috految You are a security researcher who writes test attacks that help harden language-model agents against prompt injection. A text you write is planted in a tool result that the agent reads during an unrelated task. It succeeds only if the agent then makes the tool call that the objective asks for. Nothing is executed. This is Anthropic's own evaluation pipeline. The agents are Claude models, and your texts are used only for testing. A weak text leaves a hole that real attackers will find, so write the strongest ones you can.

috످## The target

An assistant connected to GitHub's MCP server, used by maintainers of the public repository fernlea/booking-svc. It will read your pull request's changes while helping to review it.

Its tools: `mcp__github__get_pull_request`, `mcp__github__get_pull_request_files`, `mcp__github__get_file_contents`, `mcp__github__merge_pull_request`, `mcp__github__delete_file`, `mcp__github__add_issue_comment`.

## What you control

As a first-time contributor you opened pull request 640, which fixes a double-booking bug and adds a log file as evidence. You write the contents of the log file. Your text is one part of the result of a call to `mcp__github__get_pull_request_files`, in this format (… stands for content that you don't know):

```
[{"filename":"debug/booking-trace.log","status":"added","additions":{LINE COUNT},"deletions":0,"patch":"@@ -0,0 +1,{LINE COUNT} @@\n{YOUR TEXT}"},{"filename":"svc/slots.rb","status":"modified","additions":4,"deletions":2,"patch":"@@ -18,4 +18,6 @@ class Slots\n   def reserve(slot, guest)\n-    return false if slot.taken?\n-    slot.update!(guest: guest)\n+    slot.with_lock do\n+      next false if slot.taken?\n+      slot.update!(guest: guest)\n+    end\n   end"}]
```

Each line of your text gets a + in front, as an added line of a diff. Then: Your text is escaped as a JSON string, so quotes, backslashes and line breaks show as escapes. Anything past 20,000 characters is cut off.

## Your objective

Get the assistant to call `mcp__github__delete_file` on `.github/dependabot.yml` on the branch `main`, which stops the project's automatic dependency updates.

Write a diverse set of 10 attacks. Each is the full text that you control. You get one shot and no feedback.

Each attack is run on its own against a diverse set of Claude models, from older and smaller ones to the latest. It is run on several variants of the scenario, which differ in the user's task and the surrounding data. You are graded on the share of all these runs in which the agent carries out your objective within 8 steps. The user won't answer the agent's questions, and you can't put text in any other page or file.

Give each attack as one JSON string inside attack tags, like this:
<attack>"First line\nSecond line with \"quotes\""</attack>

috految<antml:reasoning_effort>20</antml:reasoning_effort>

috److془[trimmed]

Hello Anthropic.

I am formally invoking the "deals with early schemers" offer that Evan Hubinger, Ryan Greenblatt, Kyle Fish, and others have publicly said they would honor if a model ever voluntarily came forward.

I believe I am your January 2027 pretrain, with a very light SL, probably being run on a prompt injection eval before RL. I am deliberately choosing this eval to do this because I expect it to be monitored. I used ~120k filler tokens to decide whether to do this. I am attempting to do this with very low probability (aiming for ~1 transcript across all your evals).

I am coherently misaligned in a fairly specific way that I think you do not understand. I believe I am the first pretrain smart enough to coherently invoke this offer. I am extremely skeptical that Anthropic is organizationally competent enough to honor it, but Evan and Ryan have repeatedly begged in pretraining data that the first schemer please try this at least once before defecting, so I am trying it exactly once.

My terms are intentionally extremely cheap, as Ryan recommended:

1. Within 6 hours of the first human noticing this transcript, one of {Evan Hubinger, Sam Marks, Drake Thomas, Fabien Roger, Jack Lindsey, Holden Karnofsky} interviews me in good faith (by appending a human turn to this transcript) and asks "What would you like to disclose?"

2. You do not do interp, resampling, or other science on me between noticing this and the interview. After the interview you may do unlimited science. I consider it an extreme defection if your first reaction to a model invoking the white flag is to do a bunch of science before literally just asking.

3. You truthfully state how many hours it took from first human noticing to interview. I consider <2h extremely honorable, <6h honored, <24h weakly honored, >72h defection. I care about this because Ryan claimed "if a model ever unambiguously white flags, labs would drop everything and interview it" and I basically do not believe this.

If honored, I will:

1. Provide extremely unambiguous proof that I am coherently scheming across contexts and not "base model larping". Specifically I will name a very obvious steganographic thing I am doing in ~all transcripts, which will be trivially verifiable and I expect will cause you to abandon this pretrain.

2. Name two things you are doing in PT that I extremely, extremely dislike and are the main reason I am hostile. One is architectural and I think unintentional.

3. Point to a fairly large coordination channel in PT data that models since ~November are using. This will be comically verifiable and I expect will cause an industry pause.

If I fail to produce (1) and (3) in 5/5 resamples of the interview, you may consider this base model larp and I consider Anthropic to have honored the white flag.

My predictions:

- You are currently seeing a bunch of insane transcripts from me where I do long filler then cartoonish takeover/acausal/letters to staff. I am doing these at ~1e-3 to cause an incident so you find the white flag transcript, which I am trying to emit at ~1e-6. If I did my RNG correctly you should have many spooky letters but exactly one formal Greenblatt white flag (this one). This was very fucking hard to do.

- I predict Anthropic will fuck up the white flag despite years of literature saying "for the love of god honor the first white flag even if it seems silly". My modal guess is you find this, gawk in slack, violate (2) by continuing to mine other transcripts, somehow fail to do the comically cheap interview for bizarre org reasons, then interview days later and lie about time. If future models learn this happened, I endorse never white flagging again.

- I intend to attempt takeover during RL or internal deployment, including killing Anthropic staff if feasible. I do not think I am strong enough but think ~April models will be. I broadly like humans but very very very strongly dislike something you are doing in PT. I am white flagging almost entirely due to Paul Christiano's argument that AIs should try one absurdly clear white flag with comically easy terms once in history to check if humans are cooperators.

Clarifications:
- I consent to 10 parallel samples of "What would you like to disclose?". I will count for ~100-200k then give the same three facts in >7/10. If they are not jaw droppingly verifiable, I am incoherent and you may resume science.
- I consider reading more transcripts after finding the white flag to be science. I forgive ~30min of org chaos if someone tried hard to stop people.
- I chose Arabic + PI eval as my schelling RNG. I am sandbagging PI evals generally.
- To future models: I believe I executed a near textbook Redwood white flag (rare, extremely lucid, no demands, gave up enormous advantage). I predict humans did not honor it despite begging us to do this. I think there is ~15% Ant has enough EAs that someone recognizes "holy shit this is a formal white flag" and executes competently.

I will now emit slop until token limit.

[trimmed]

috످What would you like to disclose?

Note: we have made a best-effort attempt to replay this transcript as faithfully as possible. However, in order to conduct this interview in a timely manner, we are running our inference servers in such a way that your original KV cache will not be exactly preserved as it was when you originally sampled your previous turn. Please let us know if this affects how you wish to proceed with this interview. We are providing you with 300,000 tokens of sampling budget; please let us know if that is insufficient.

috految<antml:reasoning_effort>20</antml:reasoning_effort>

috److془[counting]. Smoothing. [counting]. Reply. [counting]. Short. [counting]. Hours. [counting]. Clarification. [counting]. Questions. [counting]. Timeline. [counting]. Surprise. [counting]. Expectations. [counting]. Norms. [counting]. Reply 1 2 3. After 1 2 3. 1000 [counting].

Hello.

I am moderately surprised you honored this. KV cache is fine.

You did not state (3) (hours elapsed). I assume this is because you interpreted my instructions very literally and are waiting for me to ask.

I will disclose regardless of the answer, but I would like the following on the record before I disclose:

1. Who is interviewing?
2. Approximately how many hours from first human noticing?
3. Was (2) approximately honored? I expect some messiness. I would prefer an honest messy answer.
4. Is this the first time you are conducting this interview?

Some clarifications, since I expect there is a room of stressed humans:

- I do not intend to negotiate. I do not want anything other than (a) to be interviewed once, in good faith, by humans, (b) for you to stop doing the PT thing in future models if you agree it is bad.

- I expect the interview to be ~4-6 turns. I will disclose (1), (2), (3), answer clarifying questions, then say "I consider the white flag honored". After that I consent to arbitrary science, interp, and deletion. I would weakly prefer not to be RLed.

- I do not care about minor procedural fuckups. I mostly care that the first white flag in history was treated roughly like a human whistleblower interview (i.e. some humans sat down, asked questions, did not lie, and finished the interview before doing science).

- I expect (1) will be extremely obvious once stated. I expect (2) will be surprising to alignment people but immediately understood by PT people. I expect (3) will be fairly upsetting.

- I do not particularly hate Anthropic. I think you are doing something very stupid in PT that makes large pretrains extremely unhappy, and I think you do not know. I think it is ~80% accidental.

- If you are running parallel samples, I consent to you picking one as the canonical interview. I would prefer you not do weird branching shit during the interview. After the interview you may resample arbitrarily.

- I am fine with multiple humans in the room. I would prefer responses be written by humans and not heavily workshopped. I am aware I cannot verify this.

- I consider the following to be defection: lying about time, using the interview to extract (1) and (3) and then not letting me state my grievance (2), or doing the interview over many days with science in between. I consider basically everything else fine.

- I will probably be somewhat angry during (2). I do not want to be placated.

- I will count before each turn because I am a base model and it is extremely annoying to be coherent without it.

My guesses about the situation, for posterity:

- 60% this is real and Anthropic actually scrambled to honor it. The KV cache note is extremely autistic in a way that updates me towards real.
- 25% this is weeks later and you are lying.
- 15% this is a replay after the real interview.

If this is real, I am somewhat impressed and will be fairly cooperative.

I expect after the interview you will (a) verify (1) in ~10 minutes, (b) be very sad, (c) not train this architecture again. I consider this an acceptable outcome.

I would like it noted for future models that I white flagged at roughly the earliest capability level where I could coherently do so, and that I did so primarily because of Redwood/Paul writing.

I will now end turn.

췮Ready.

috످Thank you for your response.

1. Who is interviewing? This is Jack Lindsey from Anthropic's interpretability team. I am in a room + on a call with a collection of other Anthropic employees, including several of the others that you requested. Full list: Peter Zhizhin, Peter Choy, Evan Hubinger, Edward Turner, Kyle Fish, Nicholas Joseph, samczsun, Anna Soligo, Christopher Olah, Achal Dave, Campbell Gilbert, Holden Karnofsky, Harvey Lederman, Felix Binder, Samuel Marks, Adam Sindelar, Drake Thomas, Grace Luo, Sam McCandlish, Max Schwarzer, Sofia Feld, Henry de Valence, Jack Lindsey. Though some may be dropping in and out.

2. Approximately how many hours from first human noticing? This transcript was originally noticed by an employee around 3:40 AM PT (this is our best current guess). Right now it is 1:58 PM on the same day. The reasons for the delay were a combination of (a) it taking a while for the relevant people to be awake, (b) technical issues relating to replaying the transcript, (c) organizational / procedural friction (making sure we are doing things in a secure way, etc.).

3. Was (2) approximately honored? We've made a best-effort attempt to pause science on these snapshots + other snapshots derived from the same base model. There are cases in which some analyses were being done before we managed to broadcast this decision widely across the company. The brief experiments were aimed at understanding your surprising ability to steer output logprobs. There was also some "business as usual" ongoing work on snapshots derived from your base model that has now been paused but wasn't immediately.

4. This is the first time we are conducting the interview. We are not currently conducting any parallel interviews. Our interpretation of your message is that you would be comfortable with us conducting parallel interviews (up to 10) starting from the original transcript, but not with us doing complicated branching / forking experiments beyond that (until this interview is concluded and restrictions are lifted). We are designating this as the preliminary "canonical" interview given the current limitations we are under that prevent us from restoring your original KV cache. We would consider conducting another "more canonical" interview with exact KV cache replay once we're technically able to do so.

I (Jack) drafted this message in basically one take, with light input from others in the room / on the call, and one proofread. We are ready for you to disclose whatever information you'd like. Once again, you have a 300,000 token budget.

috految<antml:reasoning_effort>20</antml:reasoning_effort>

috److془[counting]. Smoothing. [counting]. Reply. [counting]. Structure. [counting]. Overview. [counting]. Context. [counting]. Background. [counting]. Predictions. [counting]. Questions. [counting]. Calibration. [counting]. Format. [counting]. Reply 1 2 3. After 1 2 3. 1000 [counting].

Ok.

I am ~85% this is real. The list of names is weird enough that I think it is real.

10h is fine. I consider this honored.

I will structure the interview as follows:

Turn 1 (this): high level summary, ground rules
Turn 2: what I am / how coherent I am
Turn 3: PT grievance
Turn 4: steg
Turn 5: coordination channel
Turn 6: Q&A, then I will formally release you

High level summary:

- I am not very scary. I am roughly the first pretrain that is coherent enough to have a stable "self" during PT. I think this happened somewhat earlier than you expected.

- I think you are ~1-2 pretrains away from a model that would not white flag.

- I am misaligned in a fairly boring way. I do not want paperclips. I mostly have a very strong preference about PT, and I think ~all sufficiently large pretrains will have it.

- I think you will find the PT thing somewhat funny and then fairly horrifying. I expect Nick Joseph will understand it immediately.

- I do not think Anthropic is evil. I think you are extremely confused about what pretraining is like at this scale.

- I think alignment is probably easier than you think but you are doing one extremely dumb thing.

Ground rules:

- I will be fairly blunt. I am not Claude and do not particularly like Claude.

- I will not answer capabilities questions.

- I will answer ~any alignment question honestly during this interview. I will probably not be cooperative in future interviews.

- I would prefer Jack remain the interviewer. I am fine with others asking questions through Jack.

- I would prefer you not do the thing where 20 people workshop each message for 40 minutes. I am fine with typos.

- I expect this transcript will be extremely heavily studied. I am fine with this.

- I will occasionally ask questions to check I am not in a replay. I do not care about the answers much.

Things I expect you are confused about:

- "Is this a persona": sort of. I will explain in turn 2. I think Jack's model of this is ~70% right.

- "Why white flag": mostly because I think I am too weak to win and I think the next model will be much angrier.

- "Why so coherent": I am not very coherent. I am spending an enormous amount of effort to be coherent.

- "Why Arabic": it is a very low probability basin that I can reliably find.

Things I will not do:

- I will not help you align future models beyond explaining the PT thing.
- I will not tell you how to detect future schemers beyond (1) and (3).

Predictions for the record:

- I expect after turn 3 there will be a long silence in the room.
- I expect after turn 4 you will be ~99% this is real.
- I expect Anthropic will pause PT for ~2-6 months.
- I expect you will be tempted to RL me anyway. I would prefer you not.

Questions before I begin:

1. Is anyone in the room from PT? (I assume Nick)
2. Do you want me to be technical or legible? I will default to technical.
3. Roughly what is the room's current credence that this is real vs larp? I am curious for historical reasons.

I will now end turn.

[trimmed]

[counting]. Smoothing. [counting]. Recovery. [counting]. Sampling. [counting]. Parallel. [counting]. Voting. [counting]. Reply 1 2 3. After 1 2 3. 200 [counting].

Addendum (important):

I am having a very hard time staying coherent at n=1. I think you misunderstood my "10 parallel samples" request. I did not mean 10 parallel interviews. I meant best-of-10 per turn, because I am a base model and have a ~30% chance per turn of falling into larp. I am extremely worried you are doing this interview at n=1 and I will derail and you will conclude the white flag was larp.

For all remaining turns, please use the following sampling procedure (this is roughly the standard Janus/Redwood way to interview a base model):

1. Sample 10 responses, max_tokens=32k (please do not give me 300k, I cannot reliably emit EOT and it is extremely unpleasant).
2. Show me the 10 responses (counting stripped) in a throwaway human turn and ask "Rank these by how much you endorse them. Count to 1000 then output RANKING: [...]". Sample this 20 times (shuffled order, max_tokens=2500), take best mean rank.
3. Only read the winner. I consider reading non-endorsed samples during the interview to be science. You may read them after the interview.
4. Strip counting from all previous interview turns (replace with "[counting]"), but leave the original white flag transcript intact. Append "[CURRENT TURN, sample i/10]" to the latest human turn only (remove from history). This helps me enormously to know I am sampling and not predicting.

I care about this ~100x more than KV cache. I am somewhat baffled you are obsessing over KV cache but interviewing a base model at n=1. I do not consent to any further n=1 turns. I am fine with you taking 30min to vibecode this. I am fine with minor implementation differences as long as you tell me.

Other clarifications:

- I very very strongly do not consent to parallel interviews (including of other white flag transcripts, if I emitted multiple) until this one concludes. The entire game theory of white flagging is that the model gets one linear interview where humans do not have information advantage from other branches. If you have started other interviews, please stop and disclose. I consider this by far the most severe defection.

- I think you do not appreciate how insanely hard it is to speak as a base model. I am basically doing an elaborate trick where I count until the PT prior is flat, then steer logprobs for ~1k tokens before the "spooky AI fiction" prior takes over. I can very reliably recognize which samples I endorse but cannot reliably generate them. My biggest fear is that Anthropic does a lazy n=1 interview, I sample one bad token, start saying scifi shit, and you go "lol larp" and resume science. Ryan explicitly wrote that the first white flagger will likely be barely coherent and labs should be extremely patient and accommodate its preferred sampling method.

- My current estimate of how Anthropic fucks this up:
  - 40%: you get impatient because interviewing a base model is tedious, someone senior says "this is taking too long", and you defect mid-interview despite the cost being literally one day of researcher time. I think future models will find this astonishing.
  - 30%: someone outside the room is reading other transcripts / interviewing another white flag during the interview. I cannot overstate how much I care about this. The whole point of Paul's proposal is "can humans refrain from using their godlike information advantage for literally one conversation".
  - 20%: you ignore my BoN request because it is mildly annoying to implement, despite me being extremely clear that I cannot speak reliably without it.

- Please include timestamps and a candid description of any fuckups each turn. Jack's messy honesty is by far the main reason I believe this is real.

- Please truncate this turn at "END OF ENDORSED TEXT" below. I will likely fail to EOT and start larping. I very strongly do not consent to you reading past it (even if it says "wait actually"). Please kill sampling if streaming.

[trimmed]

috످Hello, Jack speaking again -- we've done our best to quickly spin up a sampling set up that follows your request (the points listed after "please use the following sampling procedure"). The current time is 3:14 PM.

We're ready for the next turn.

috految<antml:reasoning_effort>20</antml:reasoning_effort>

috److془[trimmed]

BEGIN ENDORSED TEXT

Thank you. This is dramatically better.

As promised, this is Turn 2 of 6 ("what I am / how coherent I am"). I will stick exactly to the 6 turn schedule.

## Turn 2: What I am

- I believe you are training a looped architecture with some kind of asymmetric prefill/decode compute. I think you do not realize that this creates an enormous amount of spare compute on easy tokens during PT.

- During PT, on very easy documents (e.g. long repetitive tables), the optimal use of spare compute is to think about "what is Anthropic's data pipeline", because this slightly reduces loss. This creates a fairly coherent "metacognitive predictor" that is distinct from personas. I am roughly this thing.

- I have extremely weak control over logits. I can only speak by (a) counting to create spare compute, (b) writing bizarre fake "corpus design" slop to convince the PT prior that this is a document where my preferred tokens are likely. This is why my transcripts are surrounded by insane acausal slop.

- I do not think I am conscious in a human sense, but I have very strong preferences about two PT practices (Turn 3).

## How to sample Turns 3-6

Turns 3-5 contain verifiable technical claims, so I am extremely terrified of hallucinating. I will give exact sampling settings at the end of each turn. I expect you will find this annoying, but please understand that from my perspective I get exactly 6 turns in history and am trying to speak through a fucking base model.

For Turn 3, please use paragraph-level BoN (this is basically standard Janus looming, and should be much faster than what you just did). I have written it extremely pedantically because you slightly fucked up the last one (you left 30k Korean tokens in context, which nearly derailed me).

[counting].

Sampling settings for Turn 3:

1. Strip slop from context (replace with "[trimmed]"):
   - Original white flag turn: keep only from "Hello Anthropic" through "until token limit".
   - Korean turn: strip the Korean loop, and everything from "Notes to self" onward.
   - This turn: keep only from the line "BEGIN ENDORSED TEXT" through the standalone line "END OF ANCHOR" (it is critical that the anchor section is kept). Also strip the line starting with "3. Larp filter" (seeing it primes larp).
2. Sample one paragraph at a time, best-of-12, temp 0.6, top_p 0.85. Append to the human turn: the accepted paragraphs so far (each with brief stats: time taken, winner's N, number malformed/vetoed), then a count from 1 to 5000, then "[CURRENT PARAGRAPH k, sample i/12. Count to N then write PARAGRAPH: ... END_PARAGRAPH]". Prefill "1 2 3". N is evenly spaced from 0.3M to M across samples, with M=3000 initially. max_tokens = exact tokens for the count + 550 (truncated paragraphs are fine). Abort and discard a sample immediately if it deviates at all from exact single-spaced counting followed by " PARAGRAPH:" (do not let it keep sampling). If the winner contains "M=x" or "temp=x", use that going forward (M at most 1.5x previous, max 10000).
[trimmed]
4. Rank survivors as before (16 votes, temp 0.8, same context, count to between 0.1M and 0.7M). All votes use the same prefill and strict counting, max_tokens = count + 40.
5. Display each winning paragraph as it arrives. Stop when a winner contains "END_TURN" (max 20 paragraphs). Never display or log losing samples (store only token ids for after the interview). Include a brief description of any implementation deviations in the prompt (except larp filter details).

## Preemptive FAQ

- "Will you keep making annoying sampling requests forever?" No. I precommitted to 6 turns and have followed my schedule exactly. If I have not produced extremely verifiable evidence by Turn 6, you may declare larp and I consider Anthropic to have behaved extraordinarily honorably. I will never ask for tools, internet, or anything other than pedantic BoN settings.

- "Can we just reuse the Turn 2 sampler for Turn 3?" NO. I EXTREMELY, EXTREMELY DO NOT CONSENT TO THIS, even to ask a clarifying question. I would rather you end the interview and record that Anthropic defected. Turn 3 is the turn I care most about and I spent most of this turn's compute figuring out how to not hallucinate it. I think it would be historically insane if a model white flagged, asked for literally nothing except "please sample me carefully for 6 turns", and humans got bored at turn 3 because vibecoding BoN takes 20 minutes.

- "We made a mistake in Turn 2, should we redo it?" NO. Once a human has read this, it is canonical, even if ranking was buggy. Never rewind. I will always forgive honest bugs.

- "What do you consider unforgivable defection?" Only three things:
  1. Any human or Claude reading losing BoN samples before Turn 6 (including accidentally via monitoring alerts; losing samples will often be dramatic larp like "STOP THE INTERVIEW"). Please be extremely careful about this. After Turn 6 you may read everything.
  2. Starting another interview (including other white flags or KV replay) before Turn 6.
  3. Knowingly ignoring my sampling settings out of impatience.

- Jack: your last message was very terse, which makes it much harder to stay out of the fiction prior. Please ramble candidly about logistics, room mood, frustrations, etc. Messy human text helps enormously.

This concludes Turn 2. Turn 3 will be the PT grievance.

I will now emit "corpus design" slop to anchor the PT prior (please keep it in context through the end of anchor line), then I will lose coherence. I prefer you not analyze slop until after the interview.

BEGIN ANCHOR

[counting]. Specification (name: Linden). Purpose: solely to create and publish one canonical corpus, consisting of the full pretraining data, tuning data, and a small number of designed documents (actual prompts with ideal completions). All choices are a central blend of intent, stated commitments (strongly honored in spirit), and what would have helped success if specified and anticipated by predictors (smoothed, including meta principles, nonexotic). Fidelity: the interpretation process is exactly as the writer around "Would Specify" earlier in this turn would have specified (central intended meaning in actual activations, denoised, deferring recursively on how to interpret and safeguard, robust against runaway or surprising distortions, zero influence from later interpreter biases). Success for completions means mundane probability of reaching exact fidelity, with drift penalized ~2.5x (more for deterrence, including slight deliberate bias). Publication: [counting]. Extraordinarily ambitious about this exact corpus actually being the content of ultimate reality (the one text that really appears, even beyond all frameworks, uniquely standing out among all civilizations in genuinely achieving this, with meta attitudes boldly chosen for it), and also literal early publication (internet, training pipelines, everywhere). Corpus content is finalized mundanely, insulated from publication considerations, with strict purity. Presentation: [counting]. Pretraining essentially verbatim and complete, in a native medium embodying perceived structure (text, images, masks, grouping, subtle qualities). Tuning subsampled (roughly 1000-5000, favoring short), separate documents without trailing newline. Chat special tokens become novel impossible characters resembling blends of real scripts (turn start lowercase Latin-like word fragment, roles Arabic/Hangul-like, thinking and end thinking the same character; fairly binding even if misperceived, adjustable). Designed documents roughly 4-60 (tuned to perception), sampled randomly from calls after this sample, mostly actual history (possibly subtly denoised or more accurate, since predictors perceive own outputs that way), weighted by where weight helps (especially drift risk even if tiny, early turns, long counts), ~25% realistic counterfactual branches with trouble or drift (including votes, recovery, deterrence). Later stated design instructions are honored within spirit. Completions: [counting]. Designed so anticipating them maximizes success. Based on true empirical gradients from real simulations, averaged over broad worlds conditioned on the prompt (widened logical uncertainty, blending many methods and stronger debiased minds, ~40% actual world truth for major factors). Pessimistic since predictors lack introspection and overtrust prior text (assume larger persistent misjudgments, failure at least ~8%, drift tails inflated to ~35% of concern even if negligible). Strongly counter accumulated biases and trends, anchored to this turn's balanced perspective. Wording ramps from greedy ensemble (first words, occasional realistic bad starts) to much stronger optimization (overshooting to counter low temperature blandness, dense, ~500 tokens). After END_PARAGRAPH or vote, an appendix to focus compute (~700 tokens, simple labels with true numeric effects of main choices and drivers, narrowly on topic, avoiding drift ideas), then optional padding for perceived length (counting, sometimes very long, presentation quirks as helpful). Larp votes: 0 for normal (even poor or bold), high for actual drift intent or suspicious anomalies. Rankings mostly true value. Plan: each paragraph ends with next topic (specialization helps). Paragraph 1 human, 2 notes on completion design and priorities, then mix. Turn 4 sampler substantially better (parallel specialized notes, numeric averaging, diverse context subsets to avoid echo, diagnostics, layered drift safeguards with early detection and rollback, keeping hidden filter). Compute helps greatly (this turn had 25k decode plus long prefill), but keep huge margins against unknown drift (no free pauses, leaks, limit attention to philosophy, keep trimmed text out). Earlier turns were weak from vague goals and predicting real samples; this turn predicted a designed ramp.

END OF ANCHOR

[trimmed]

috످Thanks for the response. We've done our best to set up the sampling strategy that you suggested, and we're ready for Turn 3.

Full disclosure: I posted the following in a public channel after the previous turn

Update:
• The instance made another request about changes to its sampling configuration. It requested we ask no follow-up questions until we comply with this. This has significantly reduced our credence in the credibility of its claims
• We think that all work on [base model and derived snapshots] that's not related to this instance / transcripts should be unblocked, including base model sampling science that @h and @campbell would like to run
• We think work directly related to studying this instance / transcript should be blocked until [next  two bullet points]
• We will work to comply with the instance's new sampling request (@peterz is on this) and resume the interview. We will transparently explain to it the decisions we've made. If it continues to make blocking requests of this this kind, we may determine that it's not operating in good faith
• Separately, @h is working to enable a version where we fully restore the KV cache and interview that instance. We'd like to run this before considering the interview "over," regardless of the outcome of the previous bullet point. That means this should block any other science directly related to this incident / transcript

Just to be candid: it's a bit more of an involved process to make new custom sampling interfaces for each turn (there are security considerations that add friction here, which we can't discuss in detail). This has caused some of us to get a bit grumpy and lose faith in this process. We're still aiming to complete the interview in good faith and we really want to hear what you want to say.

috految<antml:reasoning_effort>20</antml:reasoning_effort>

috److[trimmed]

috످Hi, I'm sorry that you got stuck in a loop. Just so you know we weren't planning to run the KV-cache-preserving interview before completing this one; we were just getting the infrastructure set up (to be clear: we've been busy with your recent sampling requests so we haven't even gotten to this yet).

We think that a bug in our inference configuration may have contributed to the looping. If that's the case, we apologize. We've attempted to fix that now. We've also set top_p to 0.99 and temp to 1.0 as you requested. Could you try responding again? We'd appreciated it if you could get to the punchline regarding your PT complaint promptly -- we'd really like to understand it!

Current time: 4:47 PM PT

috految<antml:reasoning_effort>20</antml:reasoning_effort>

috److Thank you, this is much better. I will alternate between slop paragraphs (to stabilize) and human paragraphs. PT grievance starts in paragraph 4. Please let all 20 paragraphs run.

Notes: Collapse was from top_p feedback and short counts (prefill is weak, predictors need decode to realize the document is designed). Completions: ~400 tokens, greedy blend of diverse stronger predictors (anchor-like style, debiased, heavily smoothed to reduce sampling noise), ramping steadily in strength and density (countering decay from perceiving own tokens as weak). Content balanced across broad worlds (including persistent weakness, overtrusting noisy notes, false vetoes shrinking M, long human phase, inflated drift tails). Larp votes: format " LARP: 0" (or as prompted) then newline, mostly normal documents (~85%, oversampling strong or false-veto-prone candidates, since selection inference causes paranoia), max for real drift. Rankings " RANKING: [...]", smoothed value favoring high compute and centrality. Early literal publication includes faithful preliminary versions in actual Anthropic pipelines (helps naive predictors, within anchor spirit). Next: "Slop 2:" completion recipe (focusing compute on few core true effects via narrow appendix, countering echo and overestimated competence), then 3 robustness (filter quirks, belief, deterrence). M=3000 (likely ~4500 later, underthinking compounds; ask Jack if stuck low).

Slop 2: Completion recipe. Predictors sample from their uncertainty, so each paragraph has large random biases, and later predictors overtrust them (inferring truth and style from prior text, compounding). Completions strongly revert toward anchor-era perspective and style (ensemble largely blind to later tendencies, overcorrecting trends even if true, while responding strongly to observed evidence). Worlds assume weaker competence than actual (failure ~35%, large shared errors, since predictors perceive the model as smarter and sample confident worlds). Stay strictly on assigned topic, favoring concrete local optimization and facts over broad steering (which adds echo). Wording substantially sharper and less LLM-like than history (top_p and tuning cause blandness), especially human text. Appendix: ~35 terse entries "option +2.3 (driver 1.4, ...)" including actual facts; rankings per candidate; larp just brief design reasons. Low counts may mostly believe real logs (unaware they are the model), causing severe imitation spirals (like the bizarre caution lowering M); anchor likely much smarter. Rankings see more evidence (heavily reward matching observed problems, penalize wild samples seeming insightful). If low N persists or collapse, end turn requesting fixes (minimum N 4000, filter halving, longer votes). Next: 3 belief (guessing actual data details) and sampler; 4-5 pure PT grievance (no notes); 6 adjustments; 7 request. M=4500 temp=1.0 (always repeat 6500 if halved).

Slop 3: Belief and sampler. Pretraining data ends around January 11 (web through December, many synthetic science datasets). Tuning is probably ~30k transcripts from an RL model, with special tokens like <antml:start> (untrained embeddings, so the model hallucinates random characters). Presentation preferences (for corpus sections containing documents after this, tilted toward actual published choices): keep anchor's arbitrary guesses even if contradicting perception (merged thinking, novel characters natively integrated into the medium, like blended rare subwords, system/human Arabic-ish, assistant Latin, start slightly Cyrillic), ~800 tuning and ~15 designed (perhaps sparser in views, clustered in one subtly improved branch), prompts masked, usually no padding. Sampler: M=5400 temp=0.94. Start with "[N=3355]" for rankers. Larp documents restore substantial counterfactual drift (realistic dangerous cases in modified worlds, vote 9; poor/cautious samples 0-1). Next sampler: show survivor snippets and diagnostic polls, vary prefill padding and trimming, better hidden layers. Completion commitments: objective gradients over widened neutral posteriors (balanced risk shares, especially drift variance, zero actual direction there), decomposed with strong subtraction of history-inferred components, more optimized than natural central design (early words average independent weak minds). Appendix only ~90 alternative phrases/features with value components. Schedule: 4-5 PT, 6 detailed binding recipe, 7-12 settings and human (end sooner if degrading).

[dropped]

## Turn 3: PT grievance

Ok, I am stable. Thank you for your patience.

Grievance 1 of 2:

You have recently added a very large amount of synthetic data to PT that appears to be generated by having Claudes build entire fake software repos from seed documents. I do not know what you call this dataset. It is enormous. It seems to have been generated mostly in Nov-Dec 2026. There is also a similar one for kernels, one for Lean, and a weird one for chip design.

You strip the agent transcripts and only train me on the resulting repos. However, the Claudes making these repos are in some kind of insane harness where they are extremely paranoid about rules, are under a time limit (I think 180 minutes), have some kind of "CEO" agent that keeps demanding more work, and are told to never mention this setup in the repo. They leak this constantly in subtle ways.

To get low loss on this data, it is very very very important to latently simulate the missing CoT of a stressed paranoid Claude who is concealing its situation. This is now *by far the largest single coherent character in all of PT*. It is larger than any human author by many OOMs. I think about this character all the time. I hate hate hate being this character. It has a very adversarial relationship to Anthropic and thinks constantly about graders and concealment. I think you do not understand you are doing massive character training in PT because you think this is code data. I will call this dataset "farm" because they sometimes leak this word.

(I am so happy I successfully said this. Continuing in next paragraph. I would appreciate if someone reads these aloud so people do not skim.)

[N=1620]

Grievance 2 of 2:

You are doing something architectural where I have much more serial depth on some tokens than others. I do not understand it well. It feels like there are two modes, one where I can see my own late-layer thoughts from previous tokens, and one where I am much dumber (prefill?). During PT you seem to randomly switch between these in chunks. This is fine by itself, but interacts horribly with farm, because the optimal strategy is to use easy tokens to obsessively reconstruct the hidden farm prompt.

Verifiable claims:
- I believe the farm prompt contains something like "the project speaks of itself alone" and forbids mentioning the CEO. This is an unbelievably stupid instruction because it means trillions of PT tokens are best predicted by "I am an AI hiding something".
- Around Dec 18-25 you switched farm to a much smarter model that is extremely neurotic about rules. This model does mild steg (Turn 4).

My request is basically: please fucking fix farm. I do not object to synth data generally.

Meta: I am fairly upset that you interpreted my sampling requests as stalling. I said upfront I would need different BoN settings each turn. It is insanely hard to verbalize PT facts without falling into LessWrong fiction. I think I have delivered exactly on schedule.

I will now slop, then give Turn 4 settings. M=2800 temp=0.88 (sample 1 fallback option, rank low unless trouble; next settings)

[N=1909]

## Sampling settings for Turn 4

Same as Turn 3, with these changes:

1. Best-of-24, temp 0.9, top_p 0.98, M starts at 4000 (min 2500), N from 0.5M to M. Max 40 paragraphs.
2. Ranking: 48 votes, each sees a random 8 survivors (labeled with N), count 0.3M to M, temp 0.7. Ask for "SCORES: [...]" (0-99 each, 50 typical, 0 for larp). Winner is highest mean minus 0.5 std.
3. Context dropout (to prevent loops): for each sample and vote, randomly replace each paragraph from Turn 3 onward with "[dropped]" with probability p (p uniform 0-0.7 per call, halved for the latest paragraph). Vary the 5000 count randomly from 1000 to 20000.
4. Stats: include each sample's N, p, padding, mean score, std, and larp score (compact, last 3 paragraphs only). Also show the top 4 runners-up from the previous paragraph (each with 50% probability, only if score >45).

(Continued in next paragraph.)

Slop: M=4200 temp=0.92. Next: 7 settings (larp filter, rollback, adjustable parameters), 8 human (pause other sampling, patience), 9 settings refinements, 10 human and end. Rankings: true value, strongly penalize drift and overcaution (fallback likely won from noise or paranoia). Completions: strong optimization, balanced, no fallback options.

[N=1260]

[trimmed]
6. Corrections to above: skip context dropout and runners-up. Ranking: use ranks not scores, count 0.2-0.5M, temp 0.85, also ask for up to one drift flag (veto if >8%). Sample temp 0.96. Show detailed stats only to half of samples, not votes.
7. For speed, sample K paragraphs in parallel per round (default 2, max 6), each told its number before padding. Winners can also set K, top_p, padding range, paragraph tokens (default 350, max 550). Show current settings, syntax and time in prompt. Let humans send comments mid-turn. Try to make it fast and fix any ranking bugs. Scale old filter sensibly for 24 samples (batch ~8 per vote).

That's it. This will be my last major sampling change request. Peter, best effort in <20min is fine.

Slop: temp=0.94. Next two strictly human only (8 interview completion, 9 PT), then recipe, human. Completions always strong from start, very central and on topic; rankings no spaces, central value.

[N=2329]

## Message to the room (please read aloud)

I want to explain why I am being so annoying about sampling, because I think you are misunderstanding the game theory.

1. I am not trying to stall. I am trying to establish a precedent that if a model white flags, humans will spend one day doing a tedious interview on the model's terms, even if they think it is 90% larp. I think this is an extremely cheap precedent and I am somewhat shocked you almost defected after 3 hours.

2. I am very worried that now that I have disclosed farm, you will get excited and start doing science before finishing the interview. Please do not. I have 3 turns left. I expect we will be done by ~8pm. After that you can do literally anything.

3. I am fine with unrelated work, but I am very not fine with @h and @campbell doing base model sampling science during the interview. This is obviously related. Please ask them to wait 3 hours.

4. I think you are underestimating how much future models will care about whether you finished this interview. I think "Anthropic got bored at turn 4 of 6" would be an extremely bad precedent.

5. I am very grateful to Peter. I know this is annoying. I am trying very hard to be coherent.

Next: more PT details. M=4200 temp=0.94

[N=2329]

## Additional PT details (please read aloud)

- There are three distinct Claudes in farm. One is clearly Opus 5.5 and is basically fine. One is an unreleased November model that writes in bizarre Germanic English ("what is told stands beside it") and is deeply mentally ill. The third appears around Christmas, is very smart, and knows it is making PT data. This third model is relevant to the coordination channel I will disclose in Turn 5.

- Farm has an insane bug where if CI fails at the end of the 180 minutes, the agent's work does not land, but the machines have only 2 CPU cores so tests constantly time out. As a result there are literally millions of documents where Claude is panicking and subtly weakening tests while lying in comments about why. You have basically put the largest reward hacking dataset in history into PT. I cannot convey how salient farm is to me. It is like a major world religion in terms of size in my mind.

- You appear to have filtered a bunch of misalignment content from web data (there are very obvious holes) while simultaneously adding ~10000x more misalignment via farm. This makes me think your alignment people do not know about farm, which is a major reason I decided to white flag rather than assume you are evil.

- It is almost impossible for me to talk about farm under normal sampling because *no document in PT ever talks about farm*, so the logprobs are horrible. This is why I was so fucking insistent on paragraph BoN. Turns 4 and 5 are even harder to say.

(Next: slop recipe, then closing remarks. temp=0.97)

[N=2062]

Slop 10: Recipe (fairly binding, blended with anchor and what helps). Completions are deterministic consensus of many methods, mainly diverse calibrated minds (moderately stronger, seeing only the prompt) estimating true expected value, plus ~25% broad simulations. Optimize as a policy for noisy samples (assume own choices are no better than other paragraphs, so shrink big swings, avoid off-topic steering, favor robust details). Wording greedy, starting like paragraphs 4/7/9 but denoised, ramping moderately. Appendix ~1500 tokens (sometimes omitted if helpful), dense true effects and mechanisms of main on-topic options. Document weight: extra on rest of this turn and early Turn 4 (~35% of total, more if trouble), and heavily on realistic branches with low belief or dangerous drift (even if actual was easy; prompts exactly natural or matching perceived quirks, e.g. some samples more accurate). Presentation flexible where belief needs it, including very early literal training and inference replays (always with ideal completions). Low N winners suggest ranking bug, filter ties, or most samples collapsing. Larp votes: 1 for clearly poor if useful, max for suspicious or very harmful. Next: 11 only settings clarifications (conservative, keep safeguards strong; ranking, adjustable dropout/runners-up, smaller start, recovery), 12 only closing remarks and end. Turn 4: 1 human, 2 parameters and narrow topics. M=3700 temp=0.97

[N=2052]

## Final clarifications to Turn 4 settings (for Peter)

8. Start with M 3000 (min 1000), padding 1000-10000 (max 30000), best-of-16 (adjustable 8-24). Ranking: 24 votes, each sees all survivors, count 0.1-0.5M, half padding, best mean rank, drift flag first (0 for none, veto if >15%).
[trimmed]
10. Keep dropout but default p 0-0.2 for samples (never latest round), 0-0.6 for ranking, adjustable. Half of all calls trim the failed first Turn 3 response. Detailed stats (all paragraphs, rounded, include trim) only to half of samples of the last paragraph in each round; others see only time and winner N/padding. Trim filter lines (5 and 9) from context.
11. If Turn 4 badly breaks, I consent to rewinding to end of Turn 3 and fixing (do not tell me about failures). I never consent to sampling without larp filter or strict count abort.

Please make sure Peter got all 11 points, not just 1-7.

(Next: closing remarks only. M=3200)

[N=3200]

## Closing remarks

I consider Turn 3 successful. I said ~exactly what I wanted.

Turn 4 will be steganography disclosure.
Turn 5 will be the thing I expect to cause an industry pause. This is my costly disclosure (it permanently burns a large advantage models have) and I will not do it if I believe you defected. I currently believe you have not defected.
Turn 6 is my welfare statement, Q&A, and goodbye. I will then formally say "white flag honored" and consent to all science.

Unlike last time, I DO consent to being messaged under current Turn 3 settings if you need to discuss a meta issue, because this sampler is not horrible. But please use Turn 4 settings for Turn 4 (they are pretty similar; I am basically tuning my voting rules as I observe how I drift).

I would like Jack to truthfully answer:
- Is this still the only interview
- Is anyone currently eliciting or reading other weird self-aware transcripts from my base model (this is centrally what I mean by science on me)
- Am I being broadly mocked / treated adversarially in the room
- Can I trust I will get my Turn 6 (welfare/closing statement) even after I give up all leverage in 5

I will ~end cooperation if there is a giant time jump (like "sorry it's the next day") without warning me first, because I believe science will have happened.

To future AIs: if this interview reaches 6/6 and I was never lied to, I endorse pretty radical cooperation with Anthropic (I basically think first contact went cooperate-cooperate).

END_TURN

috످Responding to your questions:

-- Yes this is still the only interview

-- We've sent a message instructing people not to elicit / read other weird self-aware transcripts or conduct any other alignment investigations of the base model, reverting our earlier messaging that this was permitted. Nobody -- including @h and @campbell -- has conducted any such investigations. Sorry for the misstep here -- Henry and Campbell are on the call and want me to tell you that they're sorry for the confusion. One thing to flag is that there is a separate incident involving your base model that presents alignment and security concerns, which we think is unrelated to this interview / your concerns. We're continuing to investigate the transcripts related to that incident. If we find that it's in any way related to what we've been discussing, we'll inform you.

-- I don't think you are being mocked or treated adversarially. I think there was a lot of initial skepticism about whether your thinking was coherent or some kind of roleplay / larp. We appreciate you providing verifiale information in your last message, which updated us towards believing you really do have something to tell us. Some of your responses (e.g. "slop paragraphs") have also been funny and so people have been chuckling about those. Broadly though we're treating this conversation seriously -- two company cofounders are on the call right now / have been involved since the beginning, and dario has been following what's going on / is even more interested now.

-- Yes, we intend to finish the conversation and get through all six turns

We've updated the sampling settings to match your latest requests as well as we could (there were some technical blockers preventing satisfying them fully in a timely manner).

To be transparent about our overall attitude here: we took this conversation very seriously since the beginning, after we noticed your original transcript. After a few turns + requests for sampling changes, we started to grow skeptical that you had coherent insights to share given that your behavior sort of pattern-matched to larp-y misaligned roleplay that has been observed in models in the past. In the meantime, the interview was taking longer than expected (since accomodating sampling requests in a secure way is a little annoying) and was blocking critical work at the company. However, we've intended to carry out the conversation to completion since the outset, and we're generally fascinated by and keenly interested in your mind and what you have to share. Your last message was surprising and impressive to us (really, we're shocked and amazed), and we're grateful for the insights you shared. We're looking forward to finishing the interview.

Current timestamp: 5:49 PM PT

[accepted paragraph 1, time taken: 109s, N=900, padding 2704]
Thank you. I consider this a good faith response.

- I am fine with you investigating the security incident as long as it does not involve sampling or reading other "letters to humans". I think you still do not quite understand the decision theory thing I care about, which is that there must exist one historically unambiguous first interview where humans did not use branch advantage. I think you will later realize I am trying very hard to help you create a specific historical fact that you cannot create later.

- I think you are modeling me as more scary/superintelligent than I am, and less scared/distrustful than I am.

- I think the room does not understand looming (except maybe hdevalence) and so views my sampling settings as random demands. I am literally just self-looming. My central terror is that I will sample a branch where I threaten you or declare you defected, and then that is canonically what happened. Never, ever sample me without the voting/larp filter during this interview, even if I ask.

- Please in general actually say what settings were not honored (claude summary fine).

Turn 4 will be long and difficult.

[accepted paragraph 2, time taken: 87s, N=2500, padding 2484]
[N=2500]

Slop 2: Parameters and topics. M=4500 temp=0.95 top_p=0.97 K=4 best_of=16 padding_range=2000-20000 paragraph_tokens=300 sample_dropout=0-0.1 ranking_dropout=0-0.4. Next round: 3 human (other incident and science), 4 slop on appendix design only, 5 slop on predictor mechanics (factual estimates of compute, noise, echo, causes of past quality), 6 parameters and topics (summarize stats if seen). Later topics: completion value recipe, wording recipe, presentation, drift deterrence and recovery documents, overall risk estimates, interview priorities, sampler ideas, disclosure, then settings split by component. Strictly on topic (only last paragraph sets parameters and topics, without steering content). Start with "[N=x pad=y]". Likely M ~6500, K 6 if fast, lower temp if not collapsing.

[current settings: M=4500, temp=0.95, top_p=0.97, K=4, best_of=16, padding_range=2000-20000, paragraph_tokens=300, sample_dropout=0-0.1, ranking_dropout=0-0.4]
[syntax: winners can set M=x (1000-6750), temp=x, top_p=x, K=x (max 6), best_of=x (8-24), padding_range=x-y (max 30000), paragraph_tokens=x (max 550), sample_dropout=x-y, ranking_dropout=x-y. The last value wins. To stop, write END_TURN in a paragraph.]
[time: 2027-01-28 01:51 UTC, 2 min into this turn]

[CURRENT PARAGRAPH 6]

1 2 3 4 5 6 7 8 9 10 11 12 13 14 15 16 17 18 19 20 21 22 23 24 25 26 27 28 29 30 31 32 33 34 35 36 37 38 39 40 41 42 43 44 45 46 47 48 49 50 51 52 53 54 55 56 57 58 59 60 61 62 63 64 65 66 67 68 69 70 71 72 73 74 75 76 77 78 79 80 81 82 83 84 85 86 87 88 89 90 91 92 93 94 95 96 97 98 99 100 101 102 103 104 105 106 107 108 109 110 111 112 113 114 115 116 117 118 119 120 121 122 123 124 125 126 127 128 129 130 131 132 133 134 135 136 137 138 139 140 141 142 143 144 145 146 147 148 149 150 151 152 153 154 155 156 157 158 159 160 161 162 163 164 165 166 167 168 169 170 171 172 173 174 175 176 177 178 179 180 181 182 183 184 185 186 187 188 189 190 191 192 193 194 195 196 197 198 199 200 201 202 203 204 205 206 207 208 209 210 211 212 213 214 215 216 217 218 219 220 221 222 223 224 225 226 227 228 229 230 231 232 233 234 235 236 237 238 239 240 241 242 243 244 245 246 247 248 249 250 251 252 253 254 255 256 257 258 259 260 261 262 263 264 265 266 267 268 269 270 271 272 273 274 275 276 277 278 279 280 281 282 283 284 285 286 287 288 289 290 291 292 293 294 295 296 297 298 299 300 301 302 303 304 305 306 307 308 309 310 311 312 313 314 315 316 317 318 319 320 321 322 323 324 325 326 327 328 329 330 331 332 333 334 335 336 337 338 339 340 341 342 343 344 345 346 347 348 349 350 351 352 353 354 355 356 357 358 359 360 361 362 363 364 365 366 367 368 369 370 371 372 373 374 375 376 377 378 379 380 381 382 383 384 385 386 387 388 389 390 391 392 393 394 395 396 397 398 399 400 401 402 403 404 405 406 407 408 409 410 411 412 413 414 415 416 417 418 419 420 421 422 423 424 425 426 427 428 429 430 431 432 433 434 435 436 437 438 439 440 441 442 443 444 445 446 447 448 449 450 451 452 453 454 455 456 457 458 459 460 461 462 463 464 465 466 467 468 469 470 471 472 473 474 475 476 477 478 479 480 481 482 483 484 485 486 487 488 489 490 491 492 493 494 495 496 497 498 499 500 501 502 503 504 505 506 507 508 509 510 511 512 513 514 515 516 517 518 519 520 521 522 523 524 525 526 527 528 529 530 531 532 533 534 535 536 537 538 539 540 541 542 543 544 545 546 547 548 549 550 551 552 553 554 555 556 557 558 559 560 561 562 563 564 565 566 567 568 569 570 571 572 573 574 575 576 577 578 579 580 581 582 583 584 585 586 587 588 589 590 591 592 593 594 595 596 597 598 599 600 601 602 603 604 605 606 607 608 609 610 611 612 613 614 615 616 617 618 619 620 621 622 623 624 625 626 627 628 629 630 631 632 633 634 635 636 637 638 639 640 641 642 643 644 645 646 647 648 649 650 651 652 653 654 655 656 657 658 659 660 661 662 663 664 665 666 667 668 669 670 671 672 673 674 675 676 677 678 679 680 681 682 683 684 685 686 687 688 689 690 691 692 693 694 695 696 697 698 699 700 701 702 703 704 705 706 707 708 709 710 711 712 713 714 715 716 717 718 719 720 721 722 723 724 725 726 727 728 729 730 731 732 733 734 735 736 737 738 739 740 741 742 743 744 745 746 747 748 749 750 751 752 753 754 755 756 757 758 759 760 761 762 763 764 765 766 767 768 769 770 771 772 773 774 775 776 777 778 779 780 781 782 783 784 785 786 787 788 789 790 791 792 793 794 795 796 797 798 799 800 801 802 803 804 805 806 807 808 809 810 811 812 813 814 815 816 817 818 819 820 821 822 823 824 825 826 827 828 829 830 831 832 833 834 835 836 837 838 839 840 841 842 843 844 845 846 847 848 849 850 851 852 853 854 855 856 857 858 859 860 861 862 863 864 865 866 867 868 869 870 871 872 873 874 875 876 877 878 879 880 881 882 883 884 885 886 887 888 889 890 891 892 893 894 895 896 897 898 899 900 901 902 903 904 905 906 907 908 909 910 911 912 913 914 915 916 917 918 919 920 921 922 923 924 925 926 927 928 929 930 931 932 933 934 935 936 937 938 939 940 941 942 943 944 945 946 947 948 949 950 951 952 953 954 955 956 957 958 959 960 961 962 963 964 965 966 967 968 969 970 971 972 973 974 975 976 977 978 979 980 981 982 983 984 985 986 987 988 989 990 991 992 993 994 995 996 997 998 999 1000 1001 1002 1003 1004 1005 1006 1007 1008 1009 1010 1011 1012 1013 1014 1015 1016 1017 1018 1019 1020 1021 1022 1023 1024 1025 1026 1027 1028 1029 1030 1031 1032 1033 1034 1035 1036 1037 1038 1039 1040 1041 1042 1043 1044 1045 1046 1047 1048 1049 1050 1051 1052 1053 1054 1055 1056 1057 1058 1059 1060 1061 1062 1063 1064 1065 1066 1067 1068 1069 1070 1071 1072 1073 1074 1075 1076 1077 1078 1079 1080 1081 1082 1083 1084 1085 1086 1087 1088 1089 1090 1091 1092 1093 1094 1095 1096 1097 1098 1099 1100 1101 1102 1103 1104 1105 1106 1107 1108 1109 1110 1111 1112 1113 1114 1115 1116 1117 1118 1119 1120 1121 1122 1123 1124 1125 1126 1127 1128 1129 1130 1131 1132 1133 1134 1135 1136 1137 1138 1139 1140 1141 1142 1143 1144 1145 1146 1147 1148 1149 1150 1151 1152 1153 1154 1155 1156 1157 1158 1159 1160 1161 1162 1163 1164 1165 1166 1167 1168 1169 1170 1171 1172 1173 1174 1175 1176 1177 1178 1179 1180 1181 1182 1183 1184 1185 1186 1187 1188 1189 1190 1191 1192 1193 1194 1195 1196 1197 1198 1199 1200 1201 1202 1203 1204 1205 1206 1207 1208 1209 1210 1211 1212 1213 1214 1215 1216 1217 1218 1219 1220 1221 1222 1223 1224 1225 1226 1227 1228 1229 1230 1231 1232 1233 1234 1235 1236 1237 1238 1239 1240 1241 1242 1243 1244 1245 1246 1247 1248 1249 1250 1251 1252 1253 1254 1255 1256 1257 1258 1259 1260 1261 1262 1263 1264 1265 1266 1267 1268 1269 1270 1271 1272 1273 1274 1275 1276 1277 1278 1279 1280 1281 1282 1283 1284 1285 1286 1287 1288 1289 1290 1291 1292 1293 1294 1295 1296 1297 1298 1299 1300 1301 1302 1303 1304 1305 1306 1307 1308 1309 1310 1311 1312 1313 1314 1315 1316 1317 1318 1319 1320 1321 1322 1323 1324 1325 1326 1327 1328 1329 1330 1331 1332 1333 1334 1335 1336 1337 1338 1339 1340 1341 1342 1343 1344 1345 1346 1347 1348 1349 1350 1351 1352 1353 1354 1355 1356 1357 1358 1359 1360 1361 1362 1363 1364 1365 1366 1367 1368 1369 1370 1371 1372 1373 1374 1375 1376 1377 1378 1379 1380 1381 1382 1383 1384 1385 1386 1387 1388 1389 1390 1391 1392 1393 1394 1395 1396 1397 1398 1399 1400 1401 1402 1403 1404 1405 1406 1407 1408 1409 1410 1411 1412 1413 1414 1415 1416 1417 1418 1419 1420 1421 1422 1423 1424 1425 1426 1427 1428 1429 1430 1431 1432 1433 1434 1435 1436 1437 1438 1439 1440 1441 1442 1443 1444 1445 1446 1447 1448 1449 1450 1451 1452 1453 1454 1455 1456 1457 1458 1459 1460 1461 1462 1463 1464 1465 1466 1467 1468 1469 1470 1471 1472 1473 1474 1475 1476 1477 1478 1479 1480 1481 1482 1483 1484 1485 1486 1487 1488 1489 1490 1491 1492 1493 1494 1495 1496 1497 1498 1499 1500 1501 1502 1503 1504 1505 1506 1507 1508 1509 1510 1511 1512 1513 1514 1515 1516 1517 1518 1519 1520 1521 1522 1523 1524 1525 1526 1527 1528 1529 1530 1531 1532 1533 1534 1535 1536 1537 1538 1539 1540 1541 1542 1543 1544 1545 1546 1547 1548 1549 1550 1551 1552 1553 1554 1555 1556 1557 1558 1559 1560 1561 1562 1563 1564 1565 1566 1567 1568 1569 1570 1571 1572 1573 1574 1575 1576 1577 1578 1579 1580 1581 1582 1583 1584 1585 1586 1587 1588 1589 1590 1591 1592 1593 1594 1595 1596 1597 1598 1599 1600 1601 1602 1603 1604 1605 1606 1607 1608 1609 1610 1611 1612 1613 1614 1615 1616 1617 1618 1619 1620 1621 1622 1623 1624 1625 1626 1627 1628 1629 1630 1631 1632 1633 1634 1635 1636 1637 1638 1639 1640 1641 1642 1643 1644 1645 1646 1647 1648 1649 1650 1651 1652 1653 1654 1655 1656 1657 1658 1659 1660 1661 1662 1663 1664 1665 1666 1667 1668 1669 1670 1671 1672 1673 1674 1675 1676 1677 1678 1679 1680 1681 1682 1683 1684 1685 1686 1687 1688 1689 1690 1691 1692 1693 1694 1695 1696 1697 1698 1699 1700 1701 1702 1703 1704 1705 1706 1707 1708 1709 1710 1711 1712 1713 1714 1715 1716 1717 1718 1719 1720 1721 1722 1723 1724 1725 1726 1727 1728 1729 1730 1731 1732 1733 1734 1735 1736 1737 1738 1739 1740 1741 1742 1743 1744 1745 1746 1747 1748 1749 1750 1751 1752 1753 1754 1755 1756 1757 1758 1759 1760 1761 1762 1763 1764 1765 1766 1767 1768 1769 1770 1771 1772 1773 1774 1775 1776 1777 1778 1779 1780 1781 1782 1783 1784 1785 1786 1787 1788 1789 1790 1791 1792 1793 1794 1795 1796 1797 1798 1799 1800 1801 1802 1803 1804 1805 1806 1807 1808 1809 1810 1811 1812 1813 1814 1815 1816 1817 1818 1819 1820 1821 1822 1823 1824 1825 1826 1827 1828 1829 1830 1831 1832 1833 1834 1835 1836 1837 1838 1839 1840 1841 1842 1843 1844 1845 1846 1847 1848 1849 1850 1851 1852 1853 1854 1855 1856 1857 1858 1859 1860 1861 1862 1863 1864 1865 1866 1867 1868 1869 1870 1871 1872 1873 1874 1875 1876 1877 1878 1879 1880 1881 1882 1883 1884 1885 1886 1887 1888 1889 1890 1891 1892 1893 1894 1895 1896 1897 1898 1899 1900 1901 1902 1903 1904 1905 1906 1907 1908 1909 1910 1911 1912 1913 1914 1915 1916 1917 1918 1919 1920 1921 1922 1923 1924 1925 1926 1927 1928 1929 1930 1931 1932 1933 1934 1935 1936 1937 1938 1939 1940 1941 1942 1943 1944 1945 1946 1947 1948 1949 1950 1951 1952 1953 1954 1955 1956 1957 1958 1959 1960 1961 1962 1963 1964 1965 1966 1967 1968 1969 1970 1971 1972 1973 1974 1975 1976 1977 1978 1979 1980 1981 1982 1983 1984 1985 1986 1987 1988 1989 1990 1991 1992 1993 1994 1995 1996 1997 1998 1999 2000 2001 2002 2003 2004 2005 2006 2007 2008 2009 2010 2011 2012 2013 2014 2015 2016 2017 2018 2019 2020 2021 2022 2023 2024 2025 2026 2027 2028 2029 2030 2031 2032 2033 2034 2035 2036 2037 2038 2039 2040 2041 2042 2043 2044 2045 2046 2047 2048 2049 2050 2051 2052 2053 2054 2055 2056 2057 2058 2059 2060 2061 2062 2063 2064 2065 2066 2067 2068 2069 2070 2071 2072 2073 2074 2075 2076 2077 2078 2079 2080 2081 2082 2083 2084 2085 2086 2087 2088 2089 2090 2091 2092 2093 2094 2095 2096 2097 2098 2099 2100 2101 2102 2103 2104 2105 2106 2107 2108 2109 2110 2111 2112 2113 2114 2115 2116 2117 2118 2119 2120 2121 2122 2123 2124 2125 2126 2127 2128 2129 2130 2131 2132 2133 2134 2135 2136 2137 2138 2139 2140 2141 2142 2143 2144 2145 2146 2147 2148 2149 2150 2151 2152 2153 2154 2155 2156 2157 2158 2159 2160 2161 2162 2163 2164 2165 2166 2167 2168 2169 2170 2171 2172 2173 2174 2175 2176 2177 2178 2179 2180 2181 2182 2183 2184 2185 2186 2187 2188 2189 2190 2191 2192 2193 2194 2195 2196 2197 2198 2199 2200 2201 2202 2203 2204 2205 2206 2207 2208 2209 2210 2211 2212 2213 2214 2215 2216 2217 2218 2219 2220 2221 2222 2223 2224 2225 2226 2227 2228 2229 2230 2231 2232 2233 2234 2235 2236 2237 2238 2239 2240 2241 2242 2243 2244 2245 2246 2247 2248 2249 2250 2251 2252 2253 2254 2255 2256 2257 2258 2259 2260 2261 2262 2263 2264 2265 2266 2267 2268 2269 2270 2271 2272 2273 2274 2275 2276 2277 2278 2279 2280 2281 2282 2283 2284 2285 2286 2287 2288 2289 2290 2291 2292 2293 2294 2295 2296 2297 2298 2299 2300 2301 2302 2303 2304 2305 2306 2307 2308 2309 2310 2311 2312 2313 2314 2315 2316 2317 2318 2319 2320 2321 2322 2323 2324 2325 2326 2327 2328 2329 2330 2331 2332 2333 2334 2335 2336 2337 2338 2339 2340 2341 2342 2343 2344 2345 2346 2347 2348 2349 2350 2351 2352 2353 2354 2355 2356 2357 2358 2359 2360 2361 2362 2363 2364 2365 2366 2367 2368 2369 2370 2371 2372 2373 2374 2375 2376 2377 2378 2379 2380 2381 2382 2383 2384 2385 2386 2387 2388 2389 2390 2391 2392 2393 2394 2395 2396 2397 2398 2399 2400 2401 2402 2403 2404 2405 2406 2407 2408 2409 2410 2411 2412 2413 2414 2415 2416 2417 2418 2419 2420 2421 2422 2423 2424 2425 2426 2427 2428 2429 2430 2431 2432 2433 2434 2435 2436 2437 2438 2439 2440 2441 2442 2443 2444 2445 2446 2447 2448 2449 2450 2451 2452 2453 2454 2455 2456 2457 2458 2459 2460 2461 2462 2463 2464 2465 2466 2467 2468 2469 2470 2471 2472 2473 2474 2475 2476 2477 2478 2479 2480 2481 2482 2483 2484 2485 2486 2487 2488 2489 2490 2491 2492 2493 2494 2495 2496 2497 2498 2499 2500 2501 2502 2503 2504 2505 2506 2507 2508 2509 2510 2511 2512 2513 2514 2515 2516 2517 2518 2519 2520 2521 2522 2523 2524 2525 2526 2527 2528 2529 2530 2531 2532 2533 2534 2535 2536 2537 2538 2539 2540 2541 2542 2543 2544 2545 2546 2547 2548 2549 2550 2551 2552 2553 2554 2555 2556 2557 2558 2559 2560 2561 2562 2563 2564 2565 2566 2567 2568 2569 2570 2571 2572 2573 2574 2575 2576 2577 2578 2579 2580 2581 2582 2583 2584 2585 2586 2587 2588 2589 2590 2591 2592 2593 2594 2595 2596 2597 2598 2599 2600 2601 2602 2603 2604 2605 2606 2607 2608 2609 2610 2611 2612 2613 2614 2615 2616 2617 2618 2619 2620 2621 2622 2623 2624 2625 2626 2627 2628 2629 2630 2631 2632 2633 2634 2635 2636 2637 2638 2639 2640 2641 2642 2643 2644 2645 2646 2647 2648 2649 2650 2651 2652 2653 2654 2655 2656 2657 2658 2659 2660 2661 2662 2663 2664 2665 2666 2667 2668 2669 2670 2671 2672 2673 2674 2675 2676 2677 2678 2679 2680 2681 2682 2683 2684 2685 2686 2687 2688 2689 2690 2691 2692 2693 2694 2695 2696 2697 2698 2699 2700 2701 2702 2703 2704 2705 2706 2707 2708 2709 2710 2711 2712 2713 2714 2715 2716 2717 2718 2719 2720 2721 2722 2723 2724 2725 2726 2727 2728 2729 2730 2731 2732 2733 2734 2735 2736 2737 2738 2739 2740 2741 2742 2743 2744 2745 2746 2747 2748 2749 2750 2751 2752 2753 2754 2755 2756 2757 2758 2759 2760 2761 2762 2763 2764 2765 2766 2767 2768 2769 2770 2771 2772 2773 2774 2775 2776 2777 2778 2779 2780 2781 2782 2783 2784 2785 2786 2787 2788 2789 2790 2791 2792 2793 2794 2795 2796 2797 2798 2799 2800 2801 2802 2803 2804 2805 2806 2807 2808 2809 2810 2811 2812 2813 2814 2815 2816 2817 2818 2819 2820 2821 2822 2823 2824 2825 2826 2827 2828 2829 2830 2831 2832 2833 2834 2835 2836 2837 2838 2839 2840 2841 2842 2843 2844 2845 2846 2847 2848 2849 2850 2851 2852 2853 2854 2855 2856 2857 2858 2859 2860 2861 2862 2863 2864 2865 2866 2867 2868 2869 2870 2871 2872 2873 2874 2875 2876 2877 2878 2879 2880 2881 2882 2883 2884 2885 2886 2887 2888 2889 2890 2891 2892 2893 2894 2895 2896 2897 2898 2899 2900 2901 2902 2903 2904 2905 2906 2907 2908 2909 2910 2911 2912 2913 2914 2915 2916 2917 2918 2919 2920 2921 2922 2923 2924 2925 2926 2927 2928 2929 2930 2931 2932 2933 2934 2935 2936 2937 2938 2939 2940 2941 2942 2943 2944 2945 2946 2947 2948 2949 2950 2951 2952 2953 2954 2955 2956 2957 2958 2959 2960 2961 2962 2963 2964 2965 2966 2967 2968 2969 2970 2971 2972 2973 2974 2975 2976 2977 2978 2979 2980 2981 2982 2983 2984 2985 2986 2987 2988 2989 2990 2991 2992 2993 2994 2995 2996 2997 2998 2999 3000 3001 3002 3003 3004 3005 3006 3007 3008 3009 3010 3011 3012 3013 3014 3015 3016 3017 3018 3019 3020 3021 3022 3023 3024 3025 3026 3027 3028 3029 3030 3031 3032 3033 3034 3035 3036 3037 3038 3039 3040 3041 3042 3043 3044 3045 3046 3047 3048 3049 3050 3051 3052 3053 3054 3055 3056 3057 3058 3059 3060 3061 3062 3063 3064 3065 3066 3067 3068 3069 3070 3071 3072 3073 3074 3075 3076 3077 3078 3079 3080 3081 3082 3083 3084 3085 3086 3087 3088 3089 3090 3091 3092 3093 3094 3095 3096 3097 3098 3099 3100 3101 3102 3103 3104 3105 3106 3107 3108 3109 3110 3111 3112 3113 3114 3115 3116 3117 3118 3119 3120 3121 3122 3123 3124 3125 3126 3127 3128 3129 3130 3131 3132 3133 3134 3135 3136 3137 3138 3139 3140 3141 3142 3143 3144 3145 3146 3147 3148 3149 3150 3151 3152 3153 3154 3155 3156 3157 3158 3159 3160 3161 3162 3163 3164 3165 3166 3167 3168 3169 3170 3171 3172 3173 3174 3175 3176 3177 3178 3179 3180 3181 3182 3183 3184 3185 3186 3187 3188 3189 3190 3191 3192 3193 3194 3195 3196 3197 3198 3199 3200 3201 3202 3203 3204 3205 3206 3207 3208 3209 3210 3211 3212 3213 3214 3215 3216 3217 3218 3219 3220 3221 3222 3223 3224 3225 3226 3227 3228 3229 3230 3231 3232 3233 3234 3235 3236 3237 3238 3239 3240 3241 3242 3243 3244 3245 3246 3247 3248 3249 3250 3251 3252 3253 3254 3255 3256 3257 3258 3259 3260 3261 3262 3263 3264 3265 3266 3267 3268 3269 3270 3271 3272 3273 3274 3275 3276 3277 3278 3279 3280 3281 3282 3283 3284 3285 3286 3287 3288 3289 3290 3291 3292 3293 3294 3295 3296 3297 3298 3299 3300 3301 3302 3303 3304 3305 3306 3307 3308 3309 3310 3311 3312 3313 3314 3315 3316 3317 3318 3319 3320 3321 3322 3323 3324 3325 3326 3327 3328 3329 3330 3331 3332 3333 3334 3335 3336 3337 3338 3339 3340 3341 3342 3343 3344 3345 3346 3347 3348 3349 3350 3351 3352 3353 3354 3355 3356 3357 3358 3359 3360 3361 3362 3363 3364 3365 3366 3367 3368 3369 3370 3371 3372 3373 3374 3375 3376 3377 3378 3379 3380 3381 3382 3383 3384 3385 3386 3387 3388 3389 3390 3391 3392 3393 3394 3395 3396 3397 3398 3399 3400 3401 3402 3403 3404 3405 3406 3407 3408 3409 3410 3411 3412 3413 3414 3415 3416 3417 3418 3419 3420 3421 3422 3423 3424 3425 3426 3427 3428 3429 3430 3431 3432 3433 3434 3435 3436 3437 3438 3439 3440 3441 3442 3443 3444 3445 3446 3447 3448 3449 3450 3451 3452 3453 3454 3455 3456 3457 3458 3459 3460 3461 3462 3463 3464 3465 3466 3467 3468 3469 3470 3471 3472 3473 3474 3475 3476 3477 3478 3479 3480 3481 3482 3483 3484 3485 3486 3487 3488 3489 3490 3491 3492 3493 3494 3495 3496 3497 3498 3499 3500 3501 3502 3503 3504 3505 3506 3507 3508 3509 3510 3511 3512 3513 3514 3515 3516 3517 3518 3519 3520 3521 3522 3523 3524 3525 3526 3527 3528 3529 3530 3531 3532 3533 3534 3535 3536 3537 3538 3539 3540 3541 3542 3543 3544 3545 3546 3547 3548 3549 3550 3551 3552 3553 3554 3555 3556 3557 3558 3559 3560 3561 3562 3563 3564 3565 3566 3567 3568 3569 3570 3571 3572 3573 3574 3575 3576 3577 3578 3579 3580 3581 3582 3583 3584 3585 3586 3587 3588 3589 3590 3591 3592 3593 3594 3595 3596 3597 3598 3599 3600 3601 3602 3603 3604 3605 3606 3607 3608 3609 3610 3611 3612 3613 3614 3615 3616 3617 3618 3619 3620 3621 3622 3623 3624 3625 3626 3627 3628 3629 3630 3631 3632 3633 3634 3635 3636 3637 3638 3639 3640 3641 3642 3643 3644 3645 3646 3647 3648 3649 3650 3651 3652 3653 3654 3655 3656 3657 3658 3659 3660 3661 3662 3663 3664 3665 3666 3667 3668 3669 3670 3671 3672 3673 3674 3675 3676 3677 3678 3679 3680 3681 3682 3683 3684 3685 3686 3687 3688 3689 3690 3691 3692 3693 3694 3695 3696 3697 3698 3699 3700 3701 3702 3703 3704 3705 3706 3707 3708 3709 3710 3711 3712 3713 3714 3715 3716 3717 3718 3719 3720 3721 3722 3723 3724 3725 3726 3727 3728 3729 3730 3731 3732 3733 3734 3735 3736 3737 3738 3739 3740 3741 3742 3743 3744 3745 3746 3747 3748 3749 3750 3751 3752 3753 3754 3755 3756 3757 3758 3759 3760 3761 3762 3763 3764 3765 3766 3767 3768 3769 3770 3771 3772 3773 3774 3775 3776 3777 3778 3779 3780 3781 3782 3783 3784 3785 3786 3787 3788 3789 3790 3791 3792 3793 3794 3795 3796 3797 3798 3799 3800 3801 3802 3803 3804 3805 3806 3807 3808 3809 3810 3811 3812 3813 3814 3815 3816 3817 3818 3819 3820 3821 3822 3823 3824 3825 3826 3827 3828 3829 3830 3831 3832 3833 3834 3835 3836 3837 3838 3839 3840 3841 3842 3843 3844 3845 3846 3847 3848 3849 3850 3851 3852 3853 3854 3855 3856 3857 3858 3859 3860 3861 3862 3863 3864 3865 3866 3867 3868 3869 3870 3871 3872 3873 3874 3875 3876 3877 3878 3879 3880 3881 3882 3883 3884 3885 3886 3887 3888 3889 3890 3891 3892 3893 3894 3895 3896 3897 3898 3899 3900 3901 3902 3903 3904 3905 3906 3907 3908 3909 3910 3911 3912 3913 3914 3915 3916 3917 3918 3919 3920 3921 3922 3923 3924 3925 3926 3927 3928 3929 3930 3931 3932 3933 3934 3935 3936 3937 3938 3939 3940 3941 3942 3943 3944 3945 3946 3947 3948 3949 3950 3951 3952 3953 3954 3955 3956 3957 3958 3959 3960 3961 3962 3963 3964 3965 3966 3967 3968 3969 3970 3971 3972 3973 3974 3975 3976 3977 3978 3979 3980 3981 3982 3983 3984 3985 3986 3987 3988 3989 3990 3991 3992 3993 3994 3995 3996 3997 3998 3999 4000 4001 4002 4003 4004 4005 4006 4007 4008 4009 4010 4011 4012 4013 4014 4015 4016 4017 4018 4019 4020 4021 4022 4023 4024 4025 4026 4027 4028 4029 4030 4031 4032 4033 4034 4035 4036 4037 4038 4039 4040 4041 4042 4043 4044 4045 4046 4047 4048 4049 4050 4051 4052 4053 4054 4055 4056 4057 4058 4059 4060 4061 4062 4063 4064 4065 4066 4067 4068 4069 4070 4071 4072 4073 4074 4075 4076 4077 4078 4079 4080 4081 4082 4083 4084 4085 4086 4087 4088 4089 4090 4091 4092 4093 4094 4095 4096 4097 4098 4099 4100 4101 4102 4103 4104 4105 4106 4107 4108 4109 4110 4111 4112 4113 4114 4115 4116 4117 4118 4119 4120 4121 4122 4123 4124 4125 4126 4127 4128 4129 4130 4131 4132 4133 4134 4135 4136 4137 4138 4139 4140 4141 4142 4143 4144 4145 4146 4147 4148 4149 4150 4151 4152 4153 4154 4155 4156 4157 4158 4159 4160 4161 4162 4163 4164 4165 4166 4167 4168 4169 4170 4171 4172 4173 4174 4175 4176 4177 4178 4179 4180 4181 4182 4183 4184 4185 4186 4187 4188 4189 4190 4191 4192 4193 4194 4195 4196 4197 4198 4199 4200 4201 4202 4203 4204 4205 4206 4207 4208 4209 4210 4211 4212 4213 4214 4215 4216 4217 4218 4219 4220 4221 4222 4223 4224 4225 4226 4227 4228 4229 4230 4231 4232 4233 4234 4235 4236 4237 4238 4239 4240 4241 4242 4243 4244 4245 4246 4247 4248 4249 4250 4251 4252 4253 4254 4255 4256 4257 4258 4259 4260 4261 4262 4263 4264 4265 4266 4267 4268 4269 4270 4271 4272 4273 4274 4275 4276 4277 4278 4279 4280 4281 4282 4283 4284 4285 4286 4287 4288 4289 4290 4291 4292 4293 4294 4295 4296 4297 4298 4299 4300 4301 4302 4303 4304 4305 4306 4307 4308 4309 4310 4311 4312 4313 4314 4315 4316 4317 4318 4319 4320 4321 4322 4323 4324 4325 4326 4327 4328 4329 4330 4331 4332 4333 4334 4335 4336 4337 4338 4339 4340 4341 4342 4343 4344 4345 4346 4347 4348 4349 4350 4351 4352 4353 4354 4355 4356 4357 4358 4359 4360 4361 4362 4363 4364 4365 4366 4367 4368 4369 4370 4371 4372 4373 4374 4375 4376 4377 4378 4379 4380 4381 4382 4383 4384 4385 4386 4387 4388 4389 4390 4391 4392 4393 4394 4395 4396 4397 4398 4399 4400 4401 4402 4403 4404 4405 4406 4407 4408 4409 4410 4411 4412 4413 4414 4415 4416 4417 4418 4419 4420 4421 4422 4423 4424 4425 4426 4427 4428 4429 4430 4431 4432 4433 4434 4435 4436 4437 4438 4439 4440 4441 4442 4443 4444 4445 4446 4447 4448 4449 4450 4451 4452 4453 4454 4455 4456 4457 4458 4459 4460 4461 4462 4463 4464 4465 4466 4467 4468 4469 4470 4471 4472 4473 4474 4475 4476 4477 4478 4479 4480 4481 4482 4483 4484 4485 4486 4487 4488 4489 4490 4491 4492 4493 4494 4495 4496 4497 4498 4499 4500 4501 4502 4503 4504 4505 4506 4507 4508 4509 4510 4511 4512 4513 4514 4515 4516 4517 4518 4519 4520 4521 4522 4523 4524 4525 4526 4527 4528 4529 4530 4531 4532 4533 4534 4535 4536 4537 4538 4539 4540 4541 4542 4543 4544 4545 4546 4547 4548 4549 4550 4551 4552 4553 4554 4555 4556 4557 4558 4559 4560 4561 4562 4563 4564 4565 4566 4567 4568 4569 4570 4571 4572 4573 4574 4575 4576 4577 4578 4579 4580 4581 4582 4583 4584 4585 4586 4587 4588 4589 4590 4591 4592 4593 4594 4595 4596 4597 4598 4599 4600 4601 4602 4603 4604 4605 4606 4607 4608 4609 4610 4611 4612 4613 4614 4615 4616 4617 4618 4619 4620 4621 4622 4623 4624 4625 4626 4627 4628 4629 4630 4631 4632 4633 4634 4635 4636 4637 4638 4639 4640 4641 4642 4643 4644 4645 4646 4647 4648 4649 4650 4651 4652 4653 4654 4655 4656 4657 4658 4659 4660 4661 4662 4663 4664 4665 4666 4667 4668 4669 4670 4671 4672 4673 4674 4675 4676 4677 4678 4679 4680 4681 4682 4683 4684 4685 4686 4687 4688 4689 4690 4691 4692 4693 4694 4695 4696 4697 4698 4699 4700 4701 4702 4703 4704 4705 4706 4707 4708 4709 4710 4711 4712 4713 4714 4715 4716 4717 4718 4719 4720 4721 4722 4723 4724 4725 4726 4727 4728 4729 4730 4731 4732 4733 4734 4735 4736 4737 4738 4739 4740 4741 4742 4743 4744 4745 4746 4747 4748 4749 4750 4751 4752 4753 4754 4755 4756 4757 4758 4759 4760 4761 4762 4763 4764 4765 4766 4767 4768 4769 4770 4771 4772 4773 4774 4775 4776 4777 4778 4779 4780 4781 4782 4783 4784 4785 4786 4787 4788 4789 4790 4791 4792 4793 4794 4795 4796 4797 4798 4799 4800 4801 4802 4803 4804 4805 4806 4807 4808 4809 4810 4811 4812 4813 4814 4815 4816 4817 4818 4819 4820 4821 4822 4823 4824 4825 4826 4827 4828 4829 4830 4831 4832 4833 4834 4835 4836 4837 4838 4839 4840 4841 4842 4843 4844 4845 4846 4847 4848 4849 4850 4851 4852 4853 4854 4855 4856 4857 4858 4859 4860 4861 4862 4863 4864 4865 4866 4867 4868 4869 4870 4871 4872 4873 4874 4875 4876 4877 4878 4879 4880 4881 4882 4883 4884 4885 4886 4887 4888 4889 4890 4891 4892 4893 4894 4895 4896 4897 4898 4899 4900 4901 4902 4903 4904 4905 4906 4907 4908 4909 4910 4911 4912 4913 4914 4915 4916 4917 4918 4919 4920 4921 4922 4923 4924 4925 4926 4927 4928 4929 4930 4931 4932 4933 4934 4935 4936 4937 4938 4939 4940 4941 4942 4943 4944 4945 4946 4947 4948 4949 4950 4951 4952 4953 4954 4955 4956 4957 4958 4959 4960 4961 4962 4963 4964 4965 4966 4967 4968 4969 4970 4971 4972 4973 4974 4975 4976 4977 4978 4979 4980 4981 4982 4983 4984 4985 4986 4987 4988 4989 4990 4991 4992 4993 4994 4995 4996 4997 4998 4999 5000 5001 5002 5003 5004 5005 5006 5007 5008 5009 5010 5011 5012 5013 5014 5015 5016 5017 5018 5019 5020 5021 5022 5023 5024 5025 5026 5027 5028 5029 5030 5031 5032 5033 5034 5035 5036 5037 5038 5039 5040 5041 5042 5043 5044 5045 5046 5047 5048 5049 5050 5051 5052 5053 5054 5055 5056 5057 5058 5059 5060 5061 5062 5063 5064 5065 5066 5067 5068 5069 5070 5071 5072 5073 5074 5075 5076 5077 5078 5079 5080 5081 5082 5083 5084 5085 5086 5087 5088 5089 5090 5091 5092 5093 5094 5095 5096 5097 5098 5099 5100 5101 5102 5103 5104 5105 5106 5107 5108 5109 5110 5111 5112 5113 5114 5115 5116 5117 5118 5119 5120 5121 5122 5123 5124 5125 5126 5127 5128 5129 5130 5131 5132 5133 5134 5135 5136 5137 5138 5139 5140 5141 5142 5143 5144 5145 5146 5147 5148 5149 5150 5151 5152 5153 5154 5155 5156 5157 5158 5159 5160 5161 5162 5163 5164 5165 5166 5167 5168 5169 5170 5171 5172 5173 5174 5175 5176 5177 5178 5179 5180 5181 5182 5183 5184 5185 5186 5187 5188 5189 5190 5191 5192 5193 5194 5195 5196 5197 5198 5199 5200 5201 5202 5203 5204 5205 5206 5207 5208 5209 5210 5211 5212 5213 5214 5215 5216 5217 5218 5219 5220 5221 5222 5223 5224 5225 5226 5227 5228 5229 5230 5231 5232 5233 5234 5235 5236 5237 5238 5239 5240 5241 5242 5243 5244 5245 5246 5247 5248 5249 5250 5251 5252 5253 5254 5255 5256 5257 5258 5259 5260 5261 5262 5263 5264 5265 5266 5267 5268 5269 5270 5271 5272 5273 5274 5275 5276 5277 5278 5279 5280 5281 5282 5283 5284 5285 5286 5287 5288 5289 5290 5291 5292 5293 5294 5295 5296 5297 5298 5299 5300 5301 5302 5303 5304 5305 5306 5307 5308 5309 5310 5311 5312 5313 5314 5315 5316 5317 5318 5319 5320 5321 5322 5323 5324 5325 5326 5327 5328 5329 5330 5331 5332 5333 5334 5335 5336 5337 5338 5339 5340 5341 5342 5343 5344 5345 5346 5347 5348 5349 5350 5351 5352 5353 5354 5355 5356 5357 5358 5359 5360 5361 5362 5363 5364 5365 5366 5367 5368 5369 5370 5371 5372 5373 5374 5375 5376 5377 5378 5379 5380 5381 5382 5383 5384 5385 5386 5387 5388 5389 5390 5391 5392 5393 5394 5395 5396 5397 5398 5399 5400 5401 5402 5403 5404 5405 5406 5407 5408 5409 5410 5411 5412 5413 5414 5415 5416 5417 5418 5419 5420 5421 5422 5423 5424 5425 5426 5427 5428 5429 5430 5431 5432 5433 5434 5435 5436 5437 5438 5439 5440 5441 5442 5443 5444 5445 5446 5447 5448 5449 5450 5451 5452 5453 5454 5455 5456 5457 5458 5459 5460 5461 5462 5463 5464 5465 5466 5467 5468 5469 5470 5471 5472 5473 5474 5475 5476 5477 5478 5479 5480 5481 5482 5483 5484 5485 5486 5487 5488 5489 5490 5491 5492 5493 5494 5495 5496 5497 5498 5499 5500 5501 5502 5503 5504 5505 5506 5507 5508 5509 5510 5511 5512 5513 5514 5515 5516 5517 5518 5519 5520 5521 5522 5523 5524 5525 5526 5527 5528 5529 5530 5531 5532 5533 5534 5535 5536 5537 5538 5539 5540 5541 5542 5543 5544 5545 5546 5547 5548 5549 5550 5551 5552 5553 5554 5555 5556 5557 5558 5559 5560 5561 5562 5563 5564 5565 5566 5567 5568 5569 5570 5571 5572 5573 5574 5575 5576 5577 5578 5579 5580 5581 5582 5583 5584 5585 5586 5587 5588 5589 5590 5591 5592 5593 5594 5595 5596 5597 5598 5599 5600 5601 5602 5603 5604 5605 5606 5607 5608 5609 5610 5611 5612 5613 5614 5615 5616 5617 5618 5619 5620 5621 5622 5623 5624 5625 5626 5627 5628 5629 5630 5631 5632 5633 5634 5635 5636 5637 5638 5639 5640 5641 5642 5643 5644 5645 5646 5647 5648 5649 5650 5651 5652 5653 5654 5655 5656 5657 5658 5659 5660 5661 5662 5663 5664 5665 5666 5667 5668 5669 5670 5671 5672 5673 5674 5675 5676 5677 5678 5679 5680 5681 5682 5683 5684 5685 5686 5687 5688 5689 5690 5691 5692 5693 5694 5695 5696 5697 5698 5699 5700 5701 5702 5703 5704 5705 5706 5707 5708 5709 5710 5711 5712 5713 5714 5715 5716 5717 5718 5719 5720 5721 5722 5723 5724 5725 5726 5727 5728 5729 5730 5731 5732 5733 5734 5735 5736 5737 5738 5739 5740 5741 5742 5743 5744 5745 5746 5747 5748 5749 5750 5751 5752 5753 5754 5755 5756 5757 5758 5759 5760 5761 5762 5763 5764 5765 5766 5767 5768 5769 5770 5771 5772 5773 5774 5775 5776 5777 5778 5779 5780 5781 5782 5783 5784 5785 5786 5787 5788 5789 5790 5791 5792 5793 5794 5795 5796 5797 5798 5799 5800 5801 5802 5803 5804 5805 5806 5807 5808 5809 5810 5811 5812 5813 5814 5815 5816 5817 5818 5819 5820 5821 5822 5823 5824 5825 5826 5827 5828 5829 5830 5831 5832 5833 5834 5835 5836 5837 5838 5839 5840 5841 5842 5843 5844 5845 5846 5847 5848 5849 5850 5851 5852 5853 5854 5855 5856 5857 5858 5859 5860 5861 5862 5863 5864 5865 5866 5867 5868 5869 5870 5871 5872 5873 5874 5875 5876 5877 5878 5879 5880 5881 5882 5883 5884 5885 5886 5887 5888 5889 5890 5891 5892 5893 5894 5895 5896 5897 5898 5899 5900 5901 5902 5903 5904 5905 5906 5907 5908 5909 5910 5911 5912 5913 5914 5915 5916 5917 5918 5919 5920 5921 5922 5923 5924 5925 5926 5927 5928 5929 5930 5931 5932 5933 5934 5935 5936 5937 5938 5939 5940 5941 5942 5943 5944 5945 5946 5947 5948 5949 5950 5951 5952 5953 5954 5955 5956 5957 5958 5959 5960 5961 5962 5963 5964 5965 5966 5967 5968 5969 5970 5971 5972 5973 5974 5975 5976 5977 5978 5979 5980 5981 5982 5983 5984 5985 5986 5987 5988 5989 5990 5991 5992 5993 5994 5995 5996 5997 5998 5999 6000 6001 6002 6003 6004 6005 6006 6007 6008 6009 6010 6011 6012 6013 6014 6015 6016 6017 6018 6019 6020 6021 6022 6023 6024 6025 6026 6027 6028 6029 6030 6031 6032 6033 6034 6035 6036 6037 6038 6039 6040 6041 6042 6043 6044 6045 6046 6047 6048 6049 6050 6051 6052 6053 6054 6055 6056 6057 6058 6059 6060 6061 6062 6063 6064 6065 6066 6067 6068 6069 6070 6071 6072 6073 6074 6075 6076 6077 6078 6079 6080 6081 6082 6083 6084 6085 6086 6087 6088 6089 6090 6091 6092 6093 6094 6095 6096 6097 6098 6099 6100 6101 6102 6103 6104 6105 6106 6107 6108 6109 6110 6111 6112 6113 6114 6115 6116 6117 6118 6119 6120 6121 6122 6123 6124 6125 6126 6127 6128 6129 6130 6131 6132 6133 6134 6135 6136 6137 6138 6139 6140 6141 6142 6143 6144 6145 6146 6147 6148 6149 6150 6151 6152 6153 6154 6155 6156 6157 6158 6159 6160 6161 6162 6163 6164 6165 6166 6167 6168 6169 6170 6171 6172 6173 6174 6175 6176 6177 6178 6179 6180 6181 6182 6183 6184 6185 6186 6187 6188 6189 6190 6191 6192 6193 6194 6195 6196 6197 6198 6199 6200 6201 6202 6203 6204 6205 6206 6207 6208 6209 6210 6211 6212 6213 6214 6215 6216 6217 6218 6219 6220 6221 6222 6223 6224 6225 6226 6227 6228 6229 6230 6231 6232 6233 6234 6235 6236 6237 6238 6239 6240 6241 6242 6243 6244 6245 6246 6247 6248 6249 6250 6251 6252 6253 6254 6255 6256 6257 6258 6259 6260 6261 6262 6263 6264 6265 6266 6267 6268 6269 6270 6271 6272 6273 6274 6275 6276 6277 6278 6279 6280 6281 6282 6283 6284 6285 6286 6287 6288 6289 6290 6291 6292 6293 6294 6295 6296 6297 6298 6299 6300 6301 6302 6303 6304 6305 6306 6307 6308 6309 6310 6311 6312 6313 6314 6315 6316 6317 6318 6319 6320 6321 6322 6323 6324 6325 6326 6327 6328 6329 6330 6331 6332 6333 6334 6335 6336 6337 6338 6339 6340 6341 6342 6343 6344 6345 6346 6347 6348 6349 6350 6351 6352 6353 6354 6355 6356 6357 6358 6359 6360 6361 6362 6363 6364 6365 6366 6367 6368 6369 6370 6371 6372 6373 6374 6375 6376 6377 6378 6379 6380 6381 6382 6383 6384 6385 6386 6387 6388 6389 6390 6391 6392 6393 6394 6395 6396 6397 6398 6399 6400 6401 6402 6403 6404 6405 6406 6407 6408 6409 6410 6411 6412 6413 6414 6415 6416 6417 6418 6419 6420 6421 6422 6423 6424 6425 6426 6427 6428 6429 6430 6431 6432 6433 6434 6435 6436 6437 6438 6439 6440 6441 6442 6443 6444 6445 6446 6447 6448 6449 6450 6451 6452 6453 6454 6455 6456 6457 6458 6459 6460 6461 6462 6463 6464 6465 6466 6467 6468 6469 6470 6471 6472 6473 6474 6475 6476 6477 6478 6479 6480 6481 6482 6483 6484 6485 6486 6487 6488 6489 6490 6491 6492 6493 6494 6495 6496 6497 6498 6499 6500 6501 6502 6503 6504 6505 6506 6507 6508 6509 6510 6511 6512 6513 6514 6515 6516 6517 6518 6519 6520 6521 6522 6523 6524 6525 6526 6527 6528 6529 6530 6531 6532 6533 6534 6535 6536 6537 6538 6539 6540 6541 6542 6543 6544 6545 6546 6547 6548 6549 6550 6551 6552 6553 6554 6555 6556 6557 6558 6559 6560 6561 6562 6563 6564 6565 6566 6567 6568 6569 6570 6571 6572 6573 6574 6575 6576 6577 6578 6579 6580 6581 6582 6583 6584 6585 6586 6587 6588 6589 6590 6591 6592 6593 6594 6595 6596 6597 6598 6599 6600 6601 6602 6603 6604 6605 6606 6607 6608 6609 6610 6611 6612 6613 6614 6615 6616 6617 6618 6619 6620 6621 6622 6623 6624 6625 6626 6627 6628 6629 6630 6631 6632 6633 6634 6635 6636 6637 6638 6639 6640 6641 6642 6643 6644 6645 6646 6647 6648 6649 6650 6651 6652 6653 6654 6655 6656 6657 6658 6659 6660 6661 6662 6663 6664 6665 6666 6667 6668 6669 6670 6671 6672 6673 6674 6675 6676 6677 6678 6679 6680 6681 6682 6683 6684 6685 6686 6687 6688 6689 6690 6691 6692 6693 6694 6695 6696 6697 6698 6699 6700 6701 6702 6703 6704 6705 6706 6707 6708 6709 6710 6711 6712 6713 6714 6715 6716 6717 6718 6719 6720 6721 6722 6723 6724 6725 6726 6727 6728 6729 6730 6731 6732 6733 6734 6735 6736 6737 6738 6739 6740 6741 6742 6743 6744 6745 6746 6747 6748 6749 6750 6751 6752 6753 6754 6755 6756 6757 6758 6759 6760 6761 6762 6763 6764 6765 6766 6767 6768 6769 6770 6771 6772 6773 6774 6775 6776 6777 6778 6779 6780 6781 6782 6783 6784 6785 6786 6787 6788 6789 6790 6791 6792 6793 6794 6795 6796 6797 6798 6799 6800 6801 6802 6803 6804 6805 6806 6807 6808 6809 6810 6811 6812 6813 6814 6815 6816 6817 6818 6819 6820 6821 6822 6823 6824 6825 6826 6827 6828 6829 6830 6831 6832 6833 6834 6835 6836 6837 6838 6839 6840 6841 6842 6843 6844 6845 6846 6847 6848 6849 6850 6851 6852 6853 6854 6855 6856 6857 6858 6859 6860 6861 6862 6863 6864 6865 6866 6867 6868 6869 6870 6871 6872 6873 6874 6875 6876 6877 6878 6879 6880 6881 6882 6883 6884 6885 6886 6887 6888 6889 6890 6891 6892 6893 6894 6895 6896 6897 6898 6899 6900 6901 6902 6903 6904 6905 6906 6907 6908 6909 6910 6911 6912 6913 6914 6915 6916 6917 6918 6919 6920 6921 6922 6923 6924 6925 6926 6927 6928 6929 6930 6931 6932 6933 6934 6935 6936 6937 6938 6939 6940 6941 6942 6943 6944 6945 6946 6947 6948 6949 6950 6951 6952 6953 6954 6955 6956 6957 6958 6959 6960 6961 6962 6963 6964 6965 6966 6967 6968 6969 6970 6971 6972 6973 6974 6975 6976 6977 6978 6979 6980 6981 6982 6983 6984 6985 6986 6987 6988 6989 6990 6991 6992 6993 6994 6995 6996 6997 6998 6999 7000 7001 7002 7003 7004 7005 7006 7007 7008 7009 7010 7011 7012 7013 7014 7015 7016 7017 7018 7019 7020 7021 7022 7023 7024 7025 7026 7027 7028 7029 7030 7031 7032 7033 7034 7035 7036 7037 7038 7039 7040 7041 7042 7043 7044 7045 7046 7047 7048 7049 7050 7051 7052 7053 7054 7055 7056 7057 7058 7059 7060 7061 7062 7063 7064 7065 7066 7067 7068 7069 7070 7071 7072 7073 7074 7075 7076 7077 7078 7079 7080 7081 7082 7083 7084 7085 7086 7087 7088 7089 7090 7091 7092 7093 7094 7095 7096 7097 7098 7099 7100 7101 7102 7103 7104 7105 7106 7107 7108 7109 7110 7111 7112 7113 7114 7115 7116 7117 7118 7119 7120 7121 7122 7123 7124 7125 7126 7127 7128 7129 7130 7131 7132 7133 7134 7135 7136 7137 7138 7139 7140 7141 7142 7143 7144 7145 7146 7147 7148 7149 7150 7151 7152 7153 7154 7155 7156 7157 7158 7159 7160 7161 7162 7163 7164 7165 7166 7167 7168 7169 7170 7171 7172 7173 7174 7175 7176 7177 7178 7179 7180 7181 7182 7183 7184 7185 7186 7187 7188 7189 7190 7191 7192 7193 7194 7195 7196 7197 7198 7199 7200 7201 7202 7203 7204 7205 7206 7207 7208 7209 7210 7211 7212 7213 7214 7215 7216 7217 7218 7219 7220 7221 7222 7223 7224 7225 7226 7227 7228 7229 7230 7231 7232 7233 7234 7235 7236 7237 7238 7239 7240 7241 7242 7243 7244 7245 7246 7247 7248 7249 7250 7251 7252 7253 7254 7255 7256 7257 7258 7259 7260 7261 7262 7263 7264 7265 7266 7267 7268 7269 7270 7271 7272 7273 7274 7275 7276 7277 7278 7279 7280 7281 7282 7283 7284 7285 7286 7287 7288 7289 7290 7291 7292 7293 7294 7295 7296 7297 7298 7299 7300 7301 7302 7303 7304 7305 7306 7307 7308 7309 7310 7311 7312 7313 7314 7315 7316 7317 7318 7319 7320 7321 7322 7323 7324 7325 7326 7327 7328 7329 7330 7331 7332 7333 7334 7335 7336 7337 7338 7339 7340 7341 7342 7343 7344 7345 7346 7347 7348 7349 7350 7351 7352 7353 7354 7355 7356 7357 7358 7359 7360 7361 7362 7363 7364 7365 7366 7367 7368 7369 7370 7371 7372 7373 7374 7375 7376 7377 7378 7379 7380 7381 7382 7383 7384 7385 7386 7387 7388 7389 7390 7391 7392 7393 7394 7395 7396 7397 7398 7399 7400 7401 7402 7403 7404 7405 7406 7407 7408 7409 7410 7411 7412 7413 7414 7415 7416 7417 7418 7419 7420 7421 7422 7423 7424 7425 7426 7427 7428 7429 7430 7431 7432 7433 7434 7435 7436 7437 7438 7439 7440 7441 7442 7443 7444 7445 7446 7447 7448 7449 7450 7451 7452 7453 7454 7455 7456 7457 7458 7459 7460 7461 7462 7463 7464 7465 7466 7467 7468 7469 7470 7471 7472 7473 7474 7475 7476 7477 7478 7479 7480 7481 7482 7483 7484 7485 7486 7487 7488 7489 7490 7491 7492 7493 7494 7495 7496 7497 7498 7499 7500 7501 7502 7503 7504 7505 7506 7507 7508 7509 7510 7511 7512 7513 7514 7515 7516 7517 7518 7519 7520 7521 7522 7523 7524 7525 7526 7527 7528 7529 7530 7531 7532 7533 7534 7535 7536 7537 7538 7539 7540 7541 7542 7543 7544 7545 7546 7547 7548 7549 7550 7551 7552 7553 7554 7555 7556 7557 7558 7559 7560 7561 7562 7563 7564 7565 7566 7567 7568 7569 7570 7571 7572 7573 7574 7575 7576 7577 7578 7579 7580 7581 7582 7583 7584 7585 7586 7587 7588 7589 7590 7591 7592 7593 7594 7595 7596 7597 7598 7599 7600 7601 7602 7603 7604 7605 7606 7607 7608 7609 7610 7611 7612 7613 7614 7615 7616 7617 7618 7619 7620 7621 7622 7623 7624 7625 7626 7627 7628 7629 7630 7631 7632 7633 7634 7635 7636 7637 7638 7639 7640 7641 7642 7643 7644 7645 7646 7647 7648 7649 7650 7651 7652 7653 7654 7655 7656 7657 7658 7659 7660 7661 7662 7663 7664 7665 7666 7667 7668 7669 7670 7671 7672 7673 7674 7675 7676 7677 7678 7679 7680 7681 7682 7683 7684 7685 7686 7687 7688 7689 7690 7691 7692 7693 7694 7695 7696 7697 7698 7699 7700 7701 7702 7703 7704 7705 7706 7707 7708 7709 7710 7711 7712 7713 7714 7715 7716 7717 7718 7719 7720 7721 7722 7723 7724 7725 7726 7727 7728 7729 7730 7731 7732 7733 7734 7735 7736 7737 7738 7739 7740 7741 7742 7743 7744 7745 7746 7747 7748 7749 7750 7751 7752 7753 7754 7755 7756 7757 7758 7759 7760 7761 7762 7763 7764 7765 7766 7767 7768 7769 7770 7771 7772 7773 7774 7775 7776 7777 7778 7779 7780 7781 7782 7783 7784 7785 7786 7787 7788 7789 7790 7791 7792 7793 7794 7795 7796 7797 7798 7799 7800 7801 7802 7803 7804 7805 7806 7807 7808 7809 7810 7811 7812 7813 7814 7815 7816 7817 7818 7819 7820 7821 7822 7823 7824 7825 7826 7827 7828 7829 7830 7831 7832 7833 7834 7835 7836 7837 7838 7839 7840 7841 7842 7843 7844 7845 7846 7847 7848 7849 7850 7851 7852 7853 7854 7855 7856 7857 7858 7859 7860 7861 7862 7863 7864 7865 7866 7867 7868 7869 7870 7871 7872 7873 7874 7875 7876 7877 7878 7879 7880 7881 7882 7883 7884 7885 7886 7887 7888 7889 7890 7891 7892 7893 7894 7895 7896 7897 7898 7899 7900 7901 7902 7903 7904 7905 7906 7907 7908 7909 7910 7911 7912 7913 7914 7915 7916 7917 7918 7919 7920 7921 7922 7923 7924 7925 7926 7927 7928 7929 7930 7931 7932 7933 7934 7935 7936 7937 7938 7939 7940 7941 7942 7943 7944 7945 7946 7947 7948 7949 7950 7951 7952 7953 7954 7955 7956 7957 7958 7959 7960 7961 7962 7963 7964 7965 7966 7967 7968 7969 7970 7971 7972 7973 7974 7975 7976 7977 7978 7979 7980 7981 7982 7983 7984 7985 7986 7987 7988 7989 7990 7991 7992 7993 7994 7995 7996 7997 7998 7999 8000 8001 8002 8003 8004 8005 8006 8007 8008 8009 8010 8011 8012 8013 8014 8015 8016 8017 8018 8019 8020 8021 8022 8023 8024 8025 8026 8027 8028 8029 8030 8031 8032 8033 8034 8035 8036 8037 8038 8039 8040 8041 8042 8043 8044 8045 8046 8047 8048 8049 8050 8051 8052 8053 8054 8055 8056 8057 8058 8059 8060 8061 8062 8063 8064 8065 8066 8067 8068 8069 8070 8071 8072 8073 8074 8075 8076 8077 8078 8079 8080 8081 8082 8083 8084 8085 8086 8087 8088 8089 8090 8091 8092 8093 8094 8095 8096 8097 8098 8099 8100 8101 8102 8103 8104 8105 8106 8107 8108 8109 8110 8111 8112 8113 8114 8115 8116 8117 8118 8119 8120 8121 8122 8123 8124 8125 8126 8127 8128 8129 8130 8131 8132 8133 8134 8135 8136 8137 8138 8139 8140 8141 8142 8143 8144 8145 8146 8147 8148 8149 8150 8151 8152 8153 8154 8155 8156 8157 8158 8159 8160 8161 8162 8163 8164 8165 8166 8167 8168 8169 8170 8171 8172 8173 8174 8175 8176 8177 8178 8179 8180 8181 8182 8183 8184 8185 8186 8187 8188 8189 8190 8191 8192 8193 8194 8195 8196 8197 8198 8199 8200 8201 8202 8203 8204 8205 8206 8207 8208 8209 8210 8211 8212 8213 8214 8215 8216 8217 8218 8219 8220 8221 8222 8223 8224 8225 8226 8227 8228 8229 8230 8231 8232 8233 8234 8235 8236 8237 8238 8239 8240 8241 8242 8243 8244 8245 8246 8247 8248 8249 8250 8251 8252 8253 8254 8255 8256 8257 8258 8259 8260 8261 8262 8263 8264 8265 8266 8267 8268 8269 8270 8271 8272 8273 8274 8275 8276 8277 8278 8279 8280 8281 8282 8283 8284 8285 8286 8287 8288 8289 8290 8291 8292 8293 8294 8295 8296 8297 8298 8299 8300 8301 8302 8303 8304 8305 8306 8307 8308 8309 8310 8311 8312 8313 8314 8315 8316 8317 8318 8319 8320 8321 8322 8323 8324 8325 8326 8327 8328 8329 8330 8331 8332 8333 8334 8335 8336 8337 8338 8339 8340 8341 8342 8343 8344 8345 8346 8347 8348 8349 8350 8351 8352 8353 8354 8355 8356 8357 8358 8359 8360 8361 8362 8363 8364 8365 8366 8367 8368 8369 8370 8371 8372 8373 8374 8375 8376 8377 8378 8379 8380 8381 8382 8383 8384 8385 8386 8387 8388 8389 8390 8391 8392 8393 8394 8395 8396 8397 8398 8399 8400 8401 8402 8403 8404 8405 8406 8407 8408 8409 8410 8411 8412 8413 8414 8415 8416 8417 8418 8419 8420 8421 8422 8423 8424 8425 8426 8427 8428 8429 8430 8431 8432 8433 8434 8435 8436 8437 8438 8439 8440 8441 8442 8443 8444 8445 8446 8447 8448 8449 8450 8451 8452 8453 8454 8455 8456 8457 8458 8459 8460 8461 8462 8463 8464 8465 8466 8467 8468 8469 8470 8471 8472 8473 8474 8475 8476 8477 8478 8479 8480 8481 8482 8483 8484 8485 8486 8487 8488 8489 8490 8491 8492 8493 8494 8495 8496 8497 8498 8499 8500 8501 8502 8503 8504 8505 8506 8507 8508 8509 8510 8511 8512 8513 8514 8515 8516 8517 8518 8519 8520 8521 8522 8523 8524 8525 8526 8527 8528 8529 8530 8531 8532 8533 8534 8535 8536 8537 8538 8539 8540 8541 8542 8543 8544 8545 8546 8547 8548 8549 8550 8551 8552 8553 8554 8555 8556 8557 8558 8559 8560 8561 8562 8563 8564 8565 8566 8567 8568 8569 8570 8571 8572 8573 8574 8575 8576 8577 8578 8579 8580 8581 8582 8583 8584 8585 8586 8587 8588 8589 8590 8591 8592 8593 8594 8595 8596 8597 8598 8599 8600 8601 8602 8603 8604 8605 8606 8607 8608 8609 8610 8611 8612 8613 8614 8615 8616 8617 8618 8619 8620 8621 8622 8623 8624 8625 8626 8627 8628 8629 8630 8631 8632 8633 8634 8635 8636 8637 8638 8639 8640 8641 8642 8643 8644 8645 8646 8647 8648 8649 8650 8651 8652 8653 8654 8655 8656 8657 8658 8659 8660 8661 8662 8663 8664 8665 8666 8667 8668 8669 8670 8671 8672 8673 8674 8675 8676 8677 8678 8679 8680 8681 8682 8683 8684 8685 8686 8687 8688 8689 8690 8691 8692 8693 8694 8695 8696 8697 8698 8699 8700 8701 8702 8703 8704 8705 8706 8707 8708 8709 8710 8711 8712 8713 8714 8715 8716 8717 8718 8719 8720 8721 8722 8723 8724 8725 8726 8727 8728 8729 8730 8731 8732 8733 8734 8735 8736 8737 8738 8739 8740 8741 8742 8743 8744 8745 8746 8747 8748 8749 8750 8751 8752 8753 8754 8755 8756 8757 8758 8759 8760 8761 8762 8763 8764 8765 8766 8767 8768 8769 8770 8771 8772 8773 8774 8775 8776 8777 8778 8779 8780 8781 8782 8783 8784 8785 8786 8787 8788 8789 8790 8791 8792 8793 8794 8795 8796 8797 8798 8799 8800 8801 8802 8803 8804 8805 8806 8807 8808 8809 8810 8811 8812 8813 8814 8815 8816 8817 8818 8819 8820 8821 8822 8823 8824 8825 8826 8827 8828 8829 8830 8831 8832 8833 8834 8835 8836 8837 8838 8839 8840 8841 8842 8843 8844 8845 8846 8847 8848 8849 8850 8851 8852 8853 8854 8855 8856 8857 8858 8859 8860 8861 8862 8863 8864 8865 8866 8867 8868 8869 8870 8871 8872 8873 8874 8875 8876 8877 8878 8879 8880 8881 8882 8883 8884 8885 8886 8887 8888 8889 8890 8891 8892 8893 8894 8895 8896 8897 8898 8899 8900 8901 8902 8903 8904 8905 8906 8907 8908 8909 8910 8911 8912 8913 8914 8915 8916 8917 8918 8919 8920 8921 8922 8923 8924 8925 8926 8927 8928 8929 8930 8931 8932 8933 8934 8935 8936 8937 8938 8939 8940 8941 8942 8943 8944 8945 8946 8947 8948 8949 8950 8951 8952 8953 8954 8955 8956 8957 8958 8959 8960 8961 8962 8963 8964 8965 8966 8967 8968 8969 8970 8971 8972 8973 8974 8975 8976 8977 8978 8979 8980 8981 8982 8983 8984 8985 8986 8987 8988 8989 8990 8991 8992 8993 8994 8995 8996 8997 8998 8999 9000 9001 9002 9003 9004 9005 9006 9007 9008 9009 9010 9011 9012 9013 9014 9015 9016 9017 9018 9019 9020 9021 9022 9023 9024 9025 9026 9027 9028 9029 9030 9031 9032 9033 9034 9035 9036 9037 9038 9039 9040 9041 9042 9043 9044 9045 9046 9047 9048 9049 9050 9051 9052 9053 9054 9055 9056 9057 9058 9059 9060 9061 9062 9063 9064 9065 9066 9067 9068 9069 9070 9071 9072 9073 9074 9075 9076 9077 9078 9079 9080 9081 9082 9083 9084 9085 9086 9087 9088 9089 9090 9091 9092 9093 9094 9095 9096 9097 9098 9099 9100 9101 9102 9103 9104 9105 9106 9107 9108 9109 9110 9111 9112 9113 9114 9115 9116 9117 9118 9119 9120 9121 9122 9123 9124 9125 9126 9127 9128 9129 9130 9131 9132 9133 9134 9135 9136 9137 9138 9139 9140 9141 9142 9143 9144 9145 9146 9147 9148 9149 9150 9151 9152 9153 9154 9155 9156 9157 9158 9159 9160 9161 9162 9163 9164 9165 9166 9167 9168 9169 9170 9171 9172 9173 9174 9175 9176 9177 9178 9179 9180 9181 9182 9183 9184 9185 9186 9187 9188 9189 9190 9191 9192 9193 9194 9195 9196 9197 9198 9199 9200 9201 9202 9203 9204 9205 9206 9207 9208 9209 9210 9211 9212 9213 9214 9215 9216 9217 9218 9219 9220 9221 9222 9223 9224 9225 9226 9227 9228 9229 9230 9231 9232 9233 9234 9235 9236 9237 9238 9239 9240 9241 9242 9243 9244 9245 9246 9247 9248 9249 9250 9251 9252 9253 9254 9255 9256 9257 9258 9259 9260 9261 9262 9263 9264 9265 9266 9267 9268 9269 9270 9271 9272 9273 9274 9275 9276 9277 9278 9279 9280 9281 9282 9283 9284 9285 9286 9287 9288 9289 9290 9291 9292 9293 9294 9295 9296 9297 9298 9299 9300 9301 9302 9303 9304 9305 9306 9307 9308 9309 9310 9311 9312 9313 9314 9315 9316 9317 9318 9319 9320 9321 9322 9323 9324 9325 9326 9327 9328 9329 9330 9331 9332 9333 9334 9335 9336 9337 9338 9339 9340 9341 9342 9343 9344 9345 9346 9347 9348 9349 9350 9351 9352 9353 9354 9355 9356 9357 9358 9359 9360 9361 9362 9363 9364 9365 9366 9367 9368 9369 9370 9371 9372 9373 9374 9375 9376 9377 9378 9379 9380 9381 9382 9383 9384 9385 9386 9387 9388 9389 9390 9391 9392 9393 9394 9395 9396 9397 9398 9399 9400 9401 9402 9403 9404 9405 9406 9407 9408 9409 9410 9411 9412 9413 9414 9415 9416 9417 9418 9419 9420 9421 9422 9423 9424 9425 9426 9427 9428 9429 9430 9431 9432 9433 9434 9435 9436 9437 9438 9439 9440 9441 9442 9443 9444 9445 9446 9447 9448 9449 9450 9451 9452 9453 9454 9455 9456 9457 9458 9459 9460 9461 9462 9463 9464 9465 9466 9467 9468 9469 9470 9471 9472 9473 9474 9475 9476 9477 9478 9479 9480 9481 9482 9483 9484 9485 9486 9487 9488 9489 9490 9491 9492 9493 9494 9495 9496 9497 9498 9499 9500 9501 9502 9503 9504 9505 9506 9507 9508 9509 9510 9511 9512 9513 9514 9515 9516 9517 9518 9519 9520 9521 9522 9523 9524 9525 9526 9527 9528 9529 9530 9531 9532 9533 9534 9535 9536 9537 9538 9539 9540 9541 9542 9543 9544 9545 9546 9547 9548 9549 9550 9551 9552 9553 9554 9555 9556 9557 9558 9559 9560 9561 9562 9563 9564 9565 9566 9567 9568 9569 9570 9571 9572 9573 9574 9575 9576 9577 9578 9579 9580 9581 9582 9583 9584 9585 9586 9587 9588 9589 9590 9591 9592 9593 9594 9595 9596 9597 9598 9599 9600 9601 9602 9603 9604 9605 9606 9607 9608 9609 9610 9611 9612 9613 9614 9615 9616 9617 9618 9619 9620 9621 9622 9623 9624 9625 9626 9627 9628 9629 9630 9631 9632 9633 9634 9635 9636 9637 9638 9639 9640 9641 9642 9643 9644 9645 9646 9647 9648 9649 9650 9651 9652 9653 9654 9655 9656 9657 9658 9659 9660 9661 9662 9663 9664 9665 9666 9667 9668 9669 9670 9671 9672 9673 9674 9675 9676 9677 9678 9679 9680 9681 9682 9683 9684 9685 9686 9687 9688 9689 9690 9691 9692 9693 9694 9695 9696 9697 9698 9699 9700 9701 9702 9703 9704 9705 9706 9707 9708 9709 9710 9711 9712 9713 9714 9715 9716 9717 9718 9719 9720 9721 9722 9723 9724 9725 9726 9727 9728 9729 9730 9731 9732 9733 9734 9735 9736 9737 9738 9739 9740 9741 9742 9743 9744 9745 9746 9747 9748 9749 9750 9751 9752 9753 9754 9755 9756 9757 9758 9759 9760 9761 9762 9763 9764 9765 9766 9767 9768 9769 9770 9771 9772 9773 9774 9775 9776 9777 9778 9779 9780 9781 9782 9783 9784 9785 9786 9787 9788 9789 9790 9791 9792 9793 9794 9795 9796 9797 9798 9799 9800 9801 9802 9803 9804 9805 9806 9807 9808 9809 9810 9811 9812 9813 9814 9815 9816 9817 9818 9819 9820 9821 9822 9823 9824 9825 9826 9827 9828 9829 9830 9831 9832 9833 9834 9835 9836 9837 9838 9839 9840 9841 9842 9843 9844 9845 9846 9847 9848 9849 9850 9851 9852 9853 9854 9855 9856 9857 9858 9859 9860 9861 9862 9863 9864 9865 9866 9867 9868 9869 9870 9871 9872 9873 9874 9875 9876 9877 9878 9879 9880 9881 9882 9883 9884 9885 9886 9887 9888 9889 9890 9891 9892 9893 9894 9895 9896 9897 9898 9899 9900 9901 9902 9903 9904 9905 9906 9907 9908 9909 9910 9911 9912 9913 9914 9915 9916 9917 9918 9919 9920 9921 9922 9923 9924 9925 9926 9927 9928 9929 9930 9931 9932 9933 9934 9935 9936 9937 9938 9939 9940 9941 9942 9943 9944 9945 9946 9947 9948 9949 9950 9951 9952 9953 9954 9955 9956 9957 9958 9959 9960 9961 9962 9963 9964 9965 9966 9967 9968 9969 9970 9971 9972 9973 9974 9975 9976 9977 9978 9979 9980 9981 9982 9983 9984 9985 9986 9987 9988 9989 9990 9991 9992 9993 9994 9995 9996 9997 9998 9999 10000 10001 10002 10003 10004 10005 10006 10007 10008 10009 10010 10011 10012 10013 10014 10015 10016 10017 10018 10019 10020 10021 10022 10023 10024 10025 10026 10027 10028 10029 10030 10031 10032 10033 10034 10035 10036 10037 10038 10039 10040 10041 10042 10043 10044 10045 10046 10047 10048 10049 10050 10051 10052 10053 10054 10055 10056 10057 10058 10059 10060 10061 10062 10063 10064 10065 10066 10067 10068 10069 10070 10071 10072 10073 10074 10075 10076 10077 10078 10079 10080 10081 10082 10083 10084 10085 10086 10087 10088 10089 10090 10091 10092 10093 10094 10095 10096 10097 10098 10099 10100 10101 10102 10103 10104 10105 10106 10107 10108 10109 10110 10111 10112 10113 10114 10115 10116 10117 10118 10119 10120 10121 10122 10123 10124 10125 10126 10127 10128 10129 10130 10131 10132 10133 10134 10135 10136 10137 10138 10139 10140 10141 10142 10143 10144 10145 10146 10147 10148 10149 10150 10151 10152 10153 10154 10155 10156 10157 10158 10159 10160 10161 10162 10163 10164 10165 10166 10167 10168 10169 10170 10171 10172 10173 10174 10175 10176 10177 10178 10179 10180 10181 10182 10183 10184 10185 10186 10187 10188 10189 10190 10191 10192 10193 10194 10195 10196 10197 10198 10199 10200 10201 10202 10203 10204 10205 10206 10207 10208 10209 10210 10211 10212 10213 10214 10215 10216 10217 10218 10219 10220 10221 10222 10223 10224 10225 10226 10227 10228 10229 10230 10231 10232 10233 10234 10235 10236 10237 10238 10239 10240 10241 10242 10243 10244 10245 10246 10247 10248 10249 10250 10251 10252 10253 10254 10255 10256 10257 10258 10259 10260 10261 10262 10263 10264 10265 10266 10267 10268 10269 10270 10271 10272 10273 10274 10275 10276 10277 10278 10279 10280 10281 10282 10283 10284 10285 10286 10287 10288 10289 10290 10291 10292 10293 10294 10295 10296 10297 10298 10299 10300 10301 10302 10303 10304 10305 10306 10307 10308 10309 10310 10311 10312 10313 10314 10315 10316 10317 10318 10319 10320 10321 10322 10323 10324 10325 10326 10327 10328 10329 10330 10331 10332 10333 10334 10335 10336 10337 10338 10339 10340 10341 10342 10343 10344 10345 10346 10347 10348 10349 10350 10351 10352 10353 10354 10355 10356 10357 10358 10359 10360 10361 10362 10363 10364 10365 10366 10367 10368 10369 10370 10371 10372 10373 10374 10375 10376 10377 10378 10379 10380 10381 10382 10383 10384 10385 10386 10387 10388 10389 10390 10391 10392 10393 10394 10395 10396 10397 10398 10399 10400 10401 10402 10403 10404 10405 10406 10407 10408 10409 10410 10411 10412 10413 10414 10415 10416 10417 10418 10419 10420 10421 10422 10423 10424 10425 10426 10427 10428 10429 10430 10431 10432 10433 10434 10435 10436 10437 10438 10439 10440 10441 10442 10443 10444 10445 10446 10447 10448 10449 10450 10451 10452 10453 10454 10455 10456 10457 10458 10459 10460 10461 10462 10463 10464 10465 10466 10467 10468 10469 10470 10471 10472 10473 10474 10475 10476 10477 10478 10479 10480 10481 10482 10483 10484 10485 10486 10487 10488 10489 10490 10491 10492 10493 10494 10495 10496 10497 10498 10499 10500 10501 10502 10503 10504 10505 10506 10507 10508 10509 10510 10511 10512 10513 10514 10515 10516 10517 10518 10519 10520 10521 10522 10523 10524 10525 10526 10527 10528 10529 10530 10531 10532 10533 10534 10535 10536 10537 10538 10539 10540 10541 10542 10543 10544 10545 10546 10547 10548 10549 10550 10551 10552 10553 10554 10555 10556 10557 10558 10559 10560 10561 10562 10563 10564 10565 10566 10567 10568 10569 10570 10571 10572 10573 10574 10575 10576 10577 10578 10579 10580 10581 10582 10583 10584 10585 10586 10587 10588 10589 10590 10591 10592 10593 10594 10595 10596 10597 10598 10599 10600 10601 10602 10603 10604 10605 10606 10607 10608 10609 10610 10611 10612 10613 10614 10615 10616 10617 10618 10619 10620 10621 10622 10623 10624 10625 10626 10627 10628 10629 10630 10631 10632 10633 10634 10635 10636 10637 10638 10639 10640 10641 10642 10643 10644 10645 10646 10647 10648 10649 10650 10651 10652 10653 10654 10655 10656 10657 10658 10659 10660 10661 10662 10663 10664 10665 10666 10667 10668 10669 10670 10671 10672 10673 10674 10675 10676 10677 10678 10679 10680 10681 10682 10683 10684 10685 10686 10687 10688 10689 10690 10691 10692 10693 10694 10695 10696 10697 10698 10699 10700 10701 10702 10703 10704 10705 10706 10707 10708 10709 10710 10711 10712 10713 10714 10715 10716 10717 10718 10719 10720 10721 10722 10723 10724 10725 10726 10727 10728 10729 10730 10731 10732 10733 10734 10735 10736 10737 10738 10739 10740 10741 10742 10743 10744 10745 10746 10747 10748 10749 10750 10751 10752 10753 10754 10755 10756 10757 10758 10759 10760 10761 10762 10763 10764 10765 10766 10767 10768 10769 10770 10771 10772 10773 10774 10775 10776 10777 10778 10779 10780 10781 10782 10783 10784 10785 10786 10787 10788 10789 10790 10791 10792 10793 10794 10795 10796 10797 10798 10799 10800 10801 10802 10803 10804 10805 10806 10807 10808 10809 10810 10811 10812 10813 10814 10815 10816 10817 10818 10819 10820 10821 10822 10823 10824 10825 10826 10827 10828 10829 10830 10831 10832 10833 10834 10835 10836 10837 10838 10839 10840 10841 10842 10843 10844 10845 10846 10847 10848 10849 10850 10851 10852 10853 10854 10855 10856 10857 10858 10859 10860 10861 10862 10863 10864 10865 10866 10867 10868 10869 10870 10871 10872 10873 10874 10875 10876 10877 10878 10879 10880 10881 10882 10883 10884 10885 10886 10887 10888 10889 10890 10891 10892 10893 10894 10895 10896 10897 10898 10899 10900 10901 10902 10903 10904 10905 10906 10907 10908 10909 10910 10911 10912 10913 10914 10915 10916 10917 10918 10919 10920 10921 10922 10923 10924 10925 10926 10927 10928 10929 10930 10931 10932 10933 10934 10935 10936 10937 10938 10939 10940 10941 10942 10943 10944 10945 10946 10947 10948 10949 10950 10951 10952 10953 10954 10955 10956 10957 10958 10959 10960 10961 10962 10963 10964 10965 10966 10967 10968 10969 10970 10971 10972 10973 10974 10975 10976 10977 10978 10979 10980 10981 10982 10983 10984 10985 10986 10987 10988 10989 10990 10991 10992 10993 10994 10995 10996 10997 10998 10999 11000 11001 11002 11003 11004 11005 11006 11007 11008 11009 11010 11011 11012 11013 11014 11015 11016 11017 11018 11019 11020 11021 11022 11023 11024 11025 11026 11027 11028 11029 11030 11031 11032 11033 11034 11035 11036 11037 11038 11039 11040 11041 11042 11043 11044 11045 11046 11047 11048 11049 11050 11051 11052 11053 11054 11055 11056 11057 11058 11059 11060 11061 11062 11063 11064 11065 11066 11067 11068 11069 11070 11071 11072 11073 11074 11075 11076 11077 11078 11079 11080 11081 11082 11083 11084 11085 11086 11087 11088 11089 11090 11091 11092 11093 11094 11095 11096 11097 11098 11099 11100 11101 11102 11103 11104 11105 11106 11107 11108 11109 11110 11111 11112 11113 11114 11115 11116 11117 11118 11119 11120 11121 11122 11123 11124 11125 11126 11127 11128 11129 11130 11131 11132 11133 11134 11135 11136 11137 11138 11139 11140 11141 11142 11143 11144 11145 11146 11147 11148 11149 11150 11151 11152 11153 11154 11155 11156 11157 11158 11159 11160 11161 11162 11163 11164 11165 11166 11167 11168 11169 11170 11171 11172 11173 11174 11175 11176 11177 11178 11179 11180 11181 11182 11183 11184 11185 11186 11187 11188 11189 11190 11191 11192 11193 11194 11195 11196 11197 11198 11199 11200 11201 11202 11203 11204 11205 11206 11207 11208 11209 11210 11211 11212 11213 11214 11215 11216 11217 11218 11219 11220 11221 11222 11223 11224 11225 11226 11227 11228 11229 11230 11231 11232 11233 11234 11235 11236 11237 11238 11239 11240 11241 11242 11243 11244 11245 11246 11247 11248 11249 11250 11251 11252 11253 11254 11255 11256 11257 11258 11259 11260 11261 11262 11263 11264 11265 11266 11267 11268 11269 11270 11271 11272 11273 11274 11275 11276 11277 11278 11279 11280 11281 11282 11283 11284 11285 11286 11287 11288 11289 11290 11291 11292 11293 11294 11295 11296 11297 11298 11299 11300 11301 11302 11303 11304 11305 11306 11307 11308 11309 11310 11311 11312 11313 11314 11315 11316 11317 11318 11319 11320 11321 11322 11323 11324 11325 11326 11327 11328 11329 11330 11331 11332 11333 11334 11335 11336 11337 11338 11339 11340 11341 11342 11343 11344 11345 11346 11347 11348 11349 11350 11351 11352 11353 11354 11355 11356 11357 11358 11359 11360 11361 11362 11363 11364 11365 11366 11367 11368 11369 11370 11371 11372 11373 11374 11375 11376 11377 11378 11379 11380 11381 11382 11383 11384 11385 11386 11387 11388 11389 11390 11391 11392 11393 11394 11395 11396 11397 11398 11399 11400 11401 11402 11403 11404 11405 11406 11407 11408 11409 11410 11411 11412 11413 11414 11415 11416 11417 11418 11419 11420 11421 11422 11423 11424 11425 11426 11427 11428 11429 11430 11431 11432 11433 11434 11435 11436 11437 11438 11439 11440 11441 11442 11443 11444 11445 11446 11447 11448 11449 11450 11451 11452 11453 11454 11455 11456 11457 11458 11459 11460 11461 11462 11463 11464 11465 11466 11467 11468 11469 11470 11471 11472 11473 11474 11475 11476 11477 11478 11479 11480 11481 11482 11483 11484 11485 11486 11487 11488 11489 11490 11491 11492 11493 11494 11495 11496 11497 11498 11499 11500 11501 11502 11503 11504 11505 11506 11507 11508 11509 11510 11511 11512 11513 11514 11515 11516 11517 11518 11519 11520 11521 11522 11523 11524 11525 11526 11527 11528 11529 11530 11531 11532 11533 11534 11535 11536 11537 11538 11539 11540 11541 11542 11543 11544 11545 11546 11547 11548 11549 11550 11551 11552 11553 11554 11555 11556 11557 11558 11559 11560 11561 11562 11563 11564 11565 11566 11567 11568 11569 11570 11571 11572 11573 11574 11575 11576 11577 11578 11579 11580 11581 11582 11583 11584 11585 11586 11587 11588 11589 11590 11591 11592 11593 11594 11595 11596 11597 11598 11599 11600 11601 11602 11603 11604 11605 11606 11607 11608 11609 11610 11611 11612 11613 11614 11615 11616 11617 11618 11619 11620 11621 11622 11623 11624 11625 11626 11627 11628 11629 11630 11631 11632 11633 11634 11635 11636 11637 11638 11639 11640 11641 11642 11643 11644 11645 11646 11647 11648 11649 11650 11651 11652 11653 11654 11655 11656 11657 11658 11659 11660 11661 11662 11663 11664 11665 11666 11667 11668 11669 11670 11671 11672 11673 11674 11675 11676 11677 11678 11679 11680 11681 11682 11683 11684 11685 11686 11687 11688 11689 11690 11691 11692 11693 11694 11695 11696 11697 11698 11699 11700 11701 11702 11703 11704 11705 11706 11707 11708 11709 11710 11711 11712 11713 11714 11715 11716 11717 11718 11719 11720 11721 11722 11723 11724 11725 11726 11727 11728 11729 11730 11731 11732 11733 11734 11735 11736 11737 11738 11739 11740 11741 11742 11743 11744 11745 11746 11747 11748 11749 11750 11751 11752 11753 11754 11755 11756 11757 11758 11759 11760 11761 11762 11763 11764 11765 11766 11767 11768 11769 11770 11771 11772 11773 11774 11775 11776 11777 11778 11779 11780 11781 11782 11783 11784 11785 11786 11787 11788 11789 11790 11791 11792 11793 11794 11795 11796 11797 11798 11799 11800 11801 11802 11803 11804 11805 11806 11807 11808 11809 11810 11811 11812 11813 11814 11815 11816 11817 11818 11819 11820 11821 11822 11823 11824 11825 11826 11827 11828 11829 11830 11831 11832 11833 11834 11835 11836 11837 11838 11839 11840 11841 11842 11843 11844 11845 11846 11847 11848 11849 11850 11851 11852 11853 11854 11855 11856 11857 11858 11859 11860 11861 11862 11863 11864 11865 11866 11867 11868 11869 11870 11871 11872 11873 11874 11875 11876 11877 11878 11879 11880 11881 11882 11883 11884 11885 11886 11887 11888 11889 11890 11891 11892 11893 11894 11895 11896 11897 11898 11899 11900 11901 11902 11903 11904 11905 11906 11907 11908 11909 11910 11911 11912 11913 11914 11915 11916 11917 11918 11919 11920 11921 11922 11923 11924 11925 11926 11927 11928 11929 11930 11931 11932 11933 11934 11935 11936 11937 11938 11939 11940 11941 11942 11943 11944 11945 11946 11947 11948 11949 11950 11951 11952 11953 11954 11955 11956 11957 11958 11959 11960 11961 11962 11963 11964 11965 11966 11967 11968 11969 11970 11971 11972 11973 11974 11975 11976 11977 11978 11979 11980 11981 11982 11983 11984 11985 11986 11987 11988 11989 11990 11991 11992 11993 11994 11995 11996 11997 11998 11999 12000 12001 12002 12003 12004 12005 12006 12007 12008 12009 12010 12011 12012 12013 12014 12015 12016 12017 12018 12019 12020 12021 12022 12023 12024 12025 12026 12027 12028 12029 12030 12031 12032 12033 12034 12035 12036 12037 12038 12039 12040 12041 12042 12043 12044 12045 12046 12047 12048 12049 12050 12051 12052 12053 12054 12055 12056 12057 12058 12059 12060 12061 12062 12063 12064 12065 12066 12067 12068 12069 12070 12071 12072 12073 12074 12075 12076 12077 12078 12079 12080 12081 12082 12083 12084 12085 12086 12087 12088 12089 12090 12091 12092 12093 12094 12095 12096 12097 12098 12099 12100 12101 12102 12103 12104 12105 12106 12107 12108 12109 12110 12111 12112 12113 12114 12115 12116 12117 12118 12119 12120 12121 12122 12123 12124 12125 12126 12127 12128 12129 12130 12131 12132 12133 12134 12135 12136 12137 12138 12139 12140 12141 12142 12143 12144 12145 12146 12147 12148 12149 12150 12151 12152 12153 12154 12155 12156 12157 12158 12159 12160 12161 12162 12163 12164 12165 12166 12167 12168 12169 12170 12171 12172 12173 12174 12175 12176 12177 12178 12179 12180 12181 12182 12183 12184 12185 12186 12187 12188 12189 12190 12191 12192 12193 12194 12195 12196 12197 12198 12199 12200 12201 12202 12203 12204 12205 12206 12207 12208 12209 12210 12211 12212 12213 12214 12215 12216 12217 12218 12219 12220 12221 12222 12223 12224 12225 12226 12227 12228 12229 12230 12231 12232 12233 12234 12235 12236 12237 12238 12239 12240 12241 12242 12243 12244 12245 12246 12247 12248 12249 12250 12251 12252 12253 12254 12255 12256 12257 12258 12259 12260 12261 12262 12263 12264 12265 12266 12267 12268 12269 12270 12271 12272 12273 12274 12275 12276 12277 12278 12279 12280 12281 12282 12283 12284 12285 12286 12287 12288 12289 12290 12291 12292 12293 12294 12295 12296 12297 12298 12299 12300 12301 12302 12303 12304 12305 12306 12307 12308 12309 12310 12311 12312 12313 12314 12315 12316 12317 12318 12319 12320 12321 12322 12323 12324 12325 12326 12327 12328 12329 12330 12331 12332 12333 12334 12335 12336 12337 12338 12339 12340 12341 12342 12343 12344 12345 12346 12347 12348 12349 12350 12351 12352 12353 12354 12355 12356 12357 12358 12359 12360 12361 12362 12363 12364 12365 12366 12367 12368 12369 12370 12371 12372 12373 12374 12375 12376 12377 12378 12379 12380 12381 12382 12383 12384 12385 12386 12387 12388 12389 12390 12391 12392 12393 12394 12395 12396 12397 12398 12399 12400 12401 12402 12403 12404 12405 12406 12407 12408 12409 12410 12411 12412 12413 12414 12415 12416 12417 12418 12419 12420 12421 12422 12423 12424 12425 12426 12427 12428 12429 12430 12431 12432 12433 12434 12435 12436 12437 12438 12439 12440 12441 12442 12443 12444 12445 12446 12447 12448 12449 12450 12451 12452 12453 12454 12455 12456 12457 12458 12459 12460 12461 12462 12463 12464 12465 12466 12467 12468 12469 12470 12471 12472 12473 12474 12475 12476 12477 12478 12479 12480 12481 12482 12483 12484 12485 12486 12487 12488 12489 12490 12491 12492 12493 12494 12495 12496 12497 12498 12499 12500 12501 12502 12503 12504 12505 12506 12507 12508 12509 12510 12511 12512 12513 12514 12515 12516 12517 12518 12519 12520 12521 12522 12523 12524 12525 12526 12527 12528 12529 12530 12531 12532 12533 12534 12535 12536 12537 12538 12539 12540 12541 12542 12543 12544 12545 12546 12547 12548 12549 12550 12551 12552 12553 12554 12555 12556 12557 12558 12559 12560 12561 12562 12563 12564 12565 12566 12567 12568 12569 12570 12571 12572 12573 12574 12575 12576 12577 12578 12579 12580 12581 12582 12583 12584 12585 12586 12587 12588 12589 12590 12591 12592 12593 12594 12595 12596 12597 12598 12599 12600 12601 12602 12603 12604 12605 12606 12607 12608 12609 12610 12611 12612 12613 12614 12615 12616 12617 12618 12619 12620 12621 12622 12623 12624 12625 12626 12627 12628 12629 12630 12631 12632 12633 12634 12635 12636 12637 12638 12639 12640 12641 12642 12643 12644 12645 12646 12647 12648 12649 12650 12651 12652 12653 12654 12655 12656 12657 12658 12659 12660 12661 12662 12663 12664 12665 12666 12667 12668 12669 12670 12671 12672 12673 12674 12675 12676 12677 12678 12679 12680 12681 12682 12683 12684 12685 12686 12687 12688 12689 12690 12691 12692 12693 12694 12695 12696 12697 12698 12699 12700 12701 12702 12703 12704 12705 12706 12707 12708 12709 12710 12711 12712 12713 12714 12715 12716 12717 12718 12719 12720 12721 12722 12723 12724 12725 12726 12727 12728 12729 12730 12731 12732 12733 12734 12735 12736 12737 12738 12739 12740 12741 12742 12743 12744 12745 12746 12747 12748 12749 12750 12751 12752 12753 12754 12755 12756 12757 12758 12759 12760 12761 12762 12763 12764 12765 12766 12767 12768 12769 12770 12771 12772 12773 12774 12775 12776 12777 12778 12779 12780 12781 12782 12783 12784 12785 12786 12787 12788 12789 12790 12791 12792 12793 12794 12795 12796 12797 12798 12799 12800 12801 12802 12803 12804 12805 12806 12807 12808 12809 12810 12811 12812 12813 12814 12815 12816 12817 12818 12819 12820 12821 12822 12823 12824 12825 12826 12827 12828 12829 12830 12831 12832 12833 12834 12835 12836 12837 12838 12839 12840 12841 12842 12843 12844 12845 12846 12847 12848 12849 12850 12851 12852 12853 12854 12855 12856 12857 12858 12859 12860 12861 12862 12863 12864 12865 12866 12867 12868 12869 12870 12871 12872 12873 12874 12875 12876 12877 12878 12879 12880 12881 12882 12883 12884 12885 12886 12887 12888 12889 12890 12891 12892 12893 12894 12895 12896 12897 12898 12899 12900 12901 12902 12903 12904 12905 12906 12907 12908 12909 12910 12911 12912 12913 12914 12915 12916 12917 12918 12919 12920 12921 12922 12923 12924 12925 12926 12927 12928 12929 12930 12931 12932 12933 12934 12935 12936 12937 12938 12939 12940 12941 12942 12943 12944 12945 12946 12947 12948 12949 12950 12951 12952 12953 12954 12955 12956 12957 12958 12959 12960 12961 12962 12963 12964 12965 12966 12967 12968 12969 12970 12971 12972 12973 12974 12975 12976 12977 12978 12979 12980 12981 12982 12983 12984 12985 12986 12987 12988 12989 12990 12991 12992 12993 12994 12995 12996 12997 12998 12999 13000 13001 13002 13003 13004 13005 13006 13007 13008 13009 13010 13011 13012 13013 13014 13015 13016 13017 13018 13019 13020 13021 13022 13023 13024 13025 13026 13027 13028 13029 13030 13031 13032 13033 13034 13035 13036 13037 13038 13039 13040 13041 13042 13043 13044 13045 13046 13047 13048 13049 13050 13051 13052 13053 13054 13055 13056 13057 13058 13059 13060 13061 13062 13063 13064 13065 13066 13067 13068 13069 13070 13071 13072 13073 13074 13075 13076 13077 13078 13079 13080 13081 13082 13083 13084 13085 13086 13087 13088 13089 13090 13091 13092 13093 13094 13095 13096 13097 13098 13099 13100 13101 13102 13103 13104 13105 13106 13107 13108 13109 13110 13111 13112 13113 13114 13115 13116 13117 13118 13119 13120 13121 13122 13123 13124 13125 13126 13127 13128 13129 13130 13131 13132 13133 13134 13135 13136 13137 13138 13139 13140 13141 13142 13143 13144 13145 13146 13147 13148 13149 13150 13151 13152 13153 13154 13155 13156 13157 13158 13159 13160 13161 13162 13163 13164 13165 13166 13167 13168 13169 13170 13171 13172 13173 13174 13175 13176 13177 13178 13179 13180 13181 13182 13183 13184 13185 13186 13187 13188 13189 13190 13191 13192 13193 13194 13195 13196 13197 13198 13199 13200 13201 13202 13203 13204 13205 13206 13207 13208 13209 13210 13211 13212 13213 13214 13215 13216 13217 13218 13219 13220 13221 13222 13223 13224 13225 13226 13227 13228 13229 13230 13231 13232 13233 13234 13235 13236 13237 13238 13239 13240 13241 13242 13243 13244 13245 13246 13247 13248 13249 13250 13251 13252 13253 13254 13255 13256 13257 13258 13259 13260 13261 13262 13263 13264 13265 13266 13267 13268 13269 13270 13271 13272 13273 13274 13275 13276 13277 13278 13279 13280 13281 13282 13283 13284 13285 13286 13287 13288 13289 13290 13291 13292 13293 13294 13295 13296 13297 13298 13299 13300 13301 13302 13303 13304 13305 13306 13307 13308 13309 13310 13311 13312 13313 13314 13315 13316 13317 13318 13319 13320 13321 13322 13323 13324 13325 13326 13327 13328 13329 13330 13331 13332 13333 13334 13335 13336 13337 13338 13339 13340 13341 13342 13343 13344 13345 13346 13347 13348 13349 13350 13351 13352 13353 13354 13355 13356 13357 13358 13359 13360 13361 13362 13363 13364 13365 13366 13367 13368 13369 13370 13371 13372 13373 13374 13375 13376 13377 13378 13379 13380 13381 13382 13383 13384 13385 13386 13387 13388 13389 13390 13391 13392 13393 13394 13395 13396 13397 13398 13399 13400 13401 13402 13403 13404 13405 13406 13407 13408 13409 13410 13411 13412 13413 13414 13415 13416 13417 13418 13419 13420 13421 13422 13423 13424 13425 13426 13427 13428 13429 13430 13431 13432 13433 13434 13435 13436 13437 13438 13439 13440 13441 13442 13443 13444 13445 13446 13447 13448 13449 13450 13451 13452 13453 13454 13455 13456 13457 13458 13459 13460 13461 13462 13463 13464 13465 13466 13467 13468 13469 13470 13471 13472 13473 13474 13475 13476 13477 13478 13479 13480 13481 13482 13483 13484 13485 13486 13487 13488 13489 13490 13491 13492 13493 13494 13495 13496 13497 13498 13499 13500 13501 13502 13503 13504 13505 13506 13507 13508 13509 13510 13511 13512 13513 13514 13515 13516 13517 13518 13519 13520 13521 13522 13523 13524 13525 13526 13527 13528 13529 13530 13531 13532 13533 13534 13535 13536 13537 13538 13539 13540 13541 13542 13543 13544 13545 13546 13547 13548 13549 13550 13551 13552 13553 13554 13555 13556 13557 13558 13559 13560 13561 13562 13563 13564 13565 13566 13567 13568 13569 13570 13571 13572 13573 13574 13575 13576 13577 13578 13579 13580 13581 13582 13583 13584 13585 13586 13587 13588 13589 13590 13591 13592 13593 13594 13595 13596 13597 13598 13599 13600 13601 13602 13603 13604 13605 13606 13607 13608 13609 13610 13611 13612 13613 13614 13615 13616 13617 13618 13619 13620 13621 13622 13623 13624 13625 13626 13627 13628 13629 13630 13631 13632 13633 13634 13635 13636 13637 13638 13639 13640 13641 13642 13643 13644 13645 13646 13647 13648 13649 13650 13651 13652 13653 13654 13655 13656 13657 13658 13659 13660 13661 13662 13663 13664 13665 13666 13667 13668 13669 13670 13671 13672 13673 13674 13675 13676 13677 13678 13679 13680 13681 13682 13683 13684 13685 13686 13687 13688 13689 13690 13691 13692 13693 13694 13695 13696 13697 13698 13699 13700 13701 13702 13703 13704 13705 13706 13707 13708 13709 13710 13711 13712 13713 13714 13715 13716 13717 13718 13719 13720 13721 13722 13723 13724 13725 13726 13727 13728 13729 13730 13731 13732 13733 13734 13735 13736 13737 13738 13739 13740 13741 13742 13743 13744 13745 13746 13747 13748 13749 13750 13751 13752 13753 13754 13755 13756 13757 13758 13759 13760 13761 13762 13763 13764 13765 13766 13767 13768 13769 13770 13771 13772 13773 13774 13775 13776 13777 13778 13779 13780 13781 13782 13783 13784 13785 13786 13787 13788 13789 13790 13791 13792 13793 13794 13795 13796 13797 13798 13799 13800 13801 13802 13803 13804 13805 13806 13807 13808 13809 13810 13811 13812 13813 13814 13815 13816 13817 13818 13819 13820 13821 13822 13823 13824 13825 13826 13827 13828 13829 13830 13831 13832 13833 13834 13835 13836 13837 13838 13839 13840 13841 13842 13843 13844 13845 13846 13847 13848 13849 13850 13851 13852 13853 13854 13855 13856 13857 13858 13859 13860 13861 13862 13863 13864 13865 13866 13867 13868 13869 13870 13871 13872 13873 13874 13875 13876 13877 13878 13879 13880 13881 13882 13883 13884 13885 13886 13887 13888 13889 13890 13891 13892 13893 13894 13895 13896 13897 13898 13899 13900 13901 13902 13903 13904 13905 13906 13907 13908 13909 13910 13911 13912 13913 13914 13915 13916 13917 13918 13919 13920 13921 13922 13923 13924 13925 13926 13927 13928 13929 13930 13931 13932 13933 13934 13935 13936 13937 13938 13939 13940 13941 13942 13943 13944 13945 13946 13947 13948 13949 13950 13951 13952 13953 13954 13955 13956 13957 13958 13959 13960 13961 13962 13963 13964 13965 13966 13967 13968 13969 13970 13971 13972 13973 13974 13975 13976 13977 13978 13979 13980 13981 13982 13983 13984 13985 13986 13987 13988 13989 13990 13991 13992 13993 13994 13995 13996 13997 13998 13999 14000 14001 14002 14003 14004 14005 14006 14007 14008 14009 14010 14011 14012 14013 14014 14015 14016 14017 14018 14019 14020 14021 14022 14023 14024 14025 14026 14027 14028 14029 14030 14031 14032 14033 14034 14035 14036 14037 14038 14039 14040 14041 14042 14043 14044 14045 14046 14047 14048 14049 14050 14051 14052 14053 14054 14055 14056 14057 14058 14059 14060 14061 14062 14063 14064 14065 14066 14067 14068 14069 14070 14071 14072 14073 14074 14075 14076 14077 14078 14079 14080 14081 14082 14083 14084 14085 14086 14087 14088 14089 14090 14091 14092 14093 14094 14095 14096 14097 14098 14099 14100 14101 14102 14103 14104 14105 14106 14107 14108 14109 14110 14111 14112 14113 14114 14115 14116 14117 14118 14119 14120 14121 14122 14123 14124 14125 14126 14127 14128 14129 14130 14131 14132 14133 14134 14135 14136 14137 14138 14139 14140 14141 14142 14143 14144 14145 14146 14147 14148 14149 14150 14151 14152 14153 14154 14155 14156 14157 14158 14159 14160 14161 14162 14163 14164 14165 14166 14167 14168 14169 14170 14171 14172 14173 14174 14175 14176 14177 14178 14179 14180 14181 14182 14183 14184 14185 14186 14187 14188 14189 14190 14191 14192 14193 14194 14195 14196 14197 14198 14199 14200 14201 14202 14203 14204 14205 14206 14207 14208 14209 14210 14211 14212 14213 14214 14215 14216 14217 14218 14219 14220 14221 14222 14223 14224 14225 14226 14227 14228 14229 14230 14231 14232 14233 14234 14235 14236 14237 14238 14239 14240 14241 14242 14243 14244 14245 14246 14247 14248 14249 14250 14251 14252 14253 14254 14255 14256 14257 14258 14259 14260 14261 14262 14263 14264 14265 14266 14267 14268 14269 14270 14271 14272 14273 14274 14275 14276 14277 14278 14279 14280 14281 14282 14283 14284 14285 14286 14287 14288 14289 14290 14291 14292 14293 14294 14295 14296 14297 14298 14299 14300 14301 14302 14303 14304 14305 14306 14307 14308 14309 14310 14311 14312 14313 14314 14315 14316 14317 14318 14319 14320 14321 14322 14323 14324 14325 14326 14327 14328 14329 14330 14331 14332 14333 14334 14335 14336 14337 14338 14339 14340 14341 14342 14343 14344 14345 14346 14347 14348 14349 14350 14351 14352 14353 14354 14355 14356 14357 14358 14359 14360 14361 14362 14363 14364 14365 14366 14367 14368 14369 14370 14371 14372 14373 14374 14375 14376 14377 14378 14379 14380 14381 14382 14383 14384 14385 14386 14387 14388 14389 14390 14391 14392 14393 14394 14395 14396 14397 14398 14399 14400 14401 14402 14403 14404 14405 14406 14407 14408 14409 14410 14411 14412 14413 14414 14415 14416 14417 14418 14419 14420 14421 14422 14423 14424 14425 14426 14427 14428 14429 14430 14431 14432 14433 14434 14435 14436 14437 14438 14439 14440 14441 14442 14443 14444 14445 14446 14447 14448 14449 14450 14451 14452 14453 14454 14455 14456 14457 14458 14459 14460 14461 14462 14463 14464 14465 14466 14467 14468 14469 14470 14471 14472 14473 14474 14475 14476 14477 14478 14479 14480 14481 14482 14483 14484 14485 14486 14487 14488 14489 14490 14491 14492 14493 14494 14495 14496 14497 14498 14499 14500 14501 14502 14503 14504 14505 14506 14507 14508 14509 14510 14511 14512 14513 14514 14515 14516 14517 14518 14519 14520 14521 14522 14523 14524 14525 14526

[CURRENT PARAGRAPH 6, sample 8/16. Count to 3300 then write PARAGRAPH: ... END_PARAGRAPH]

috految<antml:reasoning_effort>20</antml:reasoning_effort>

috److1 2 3 4 5 6 7 8 9 10 11 12 13 14 15 16 17 18 19 20 21 22 23 24 25 26 27 28 29 30 31 32 33 34 35 36 37 38 39 40 41 42 43 44 45 46 47 48 49 50 51 52 53 54 55 56 57 58 59 60 61 62 63 64 65 66 67 68 69 70 71 72 73 74 75 76 77 78 79 80 81 82 83 84 85 86 87 88 89 90 91 92 93 94 95 96 97 98 99 100 101 102 103 104 105 106 107 108 109 110 111 112 113 114 115 116 117 118 119 120 121 122 123 124 125 126 127 128 129 130 131 132 133 134 135 136 137 138 139 140 141 142 143 144 145 146 147 148 149 150 151 152 153 154 155 156 157 158 159 160 161 162 163 164 165 166 167 168 169 170 171 172 173 174 175 176 177 178 179 180 181 182 183 184 185 186 187 188 189 190 191 192 193 194 195 196 197 198 199 200 201 202 203 204 205 206 207 208 209 210 211 212 213 214 215 216 217 218 219 220 221 222 223 224 225 226 227 228 229 230 231 232 233 234 235 236 237 238 239 240 241 242 243 244 245 246 247 248 249 250 251 252 253 254 255 256 257 258 259 260 261 262 263 264 265 266 267 268 269 270 271 272 273 274 275 276 277 278 279 280 281 282 283 284 285 286 287 288 289 290 291 292 293 294 295 296 297 298 299 300 301 302 303 304 305 306 307 308 309 310 311 312 313 314 315 316 317 318 319 320 321 322 323 324 325 326 327 328 329 330 331 332 333 334 335 336 337 338 339 340 341 342 343 344 345 346 347 348 349 350 351 352 353 354 355 356 357 358 359 360 361 362 363 364 365 366 367 368 369 370 371 372 373 374 375 376 377 378 379 380 381 382 383 384 385 386 387 388 389 390 391 392 393 394 395 396 397 398 399 400 401 402 403 404 405 406 407 408 409 410 411 412 413 414 415 416 417 418 419 420 421 422 423 424 425 426 427 428 429 430 431 432 433 434 435 436 437 438 439 440 441 442 443 444 445 446 447 448 449 450 451 452 453 454 455 456 457 458 459 460 461 462 463 464 465 466 467 468 469 470 471 472 473 474 475 476 477 478 479 480 481 482 483 484 485 486 487 488 489 490 491 492 493 494 495 496 497 498 499 500 501 502 503 504 505 506 507 508 509 510 511 512 513 514 515 516 517 518 519 520 521 522 523 524 525 526 527 528 529 530 531 532 533 534 535 536 537 538 539 540 541 542 543 544 545 546 547 548 549 550 551 552 553 554 555 556 557 558 559 560 561 562 563 564 565 566 567 568 569 570 571 572 573 574 575 576 577 578 579 580 581 582 583 584 585 586 587 588 589 590 591 592 593 594 595 596 597 598 599 600 601 602 603 604 605 606 607 608 609 610 611 612 613 614 615 616 617 618 619 620 621 622 623 624 625 626 627 628 629 630 631 632 633 634 635 636 637 638 639 640 641 642 643 644 645 646 647 648 649 650 651 652 653 654 655 656 657 658 659 660 661 662 663 664 665 666 667 668 669 670 671 672 673 674 675 676 677 678 679 680 681 682 683 684 685 686 687 688 689 690 691 692 693 694 695 696 697 698 699 700 701 702 703 704 705 706 707 708 709 710 711 712 713 714 715 716 717 718 719 720 721 722 723 724 725 726 727 728 729 730 731 732 733 734 735 736 737 738 739 740 741 742 743 744 745 746 747 748 749 750 751 752 753 754 755 756 757 758 759 760 761 762 763 764 765 766 767 768 769 770 771 772 773 774 775 776 777 778 779 780 781 782 783 784 785 786 787 788 789 790 791 792 793 794 795 796 797 798 799 800 801 802 803 804 805 806 807 808 809 810 811 812 813 814 815 816 817 818 819 820 821 822 823 824 825 826 827 828 829 830 831 832 833 834 835 836 837 838 839 840 841 842 843 844 845 846 847 848 849 850 851 852 853 854 855 856 857 858 859 860 861 862 863 864 865 866 867 868 869 870 871 872 873 874 875 876 877 878 879 880 881 882 883 884 885 886 887 888 889 890 891 892 893 894 895 896 897 898 899 900 901 902 903 904 905 906 907 908 909 910 911 912 913 914 915 916 917 918 919 920 921 922 923 924 925 926 927 928 929 930 931 932 933 934 935 936 937 938 939 940 941 942 943 944 945 946 947 948 949 950 951 952 953 954 955 956 957 958 959 960 961 962 963 964 965 966 967 968 969 970 971 972 973 974 975 976 977 978 979 980 981 982 983 984 985 986 987 988 989 990 991 992 993 994 995 996 997 998 999 1000 1001 1002 1003 1004 1005 1006 1007 1008 1009 1010 1011 1012 1013 1014 1015 1016 1017 1018 1019 1020 1021 1022 1023 1024 1025 1026 1027 1028 1029 1030 1031 1032 1033 1034 1035 1036 1037 1038 1039 1040 1041 1042 1043 1044 1045 1046 1047 1048 1049 1050 1051 1052 1053 1054 1055 1056 1057 1058 1059 1060 1061 1062 1063 1064 1065 1066 1067 1068 1069 1070 1071 1072 1073 1074 1075 1076 1077 1078 1079 1080 1081 1082 1083 1084 1085 1086 1087 1088 1089 1090 1091 1092 1093 1094 1095 1096 1097 1098 1099 1100 1101 1102 1103 1104 1105 1106 1107 1108 1109 1110 1111 1112 1113 1114 1115 1116 1117 1118 1119 1120 1121 1122 1123 1124 1125 1126 1127 1128 1129 1130 1131 1132 1133 1134 1135 1136 1137 1138 1139 1140 1141 1142 1143 1144 1145 1146 1147 1148 1149 1150 1151 1152 1153 1154 1155 1156 1157 1158 1159 1160 1161 1162 1163 1164 1165 1166 1167 1168 1169 1170 1171 1172 1173 1174 1175 1176 1177 1178 1179 1180 1181 1182 1183 1184 1185 1186 1187 1188 1189 1190 1191 1192 1193 1194 1195 1196 1197 1198 1199 1200 1201 1202 1203 1204 1205 1206 1207 1208 1209 1210 1211 1212 1213 1214 1215 1216 1217 1218 1219 1220 1221 1222 1223 1224 1225 1226 1227 1228 1229 1230 1231 1232 1233 1234 1235 1236 1237 1238 1239 1240 1241 1242 1243 1244 1245 1246 1247 1248 1249 1250 1251 1252 1253 1254 1255 1256 1257 1258 1259 1260 1261 1262 1263 1264 1265 1266 1267 1268 1269 1270 1271 1272 1273 1274 1275 1276 1277 1278 1279 1280 1281 1282 1283 1284 1285 1286 1287 1288 1289 1290 1291 1292 1293 1294 1295 1296 1297 1298 1299 1300 1301 1302 1303 1304 1305 1306 1307 1308 1309 1310 1311 1312 1313 1314 1315 1316 1317 1318 1319 1320 1321 1322 1323 1324 1325 1326 1327 1328 1329 1330 1331 1332 1333 1334 1335 1336 1337 1338 1339 1340 1341 1342 1343 1344 1345 1346 1347 1348 1349 1350 1351 1352 1353 1354 1355 1356 1357 1358 1359 1360 1361 1362 1363 1364 1365 1366 1367 1368 1369 1370 1371 1372 1373 1374 1375 1376 1377 1378 1379 1380 1381 1382 1383 1384 1385 1386 1387 1388 1389 1390 1391 1392 1393 1394 1395 1396 1397 1398 1399 1400 1401 1402 1403 1404 1405 1406 1407 1408 1409 1410 1411 1412 1413 1414 1415 1416 1417 1418 1419 1420 1421 1422 1423 1424 1425 1426 1427 1428 1429 1430 1431 1432 1433 1434 1435 1436 1437 1438 1439 1440 1441 1442 1443 1444 1445 1446 1447 1448 1449 1450 1451 1452 1453 1454 1455 1456 1457 1458 1459 1460 1461 1462 1463 1464 1465 1466 1467 1468 1469 1470 1471 1472 1473 1474 1475 1476 1477 1478 1479 1480 1481 1482 1483 1484 1485 1486 1487 1488 1489 1490 1491 1492 1493 1494 1495 1496 1497 1498 1499 1500 1501 1502 1503 1504 1505 1506 1507 1508 1509 1510 1511 1512 1513 1514 1515 1516 1517 1518 1519 1520 1521 1522 1523 1524 1525 1526 1527 1528 1529 1530 1531 1532 1533 1534 1535 1536 1537 1538 1539 1540 1541 1542 1543 1544 1545 1546 1547 1548 1549 1550 1551 1552 1553 1554 1555 1556 1557 1558 1559 1560 1561 1562 1563 1564 1565 1566 1567 1568 1569 1570 1571 1572 1573 1574 1575 1576 1577 1578 1579 1580 1581 1582 1583 1584 1585 1586 1587 1588 1589 1590 1591 1592 1593 1594 1595 1596 1597 1598 1599 1600 1601 1602 1603 1604 1605 1606 1607 1608 1609 1610 1611 1612 1613 1614 1615 1616 1617 1618 1619 1620 1621 1622 1623 1624 1625 1626 1627 1628 1629 1630 1631 1632 1633 1634 1635 1636 1637 1638 1639 1640 1641 1642 1643 1644 1645 1646 1647 1648 1649 1650 1651 1652 1653 1654 1655 1656 1657 1658 1659 1660 1661 1662 1663 1664 1665 1666 1667 1668 1669 1670 1671 1672 1673 1674 1675 1676 1677 1678 1679 1680 1681 1682 1683 1684 1685 1686 1687 1688 1689 1690 1691 1692 1693 1694 1695 1696 1697 1698 1699 1700 1701 1702 1703 1704 1705 1706 1707 1708 1709 1710 1711 1712 1713 1714 1715 1716 1717 1718 1719 1720 1721 1722 1723 1724 1725 1726 1727 1728 1729 1730 1731 1732 1733 1734 1735 1736 1737 1738 1739 1740 1741 1742 1743 1744 1745 1746 1747 1748 1749 1750 1751 1752 1753 1754 1755 1756 1757 1758 1759 1760 1761 1762 1763 1764 1765 1766 1767 1768 1769 1770 1771 1772 1773 1774 1775 1776 1777 1778 1779 1780 1781 1782 1783 1784 1785 1786 1787 1788 1789 1790 1791 1792 1793 1794 1795 1796 1797 1798 1799 1800 1801 1802 1803 1804 1805 1806 1807 1808 1809 1810 1811 1812 1813 1814 1815 1816 1817 1818 1819 1820 1821 1822 1823 1824 1825 1826 1827 1828 1829 1830 1831 1832 1833 1834 1835 1836 1837 1838 1839 1840 1841 1842 1843 1844 1845 1846 1847 1848 1849 1850 1851 1852 1853 1854 1855 1856 1857 1858 1859 1860 1861 1862 1863 1864 1865 1866 1867 1868 1869 1870 1871 1872 1873 1874 1875 1876 1877 1878 1879 1880 1881 1882 1883 1884 1885 1886 1887 1888 1889 1890 1891 1892 1893 1894 1895 1896 1897 1898 1899 1900 1901 1902 1903 1904 1905 1906 1907 1908 1909 1910 1911 1912 1913 1914 1915 1916 1917 1918 1919 1920 1921 1922 1923 1924 1925 1926 1927 1928 1929 1930 1931 1932 1933 1934 1935 1936 1937 1938 1939 1940 1941 1942 1943 1944 1945 1946 1947 1948 1949 1950 1951 1952 1953 1954 1955 1956 1957 1958 1959 1960 1961 1962 1963 1964 1965 1966 1967 1968 1969 1970 1971 1972 1973 1974 1975 1976 1977 1978 1979 1980 1981 1982 1983 1984 1985 1986 1987 1988 1989 1990 1991 1992 1993 1994 1995 1996 1997 1998 1999 2000 2001 2002 2003 2004 2005 2006 2007 2008 2009 2010 2011 2012 2013 2014 2015 2016 2017 2018 2019 2020 2021 2022 2023 2024 2025 2026 2027 2028 2029 2030 2031 2032 2033 2034 2035 2036 2037 2038 2039 2040 2041 2042 2043 2044 2045 2046 2047 2048 2049 2050 2051 2052 2053 2054 2055 2056 2057 2058 2059 2060 2061 2062 2063 2064 2065 2066 2067 2068 2069 2070 2071 2072 2073 2074 2075 2076 2077 2078 2079 2080 2081 2082 2083 2084 2085 2086 2087 2088 2089 2090 2091 2092 2093 2094 2095 2096 2097 2098 2099 2100 2101 2102 2103 2104 2105 2106 2107 2108 2109 2110 2111 2112 2113 2114 2115 2116 2117 2118 2119 2120 2121 2122 2123 2124 2125 2126 2127 2128 2129 2130 2131 2132 2133 2134 2135 2136 2137 2138 2139 2140 2141 2142 2143 2144 2145 2146 2147 2148 2149 2150 2151 2152 2153 2154 2155 2156 2157 2158 2159 2160 2161 2162 2163 2164 2165 2166 2167 2168 2169 2170 2171 2172 2173 2174 2175 2176 2177 2178 2179 2180 2181 2182 2183 2184 2185 2186 2187 2188 2189 2190 2191 2192 2193 2194 2195 2196 2197 2198 2199 2200 2201 2202 2203 2204 2205 2206 2207 2208 2209 2210 2211 2212 2213 2214 2215 2216 2217 2218 2219 2220 2221 2222 2223 2224 2225 2226 2227 2228 2229 2230 2231 2232 2233 2234 2235 2236 2237 2238 2239 2240 2241 2242 2243 2244 2245 2246 2247 2248 2249 2250 2251 2252 2253 2254 2255 2256 2257 2258 2259 2260 2261 2262 2263 2264 2265 2266 2267 2268 2269 2270 2271 2272 2273 2274 2275 2276 2277 2278 2279 2280 2281 2282 2283 2284 2285 2286 2287 2288 2289 2290 2291 2292 2293 2294 2295 2296 2297 2298 2299 2300 2301 2302 2303 2304 2305 2306 2307 2308 2309 2310 2311 2312 2313 2314 2315 2316 2317 2318 2319 2320 2321 2322 2323 2324 2325 2326 2327 2328 2329 2330 2331 2332 2333 2334 2335 2336 2337 2338 2339 2340 2341 2342 2343 2344 2345 2346 2347 2348 2349 2350 2351 2352 2353 2354 2355 2356 2357 2358 2359 2360 2361 2362 2363 2364 2365 2366 2367 2368 2369 2370 2371 2372 2373 2374 2375 2376 2377 2378 2379 2380 2381 2382 2383 2384 2385 2386 2387 2388 2389 2390 2391 2392 2393 2394 2395 2396 2397 2398 2399 2400 2401 2402 2403 2404 2405 2406 2407 2408 2409 2410 2411 2412 2413 2414 2415 2416 2417 2418 2419 2420 2421 2422 2423 2424 2425 2426 2427 2428 2429 2430 2431 2432 2433 2434 2435 2436 2437 2438 2439 2440 2441 2442 2443 2444 2445 2446 2447 2448 2449 2450 2451 2452 2453 2454 2455 2456 2457 2458 2459 2460 2461 2462 2463 2464 2465 2466 2467 2468 2469 2470 2471 2472 2473 2474 2475 2476 2477 2478 2479 2480 2481 2482 2483 2484 2485 2486 2487 2488 2489 2490 2491 2492 2493 2494 2495 2496 2497 2498 2499 2500 2501 2502 2503 2504 2505 2506 2507 2508 2509 2510 2511 2512 2513 2514 2515 2516 2517 2518 2519 2520 2521 2522 2523 2524 2525 2526 2527 2528 2529 2530 2531 2532 2533 2534 2535 2536 2537 2538 2539 2540 2541 2542 2543 2544 2545 2546 2547 2548 2549 2550 2551 2552 2553 2554 2555 2556 2557 2558 2559 2560 2561 2562 2563 2564 2565 2566 2567 2568 2569 2570 2571 2572 2573 2574 2575 2576 2577 2578 2579 2580 2581 2582 2583 2584 2585 2586 2587 2588 2589 2590 2591 2592 2593 2594 2595 2596 2597 2598 2599 2600 2601 2602 2603 2604 2605 2606 2607 2608 2609 2610 2611 2612 2613 2614 2615 2616 2617 2618 2619 2620 2621 2622 2623 2624 2625 2626 2627 2628 2629 2630 2631 2632 2633 2634 2635 2636 2637 2638 2639 2640 2641 2642 2643 2644 2645 2646 2647 2648 2649 2650 2651 2652 2653 2654 2655 2656 2657 2658 2659 2660 2661 2662 2663 2664 2665 2666 2667 2668 2669 2670 2671 2672 2673 2674 2675 2676 2677 2678 2679 2680 2681 2682 2683 2684 2685 2686 2687 2688 2689 2690 2691 2692 2693 2694 2695 2696 2697 2698 2699 2700 2701 2702 2703 2704 2705 2706 2707 2708 2709 2710 2711 2712 2713 2714 2715 2716 2717 2718 2719 2720 2721 2722 2723 2724 2725 2726 2727 2728 2729 2730 2731 2732 2733 2734 2735 2736 2737 2738 2739 2740 2741 2742 2743 2744 2745 2746 2747 2748 2749 2750 2751 2752 2753 2754 2755 2756 2757 2758 2759 2760 2761 2762 2763 2764 2765 2766 2767 2768 2769 2770 2771 2772 2773 2774 2775 2776 2777 2778 2779 2780 2781 2782 2783 2784 2785 2786 2787 2788 2789 2790 2791 2792 2793 2794 2795 2796 2797 2798 2799 2800 2801 2802 2803 2804 2805 2806 2807 2808 2809 2810 2811 2812 2813 2814 2815 2816 2817 2818 2819 2820 2821 2822 2823 2824 2825 2826 2827 2828 2829 2830 2831 2832 2833 2834 2835 2836 2837 2838 2839 2840 2841 2842 2843 2844 2845 2846 2847 2848 2849 2850 2851 2852 2853 2854 2855 2856 2857 2858 2859 2860 2861 2862 2863 2864 2865 2866 2867 2868 2869 2870 2871 2872 2873 2874 2875 2876 2877 2878 2879 2880 2881 2882 2883 2884 2885 2886 2887 2888 2889 2890 2891 2892 2893 2894 2895 2896 2897 2898 2899 2900 2901 2902 2903 2904 2905 2906 2907 2908 2909 2910 2911 2912 2913 2914 2915 2916 2917 2918 2919 2920 2921 2922 2923 2924 2925 2926 2927 2928 2929 2930 2931 2932 2933 2934 2935 2936 2937 2938 2939 2940 2941 2942 2943 2944 2945 2946 2947 2948 2949 2950 2951 2952 2953 2954 2955 2956 2957 2958 2959 2960 2961 2962 2963 2964 2965 2966 2967 2968 2969 2970 2971 2972 2973 2974 2975 2976 2977 2978 2979 2980 2981 2982 2983 2984 2985 2986 2987 2988 2989 2990 2991 2992 2993 2994 2995 2996 2997 2998 2999 3000 3001 3002 3003 3004 3005 3006 3007 3008 3009 3010 3011 3012 3013 3014 3015 3016 3017 3018 3019 3020 3021 3022 3023 3024 3025 3026 3027 3028 3029 3030 3031 3032 3033 3034 3035 3036 3037 3038 3039 3040 3041 3042 3043 3044 3045 3046 3047 3048 3049 3050 3051 3052 3053 3054 3055 3056 3057 3058 3059 3060 3061 3062 3063 3064 3065 3066 3067 3068 3069 3070 3071 3072 3073 3074 3075 3076 3077 3078 3079 3080 3081 3082 3083 3084 3085 3086 3087 3088 3089 3090 3091 3092 3093 3094 3095 3096 3097 3098 3099 3100 3101 3102 3103 3104 3105 3106 3107 3108 3109 3110 3111 3112 3113 3114 3115 3116 3117 3118 3119 3120 3121 3122 3123 3124 3125 3126 3127 3128 3129 3130 3131 3132 3133 3134 3135 3136 3137 3138 3139 3140 3141 3142 3143 3144 3145 3146 3147 3148 3149 3150 3151 3152 3153 3154 3155 3156 3157 3158 3159 3160 3161 3162 3163 3164 3165 3166 3167 3168 3169 3170 3171 3172 3173 3174 3175 3176 3177 3178 3179 3180 3181 3182 3183 3184 3185 3186 3187 3188 3189 3190 3191 3192 3193 3194 3195 3196 3197 3198 3199 3200 3201 3202 3203 3204 3205 3206 3207 3208 3209 3210 3211 3212 3213 3214 3215 3216 3217 3218 3219 3220 3221 3222 3223 3224 3225 3226 3227 3228 3229 3230 3231 3232 3233 3234 3235 3236 3237 3238 3239 3240 3241 3242 3243 3244 3245 3246 3247 3248 3249 3250 3251 3252 3253 3254 3255 3256 3257 3258 3259 3260 3261 3262 3263 3264 3265 3266 3267 3268 3269 3270 3271 3272 3273 3274 3275 3276 3277 3278 3279 3280 3281 3282 3283 3284 3285 3286 3287 3288 3289 3290 3291 3292 3293 3294 3295 3296 3297 3298 3299 3300 PARAGRAPH: [N=3300 pad=14526]

Slop 6: Parameters and topics. M=6000 temp=0.96 top_p=0.96 K=5 best_of=20 padding_range=1000-25000 paragraph_tokens=220 sample_dropout=0-0.2 ranking_dropout=0-0.6. Next round: 7 human (what to do if sampling breaks or derails), 8 completion value recipe (general principles for noise and bias), 9 document weighting and deterrence/recovery principles, 10 vote documents (false vetoes, drift, ranking), 11 parameters, topics, stats. Then maybe: human (cooperation), disclosure start, prompt history design and overtrust, presentation, wording/temp; then parallel sampler opinions, human topic outline. Omit N/pad header. No stats seen. END_PARAGRAPH

috످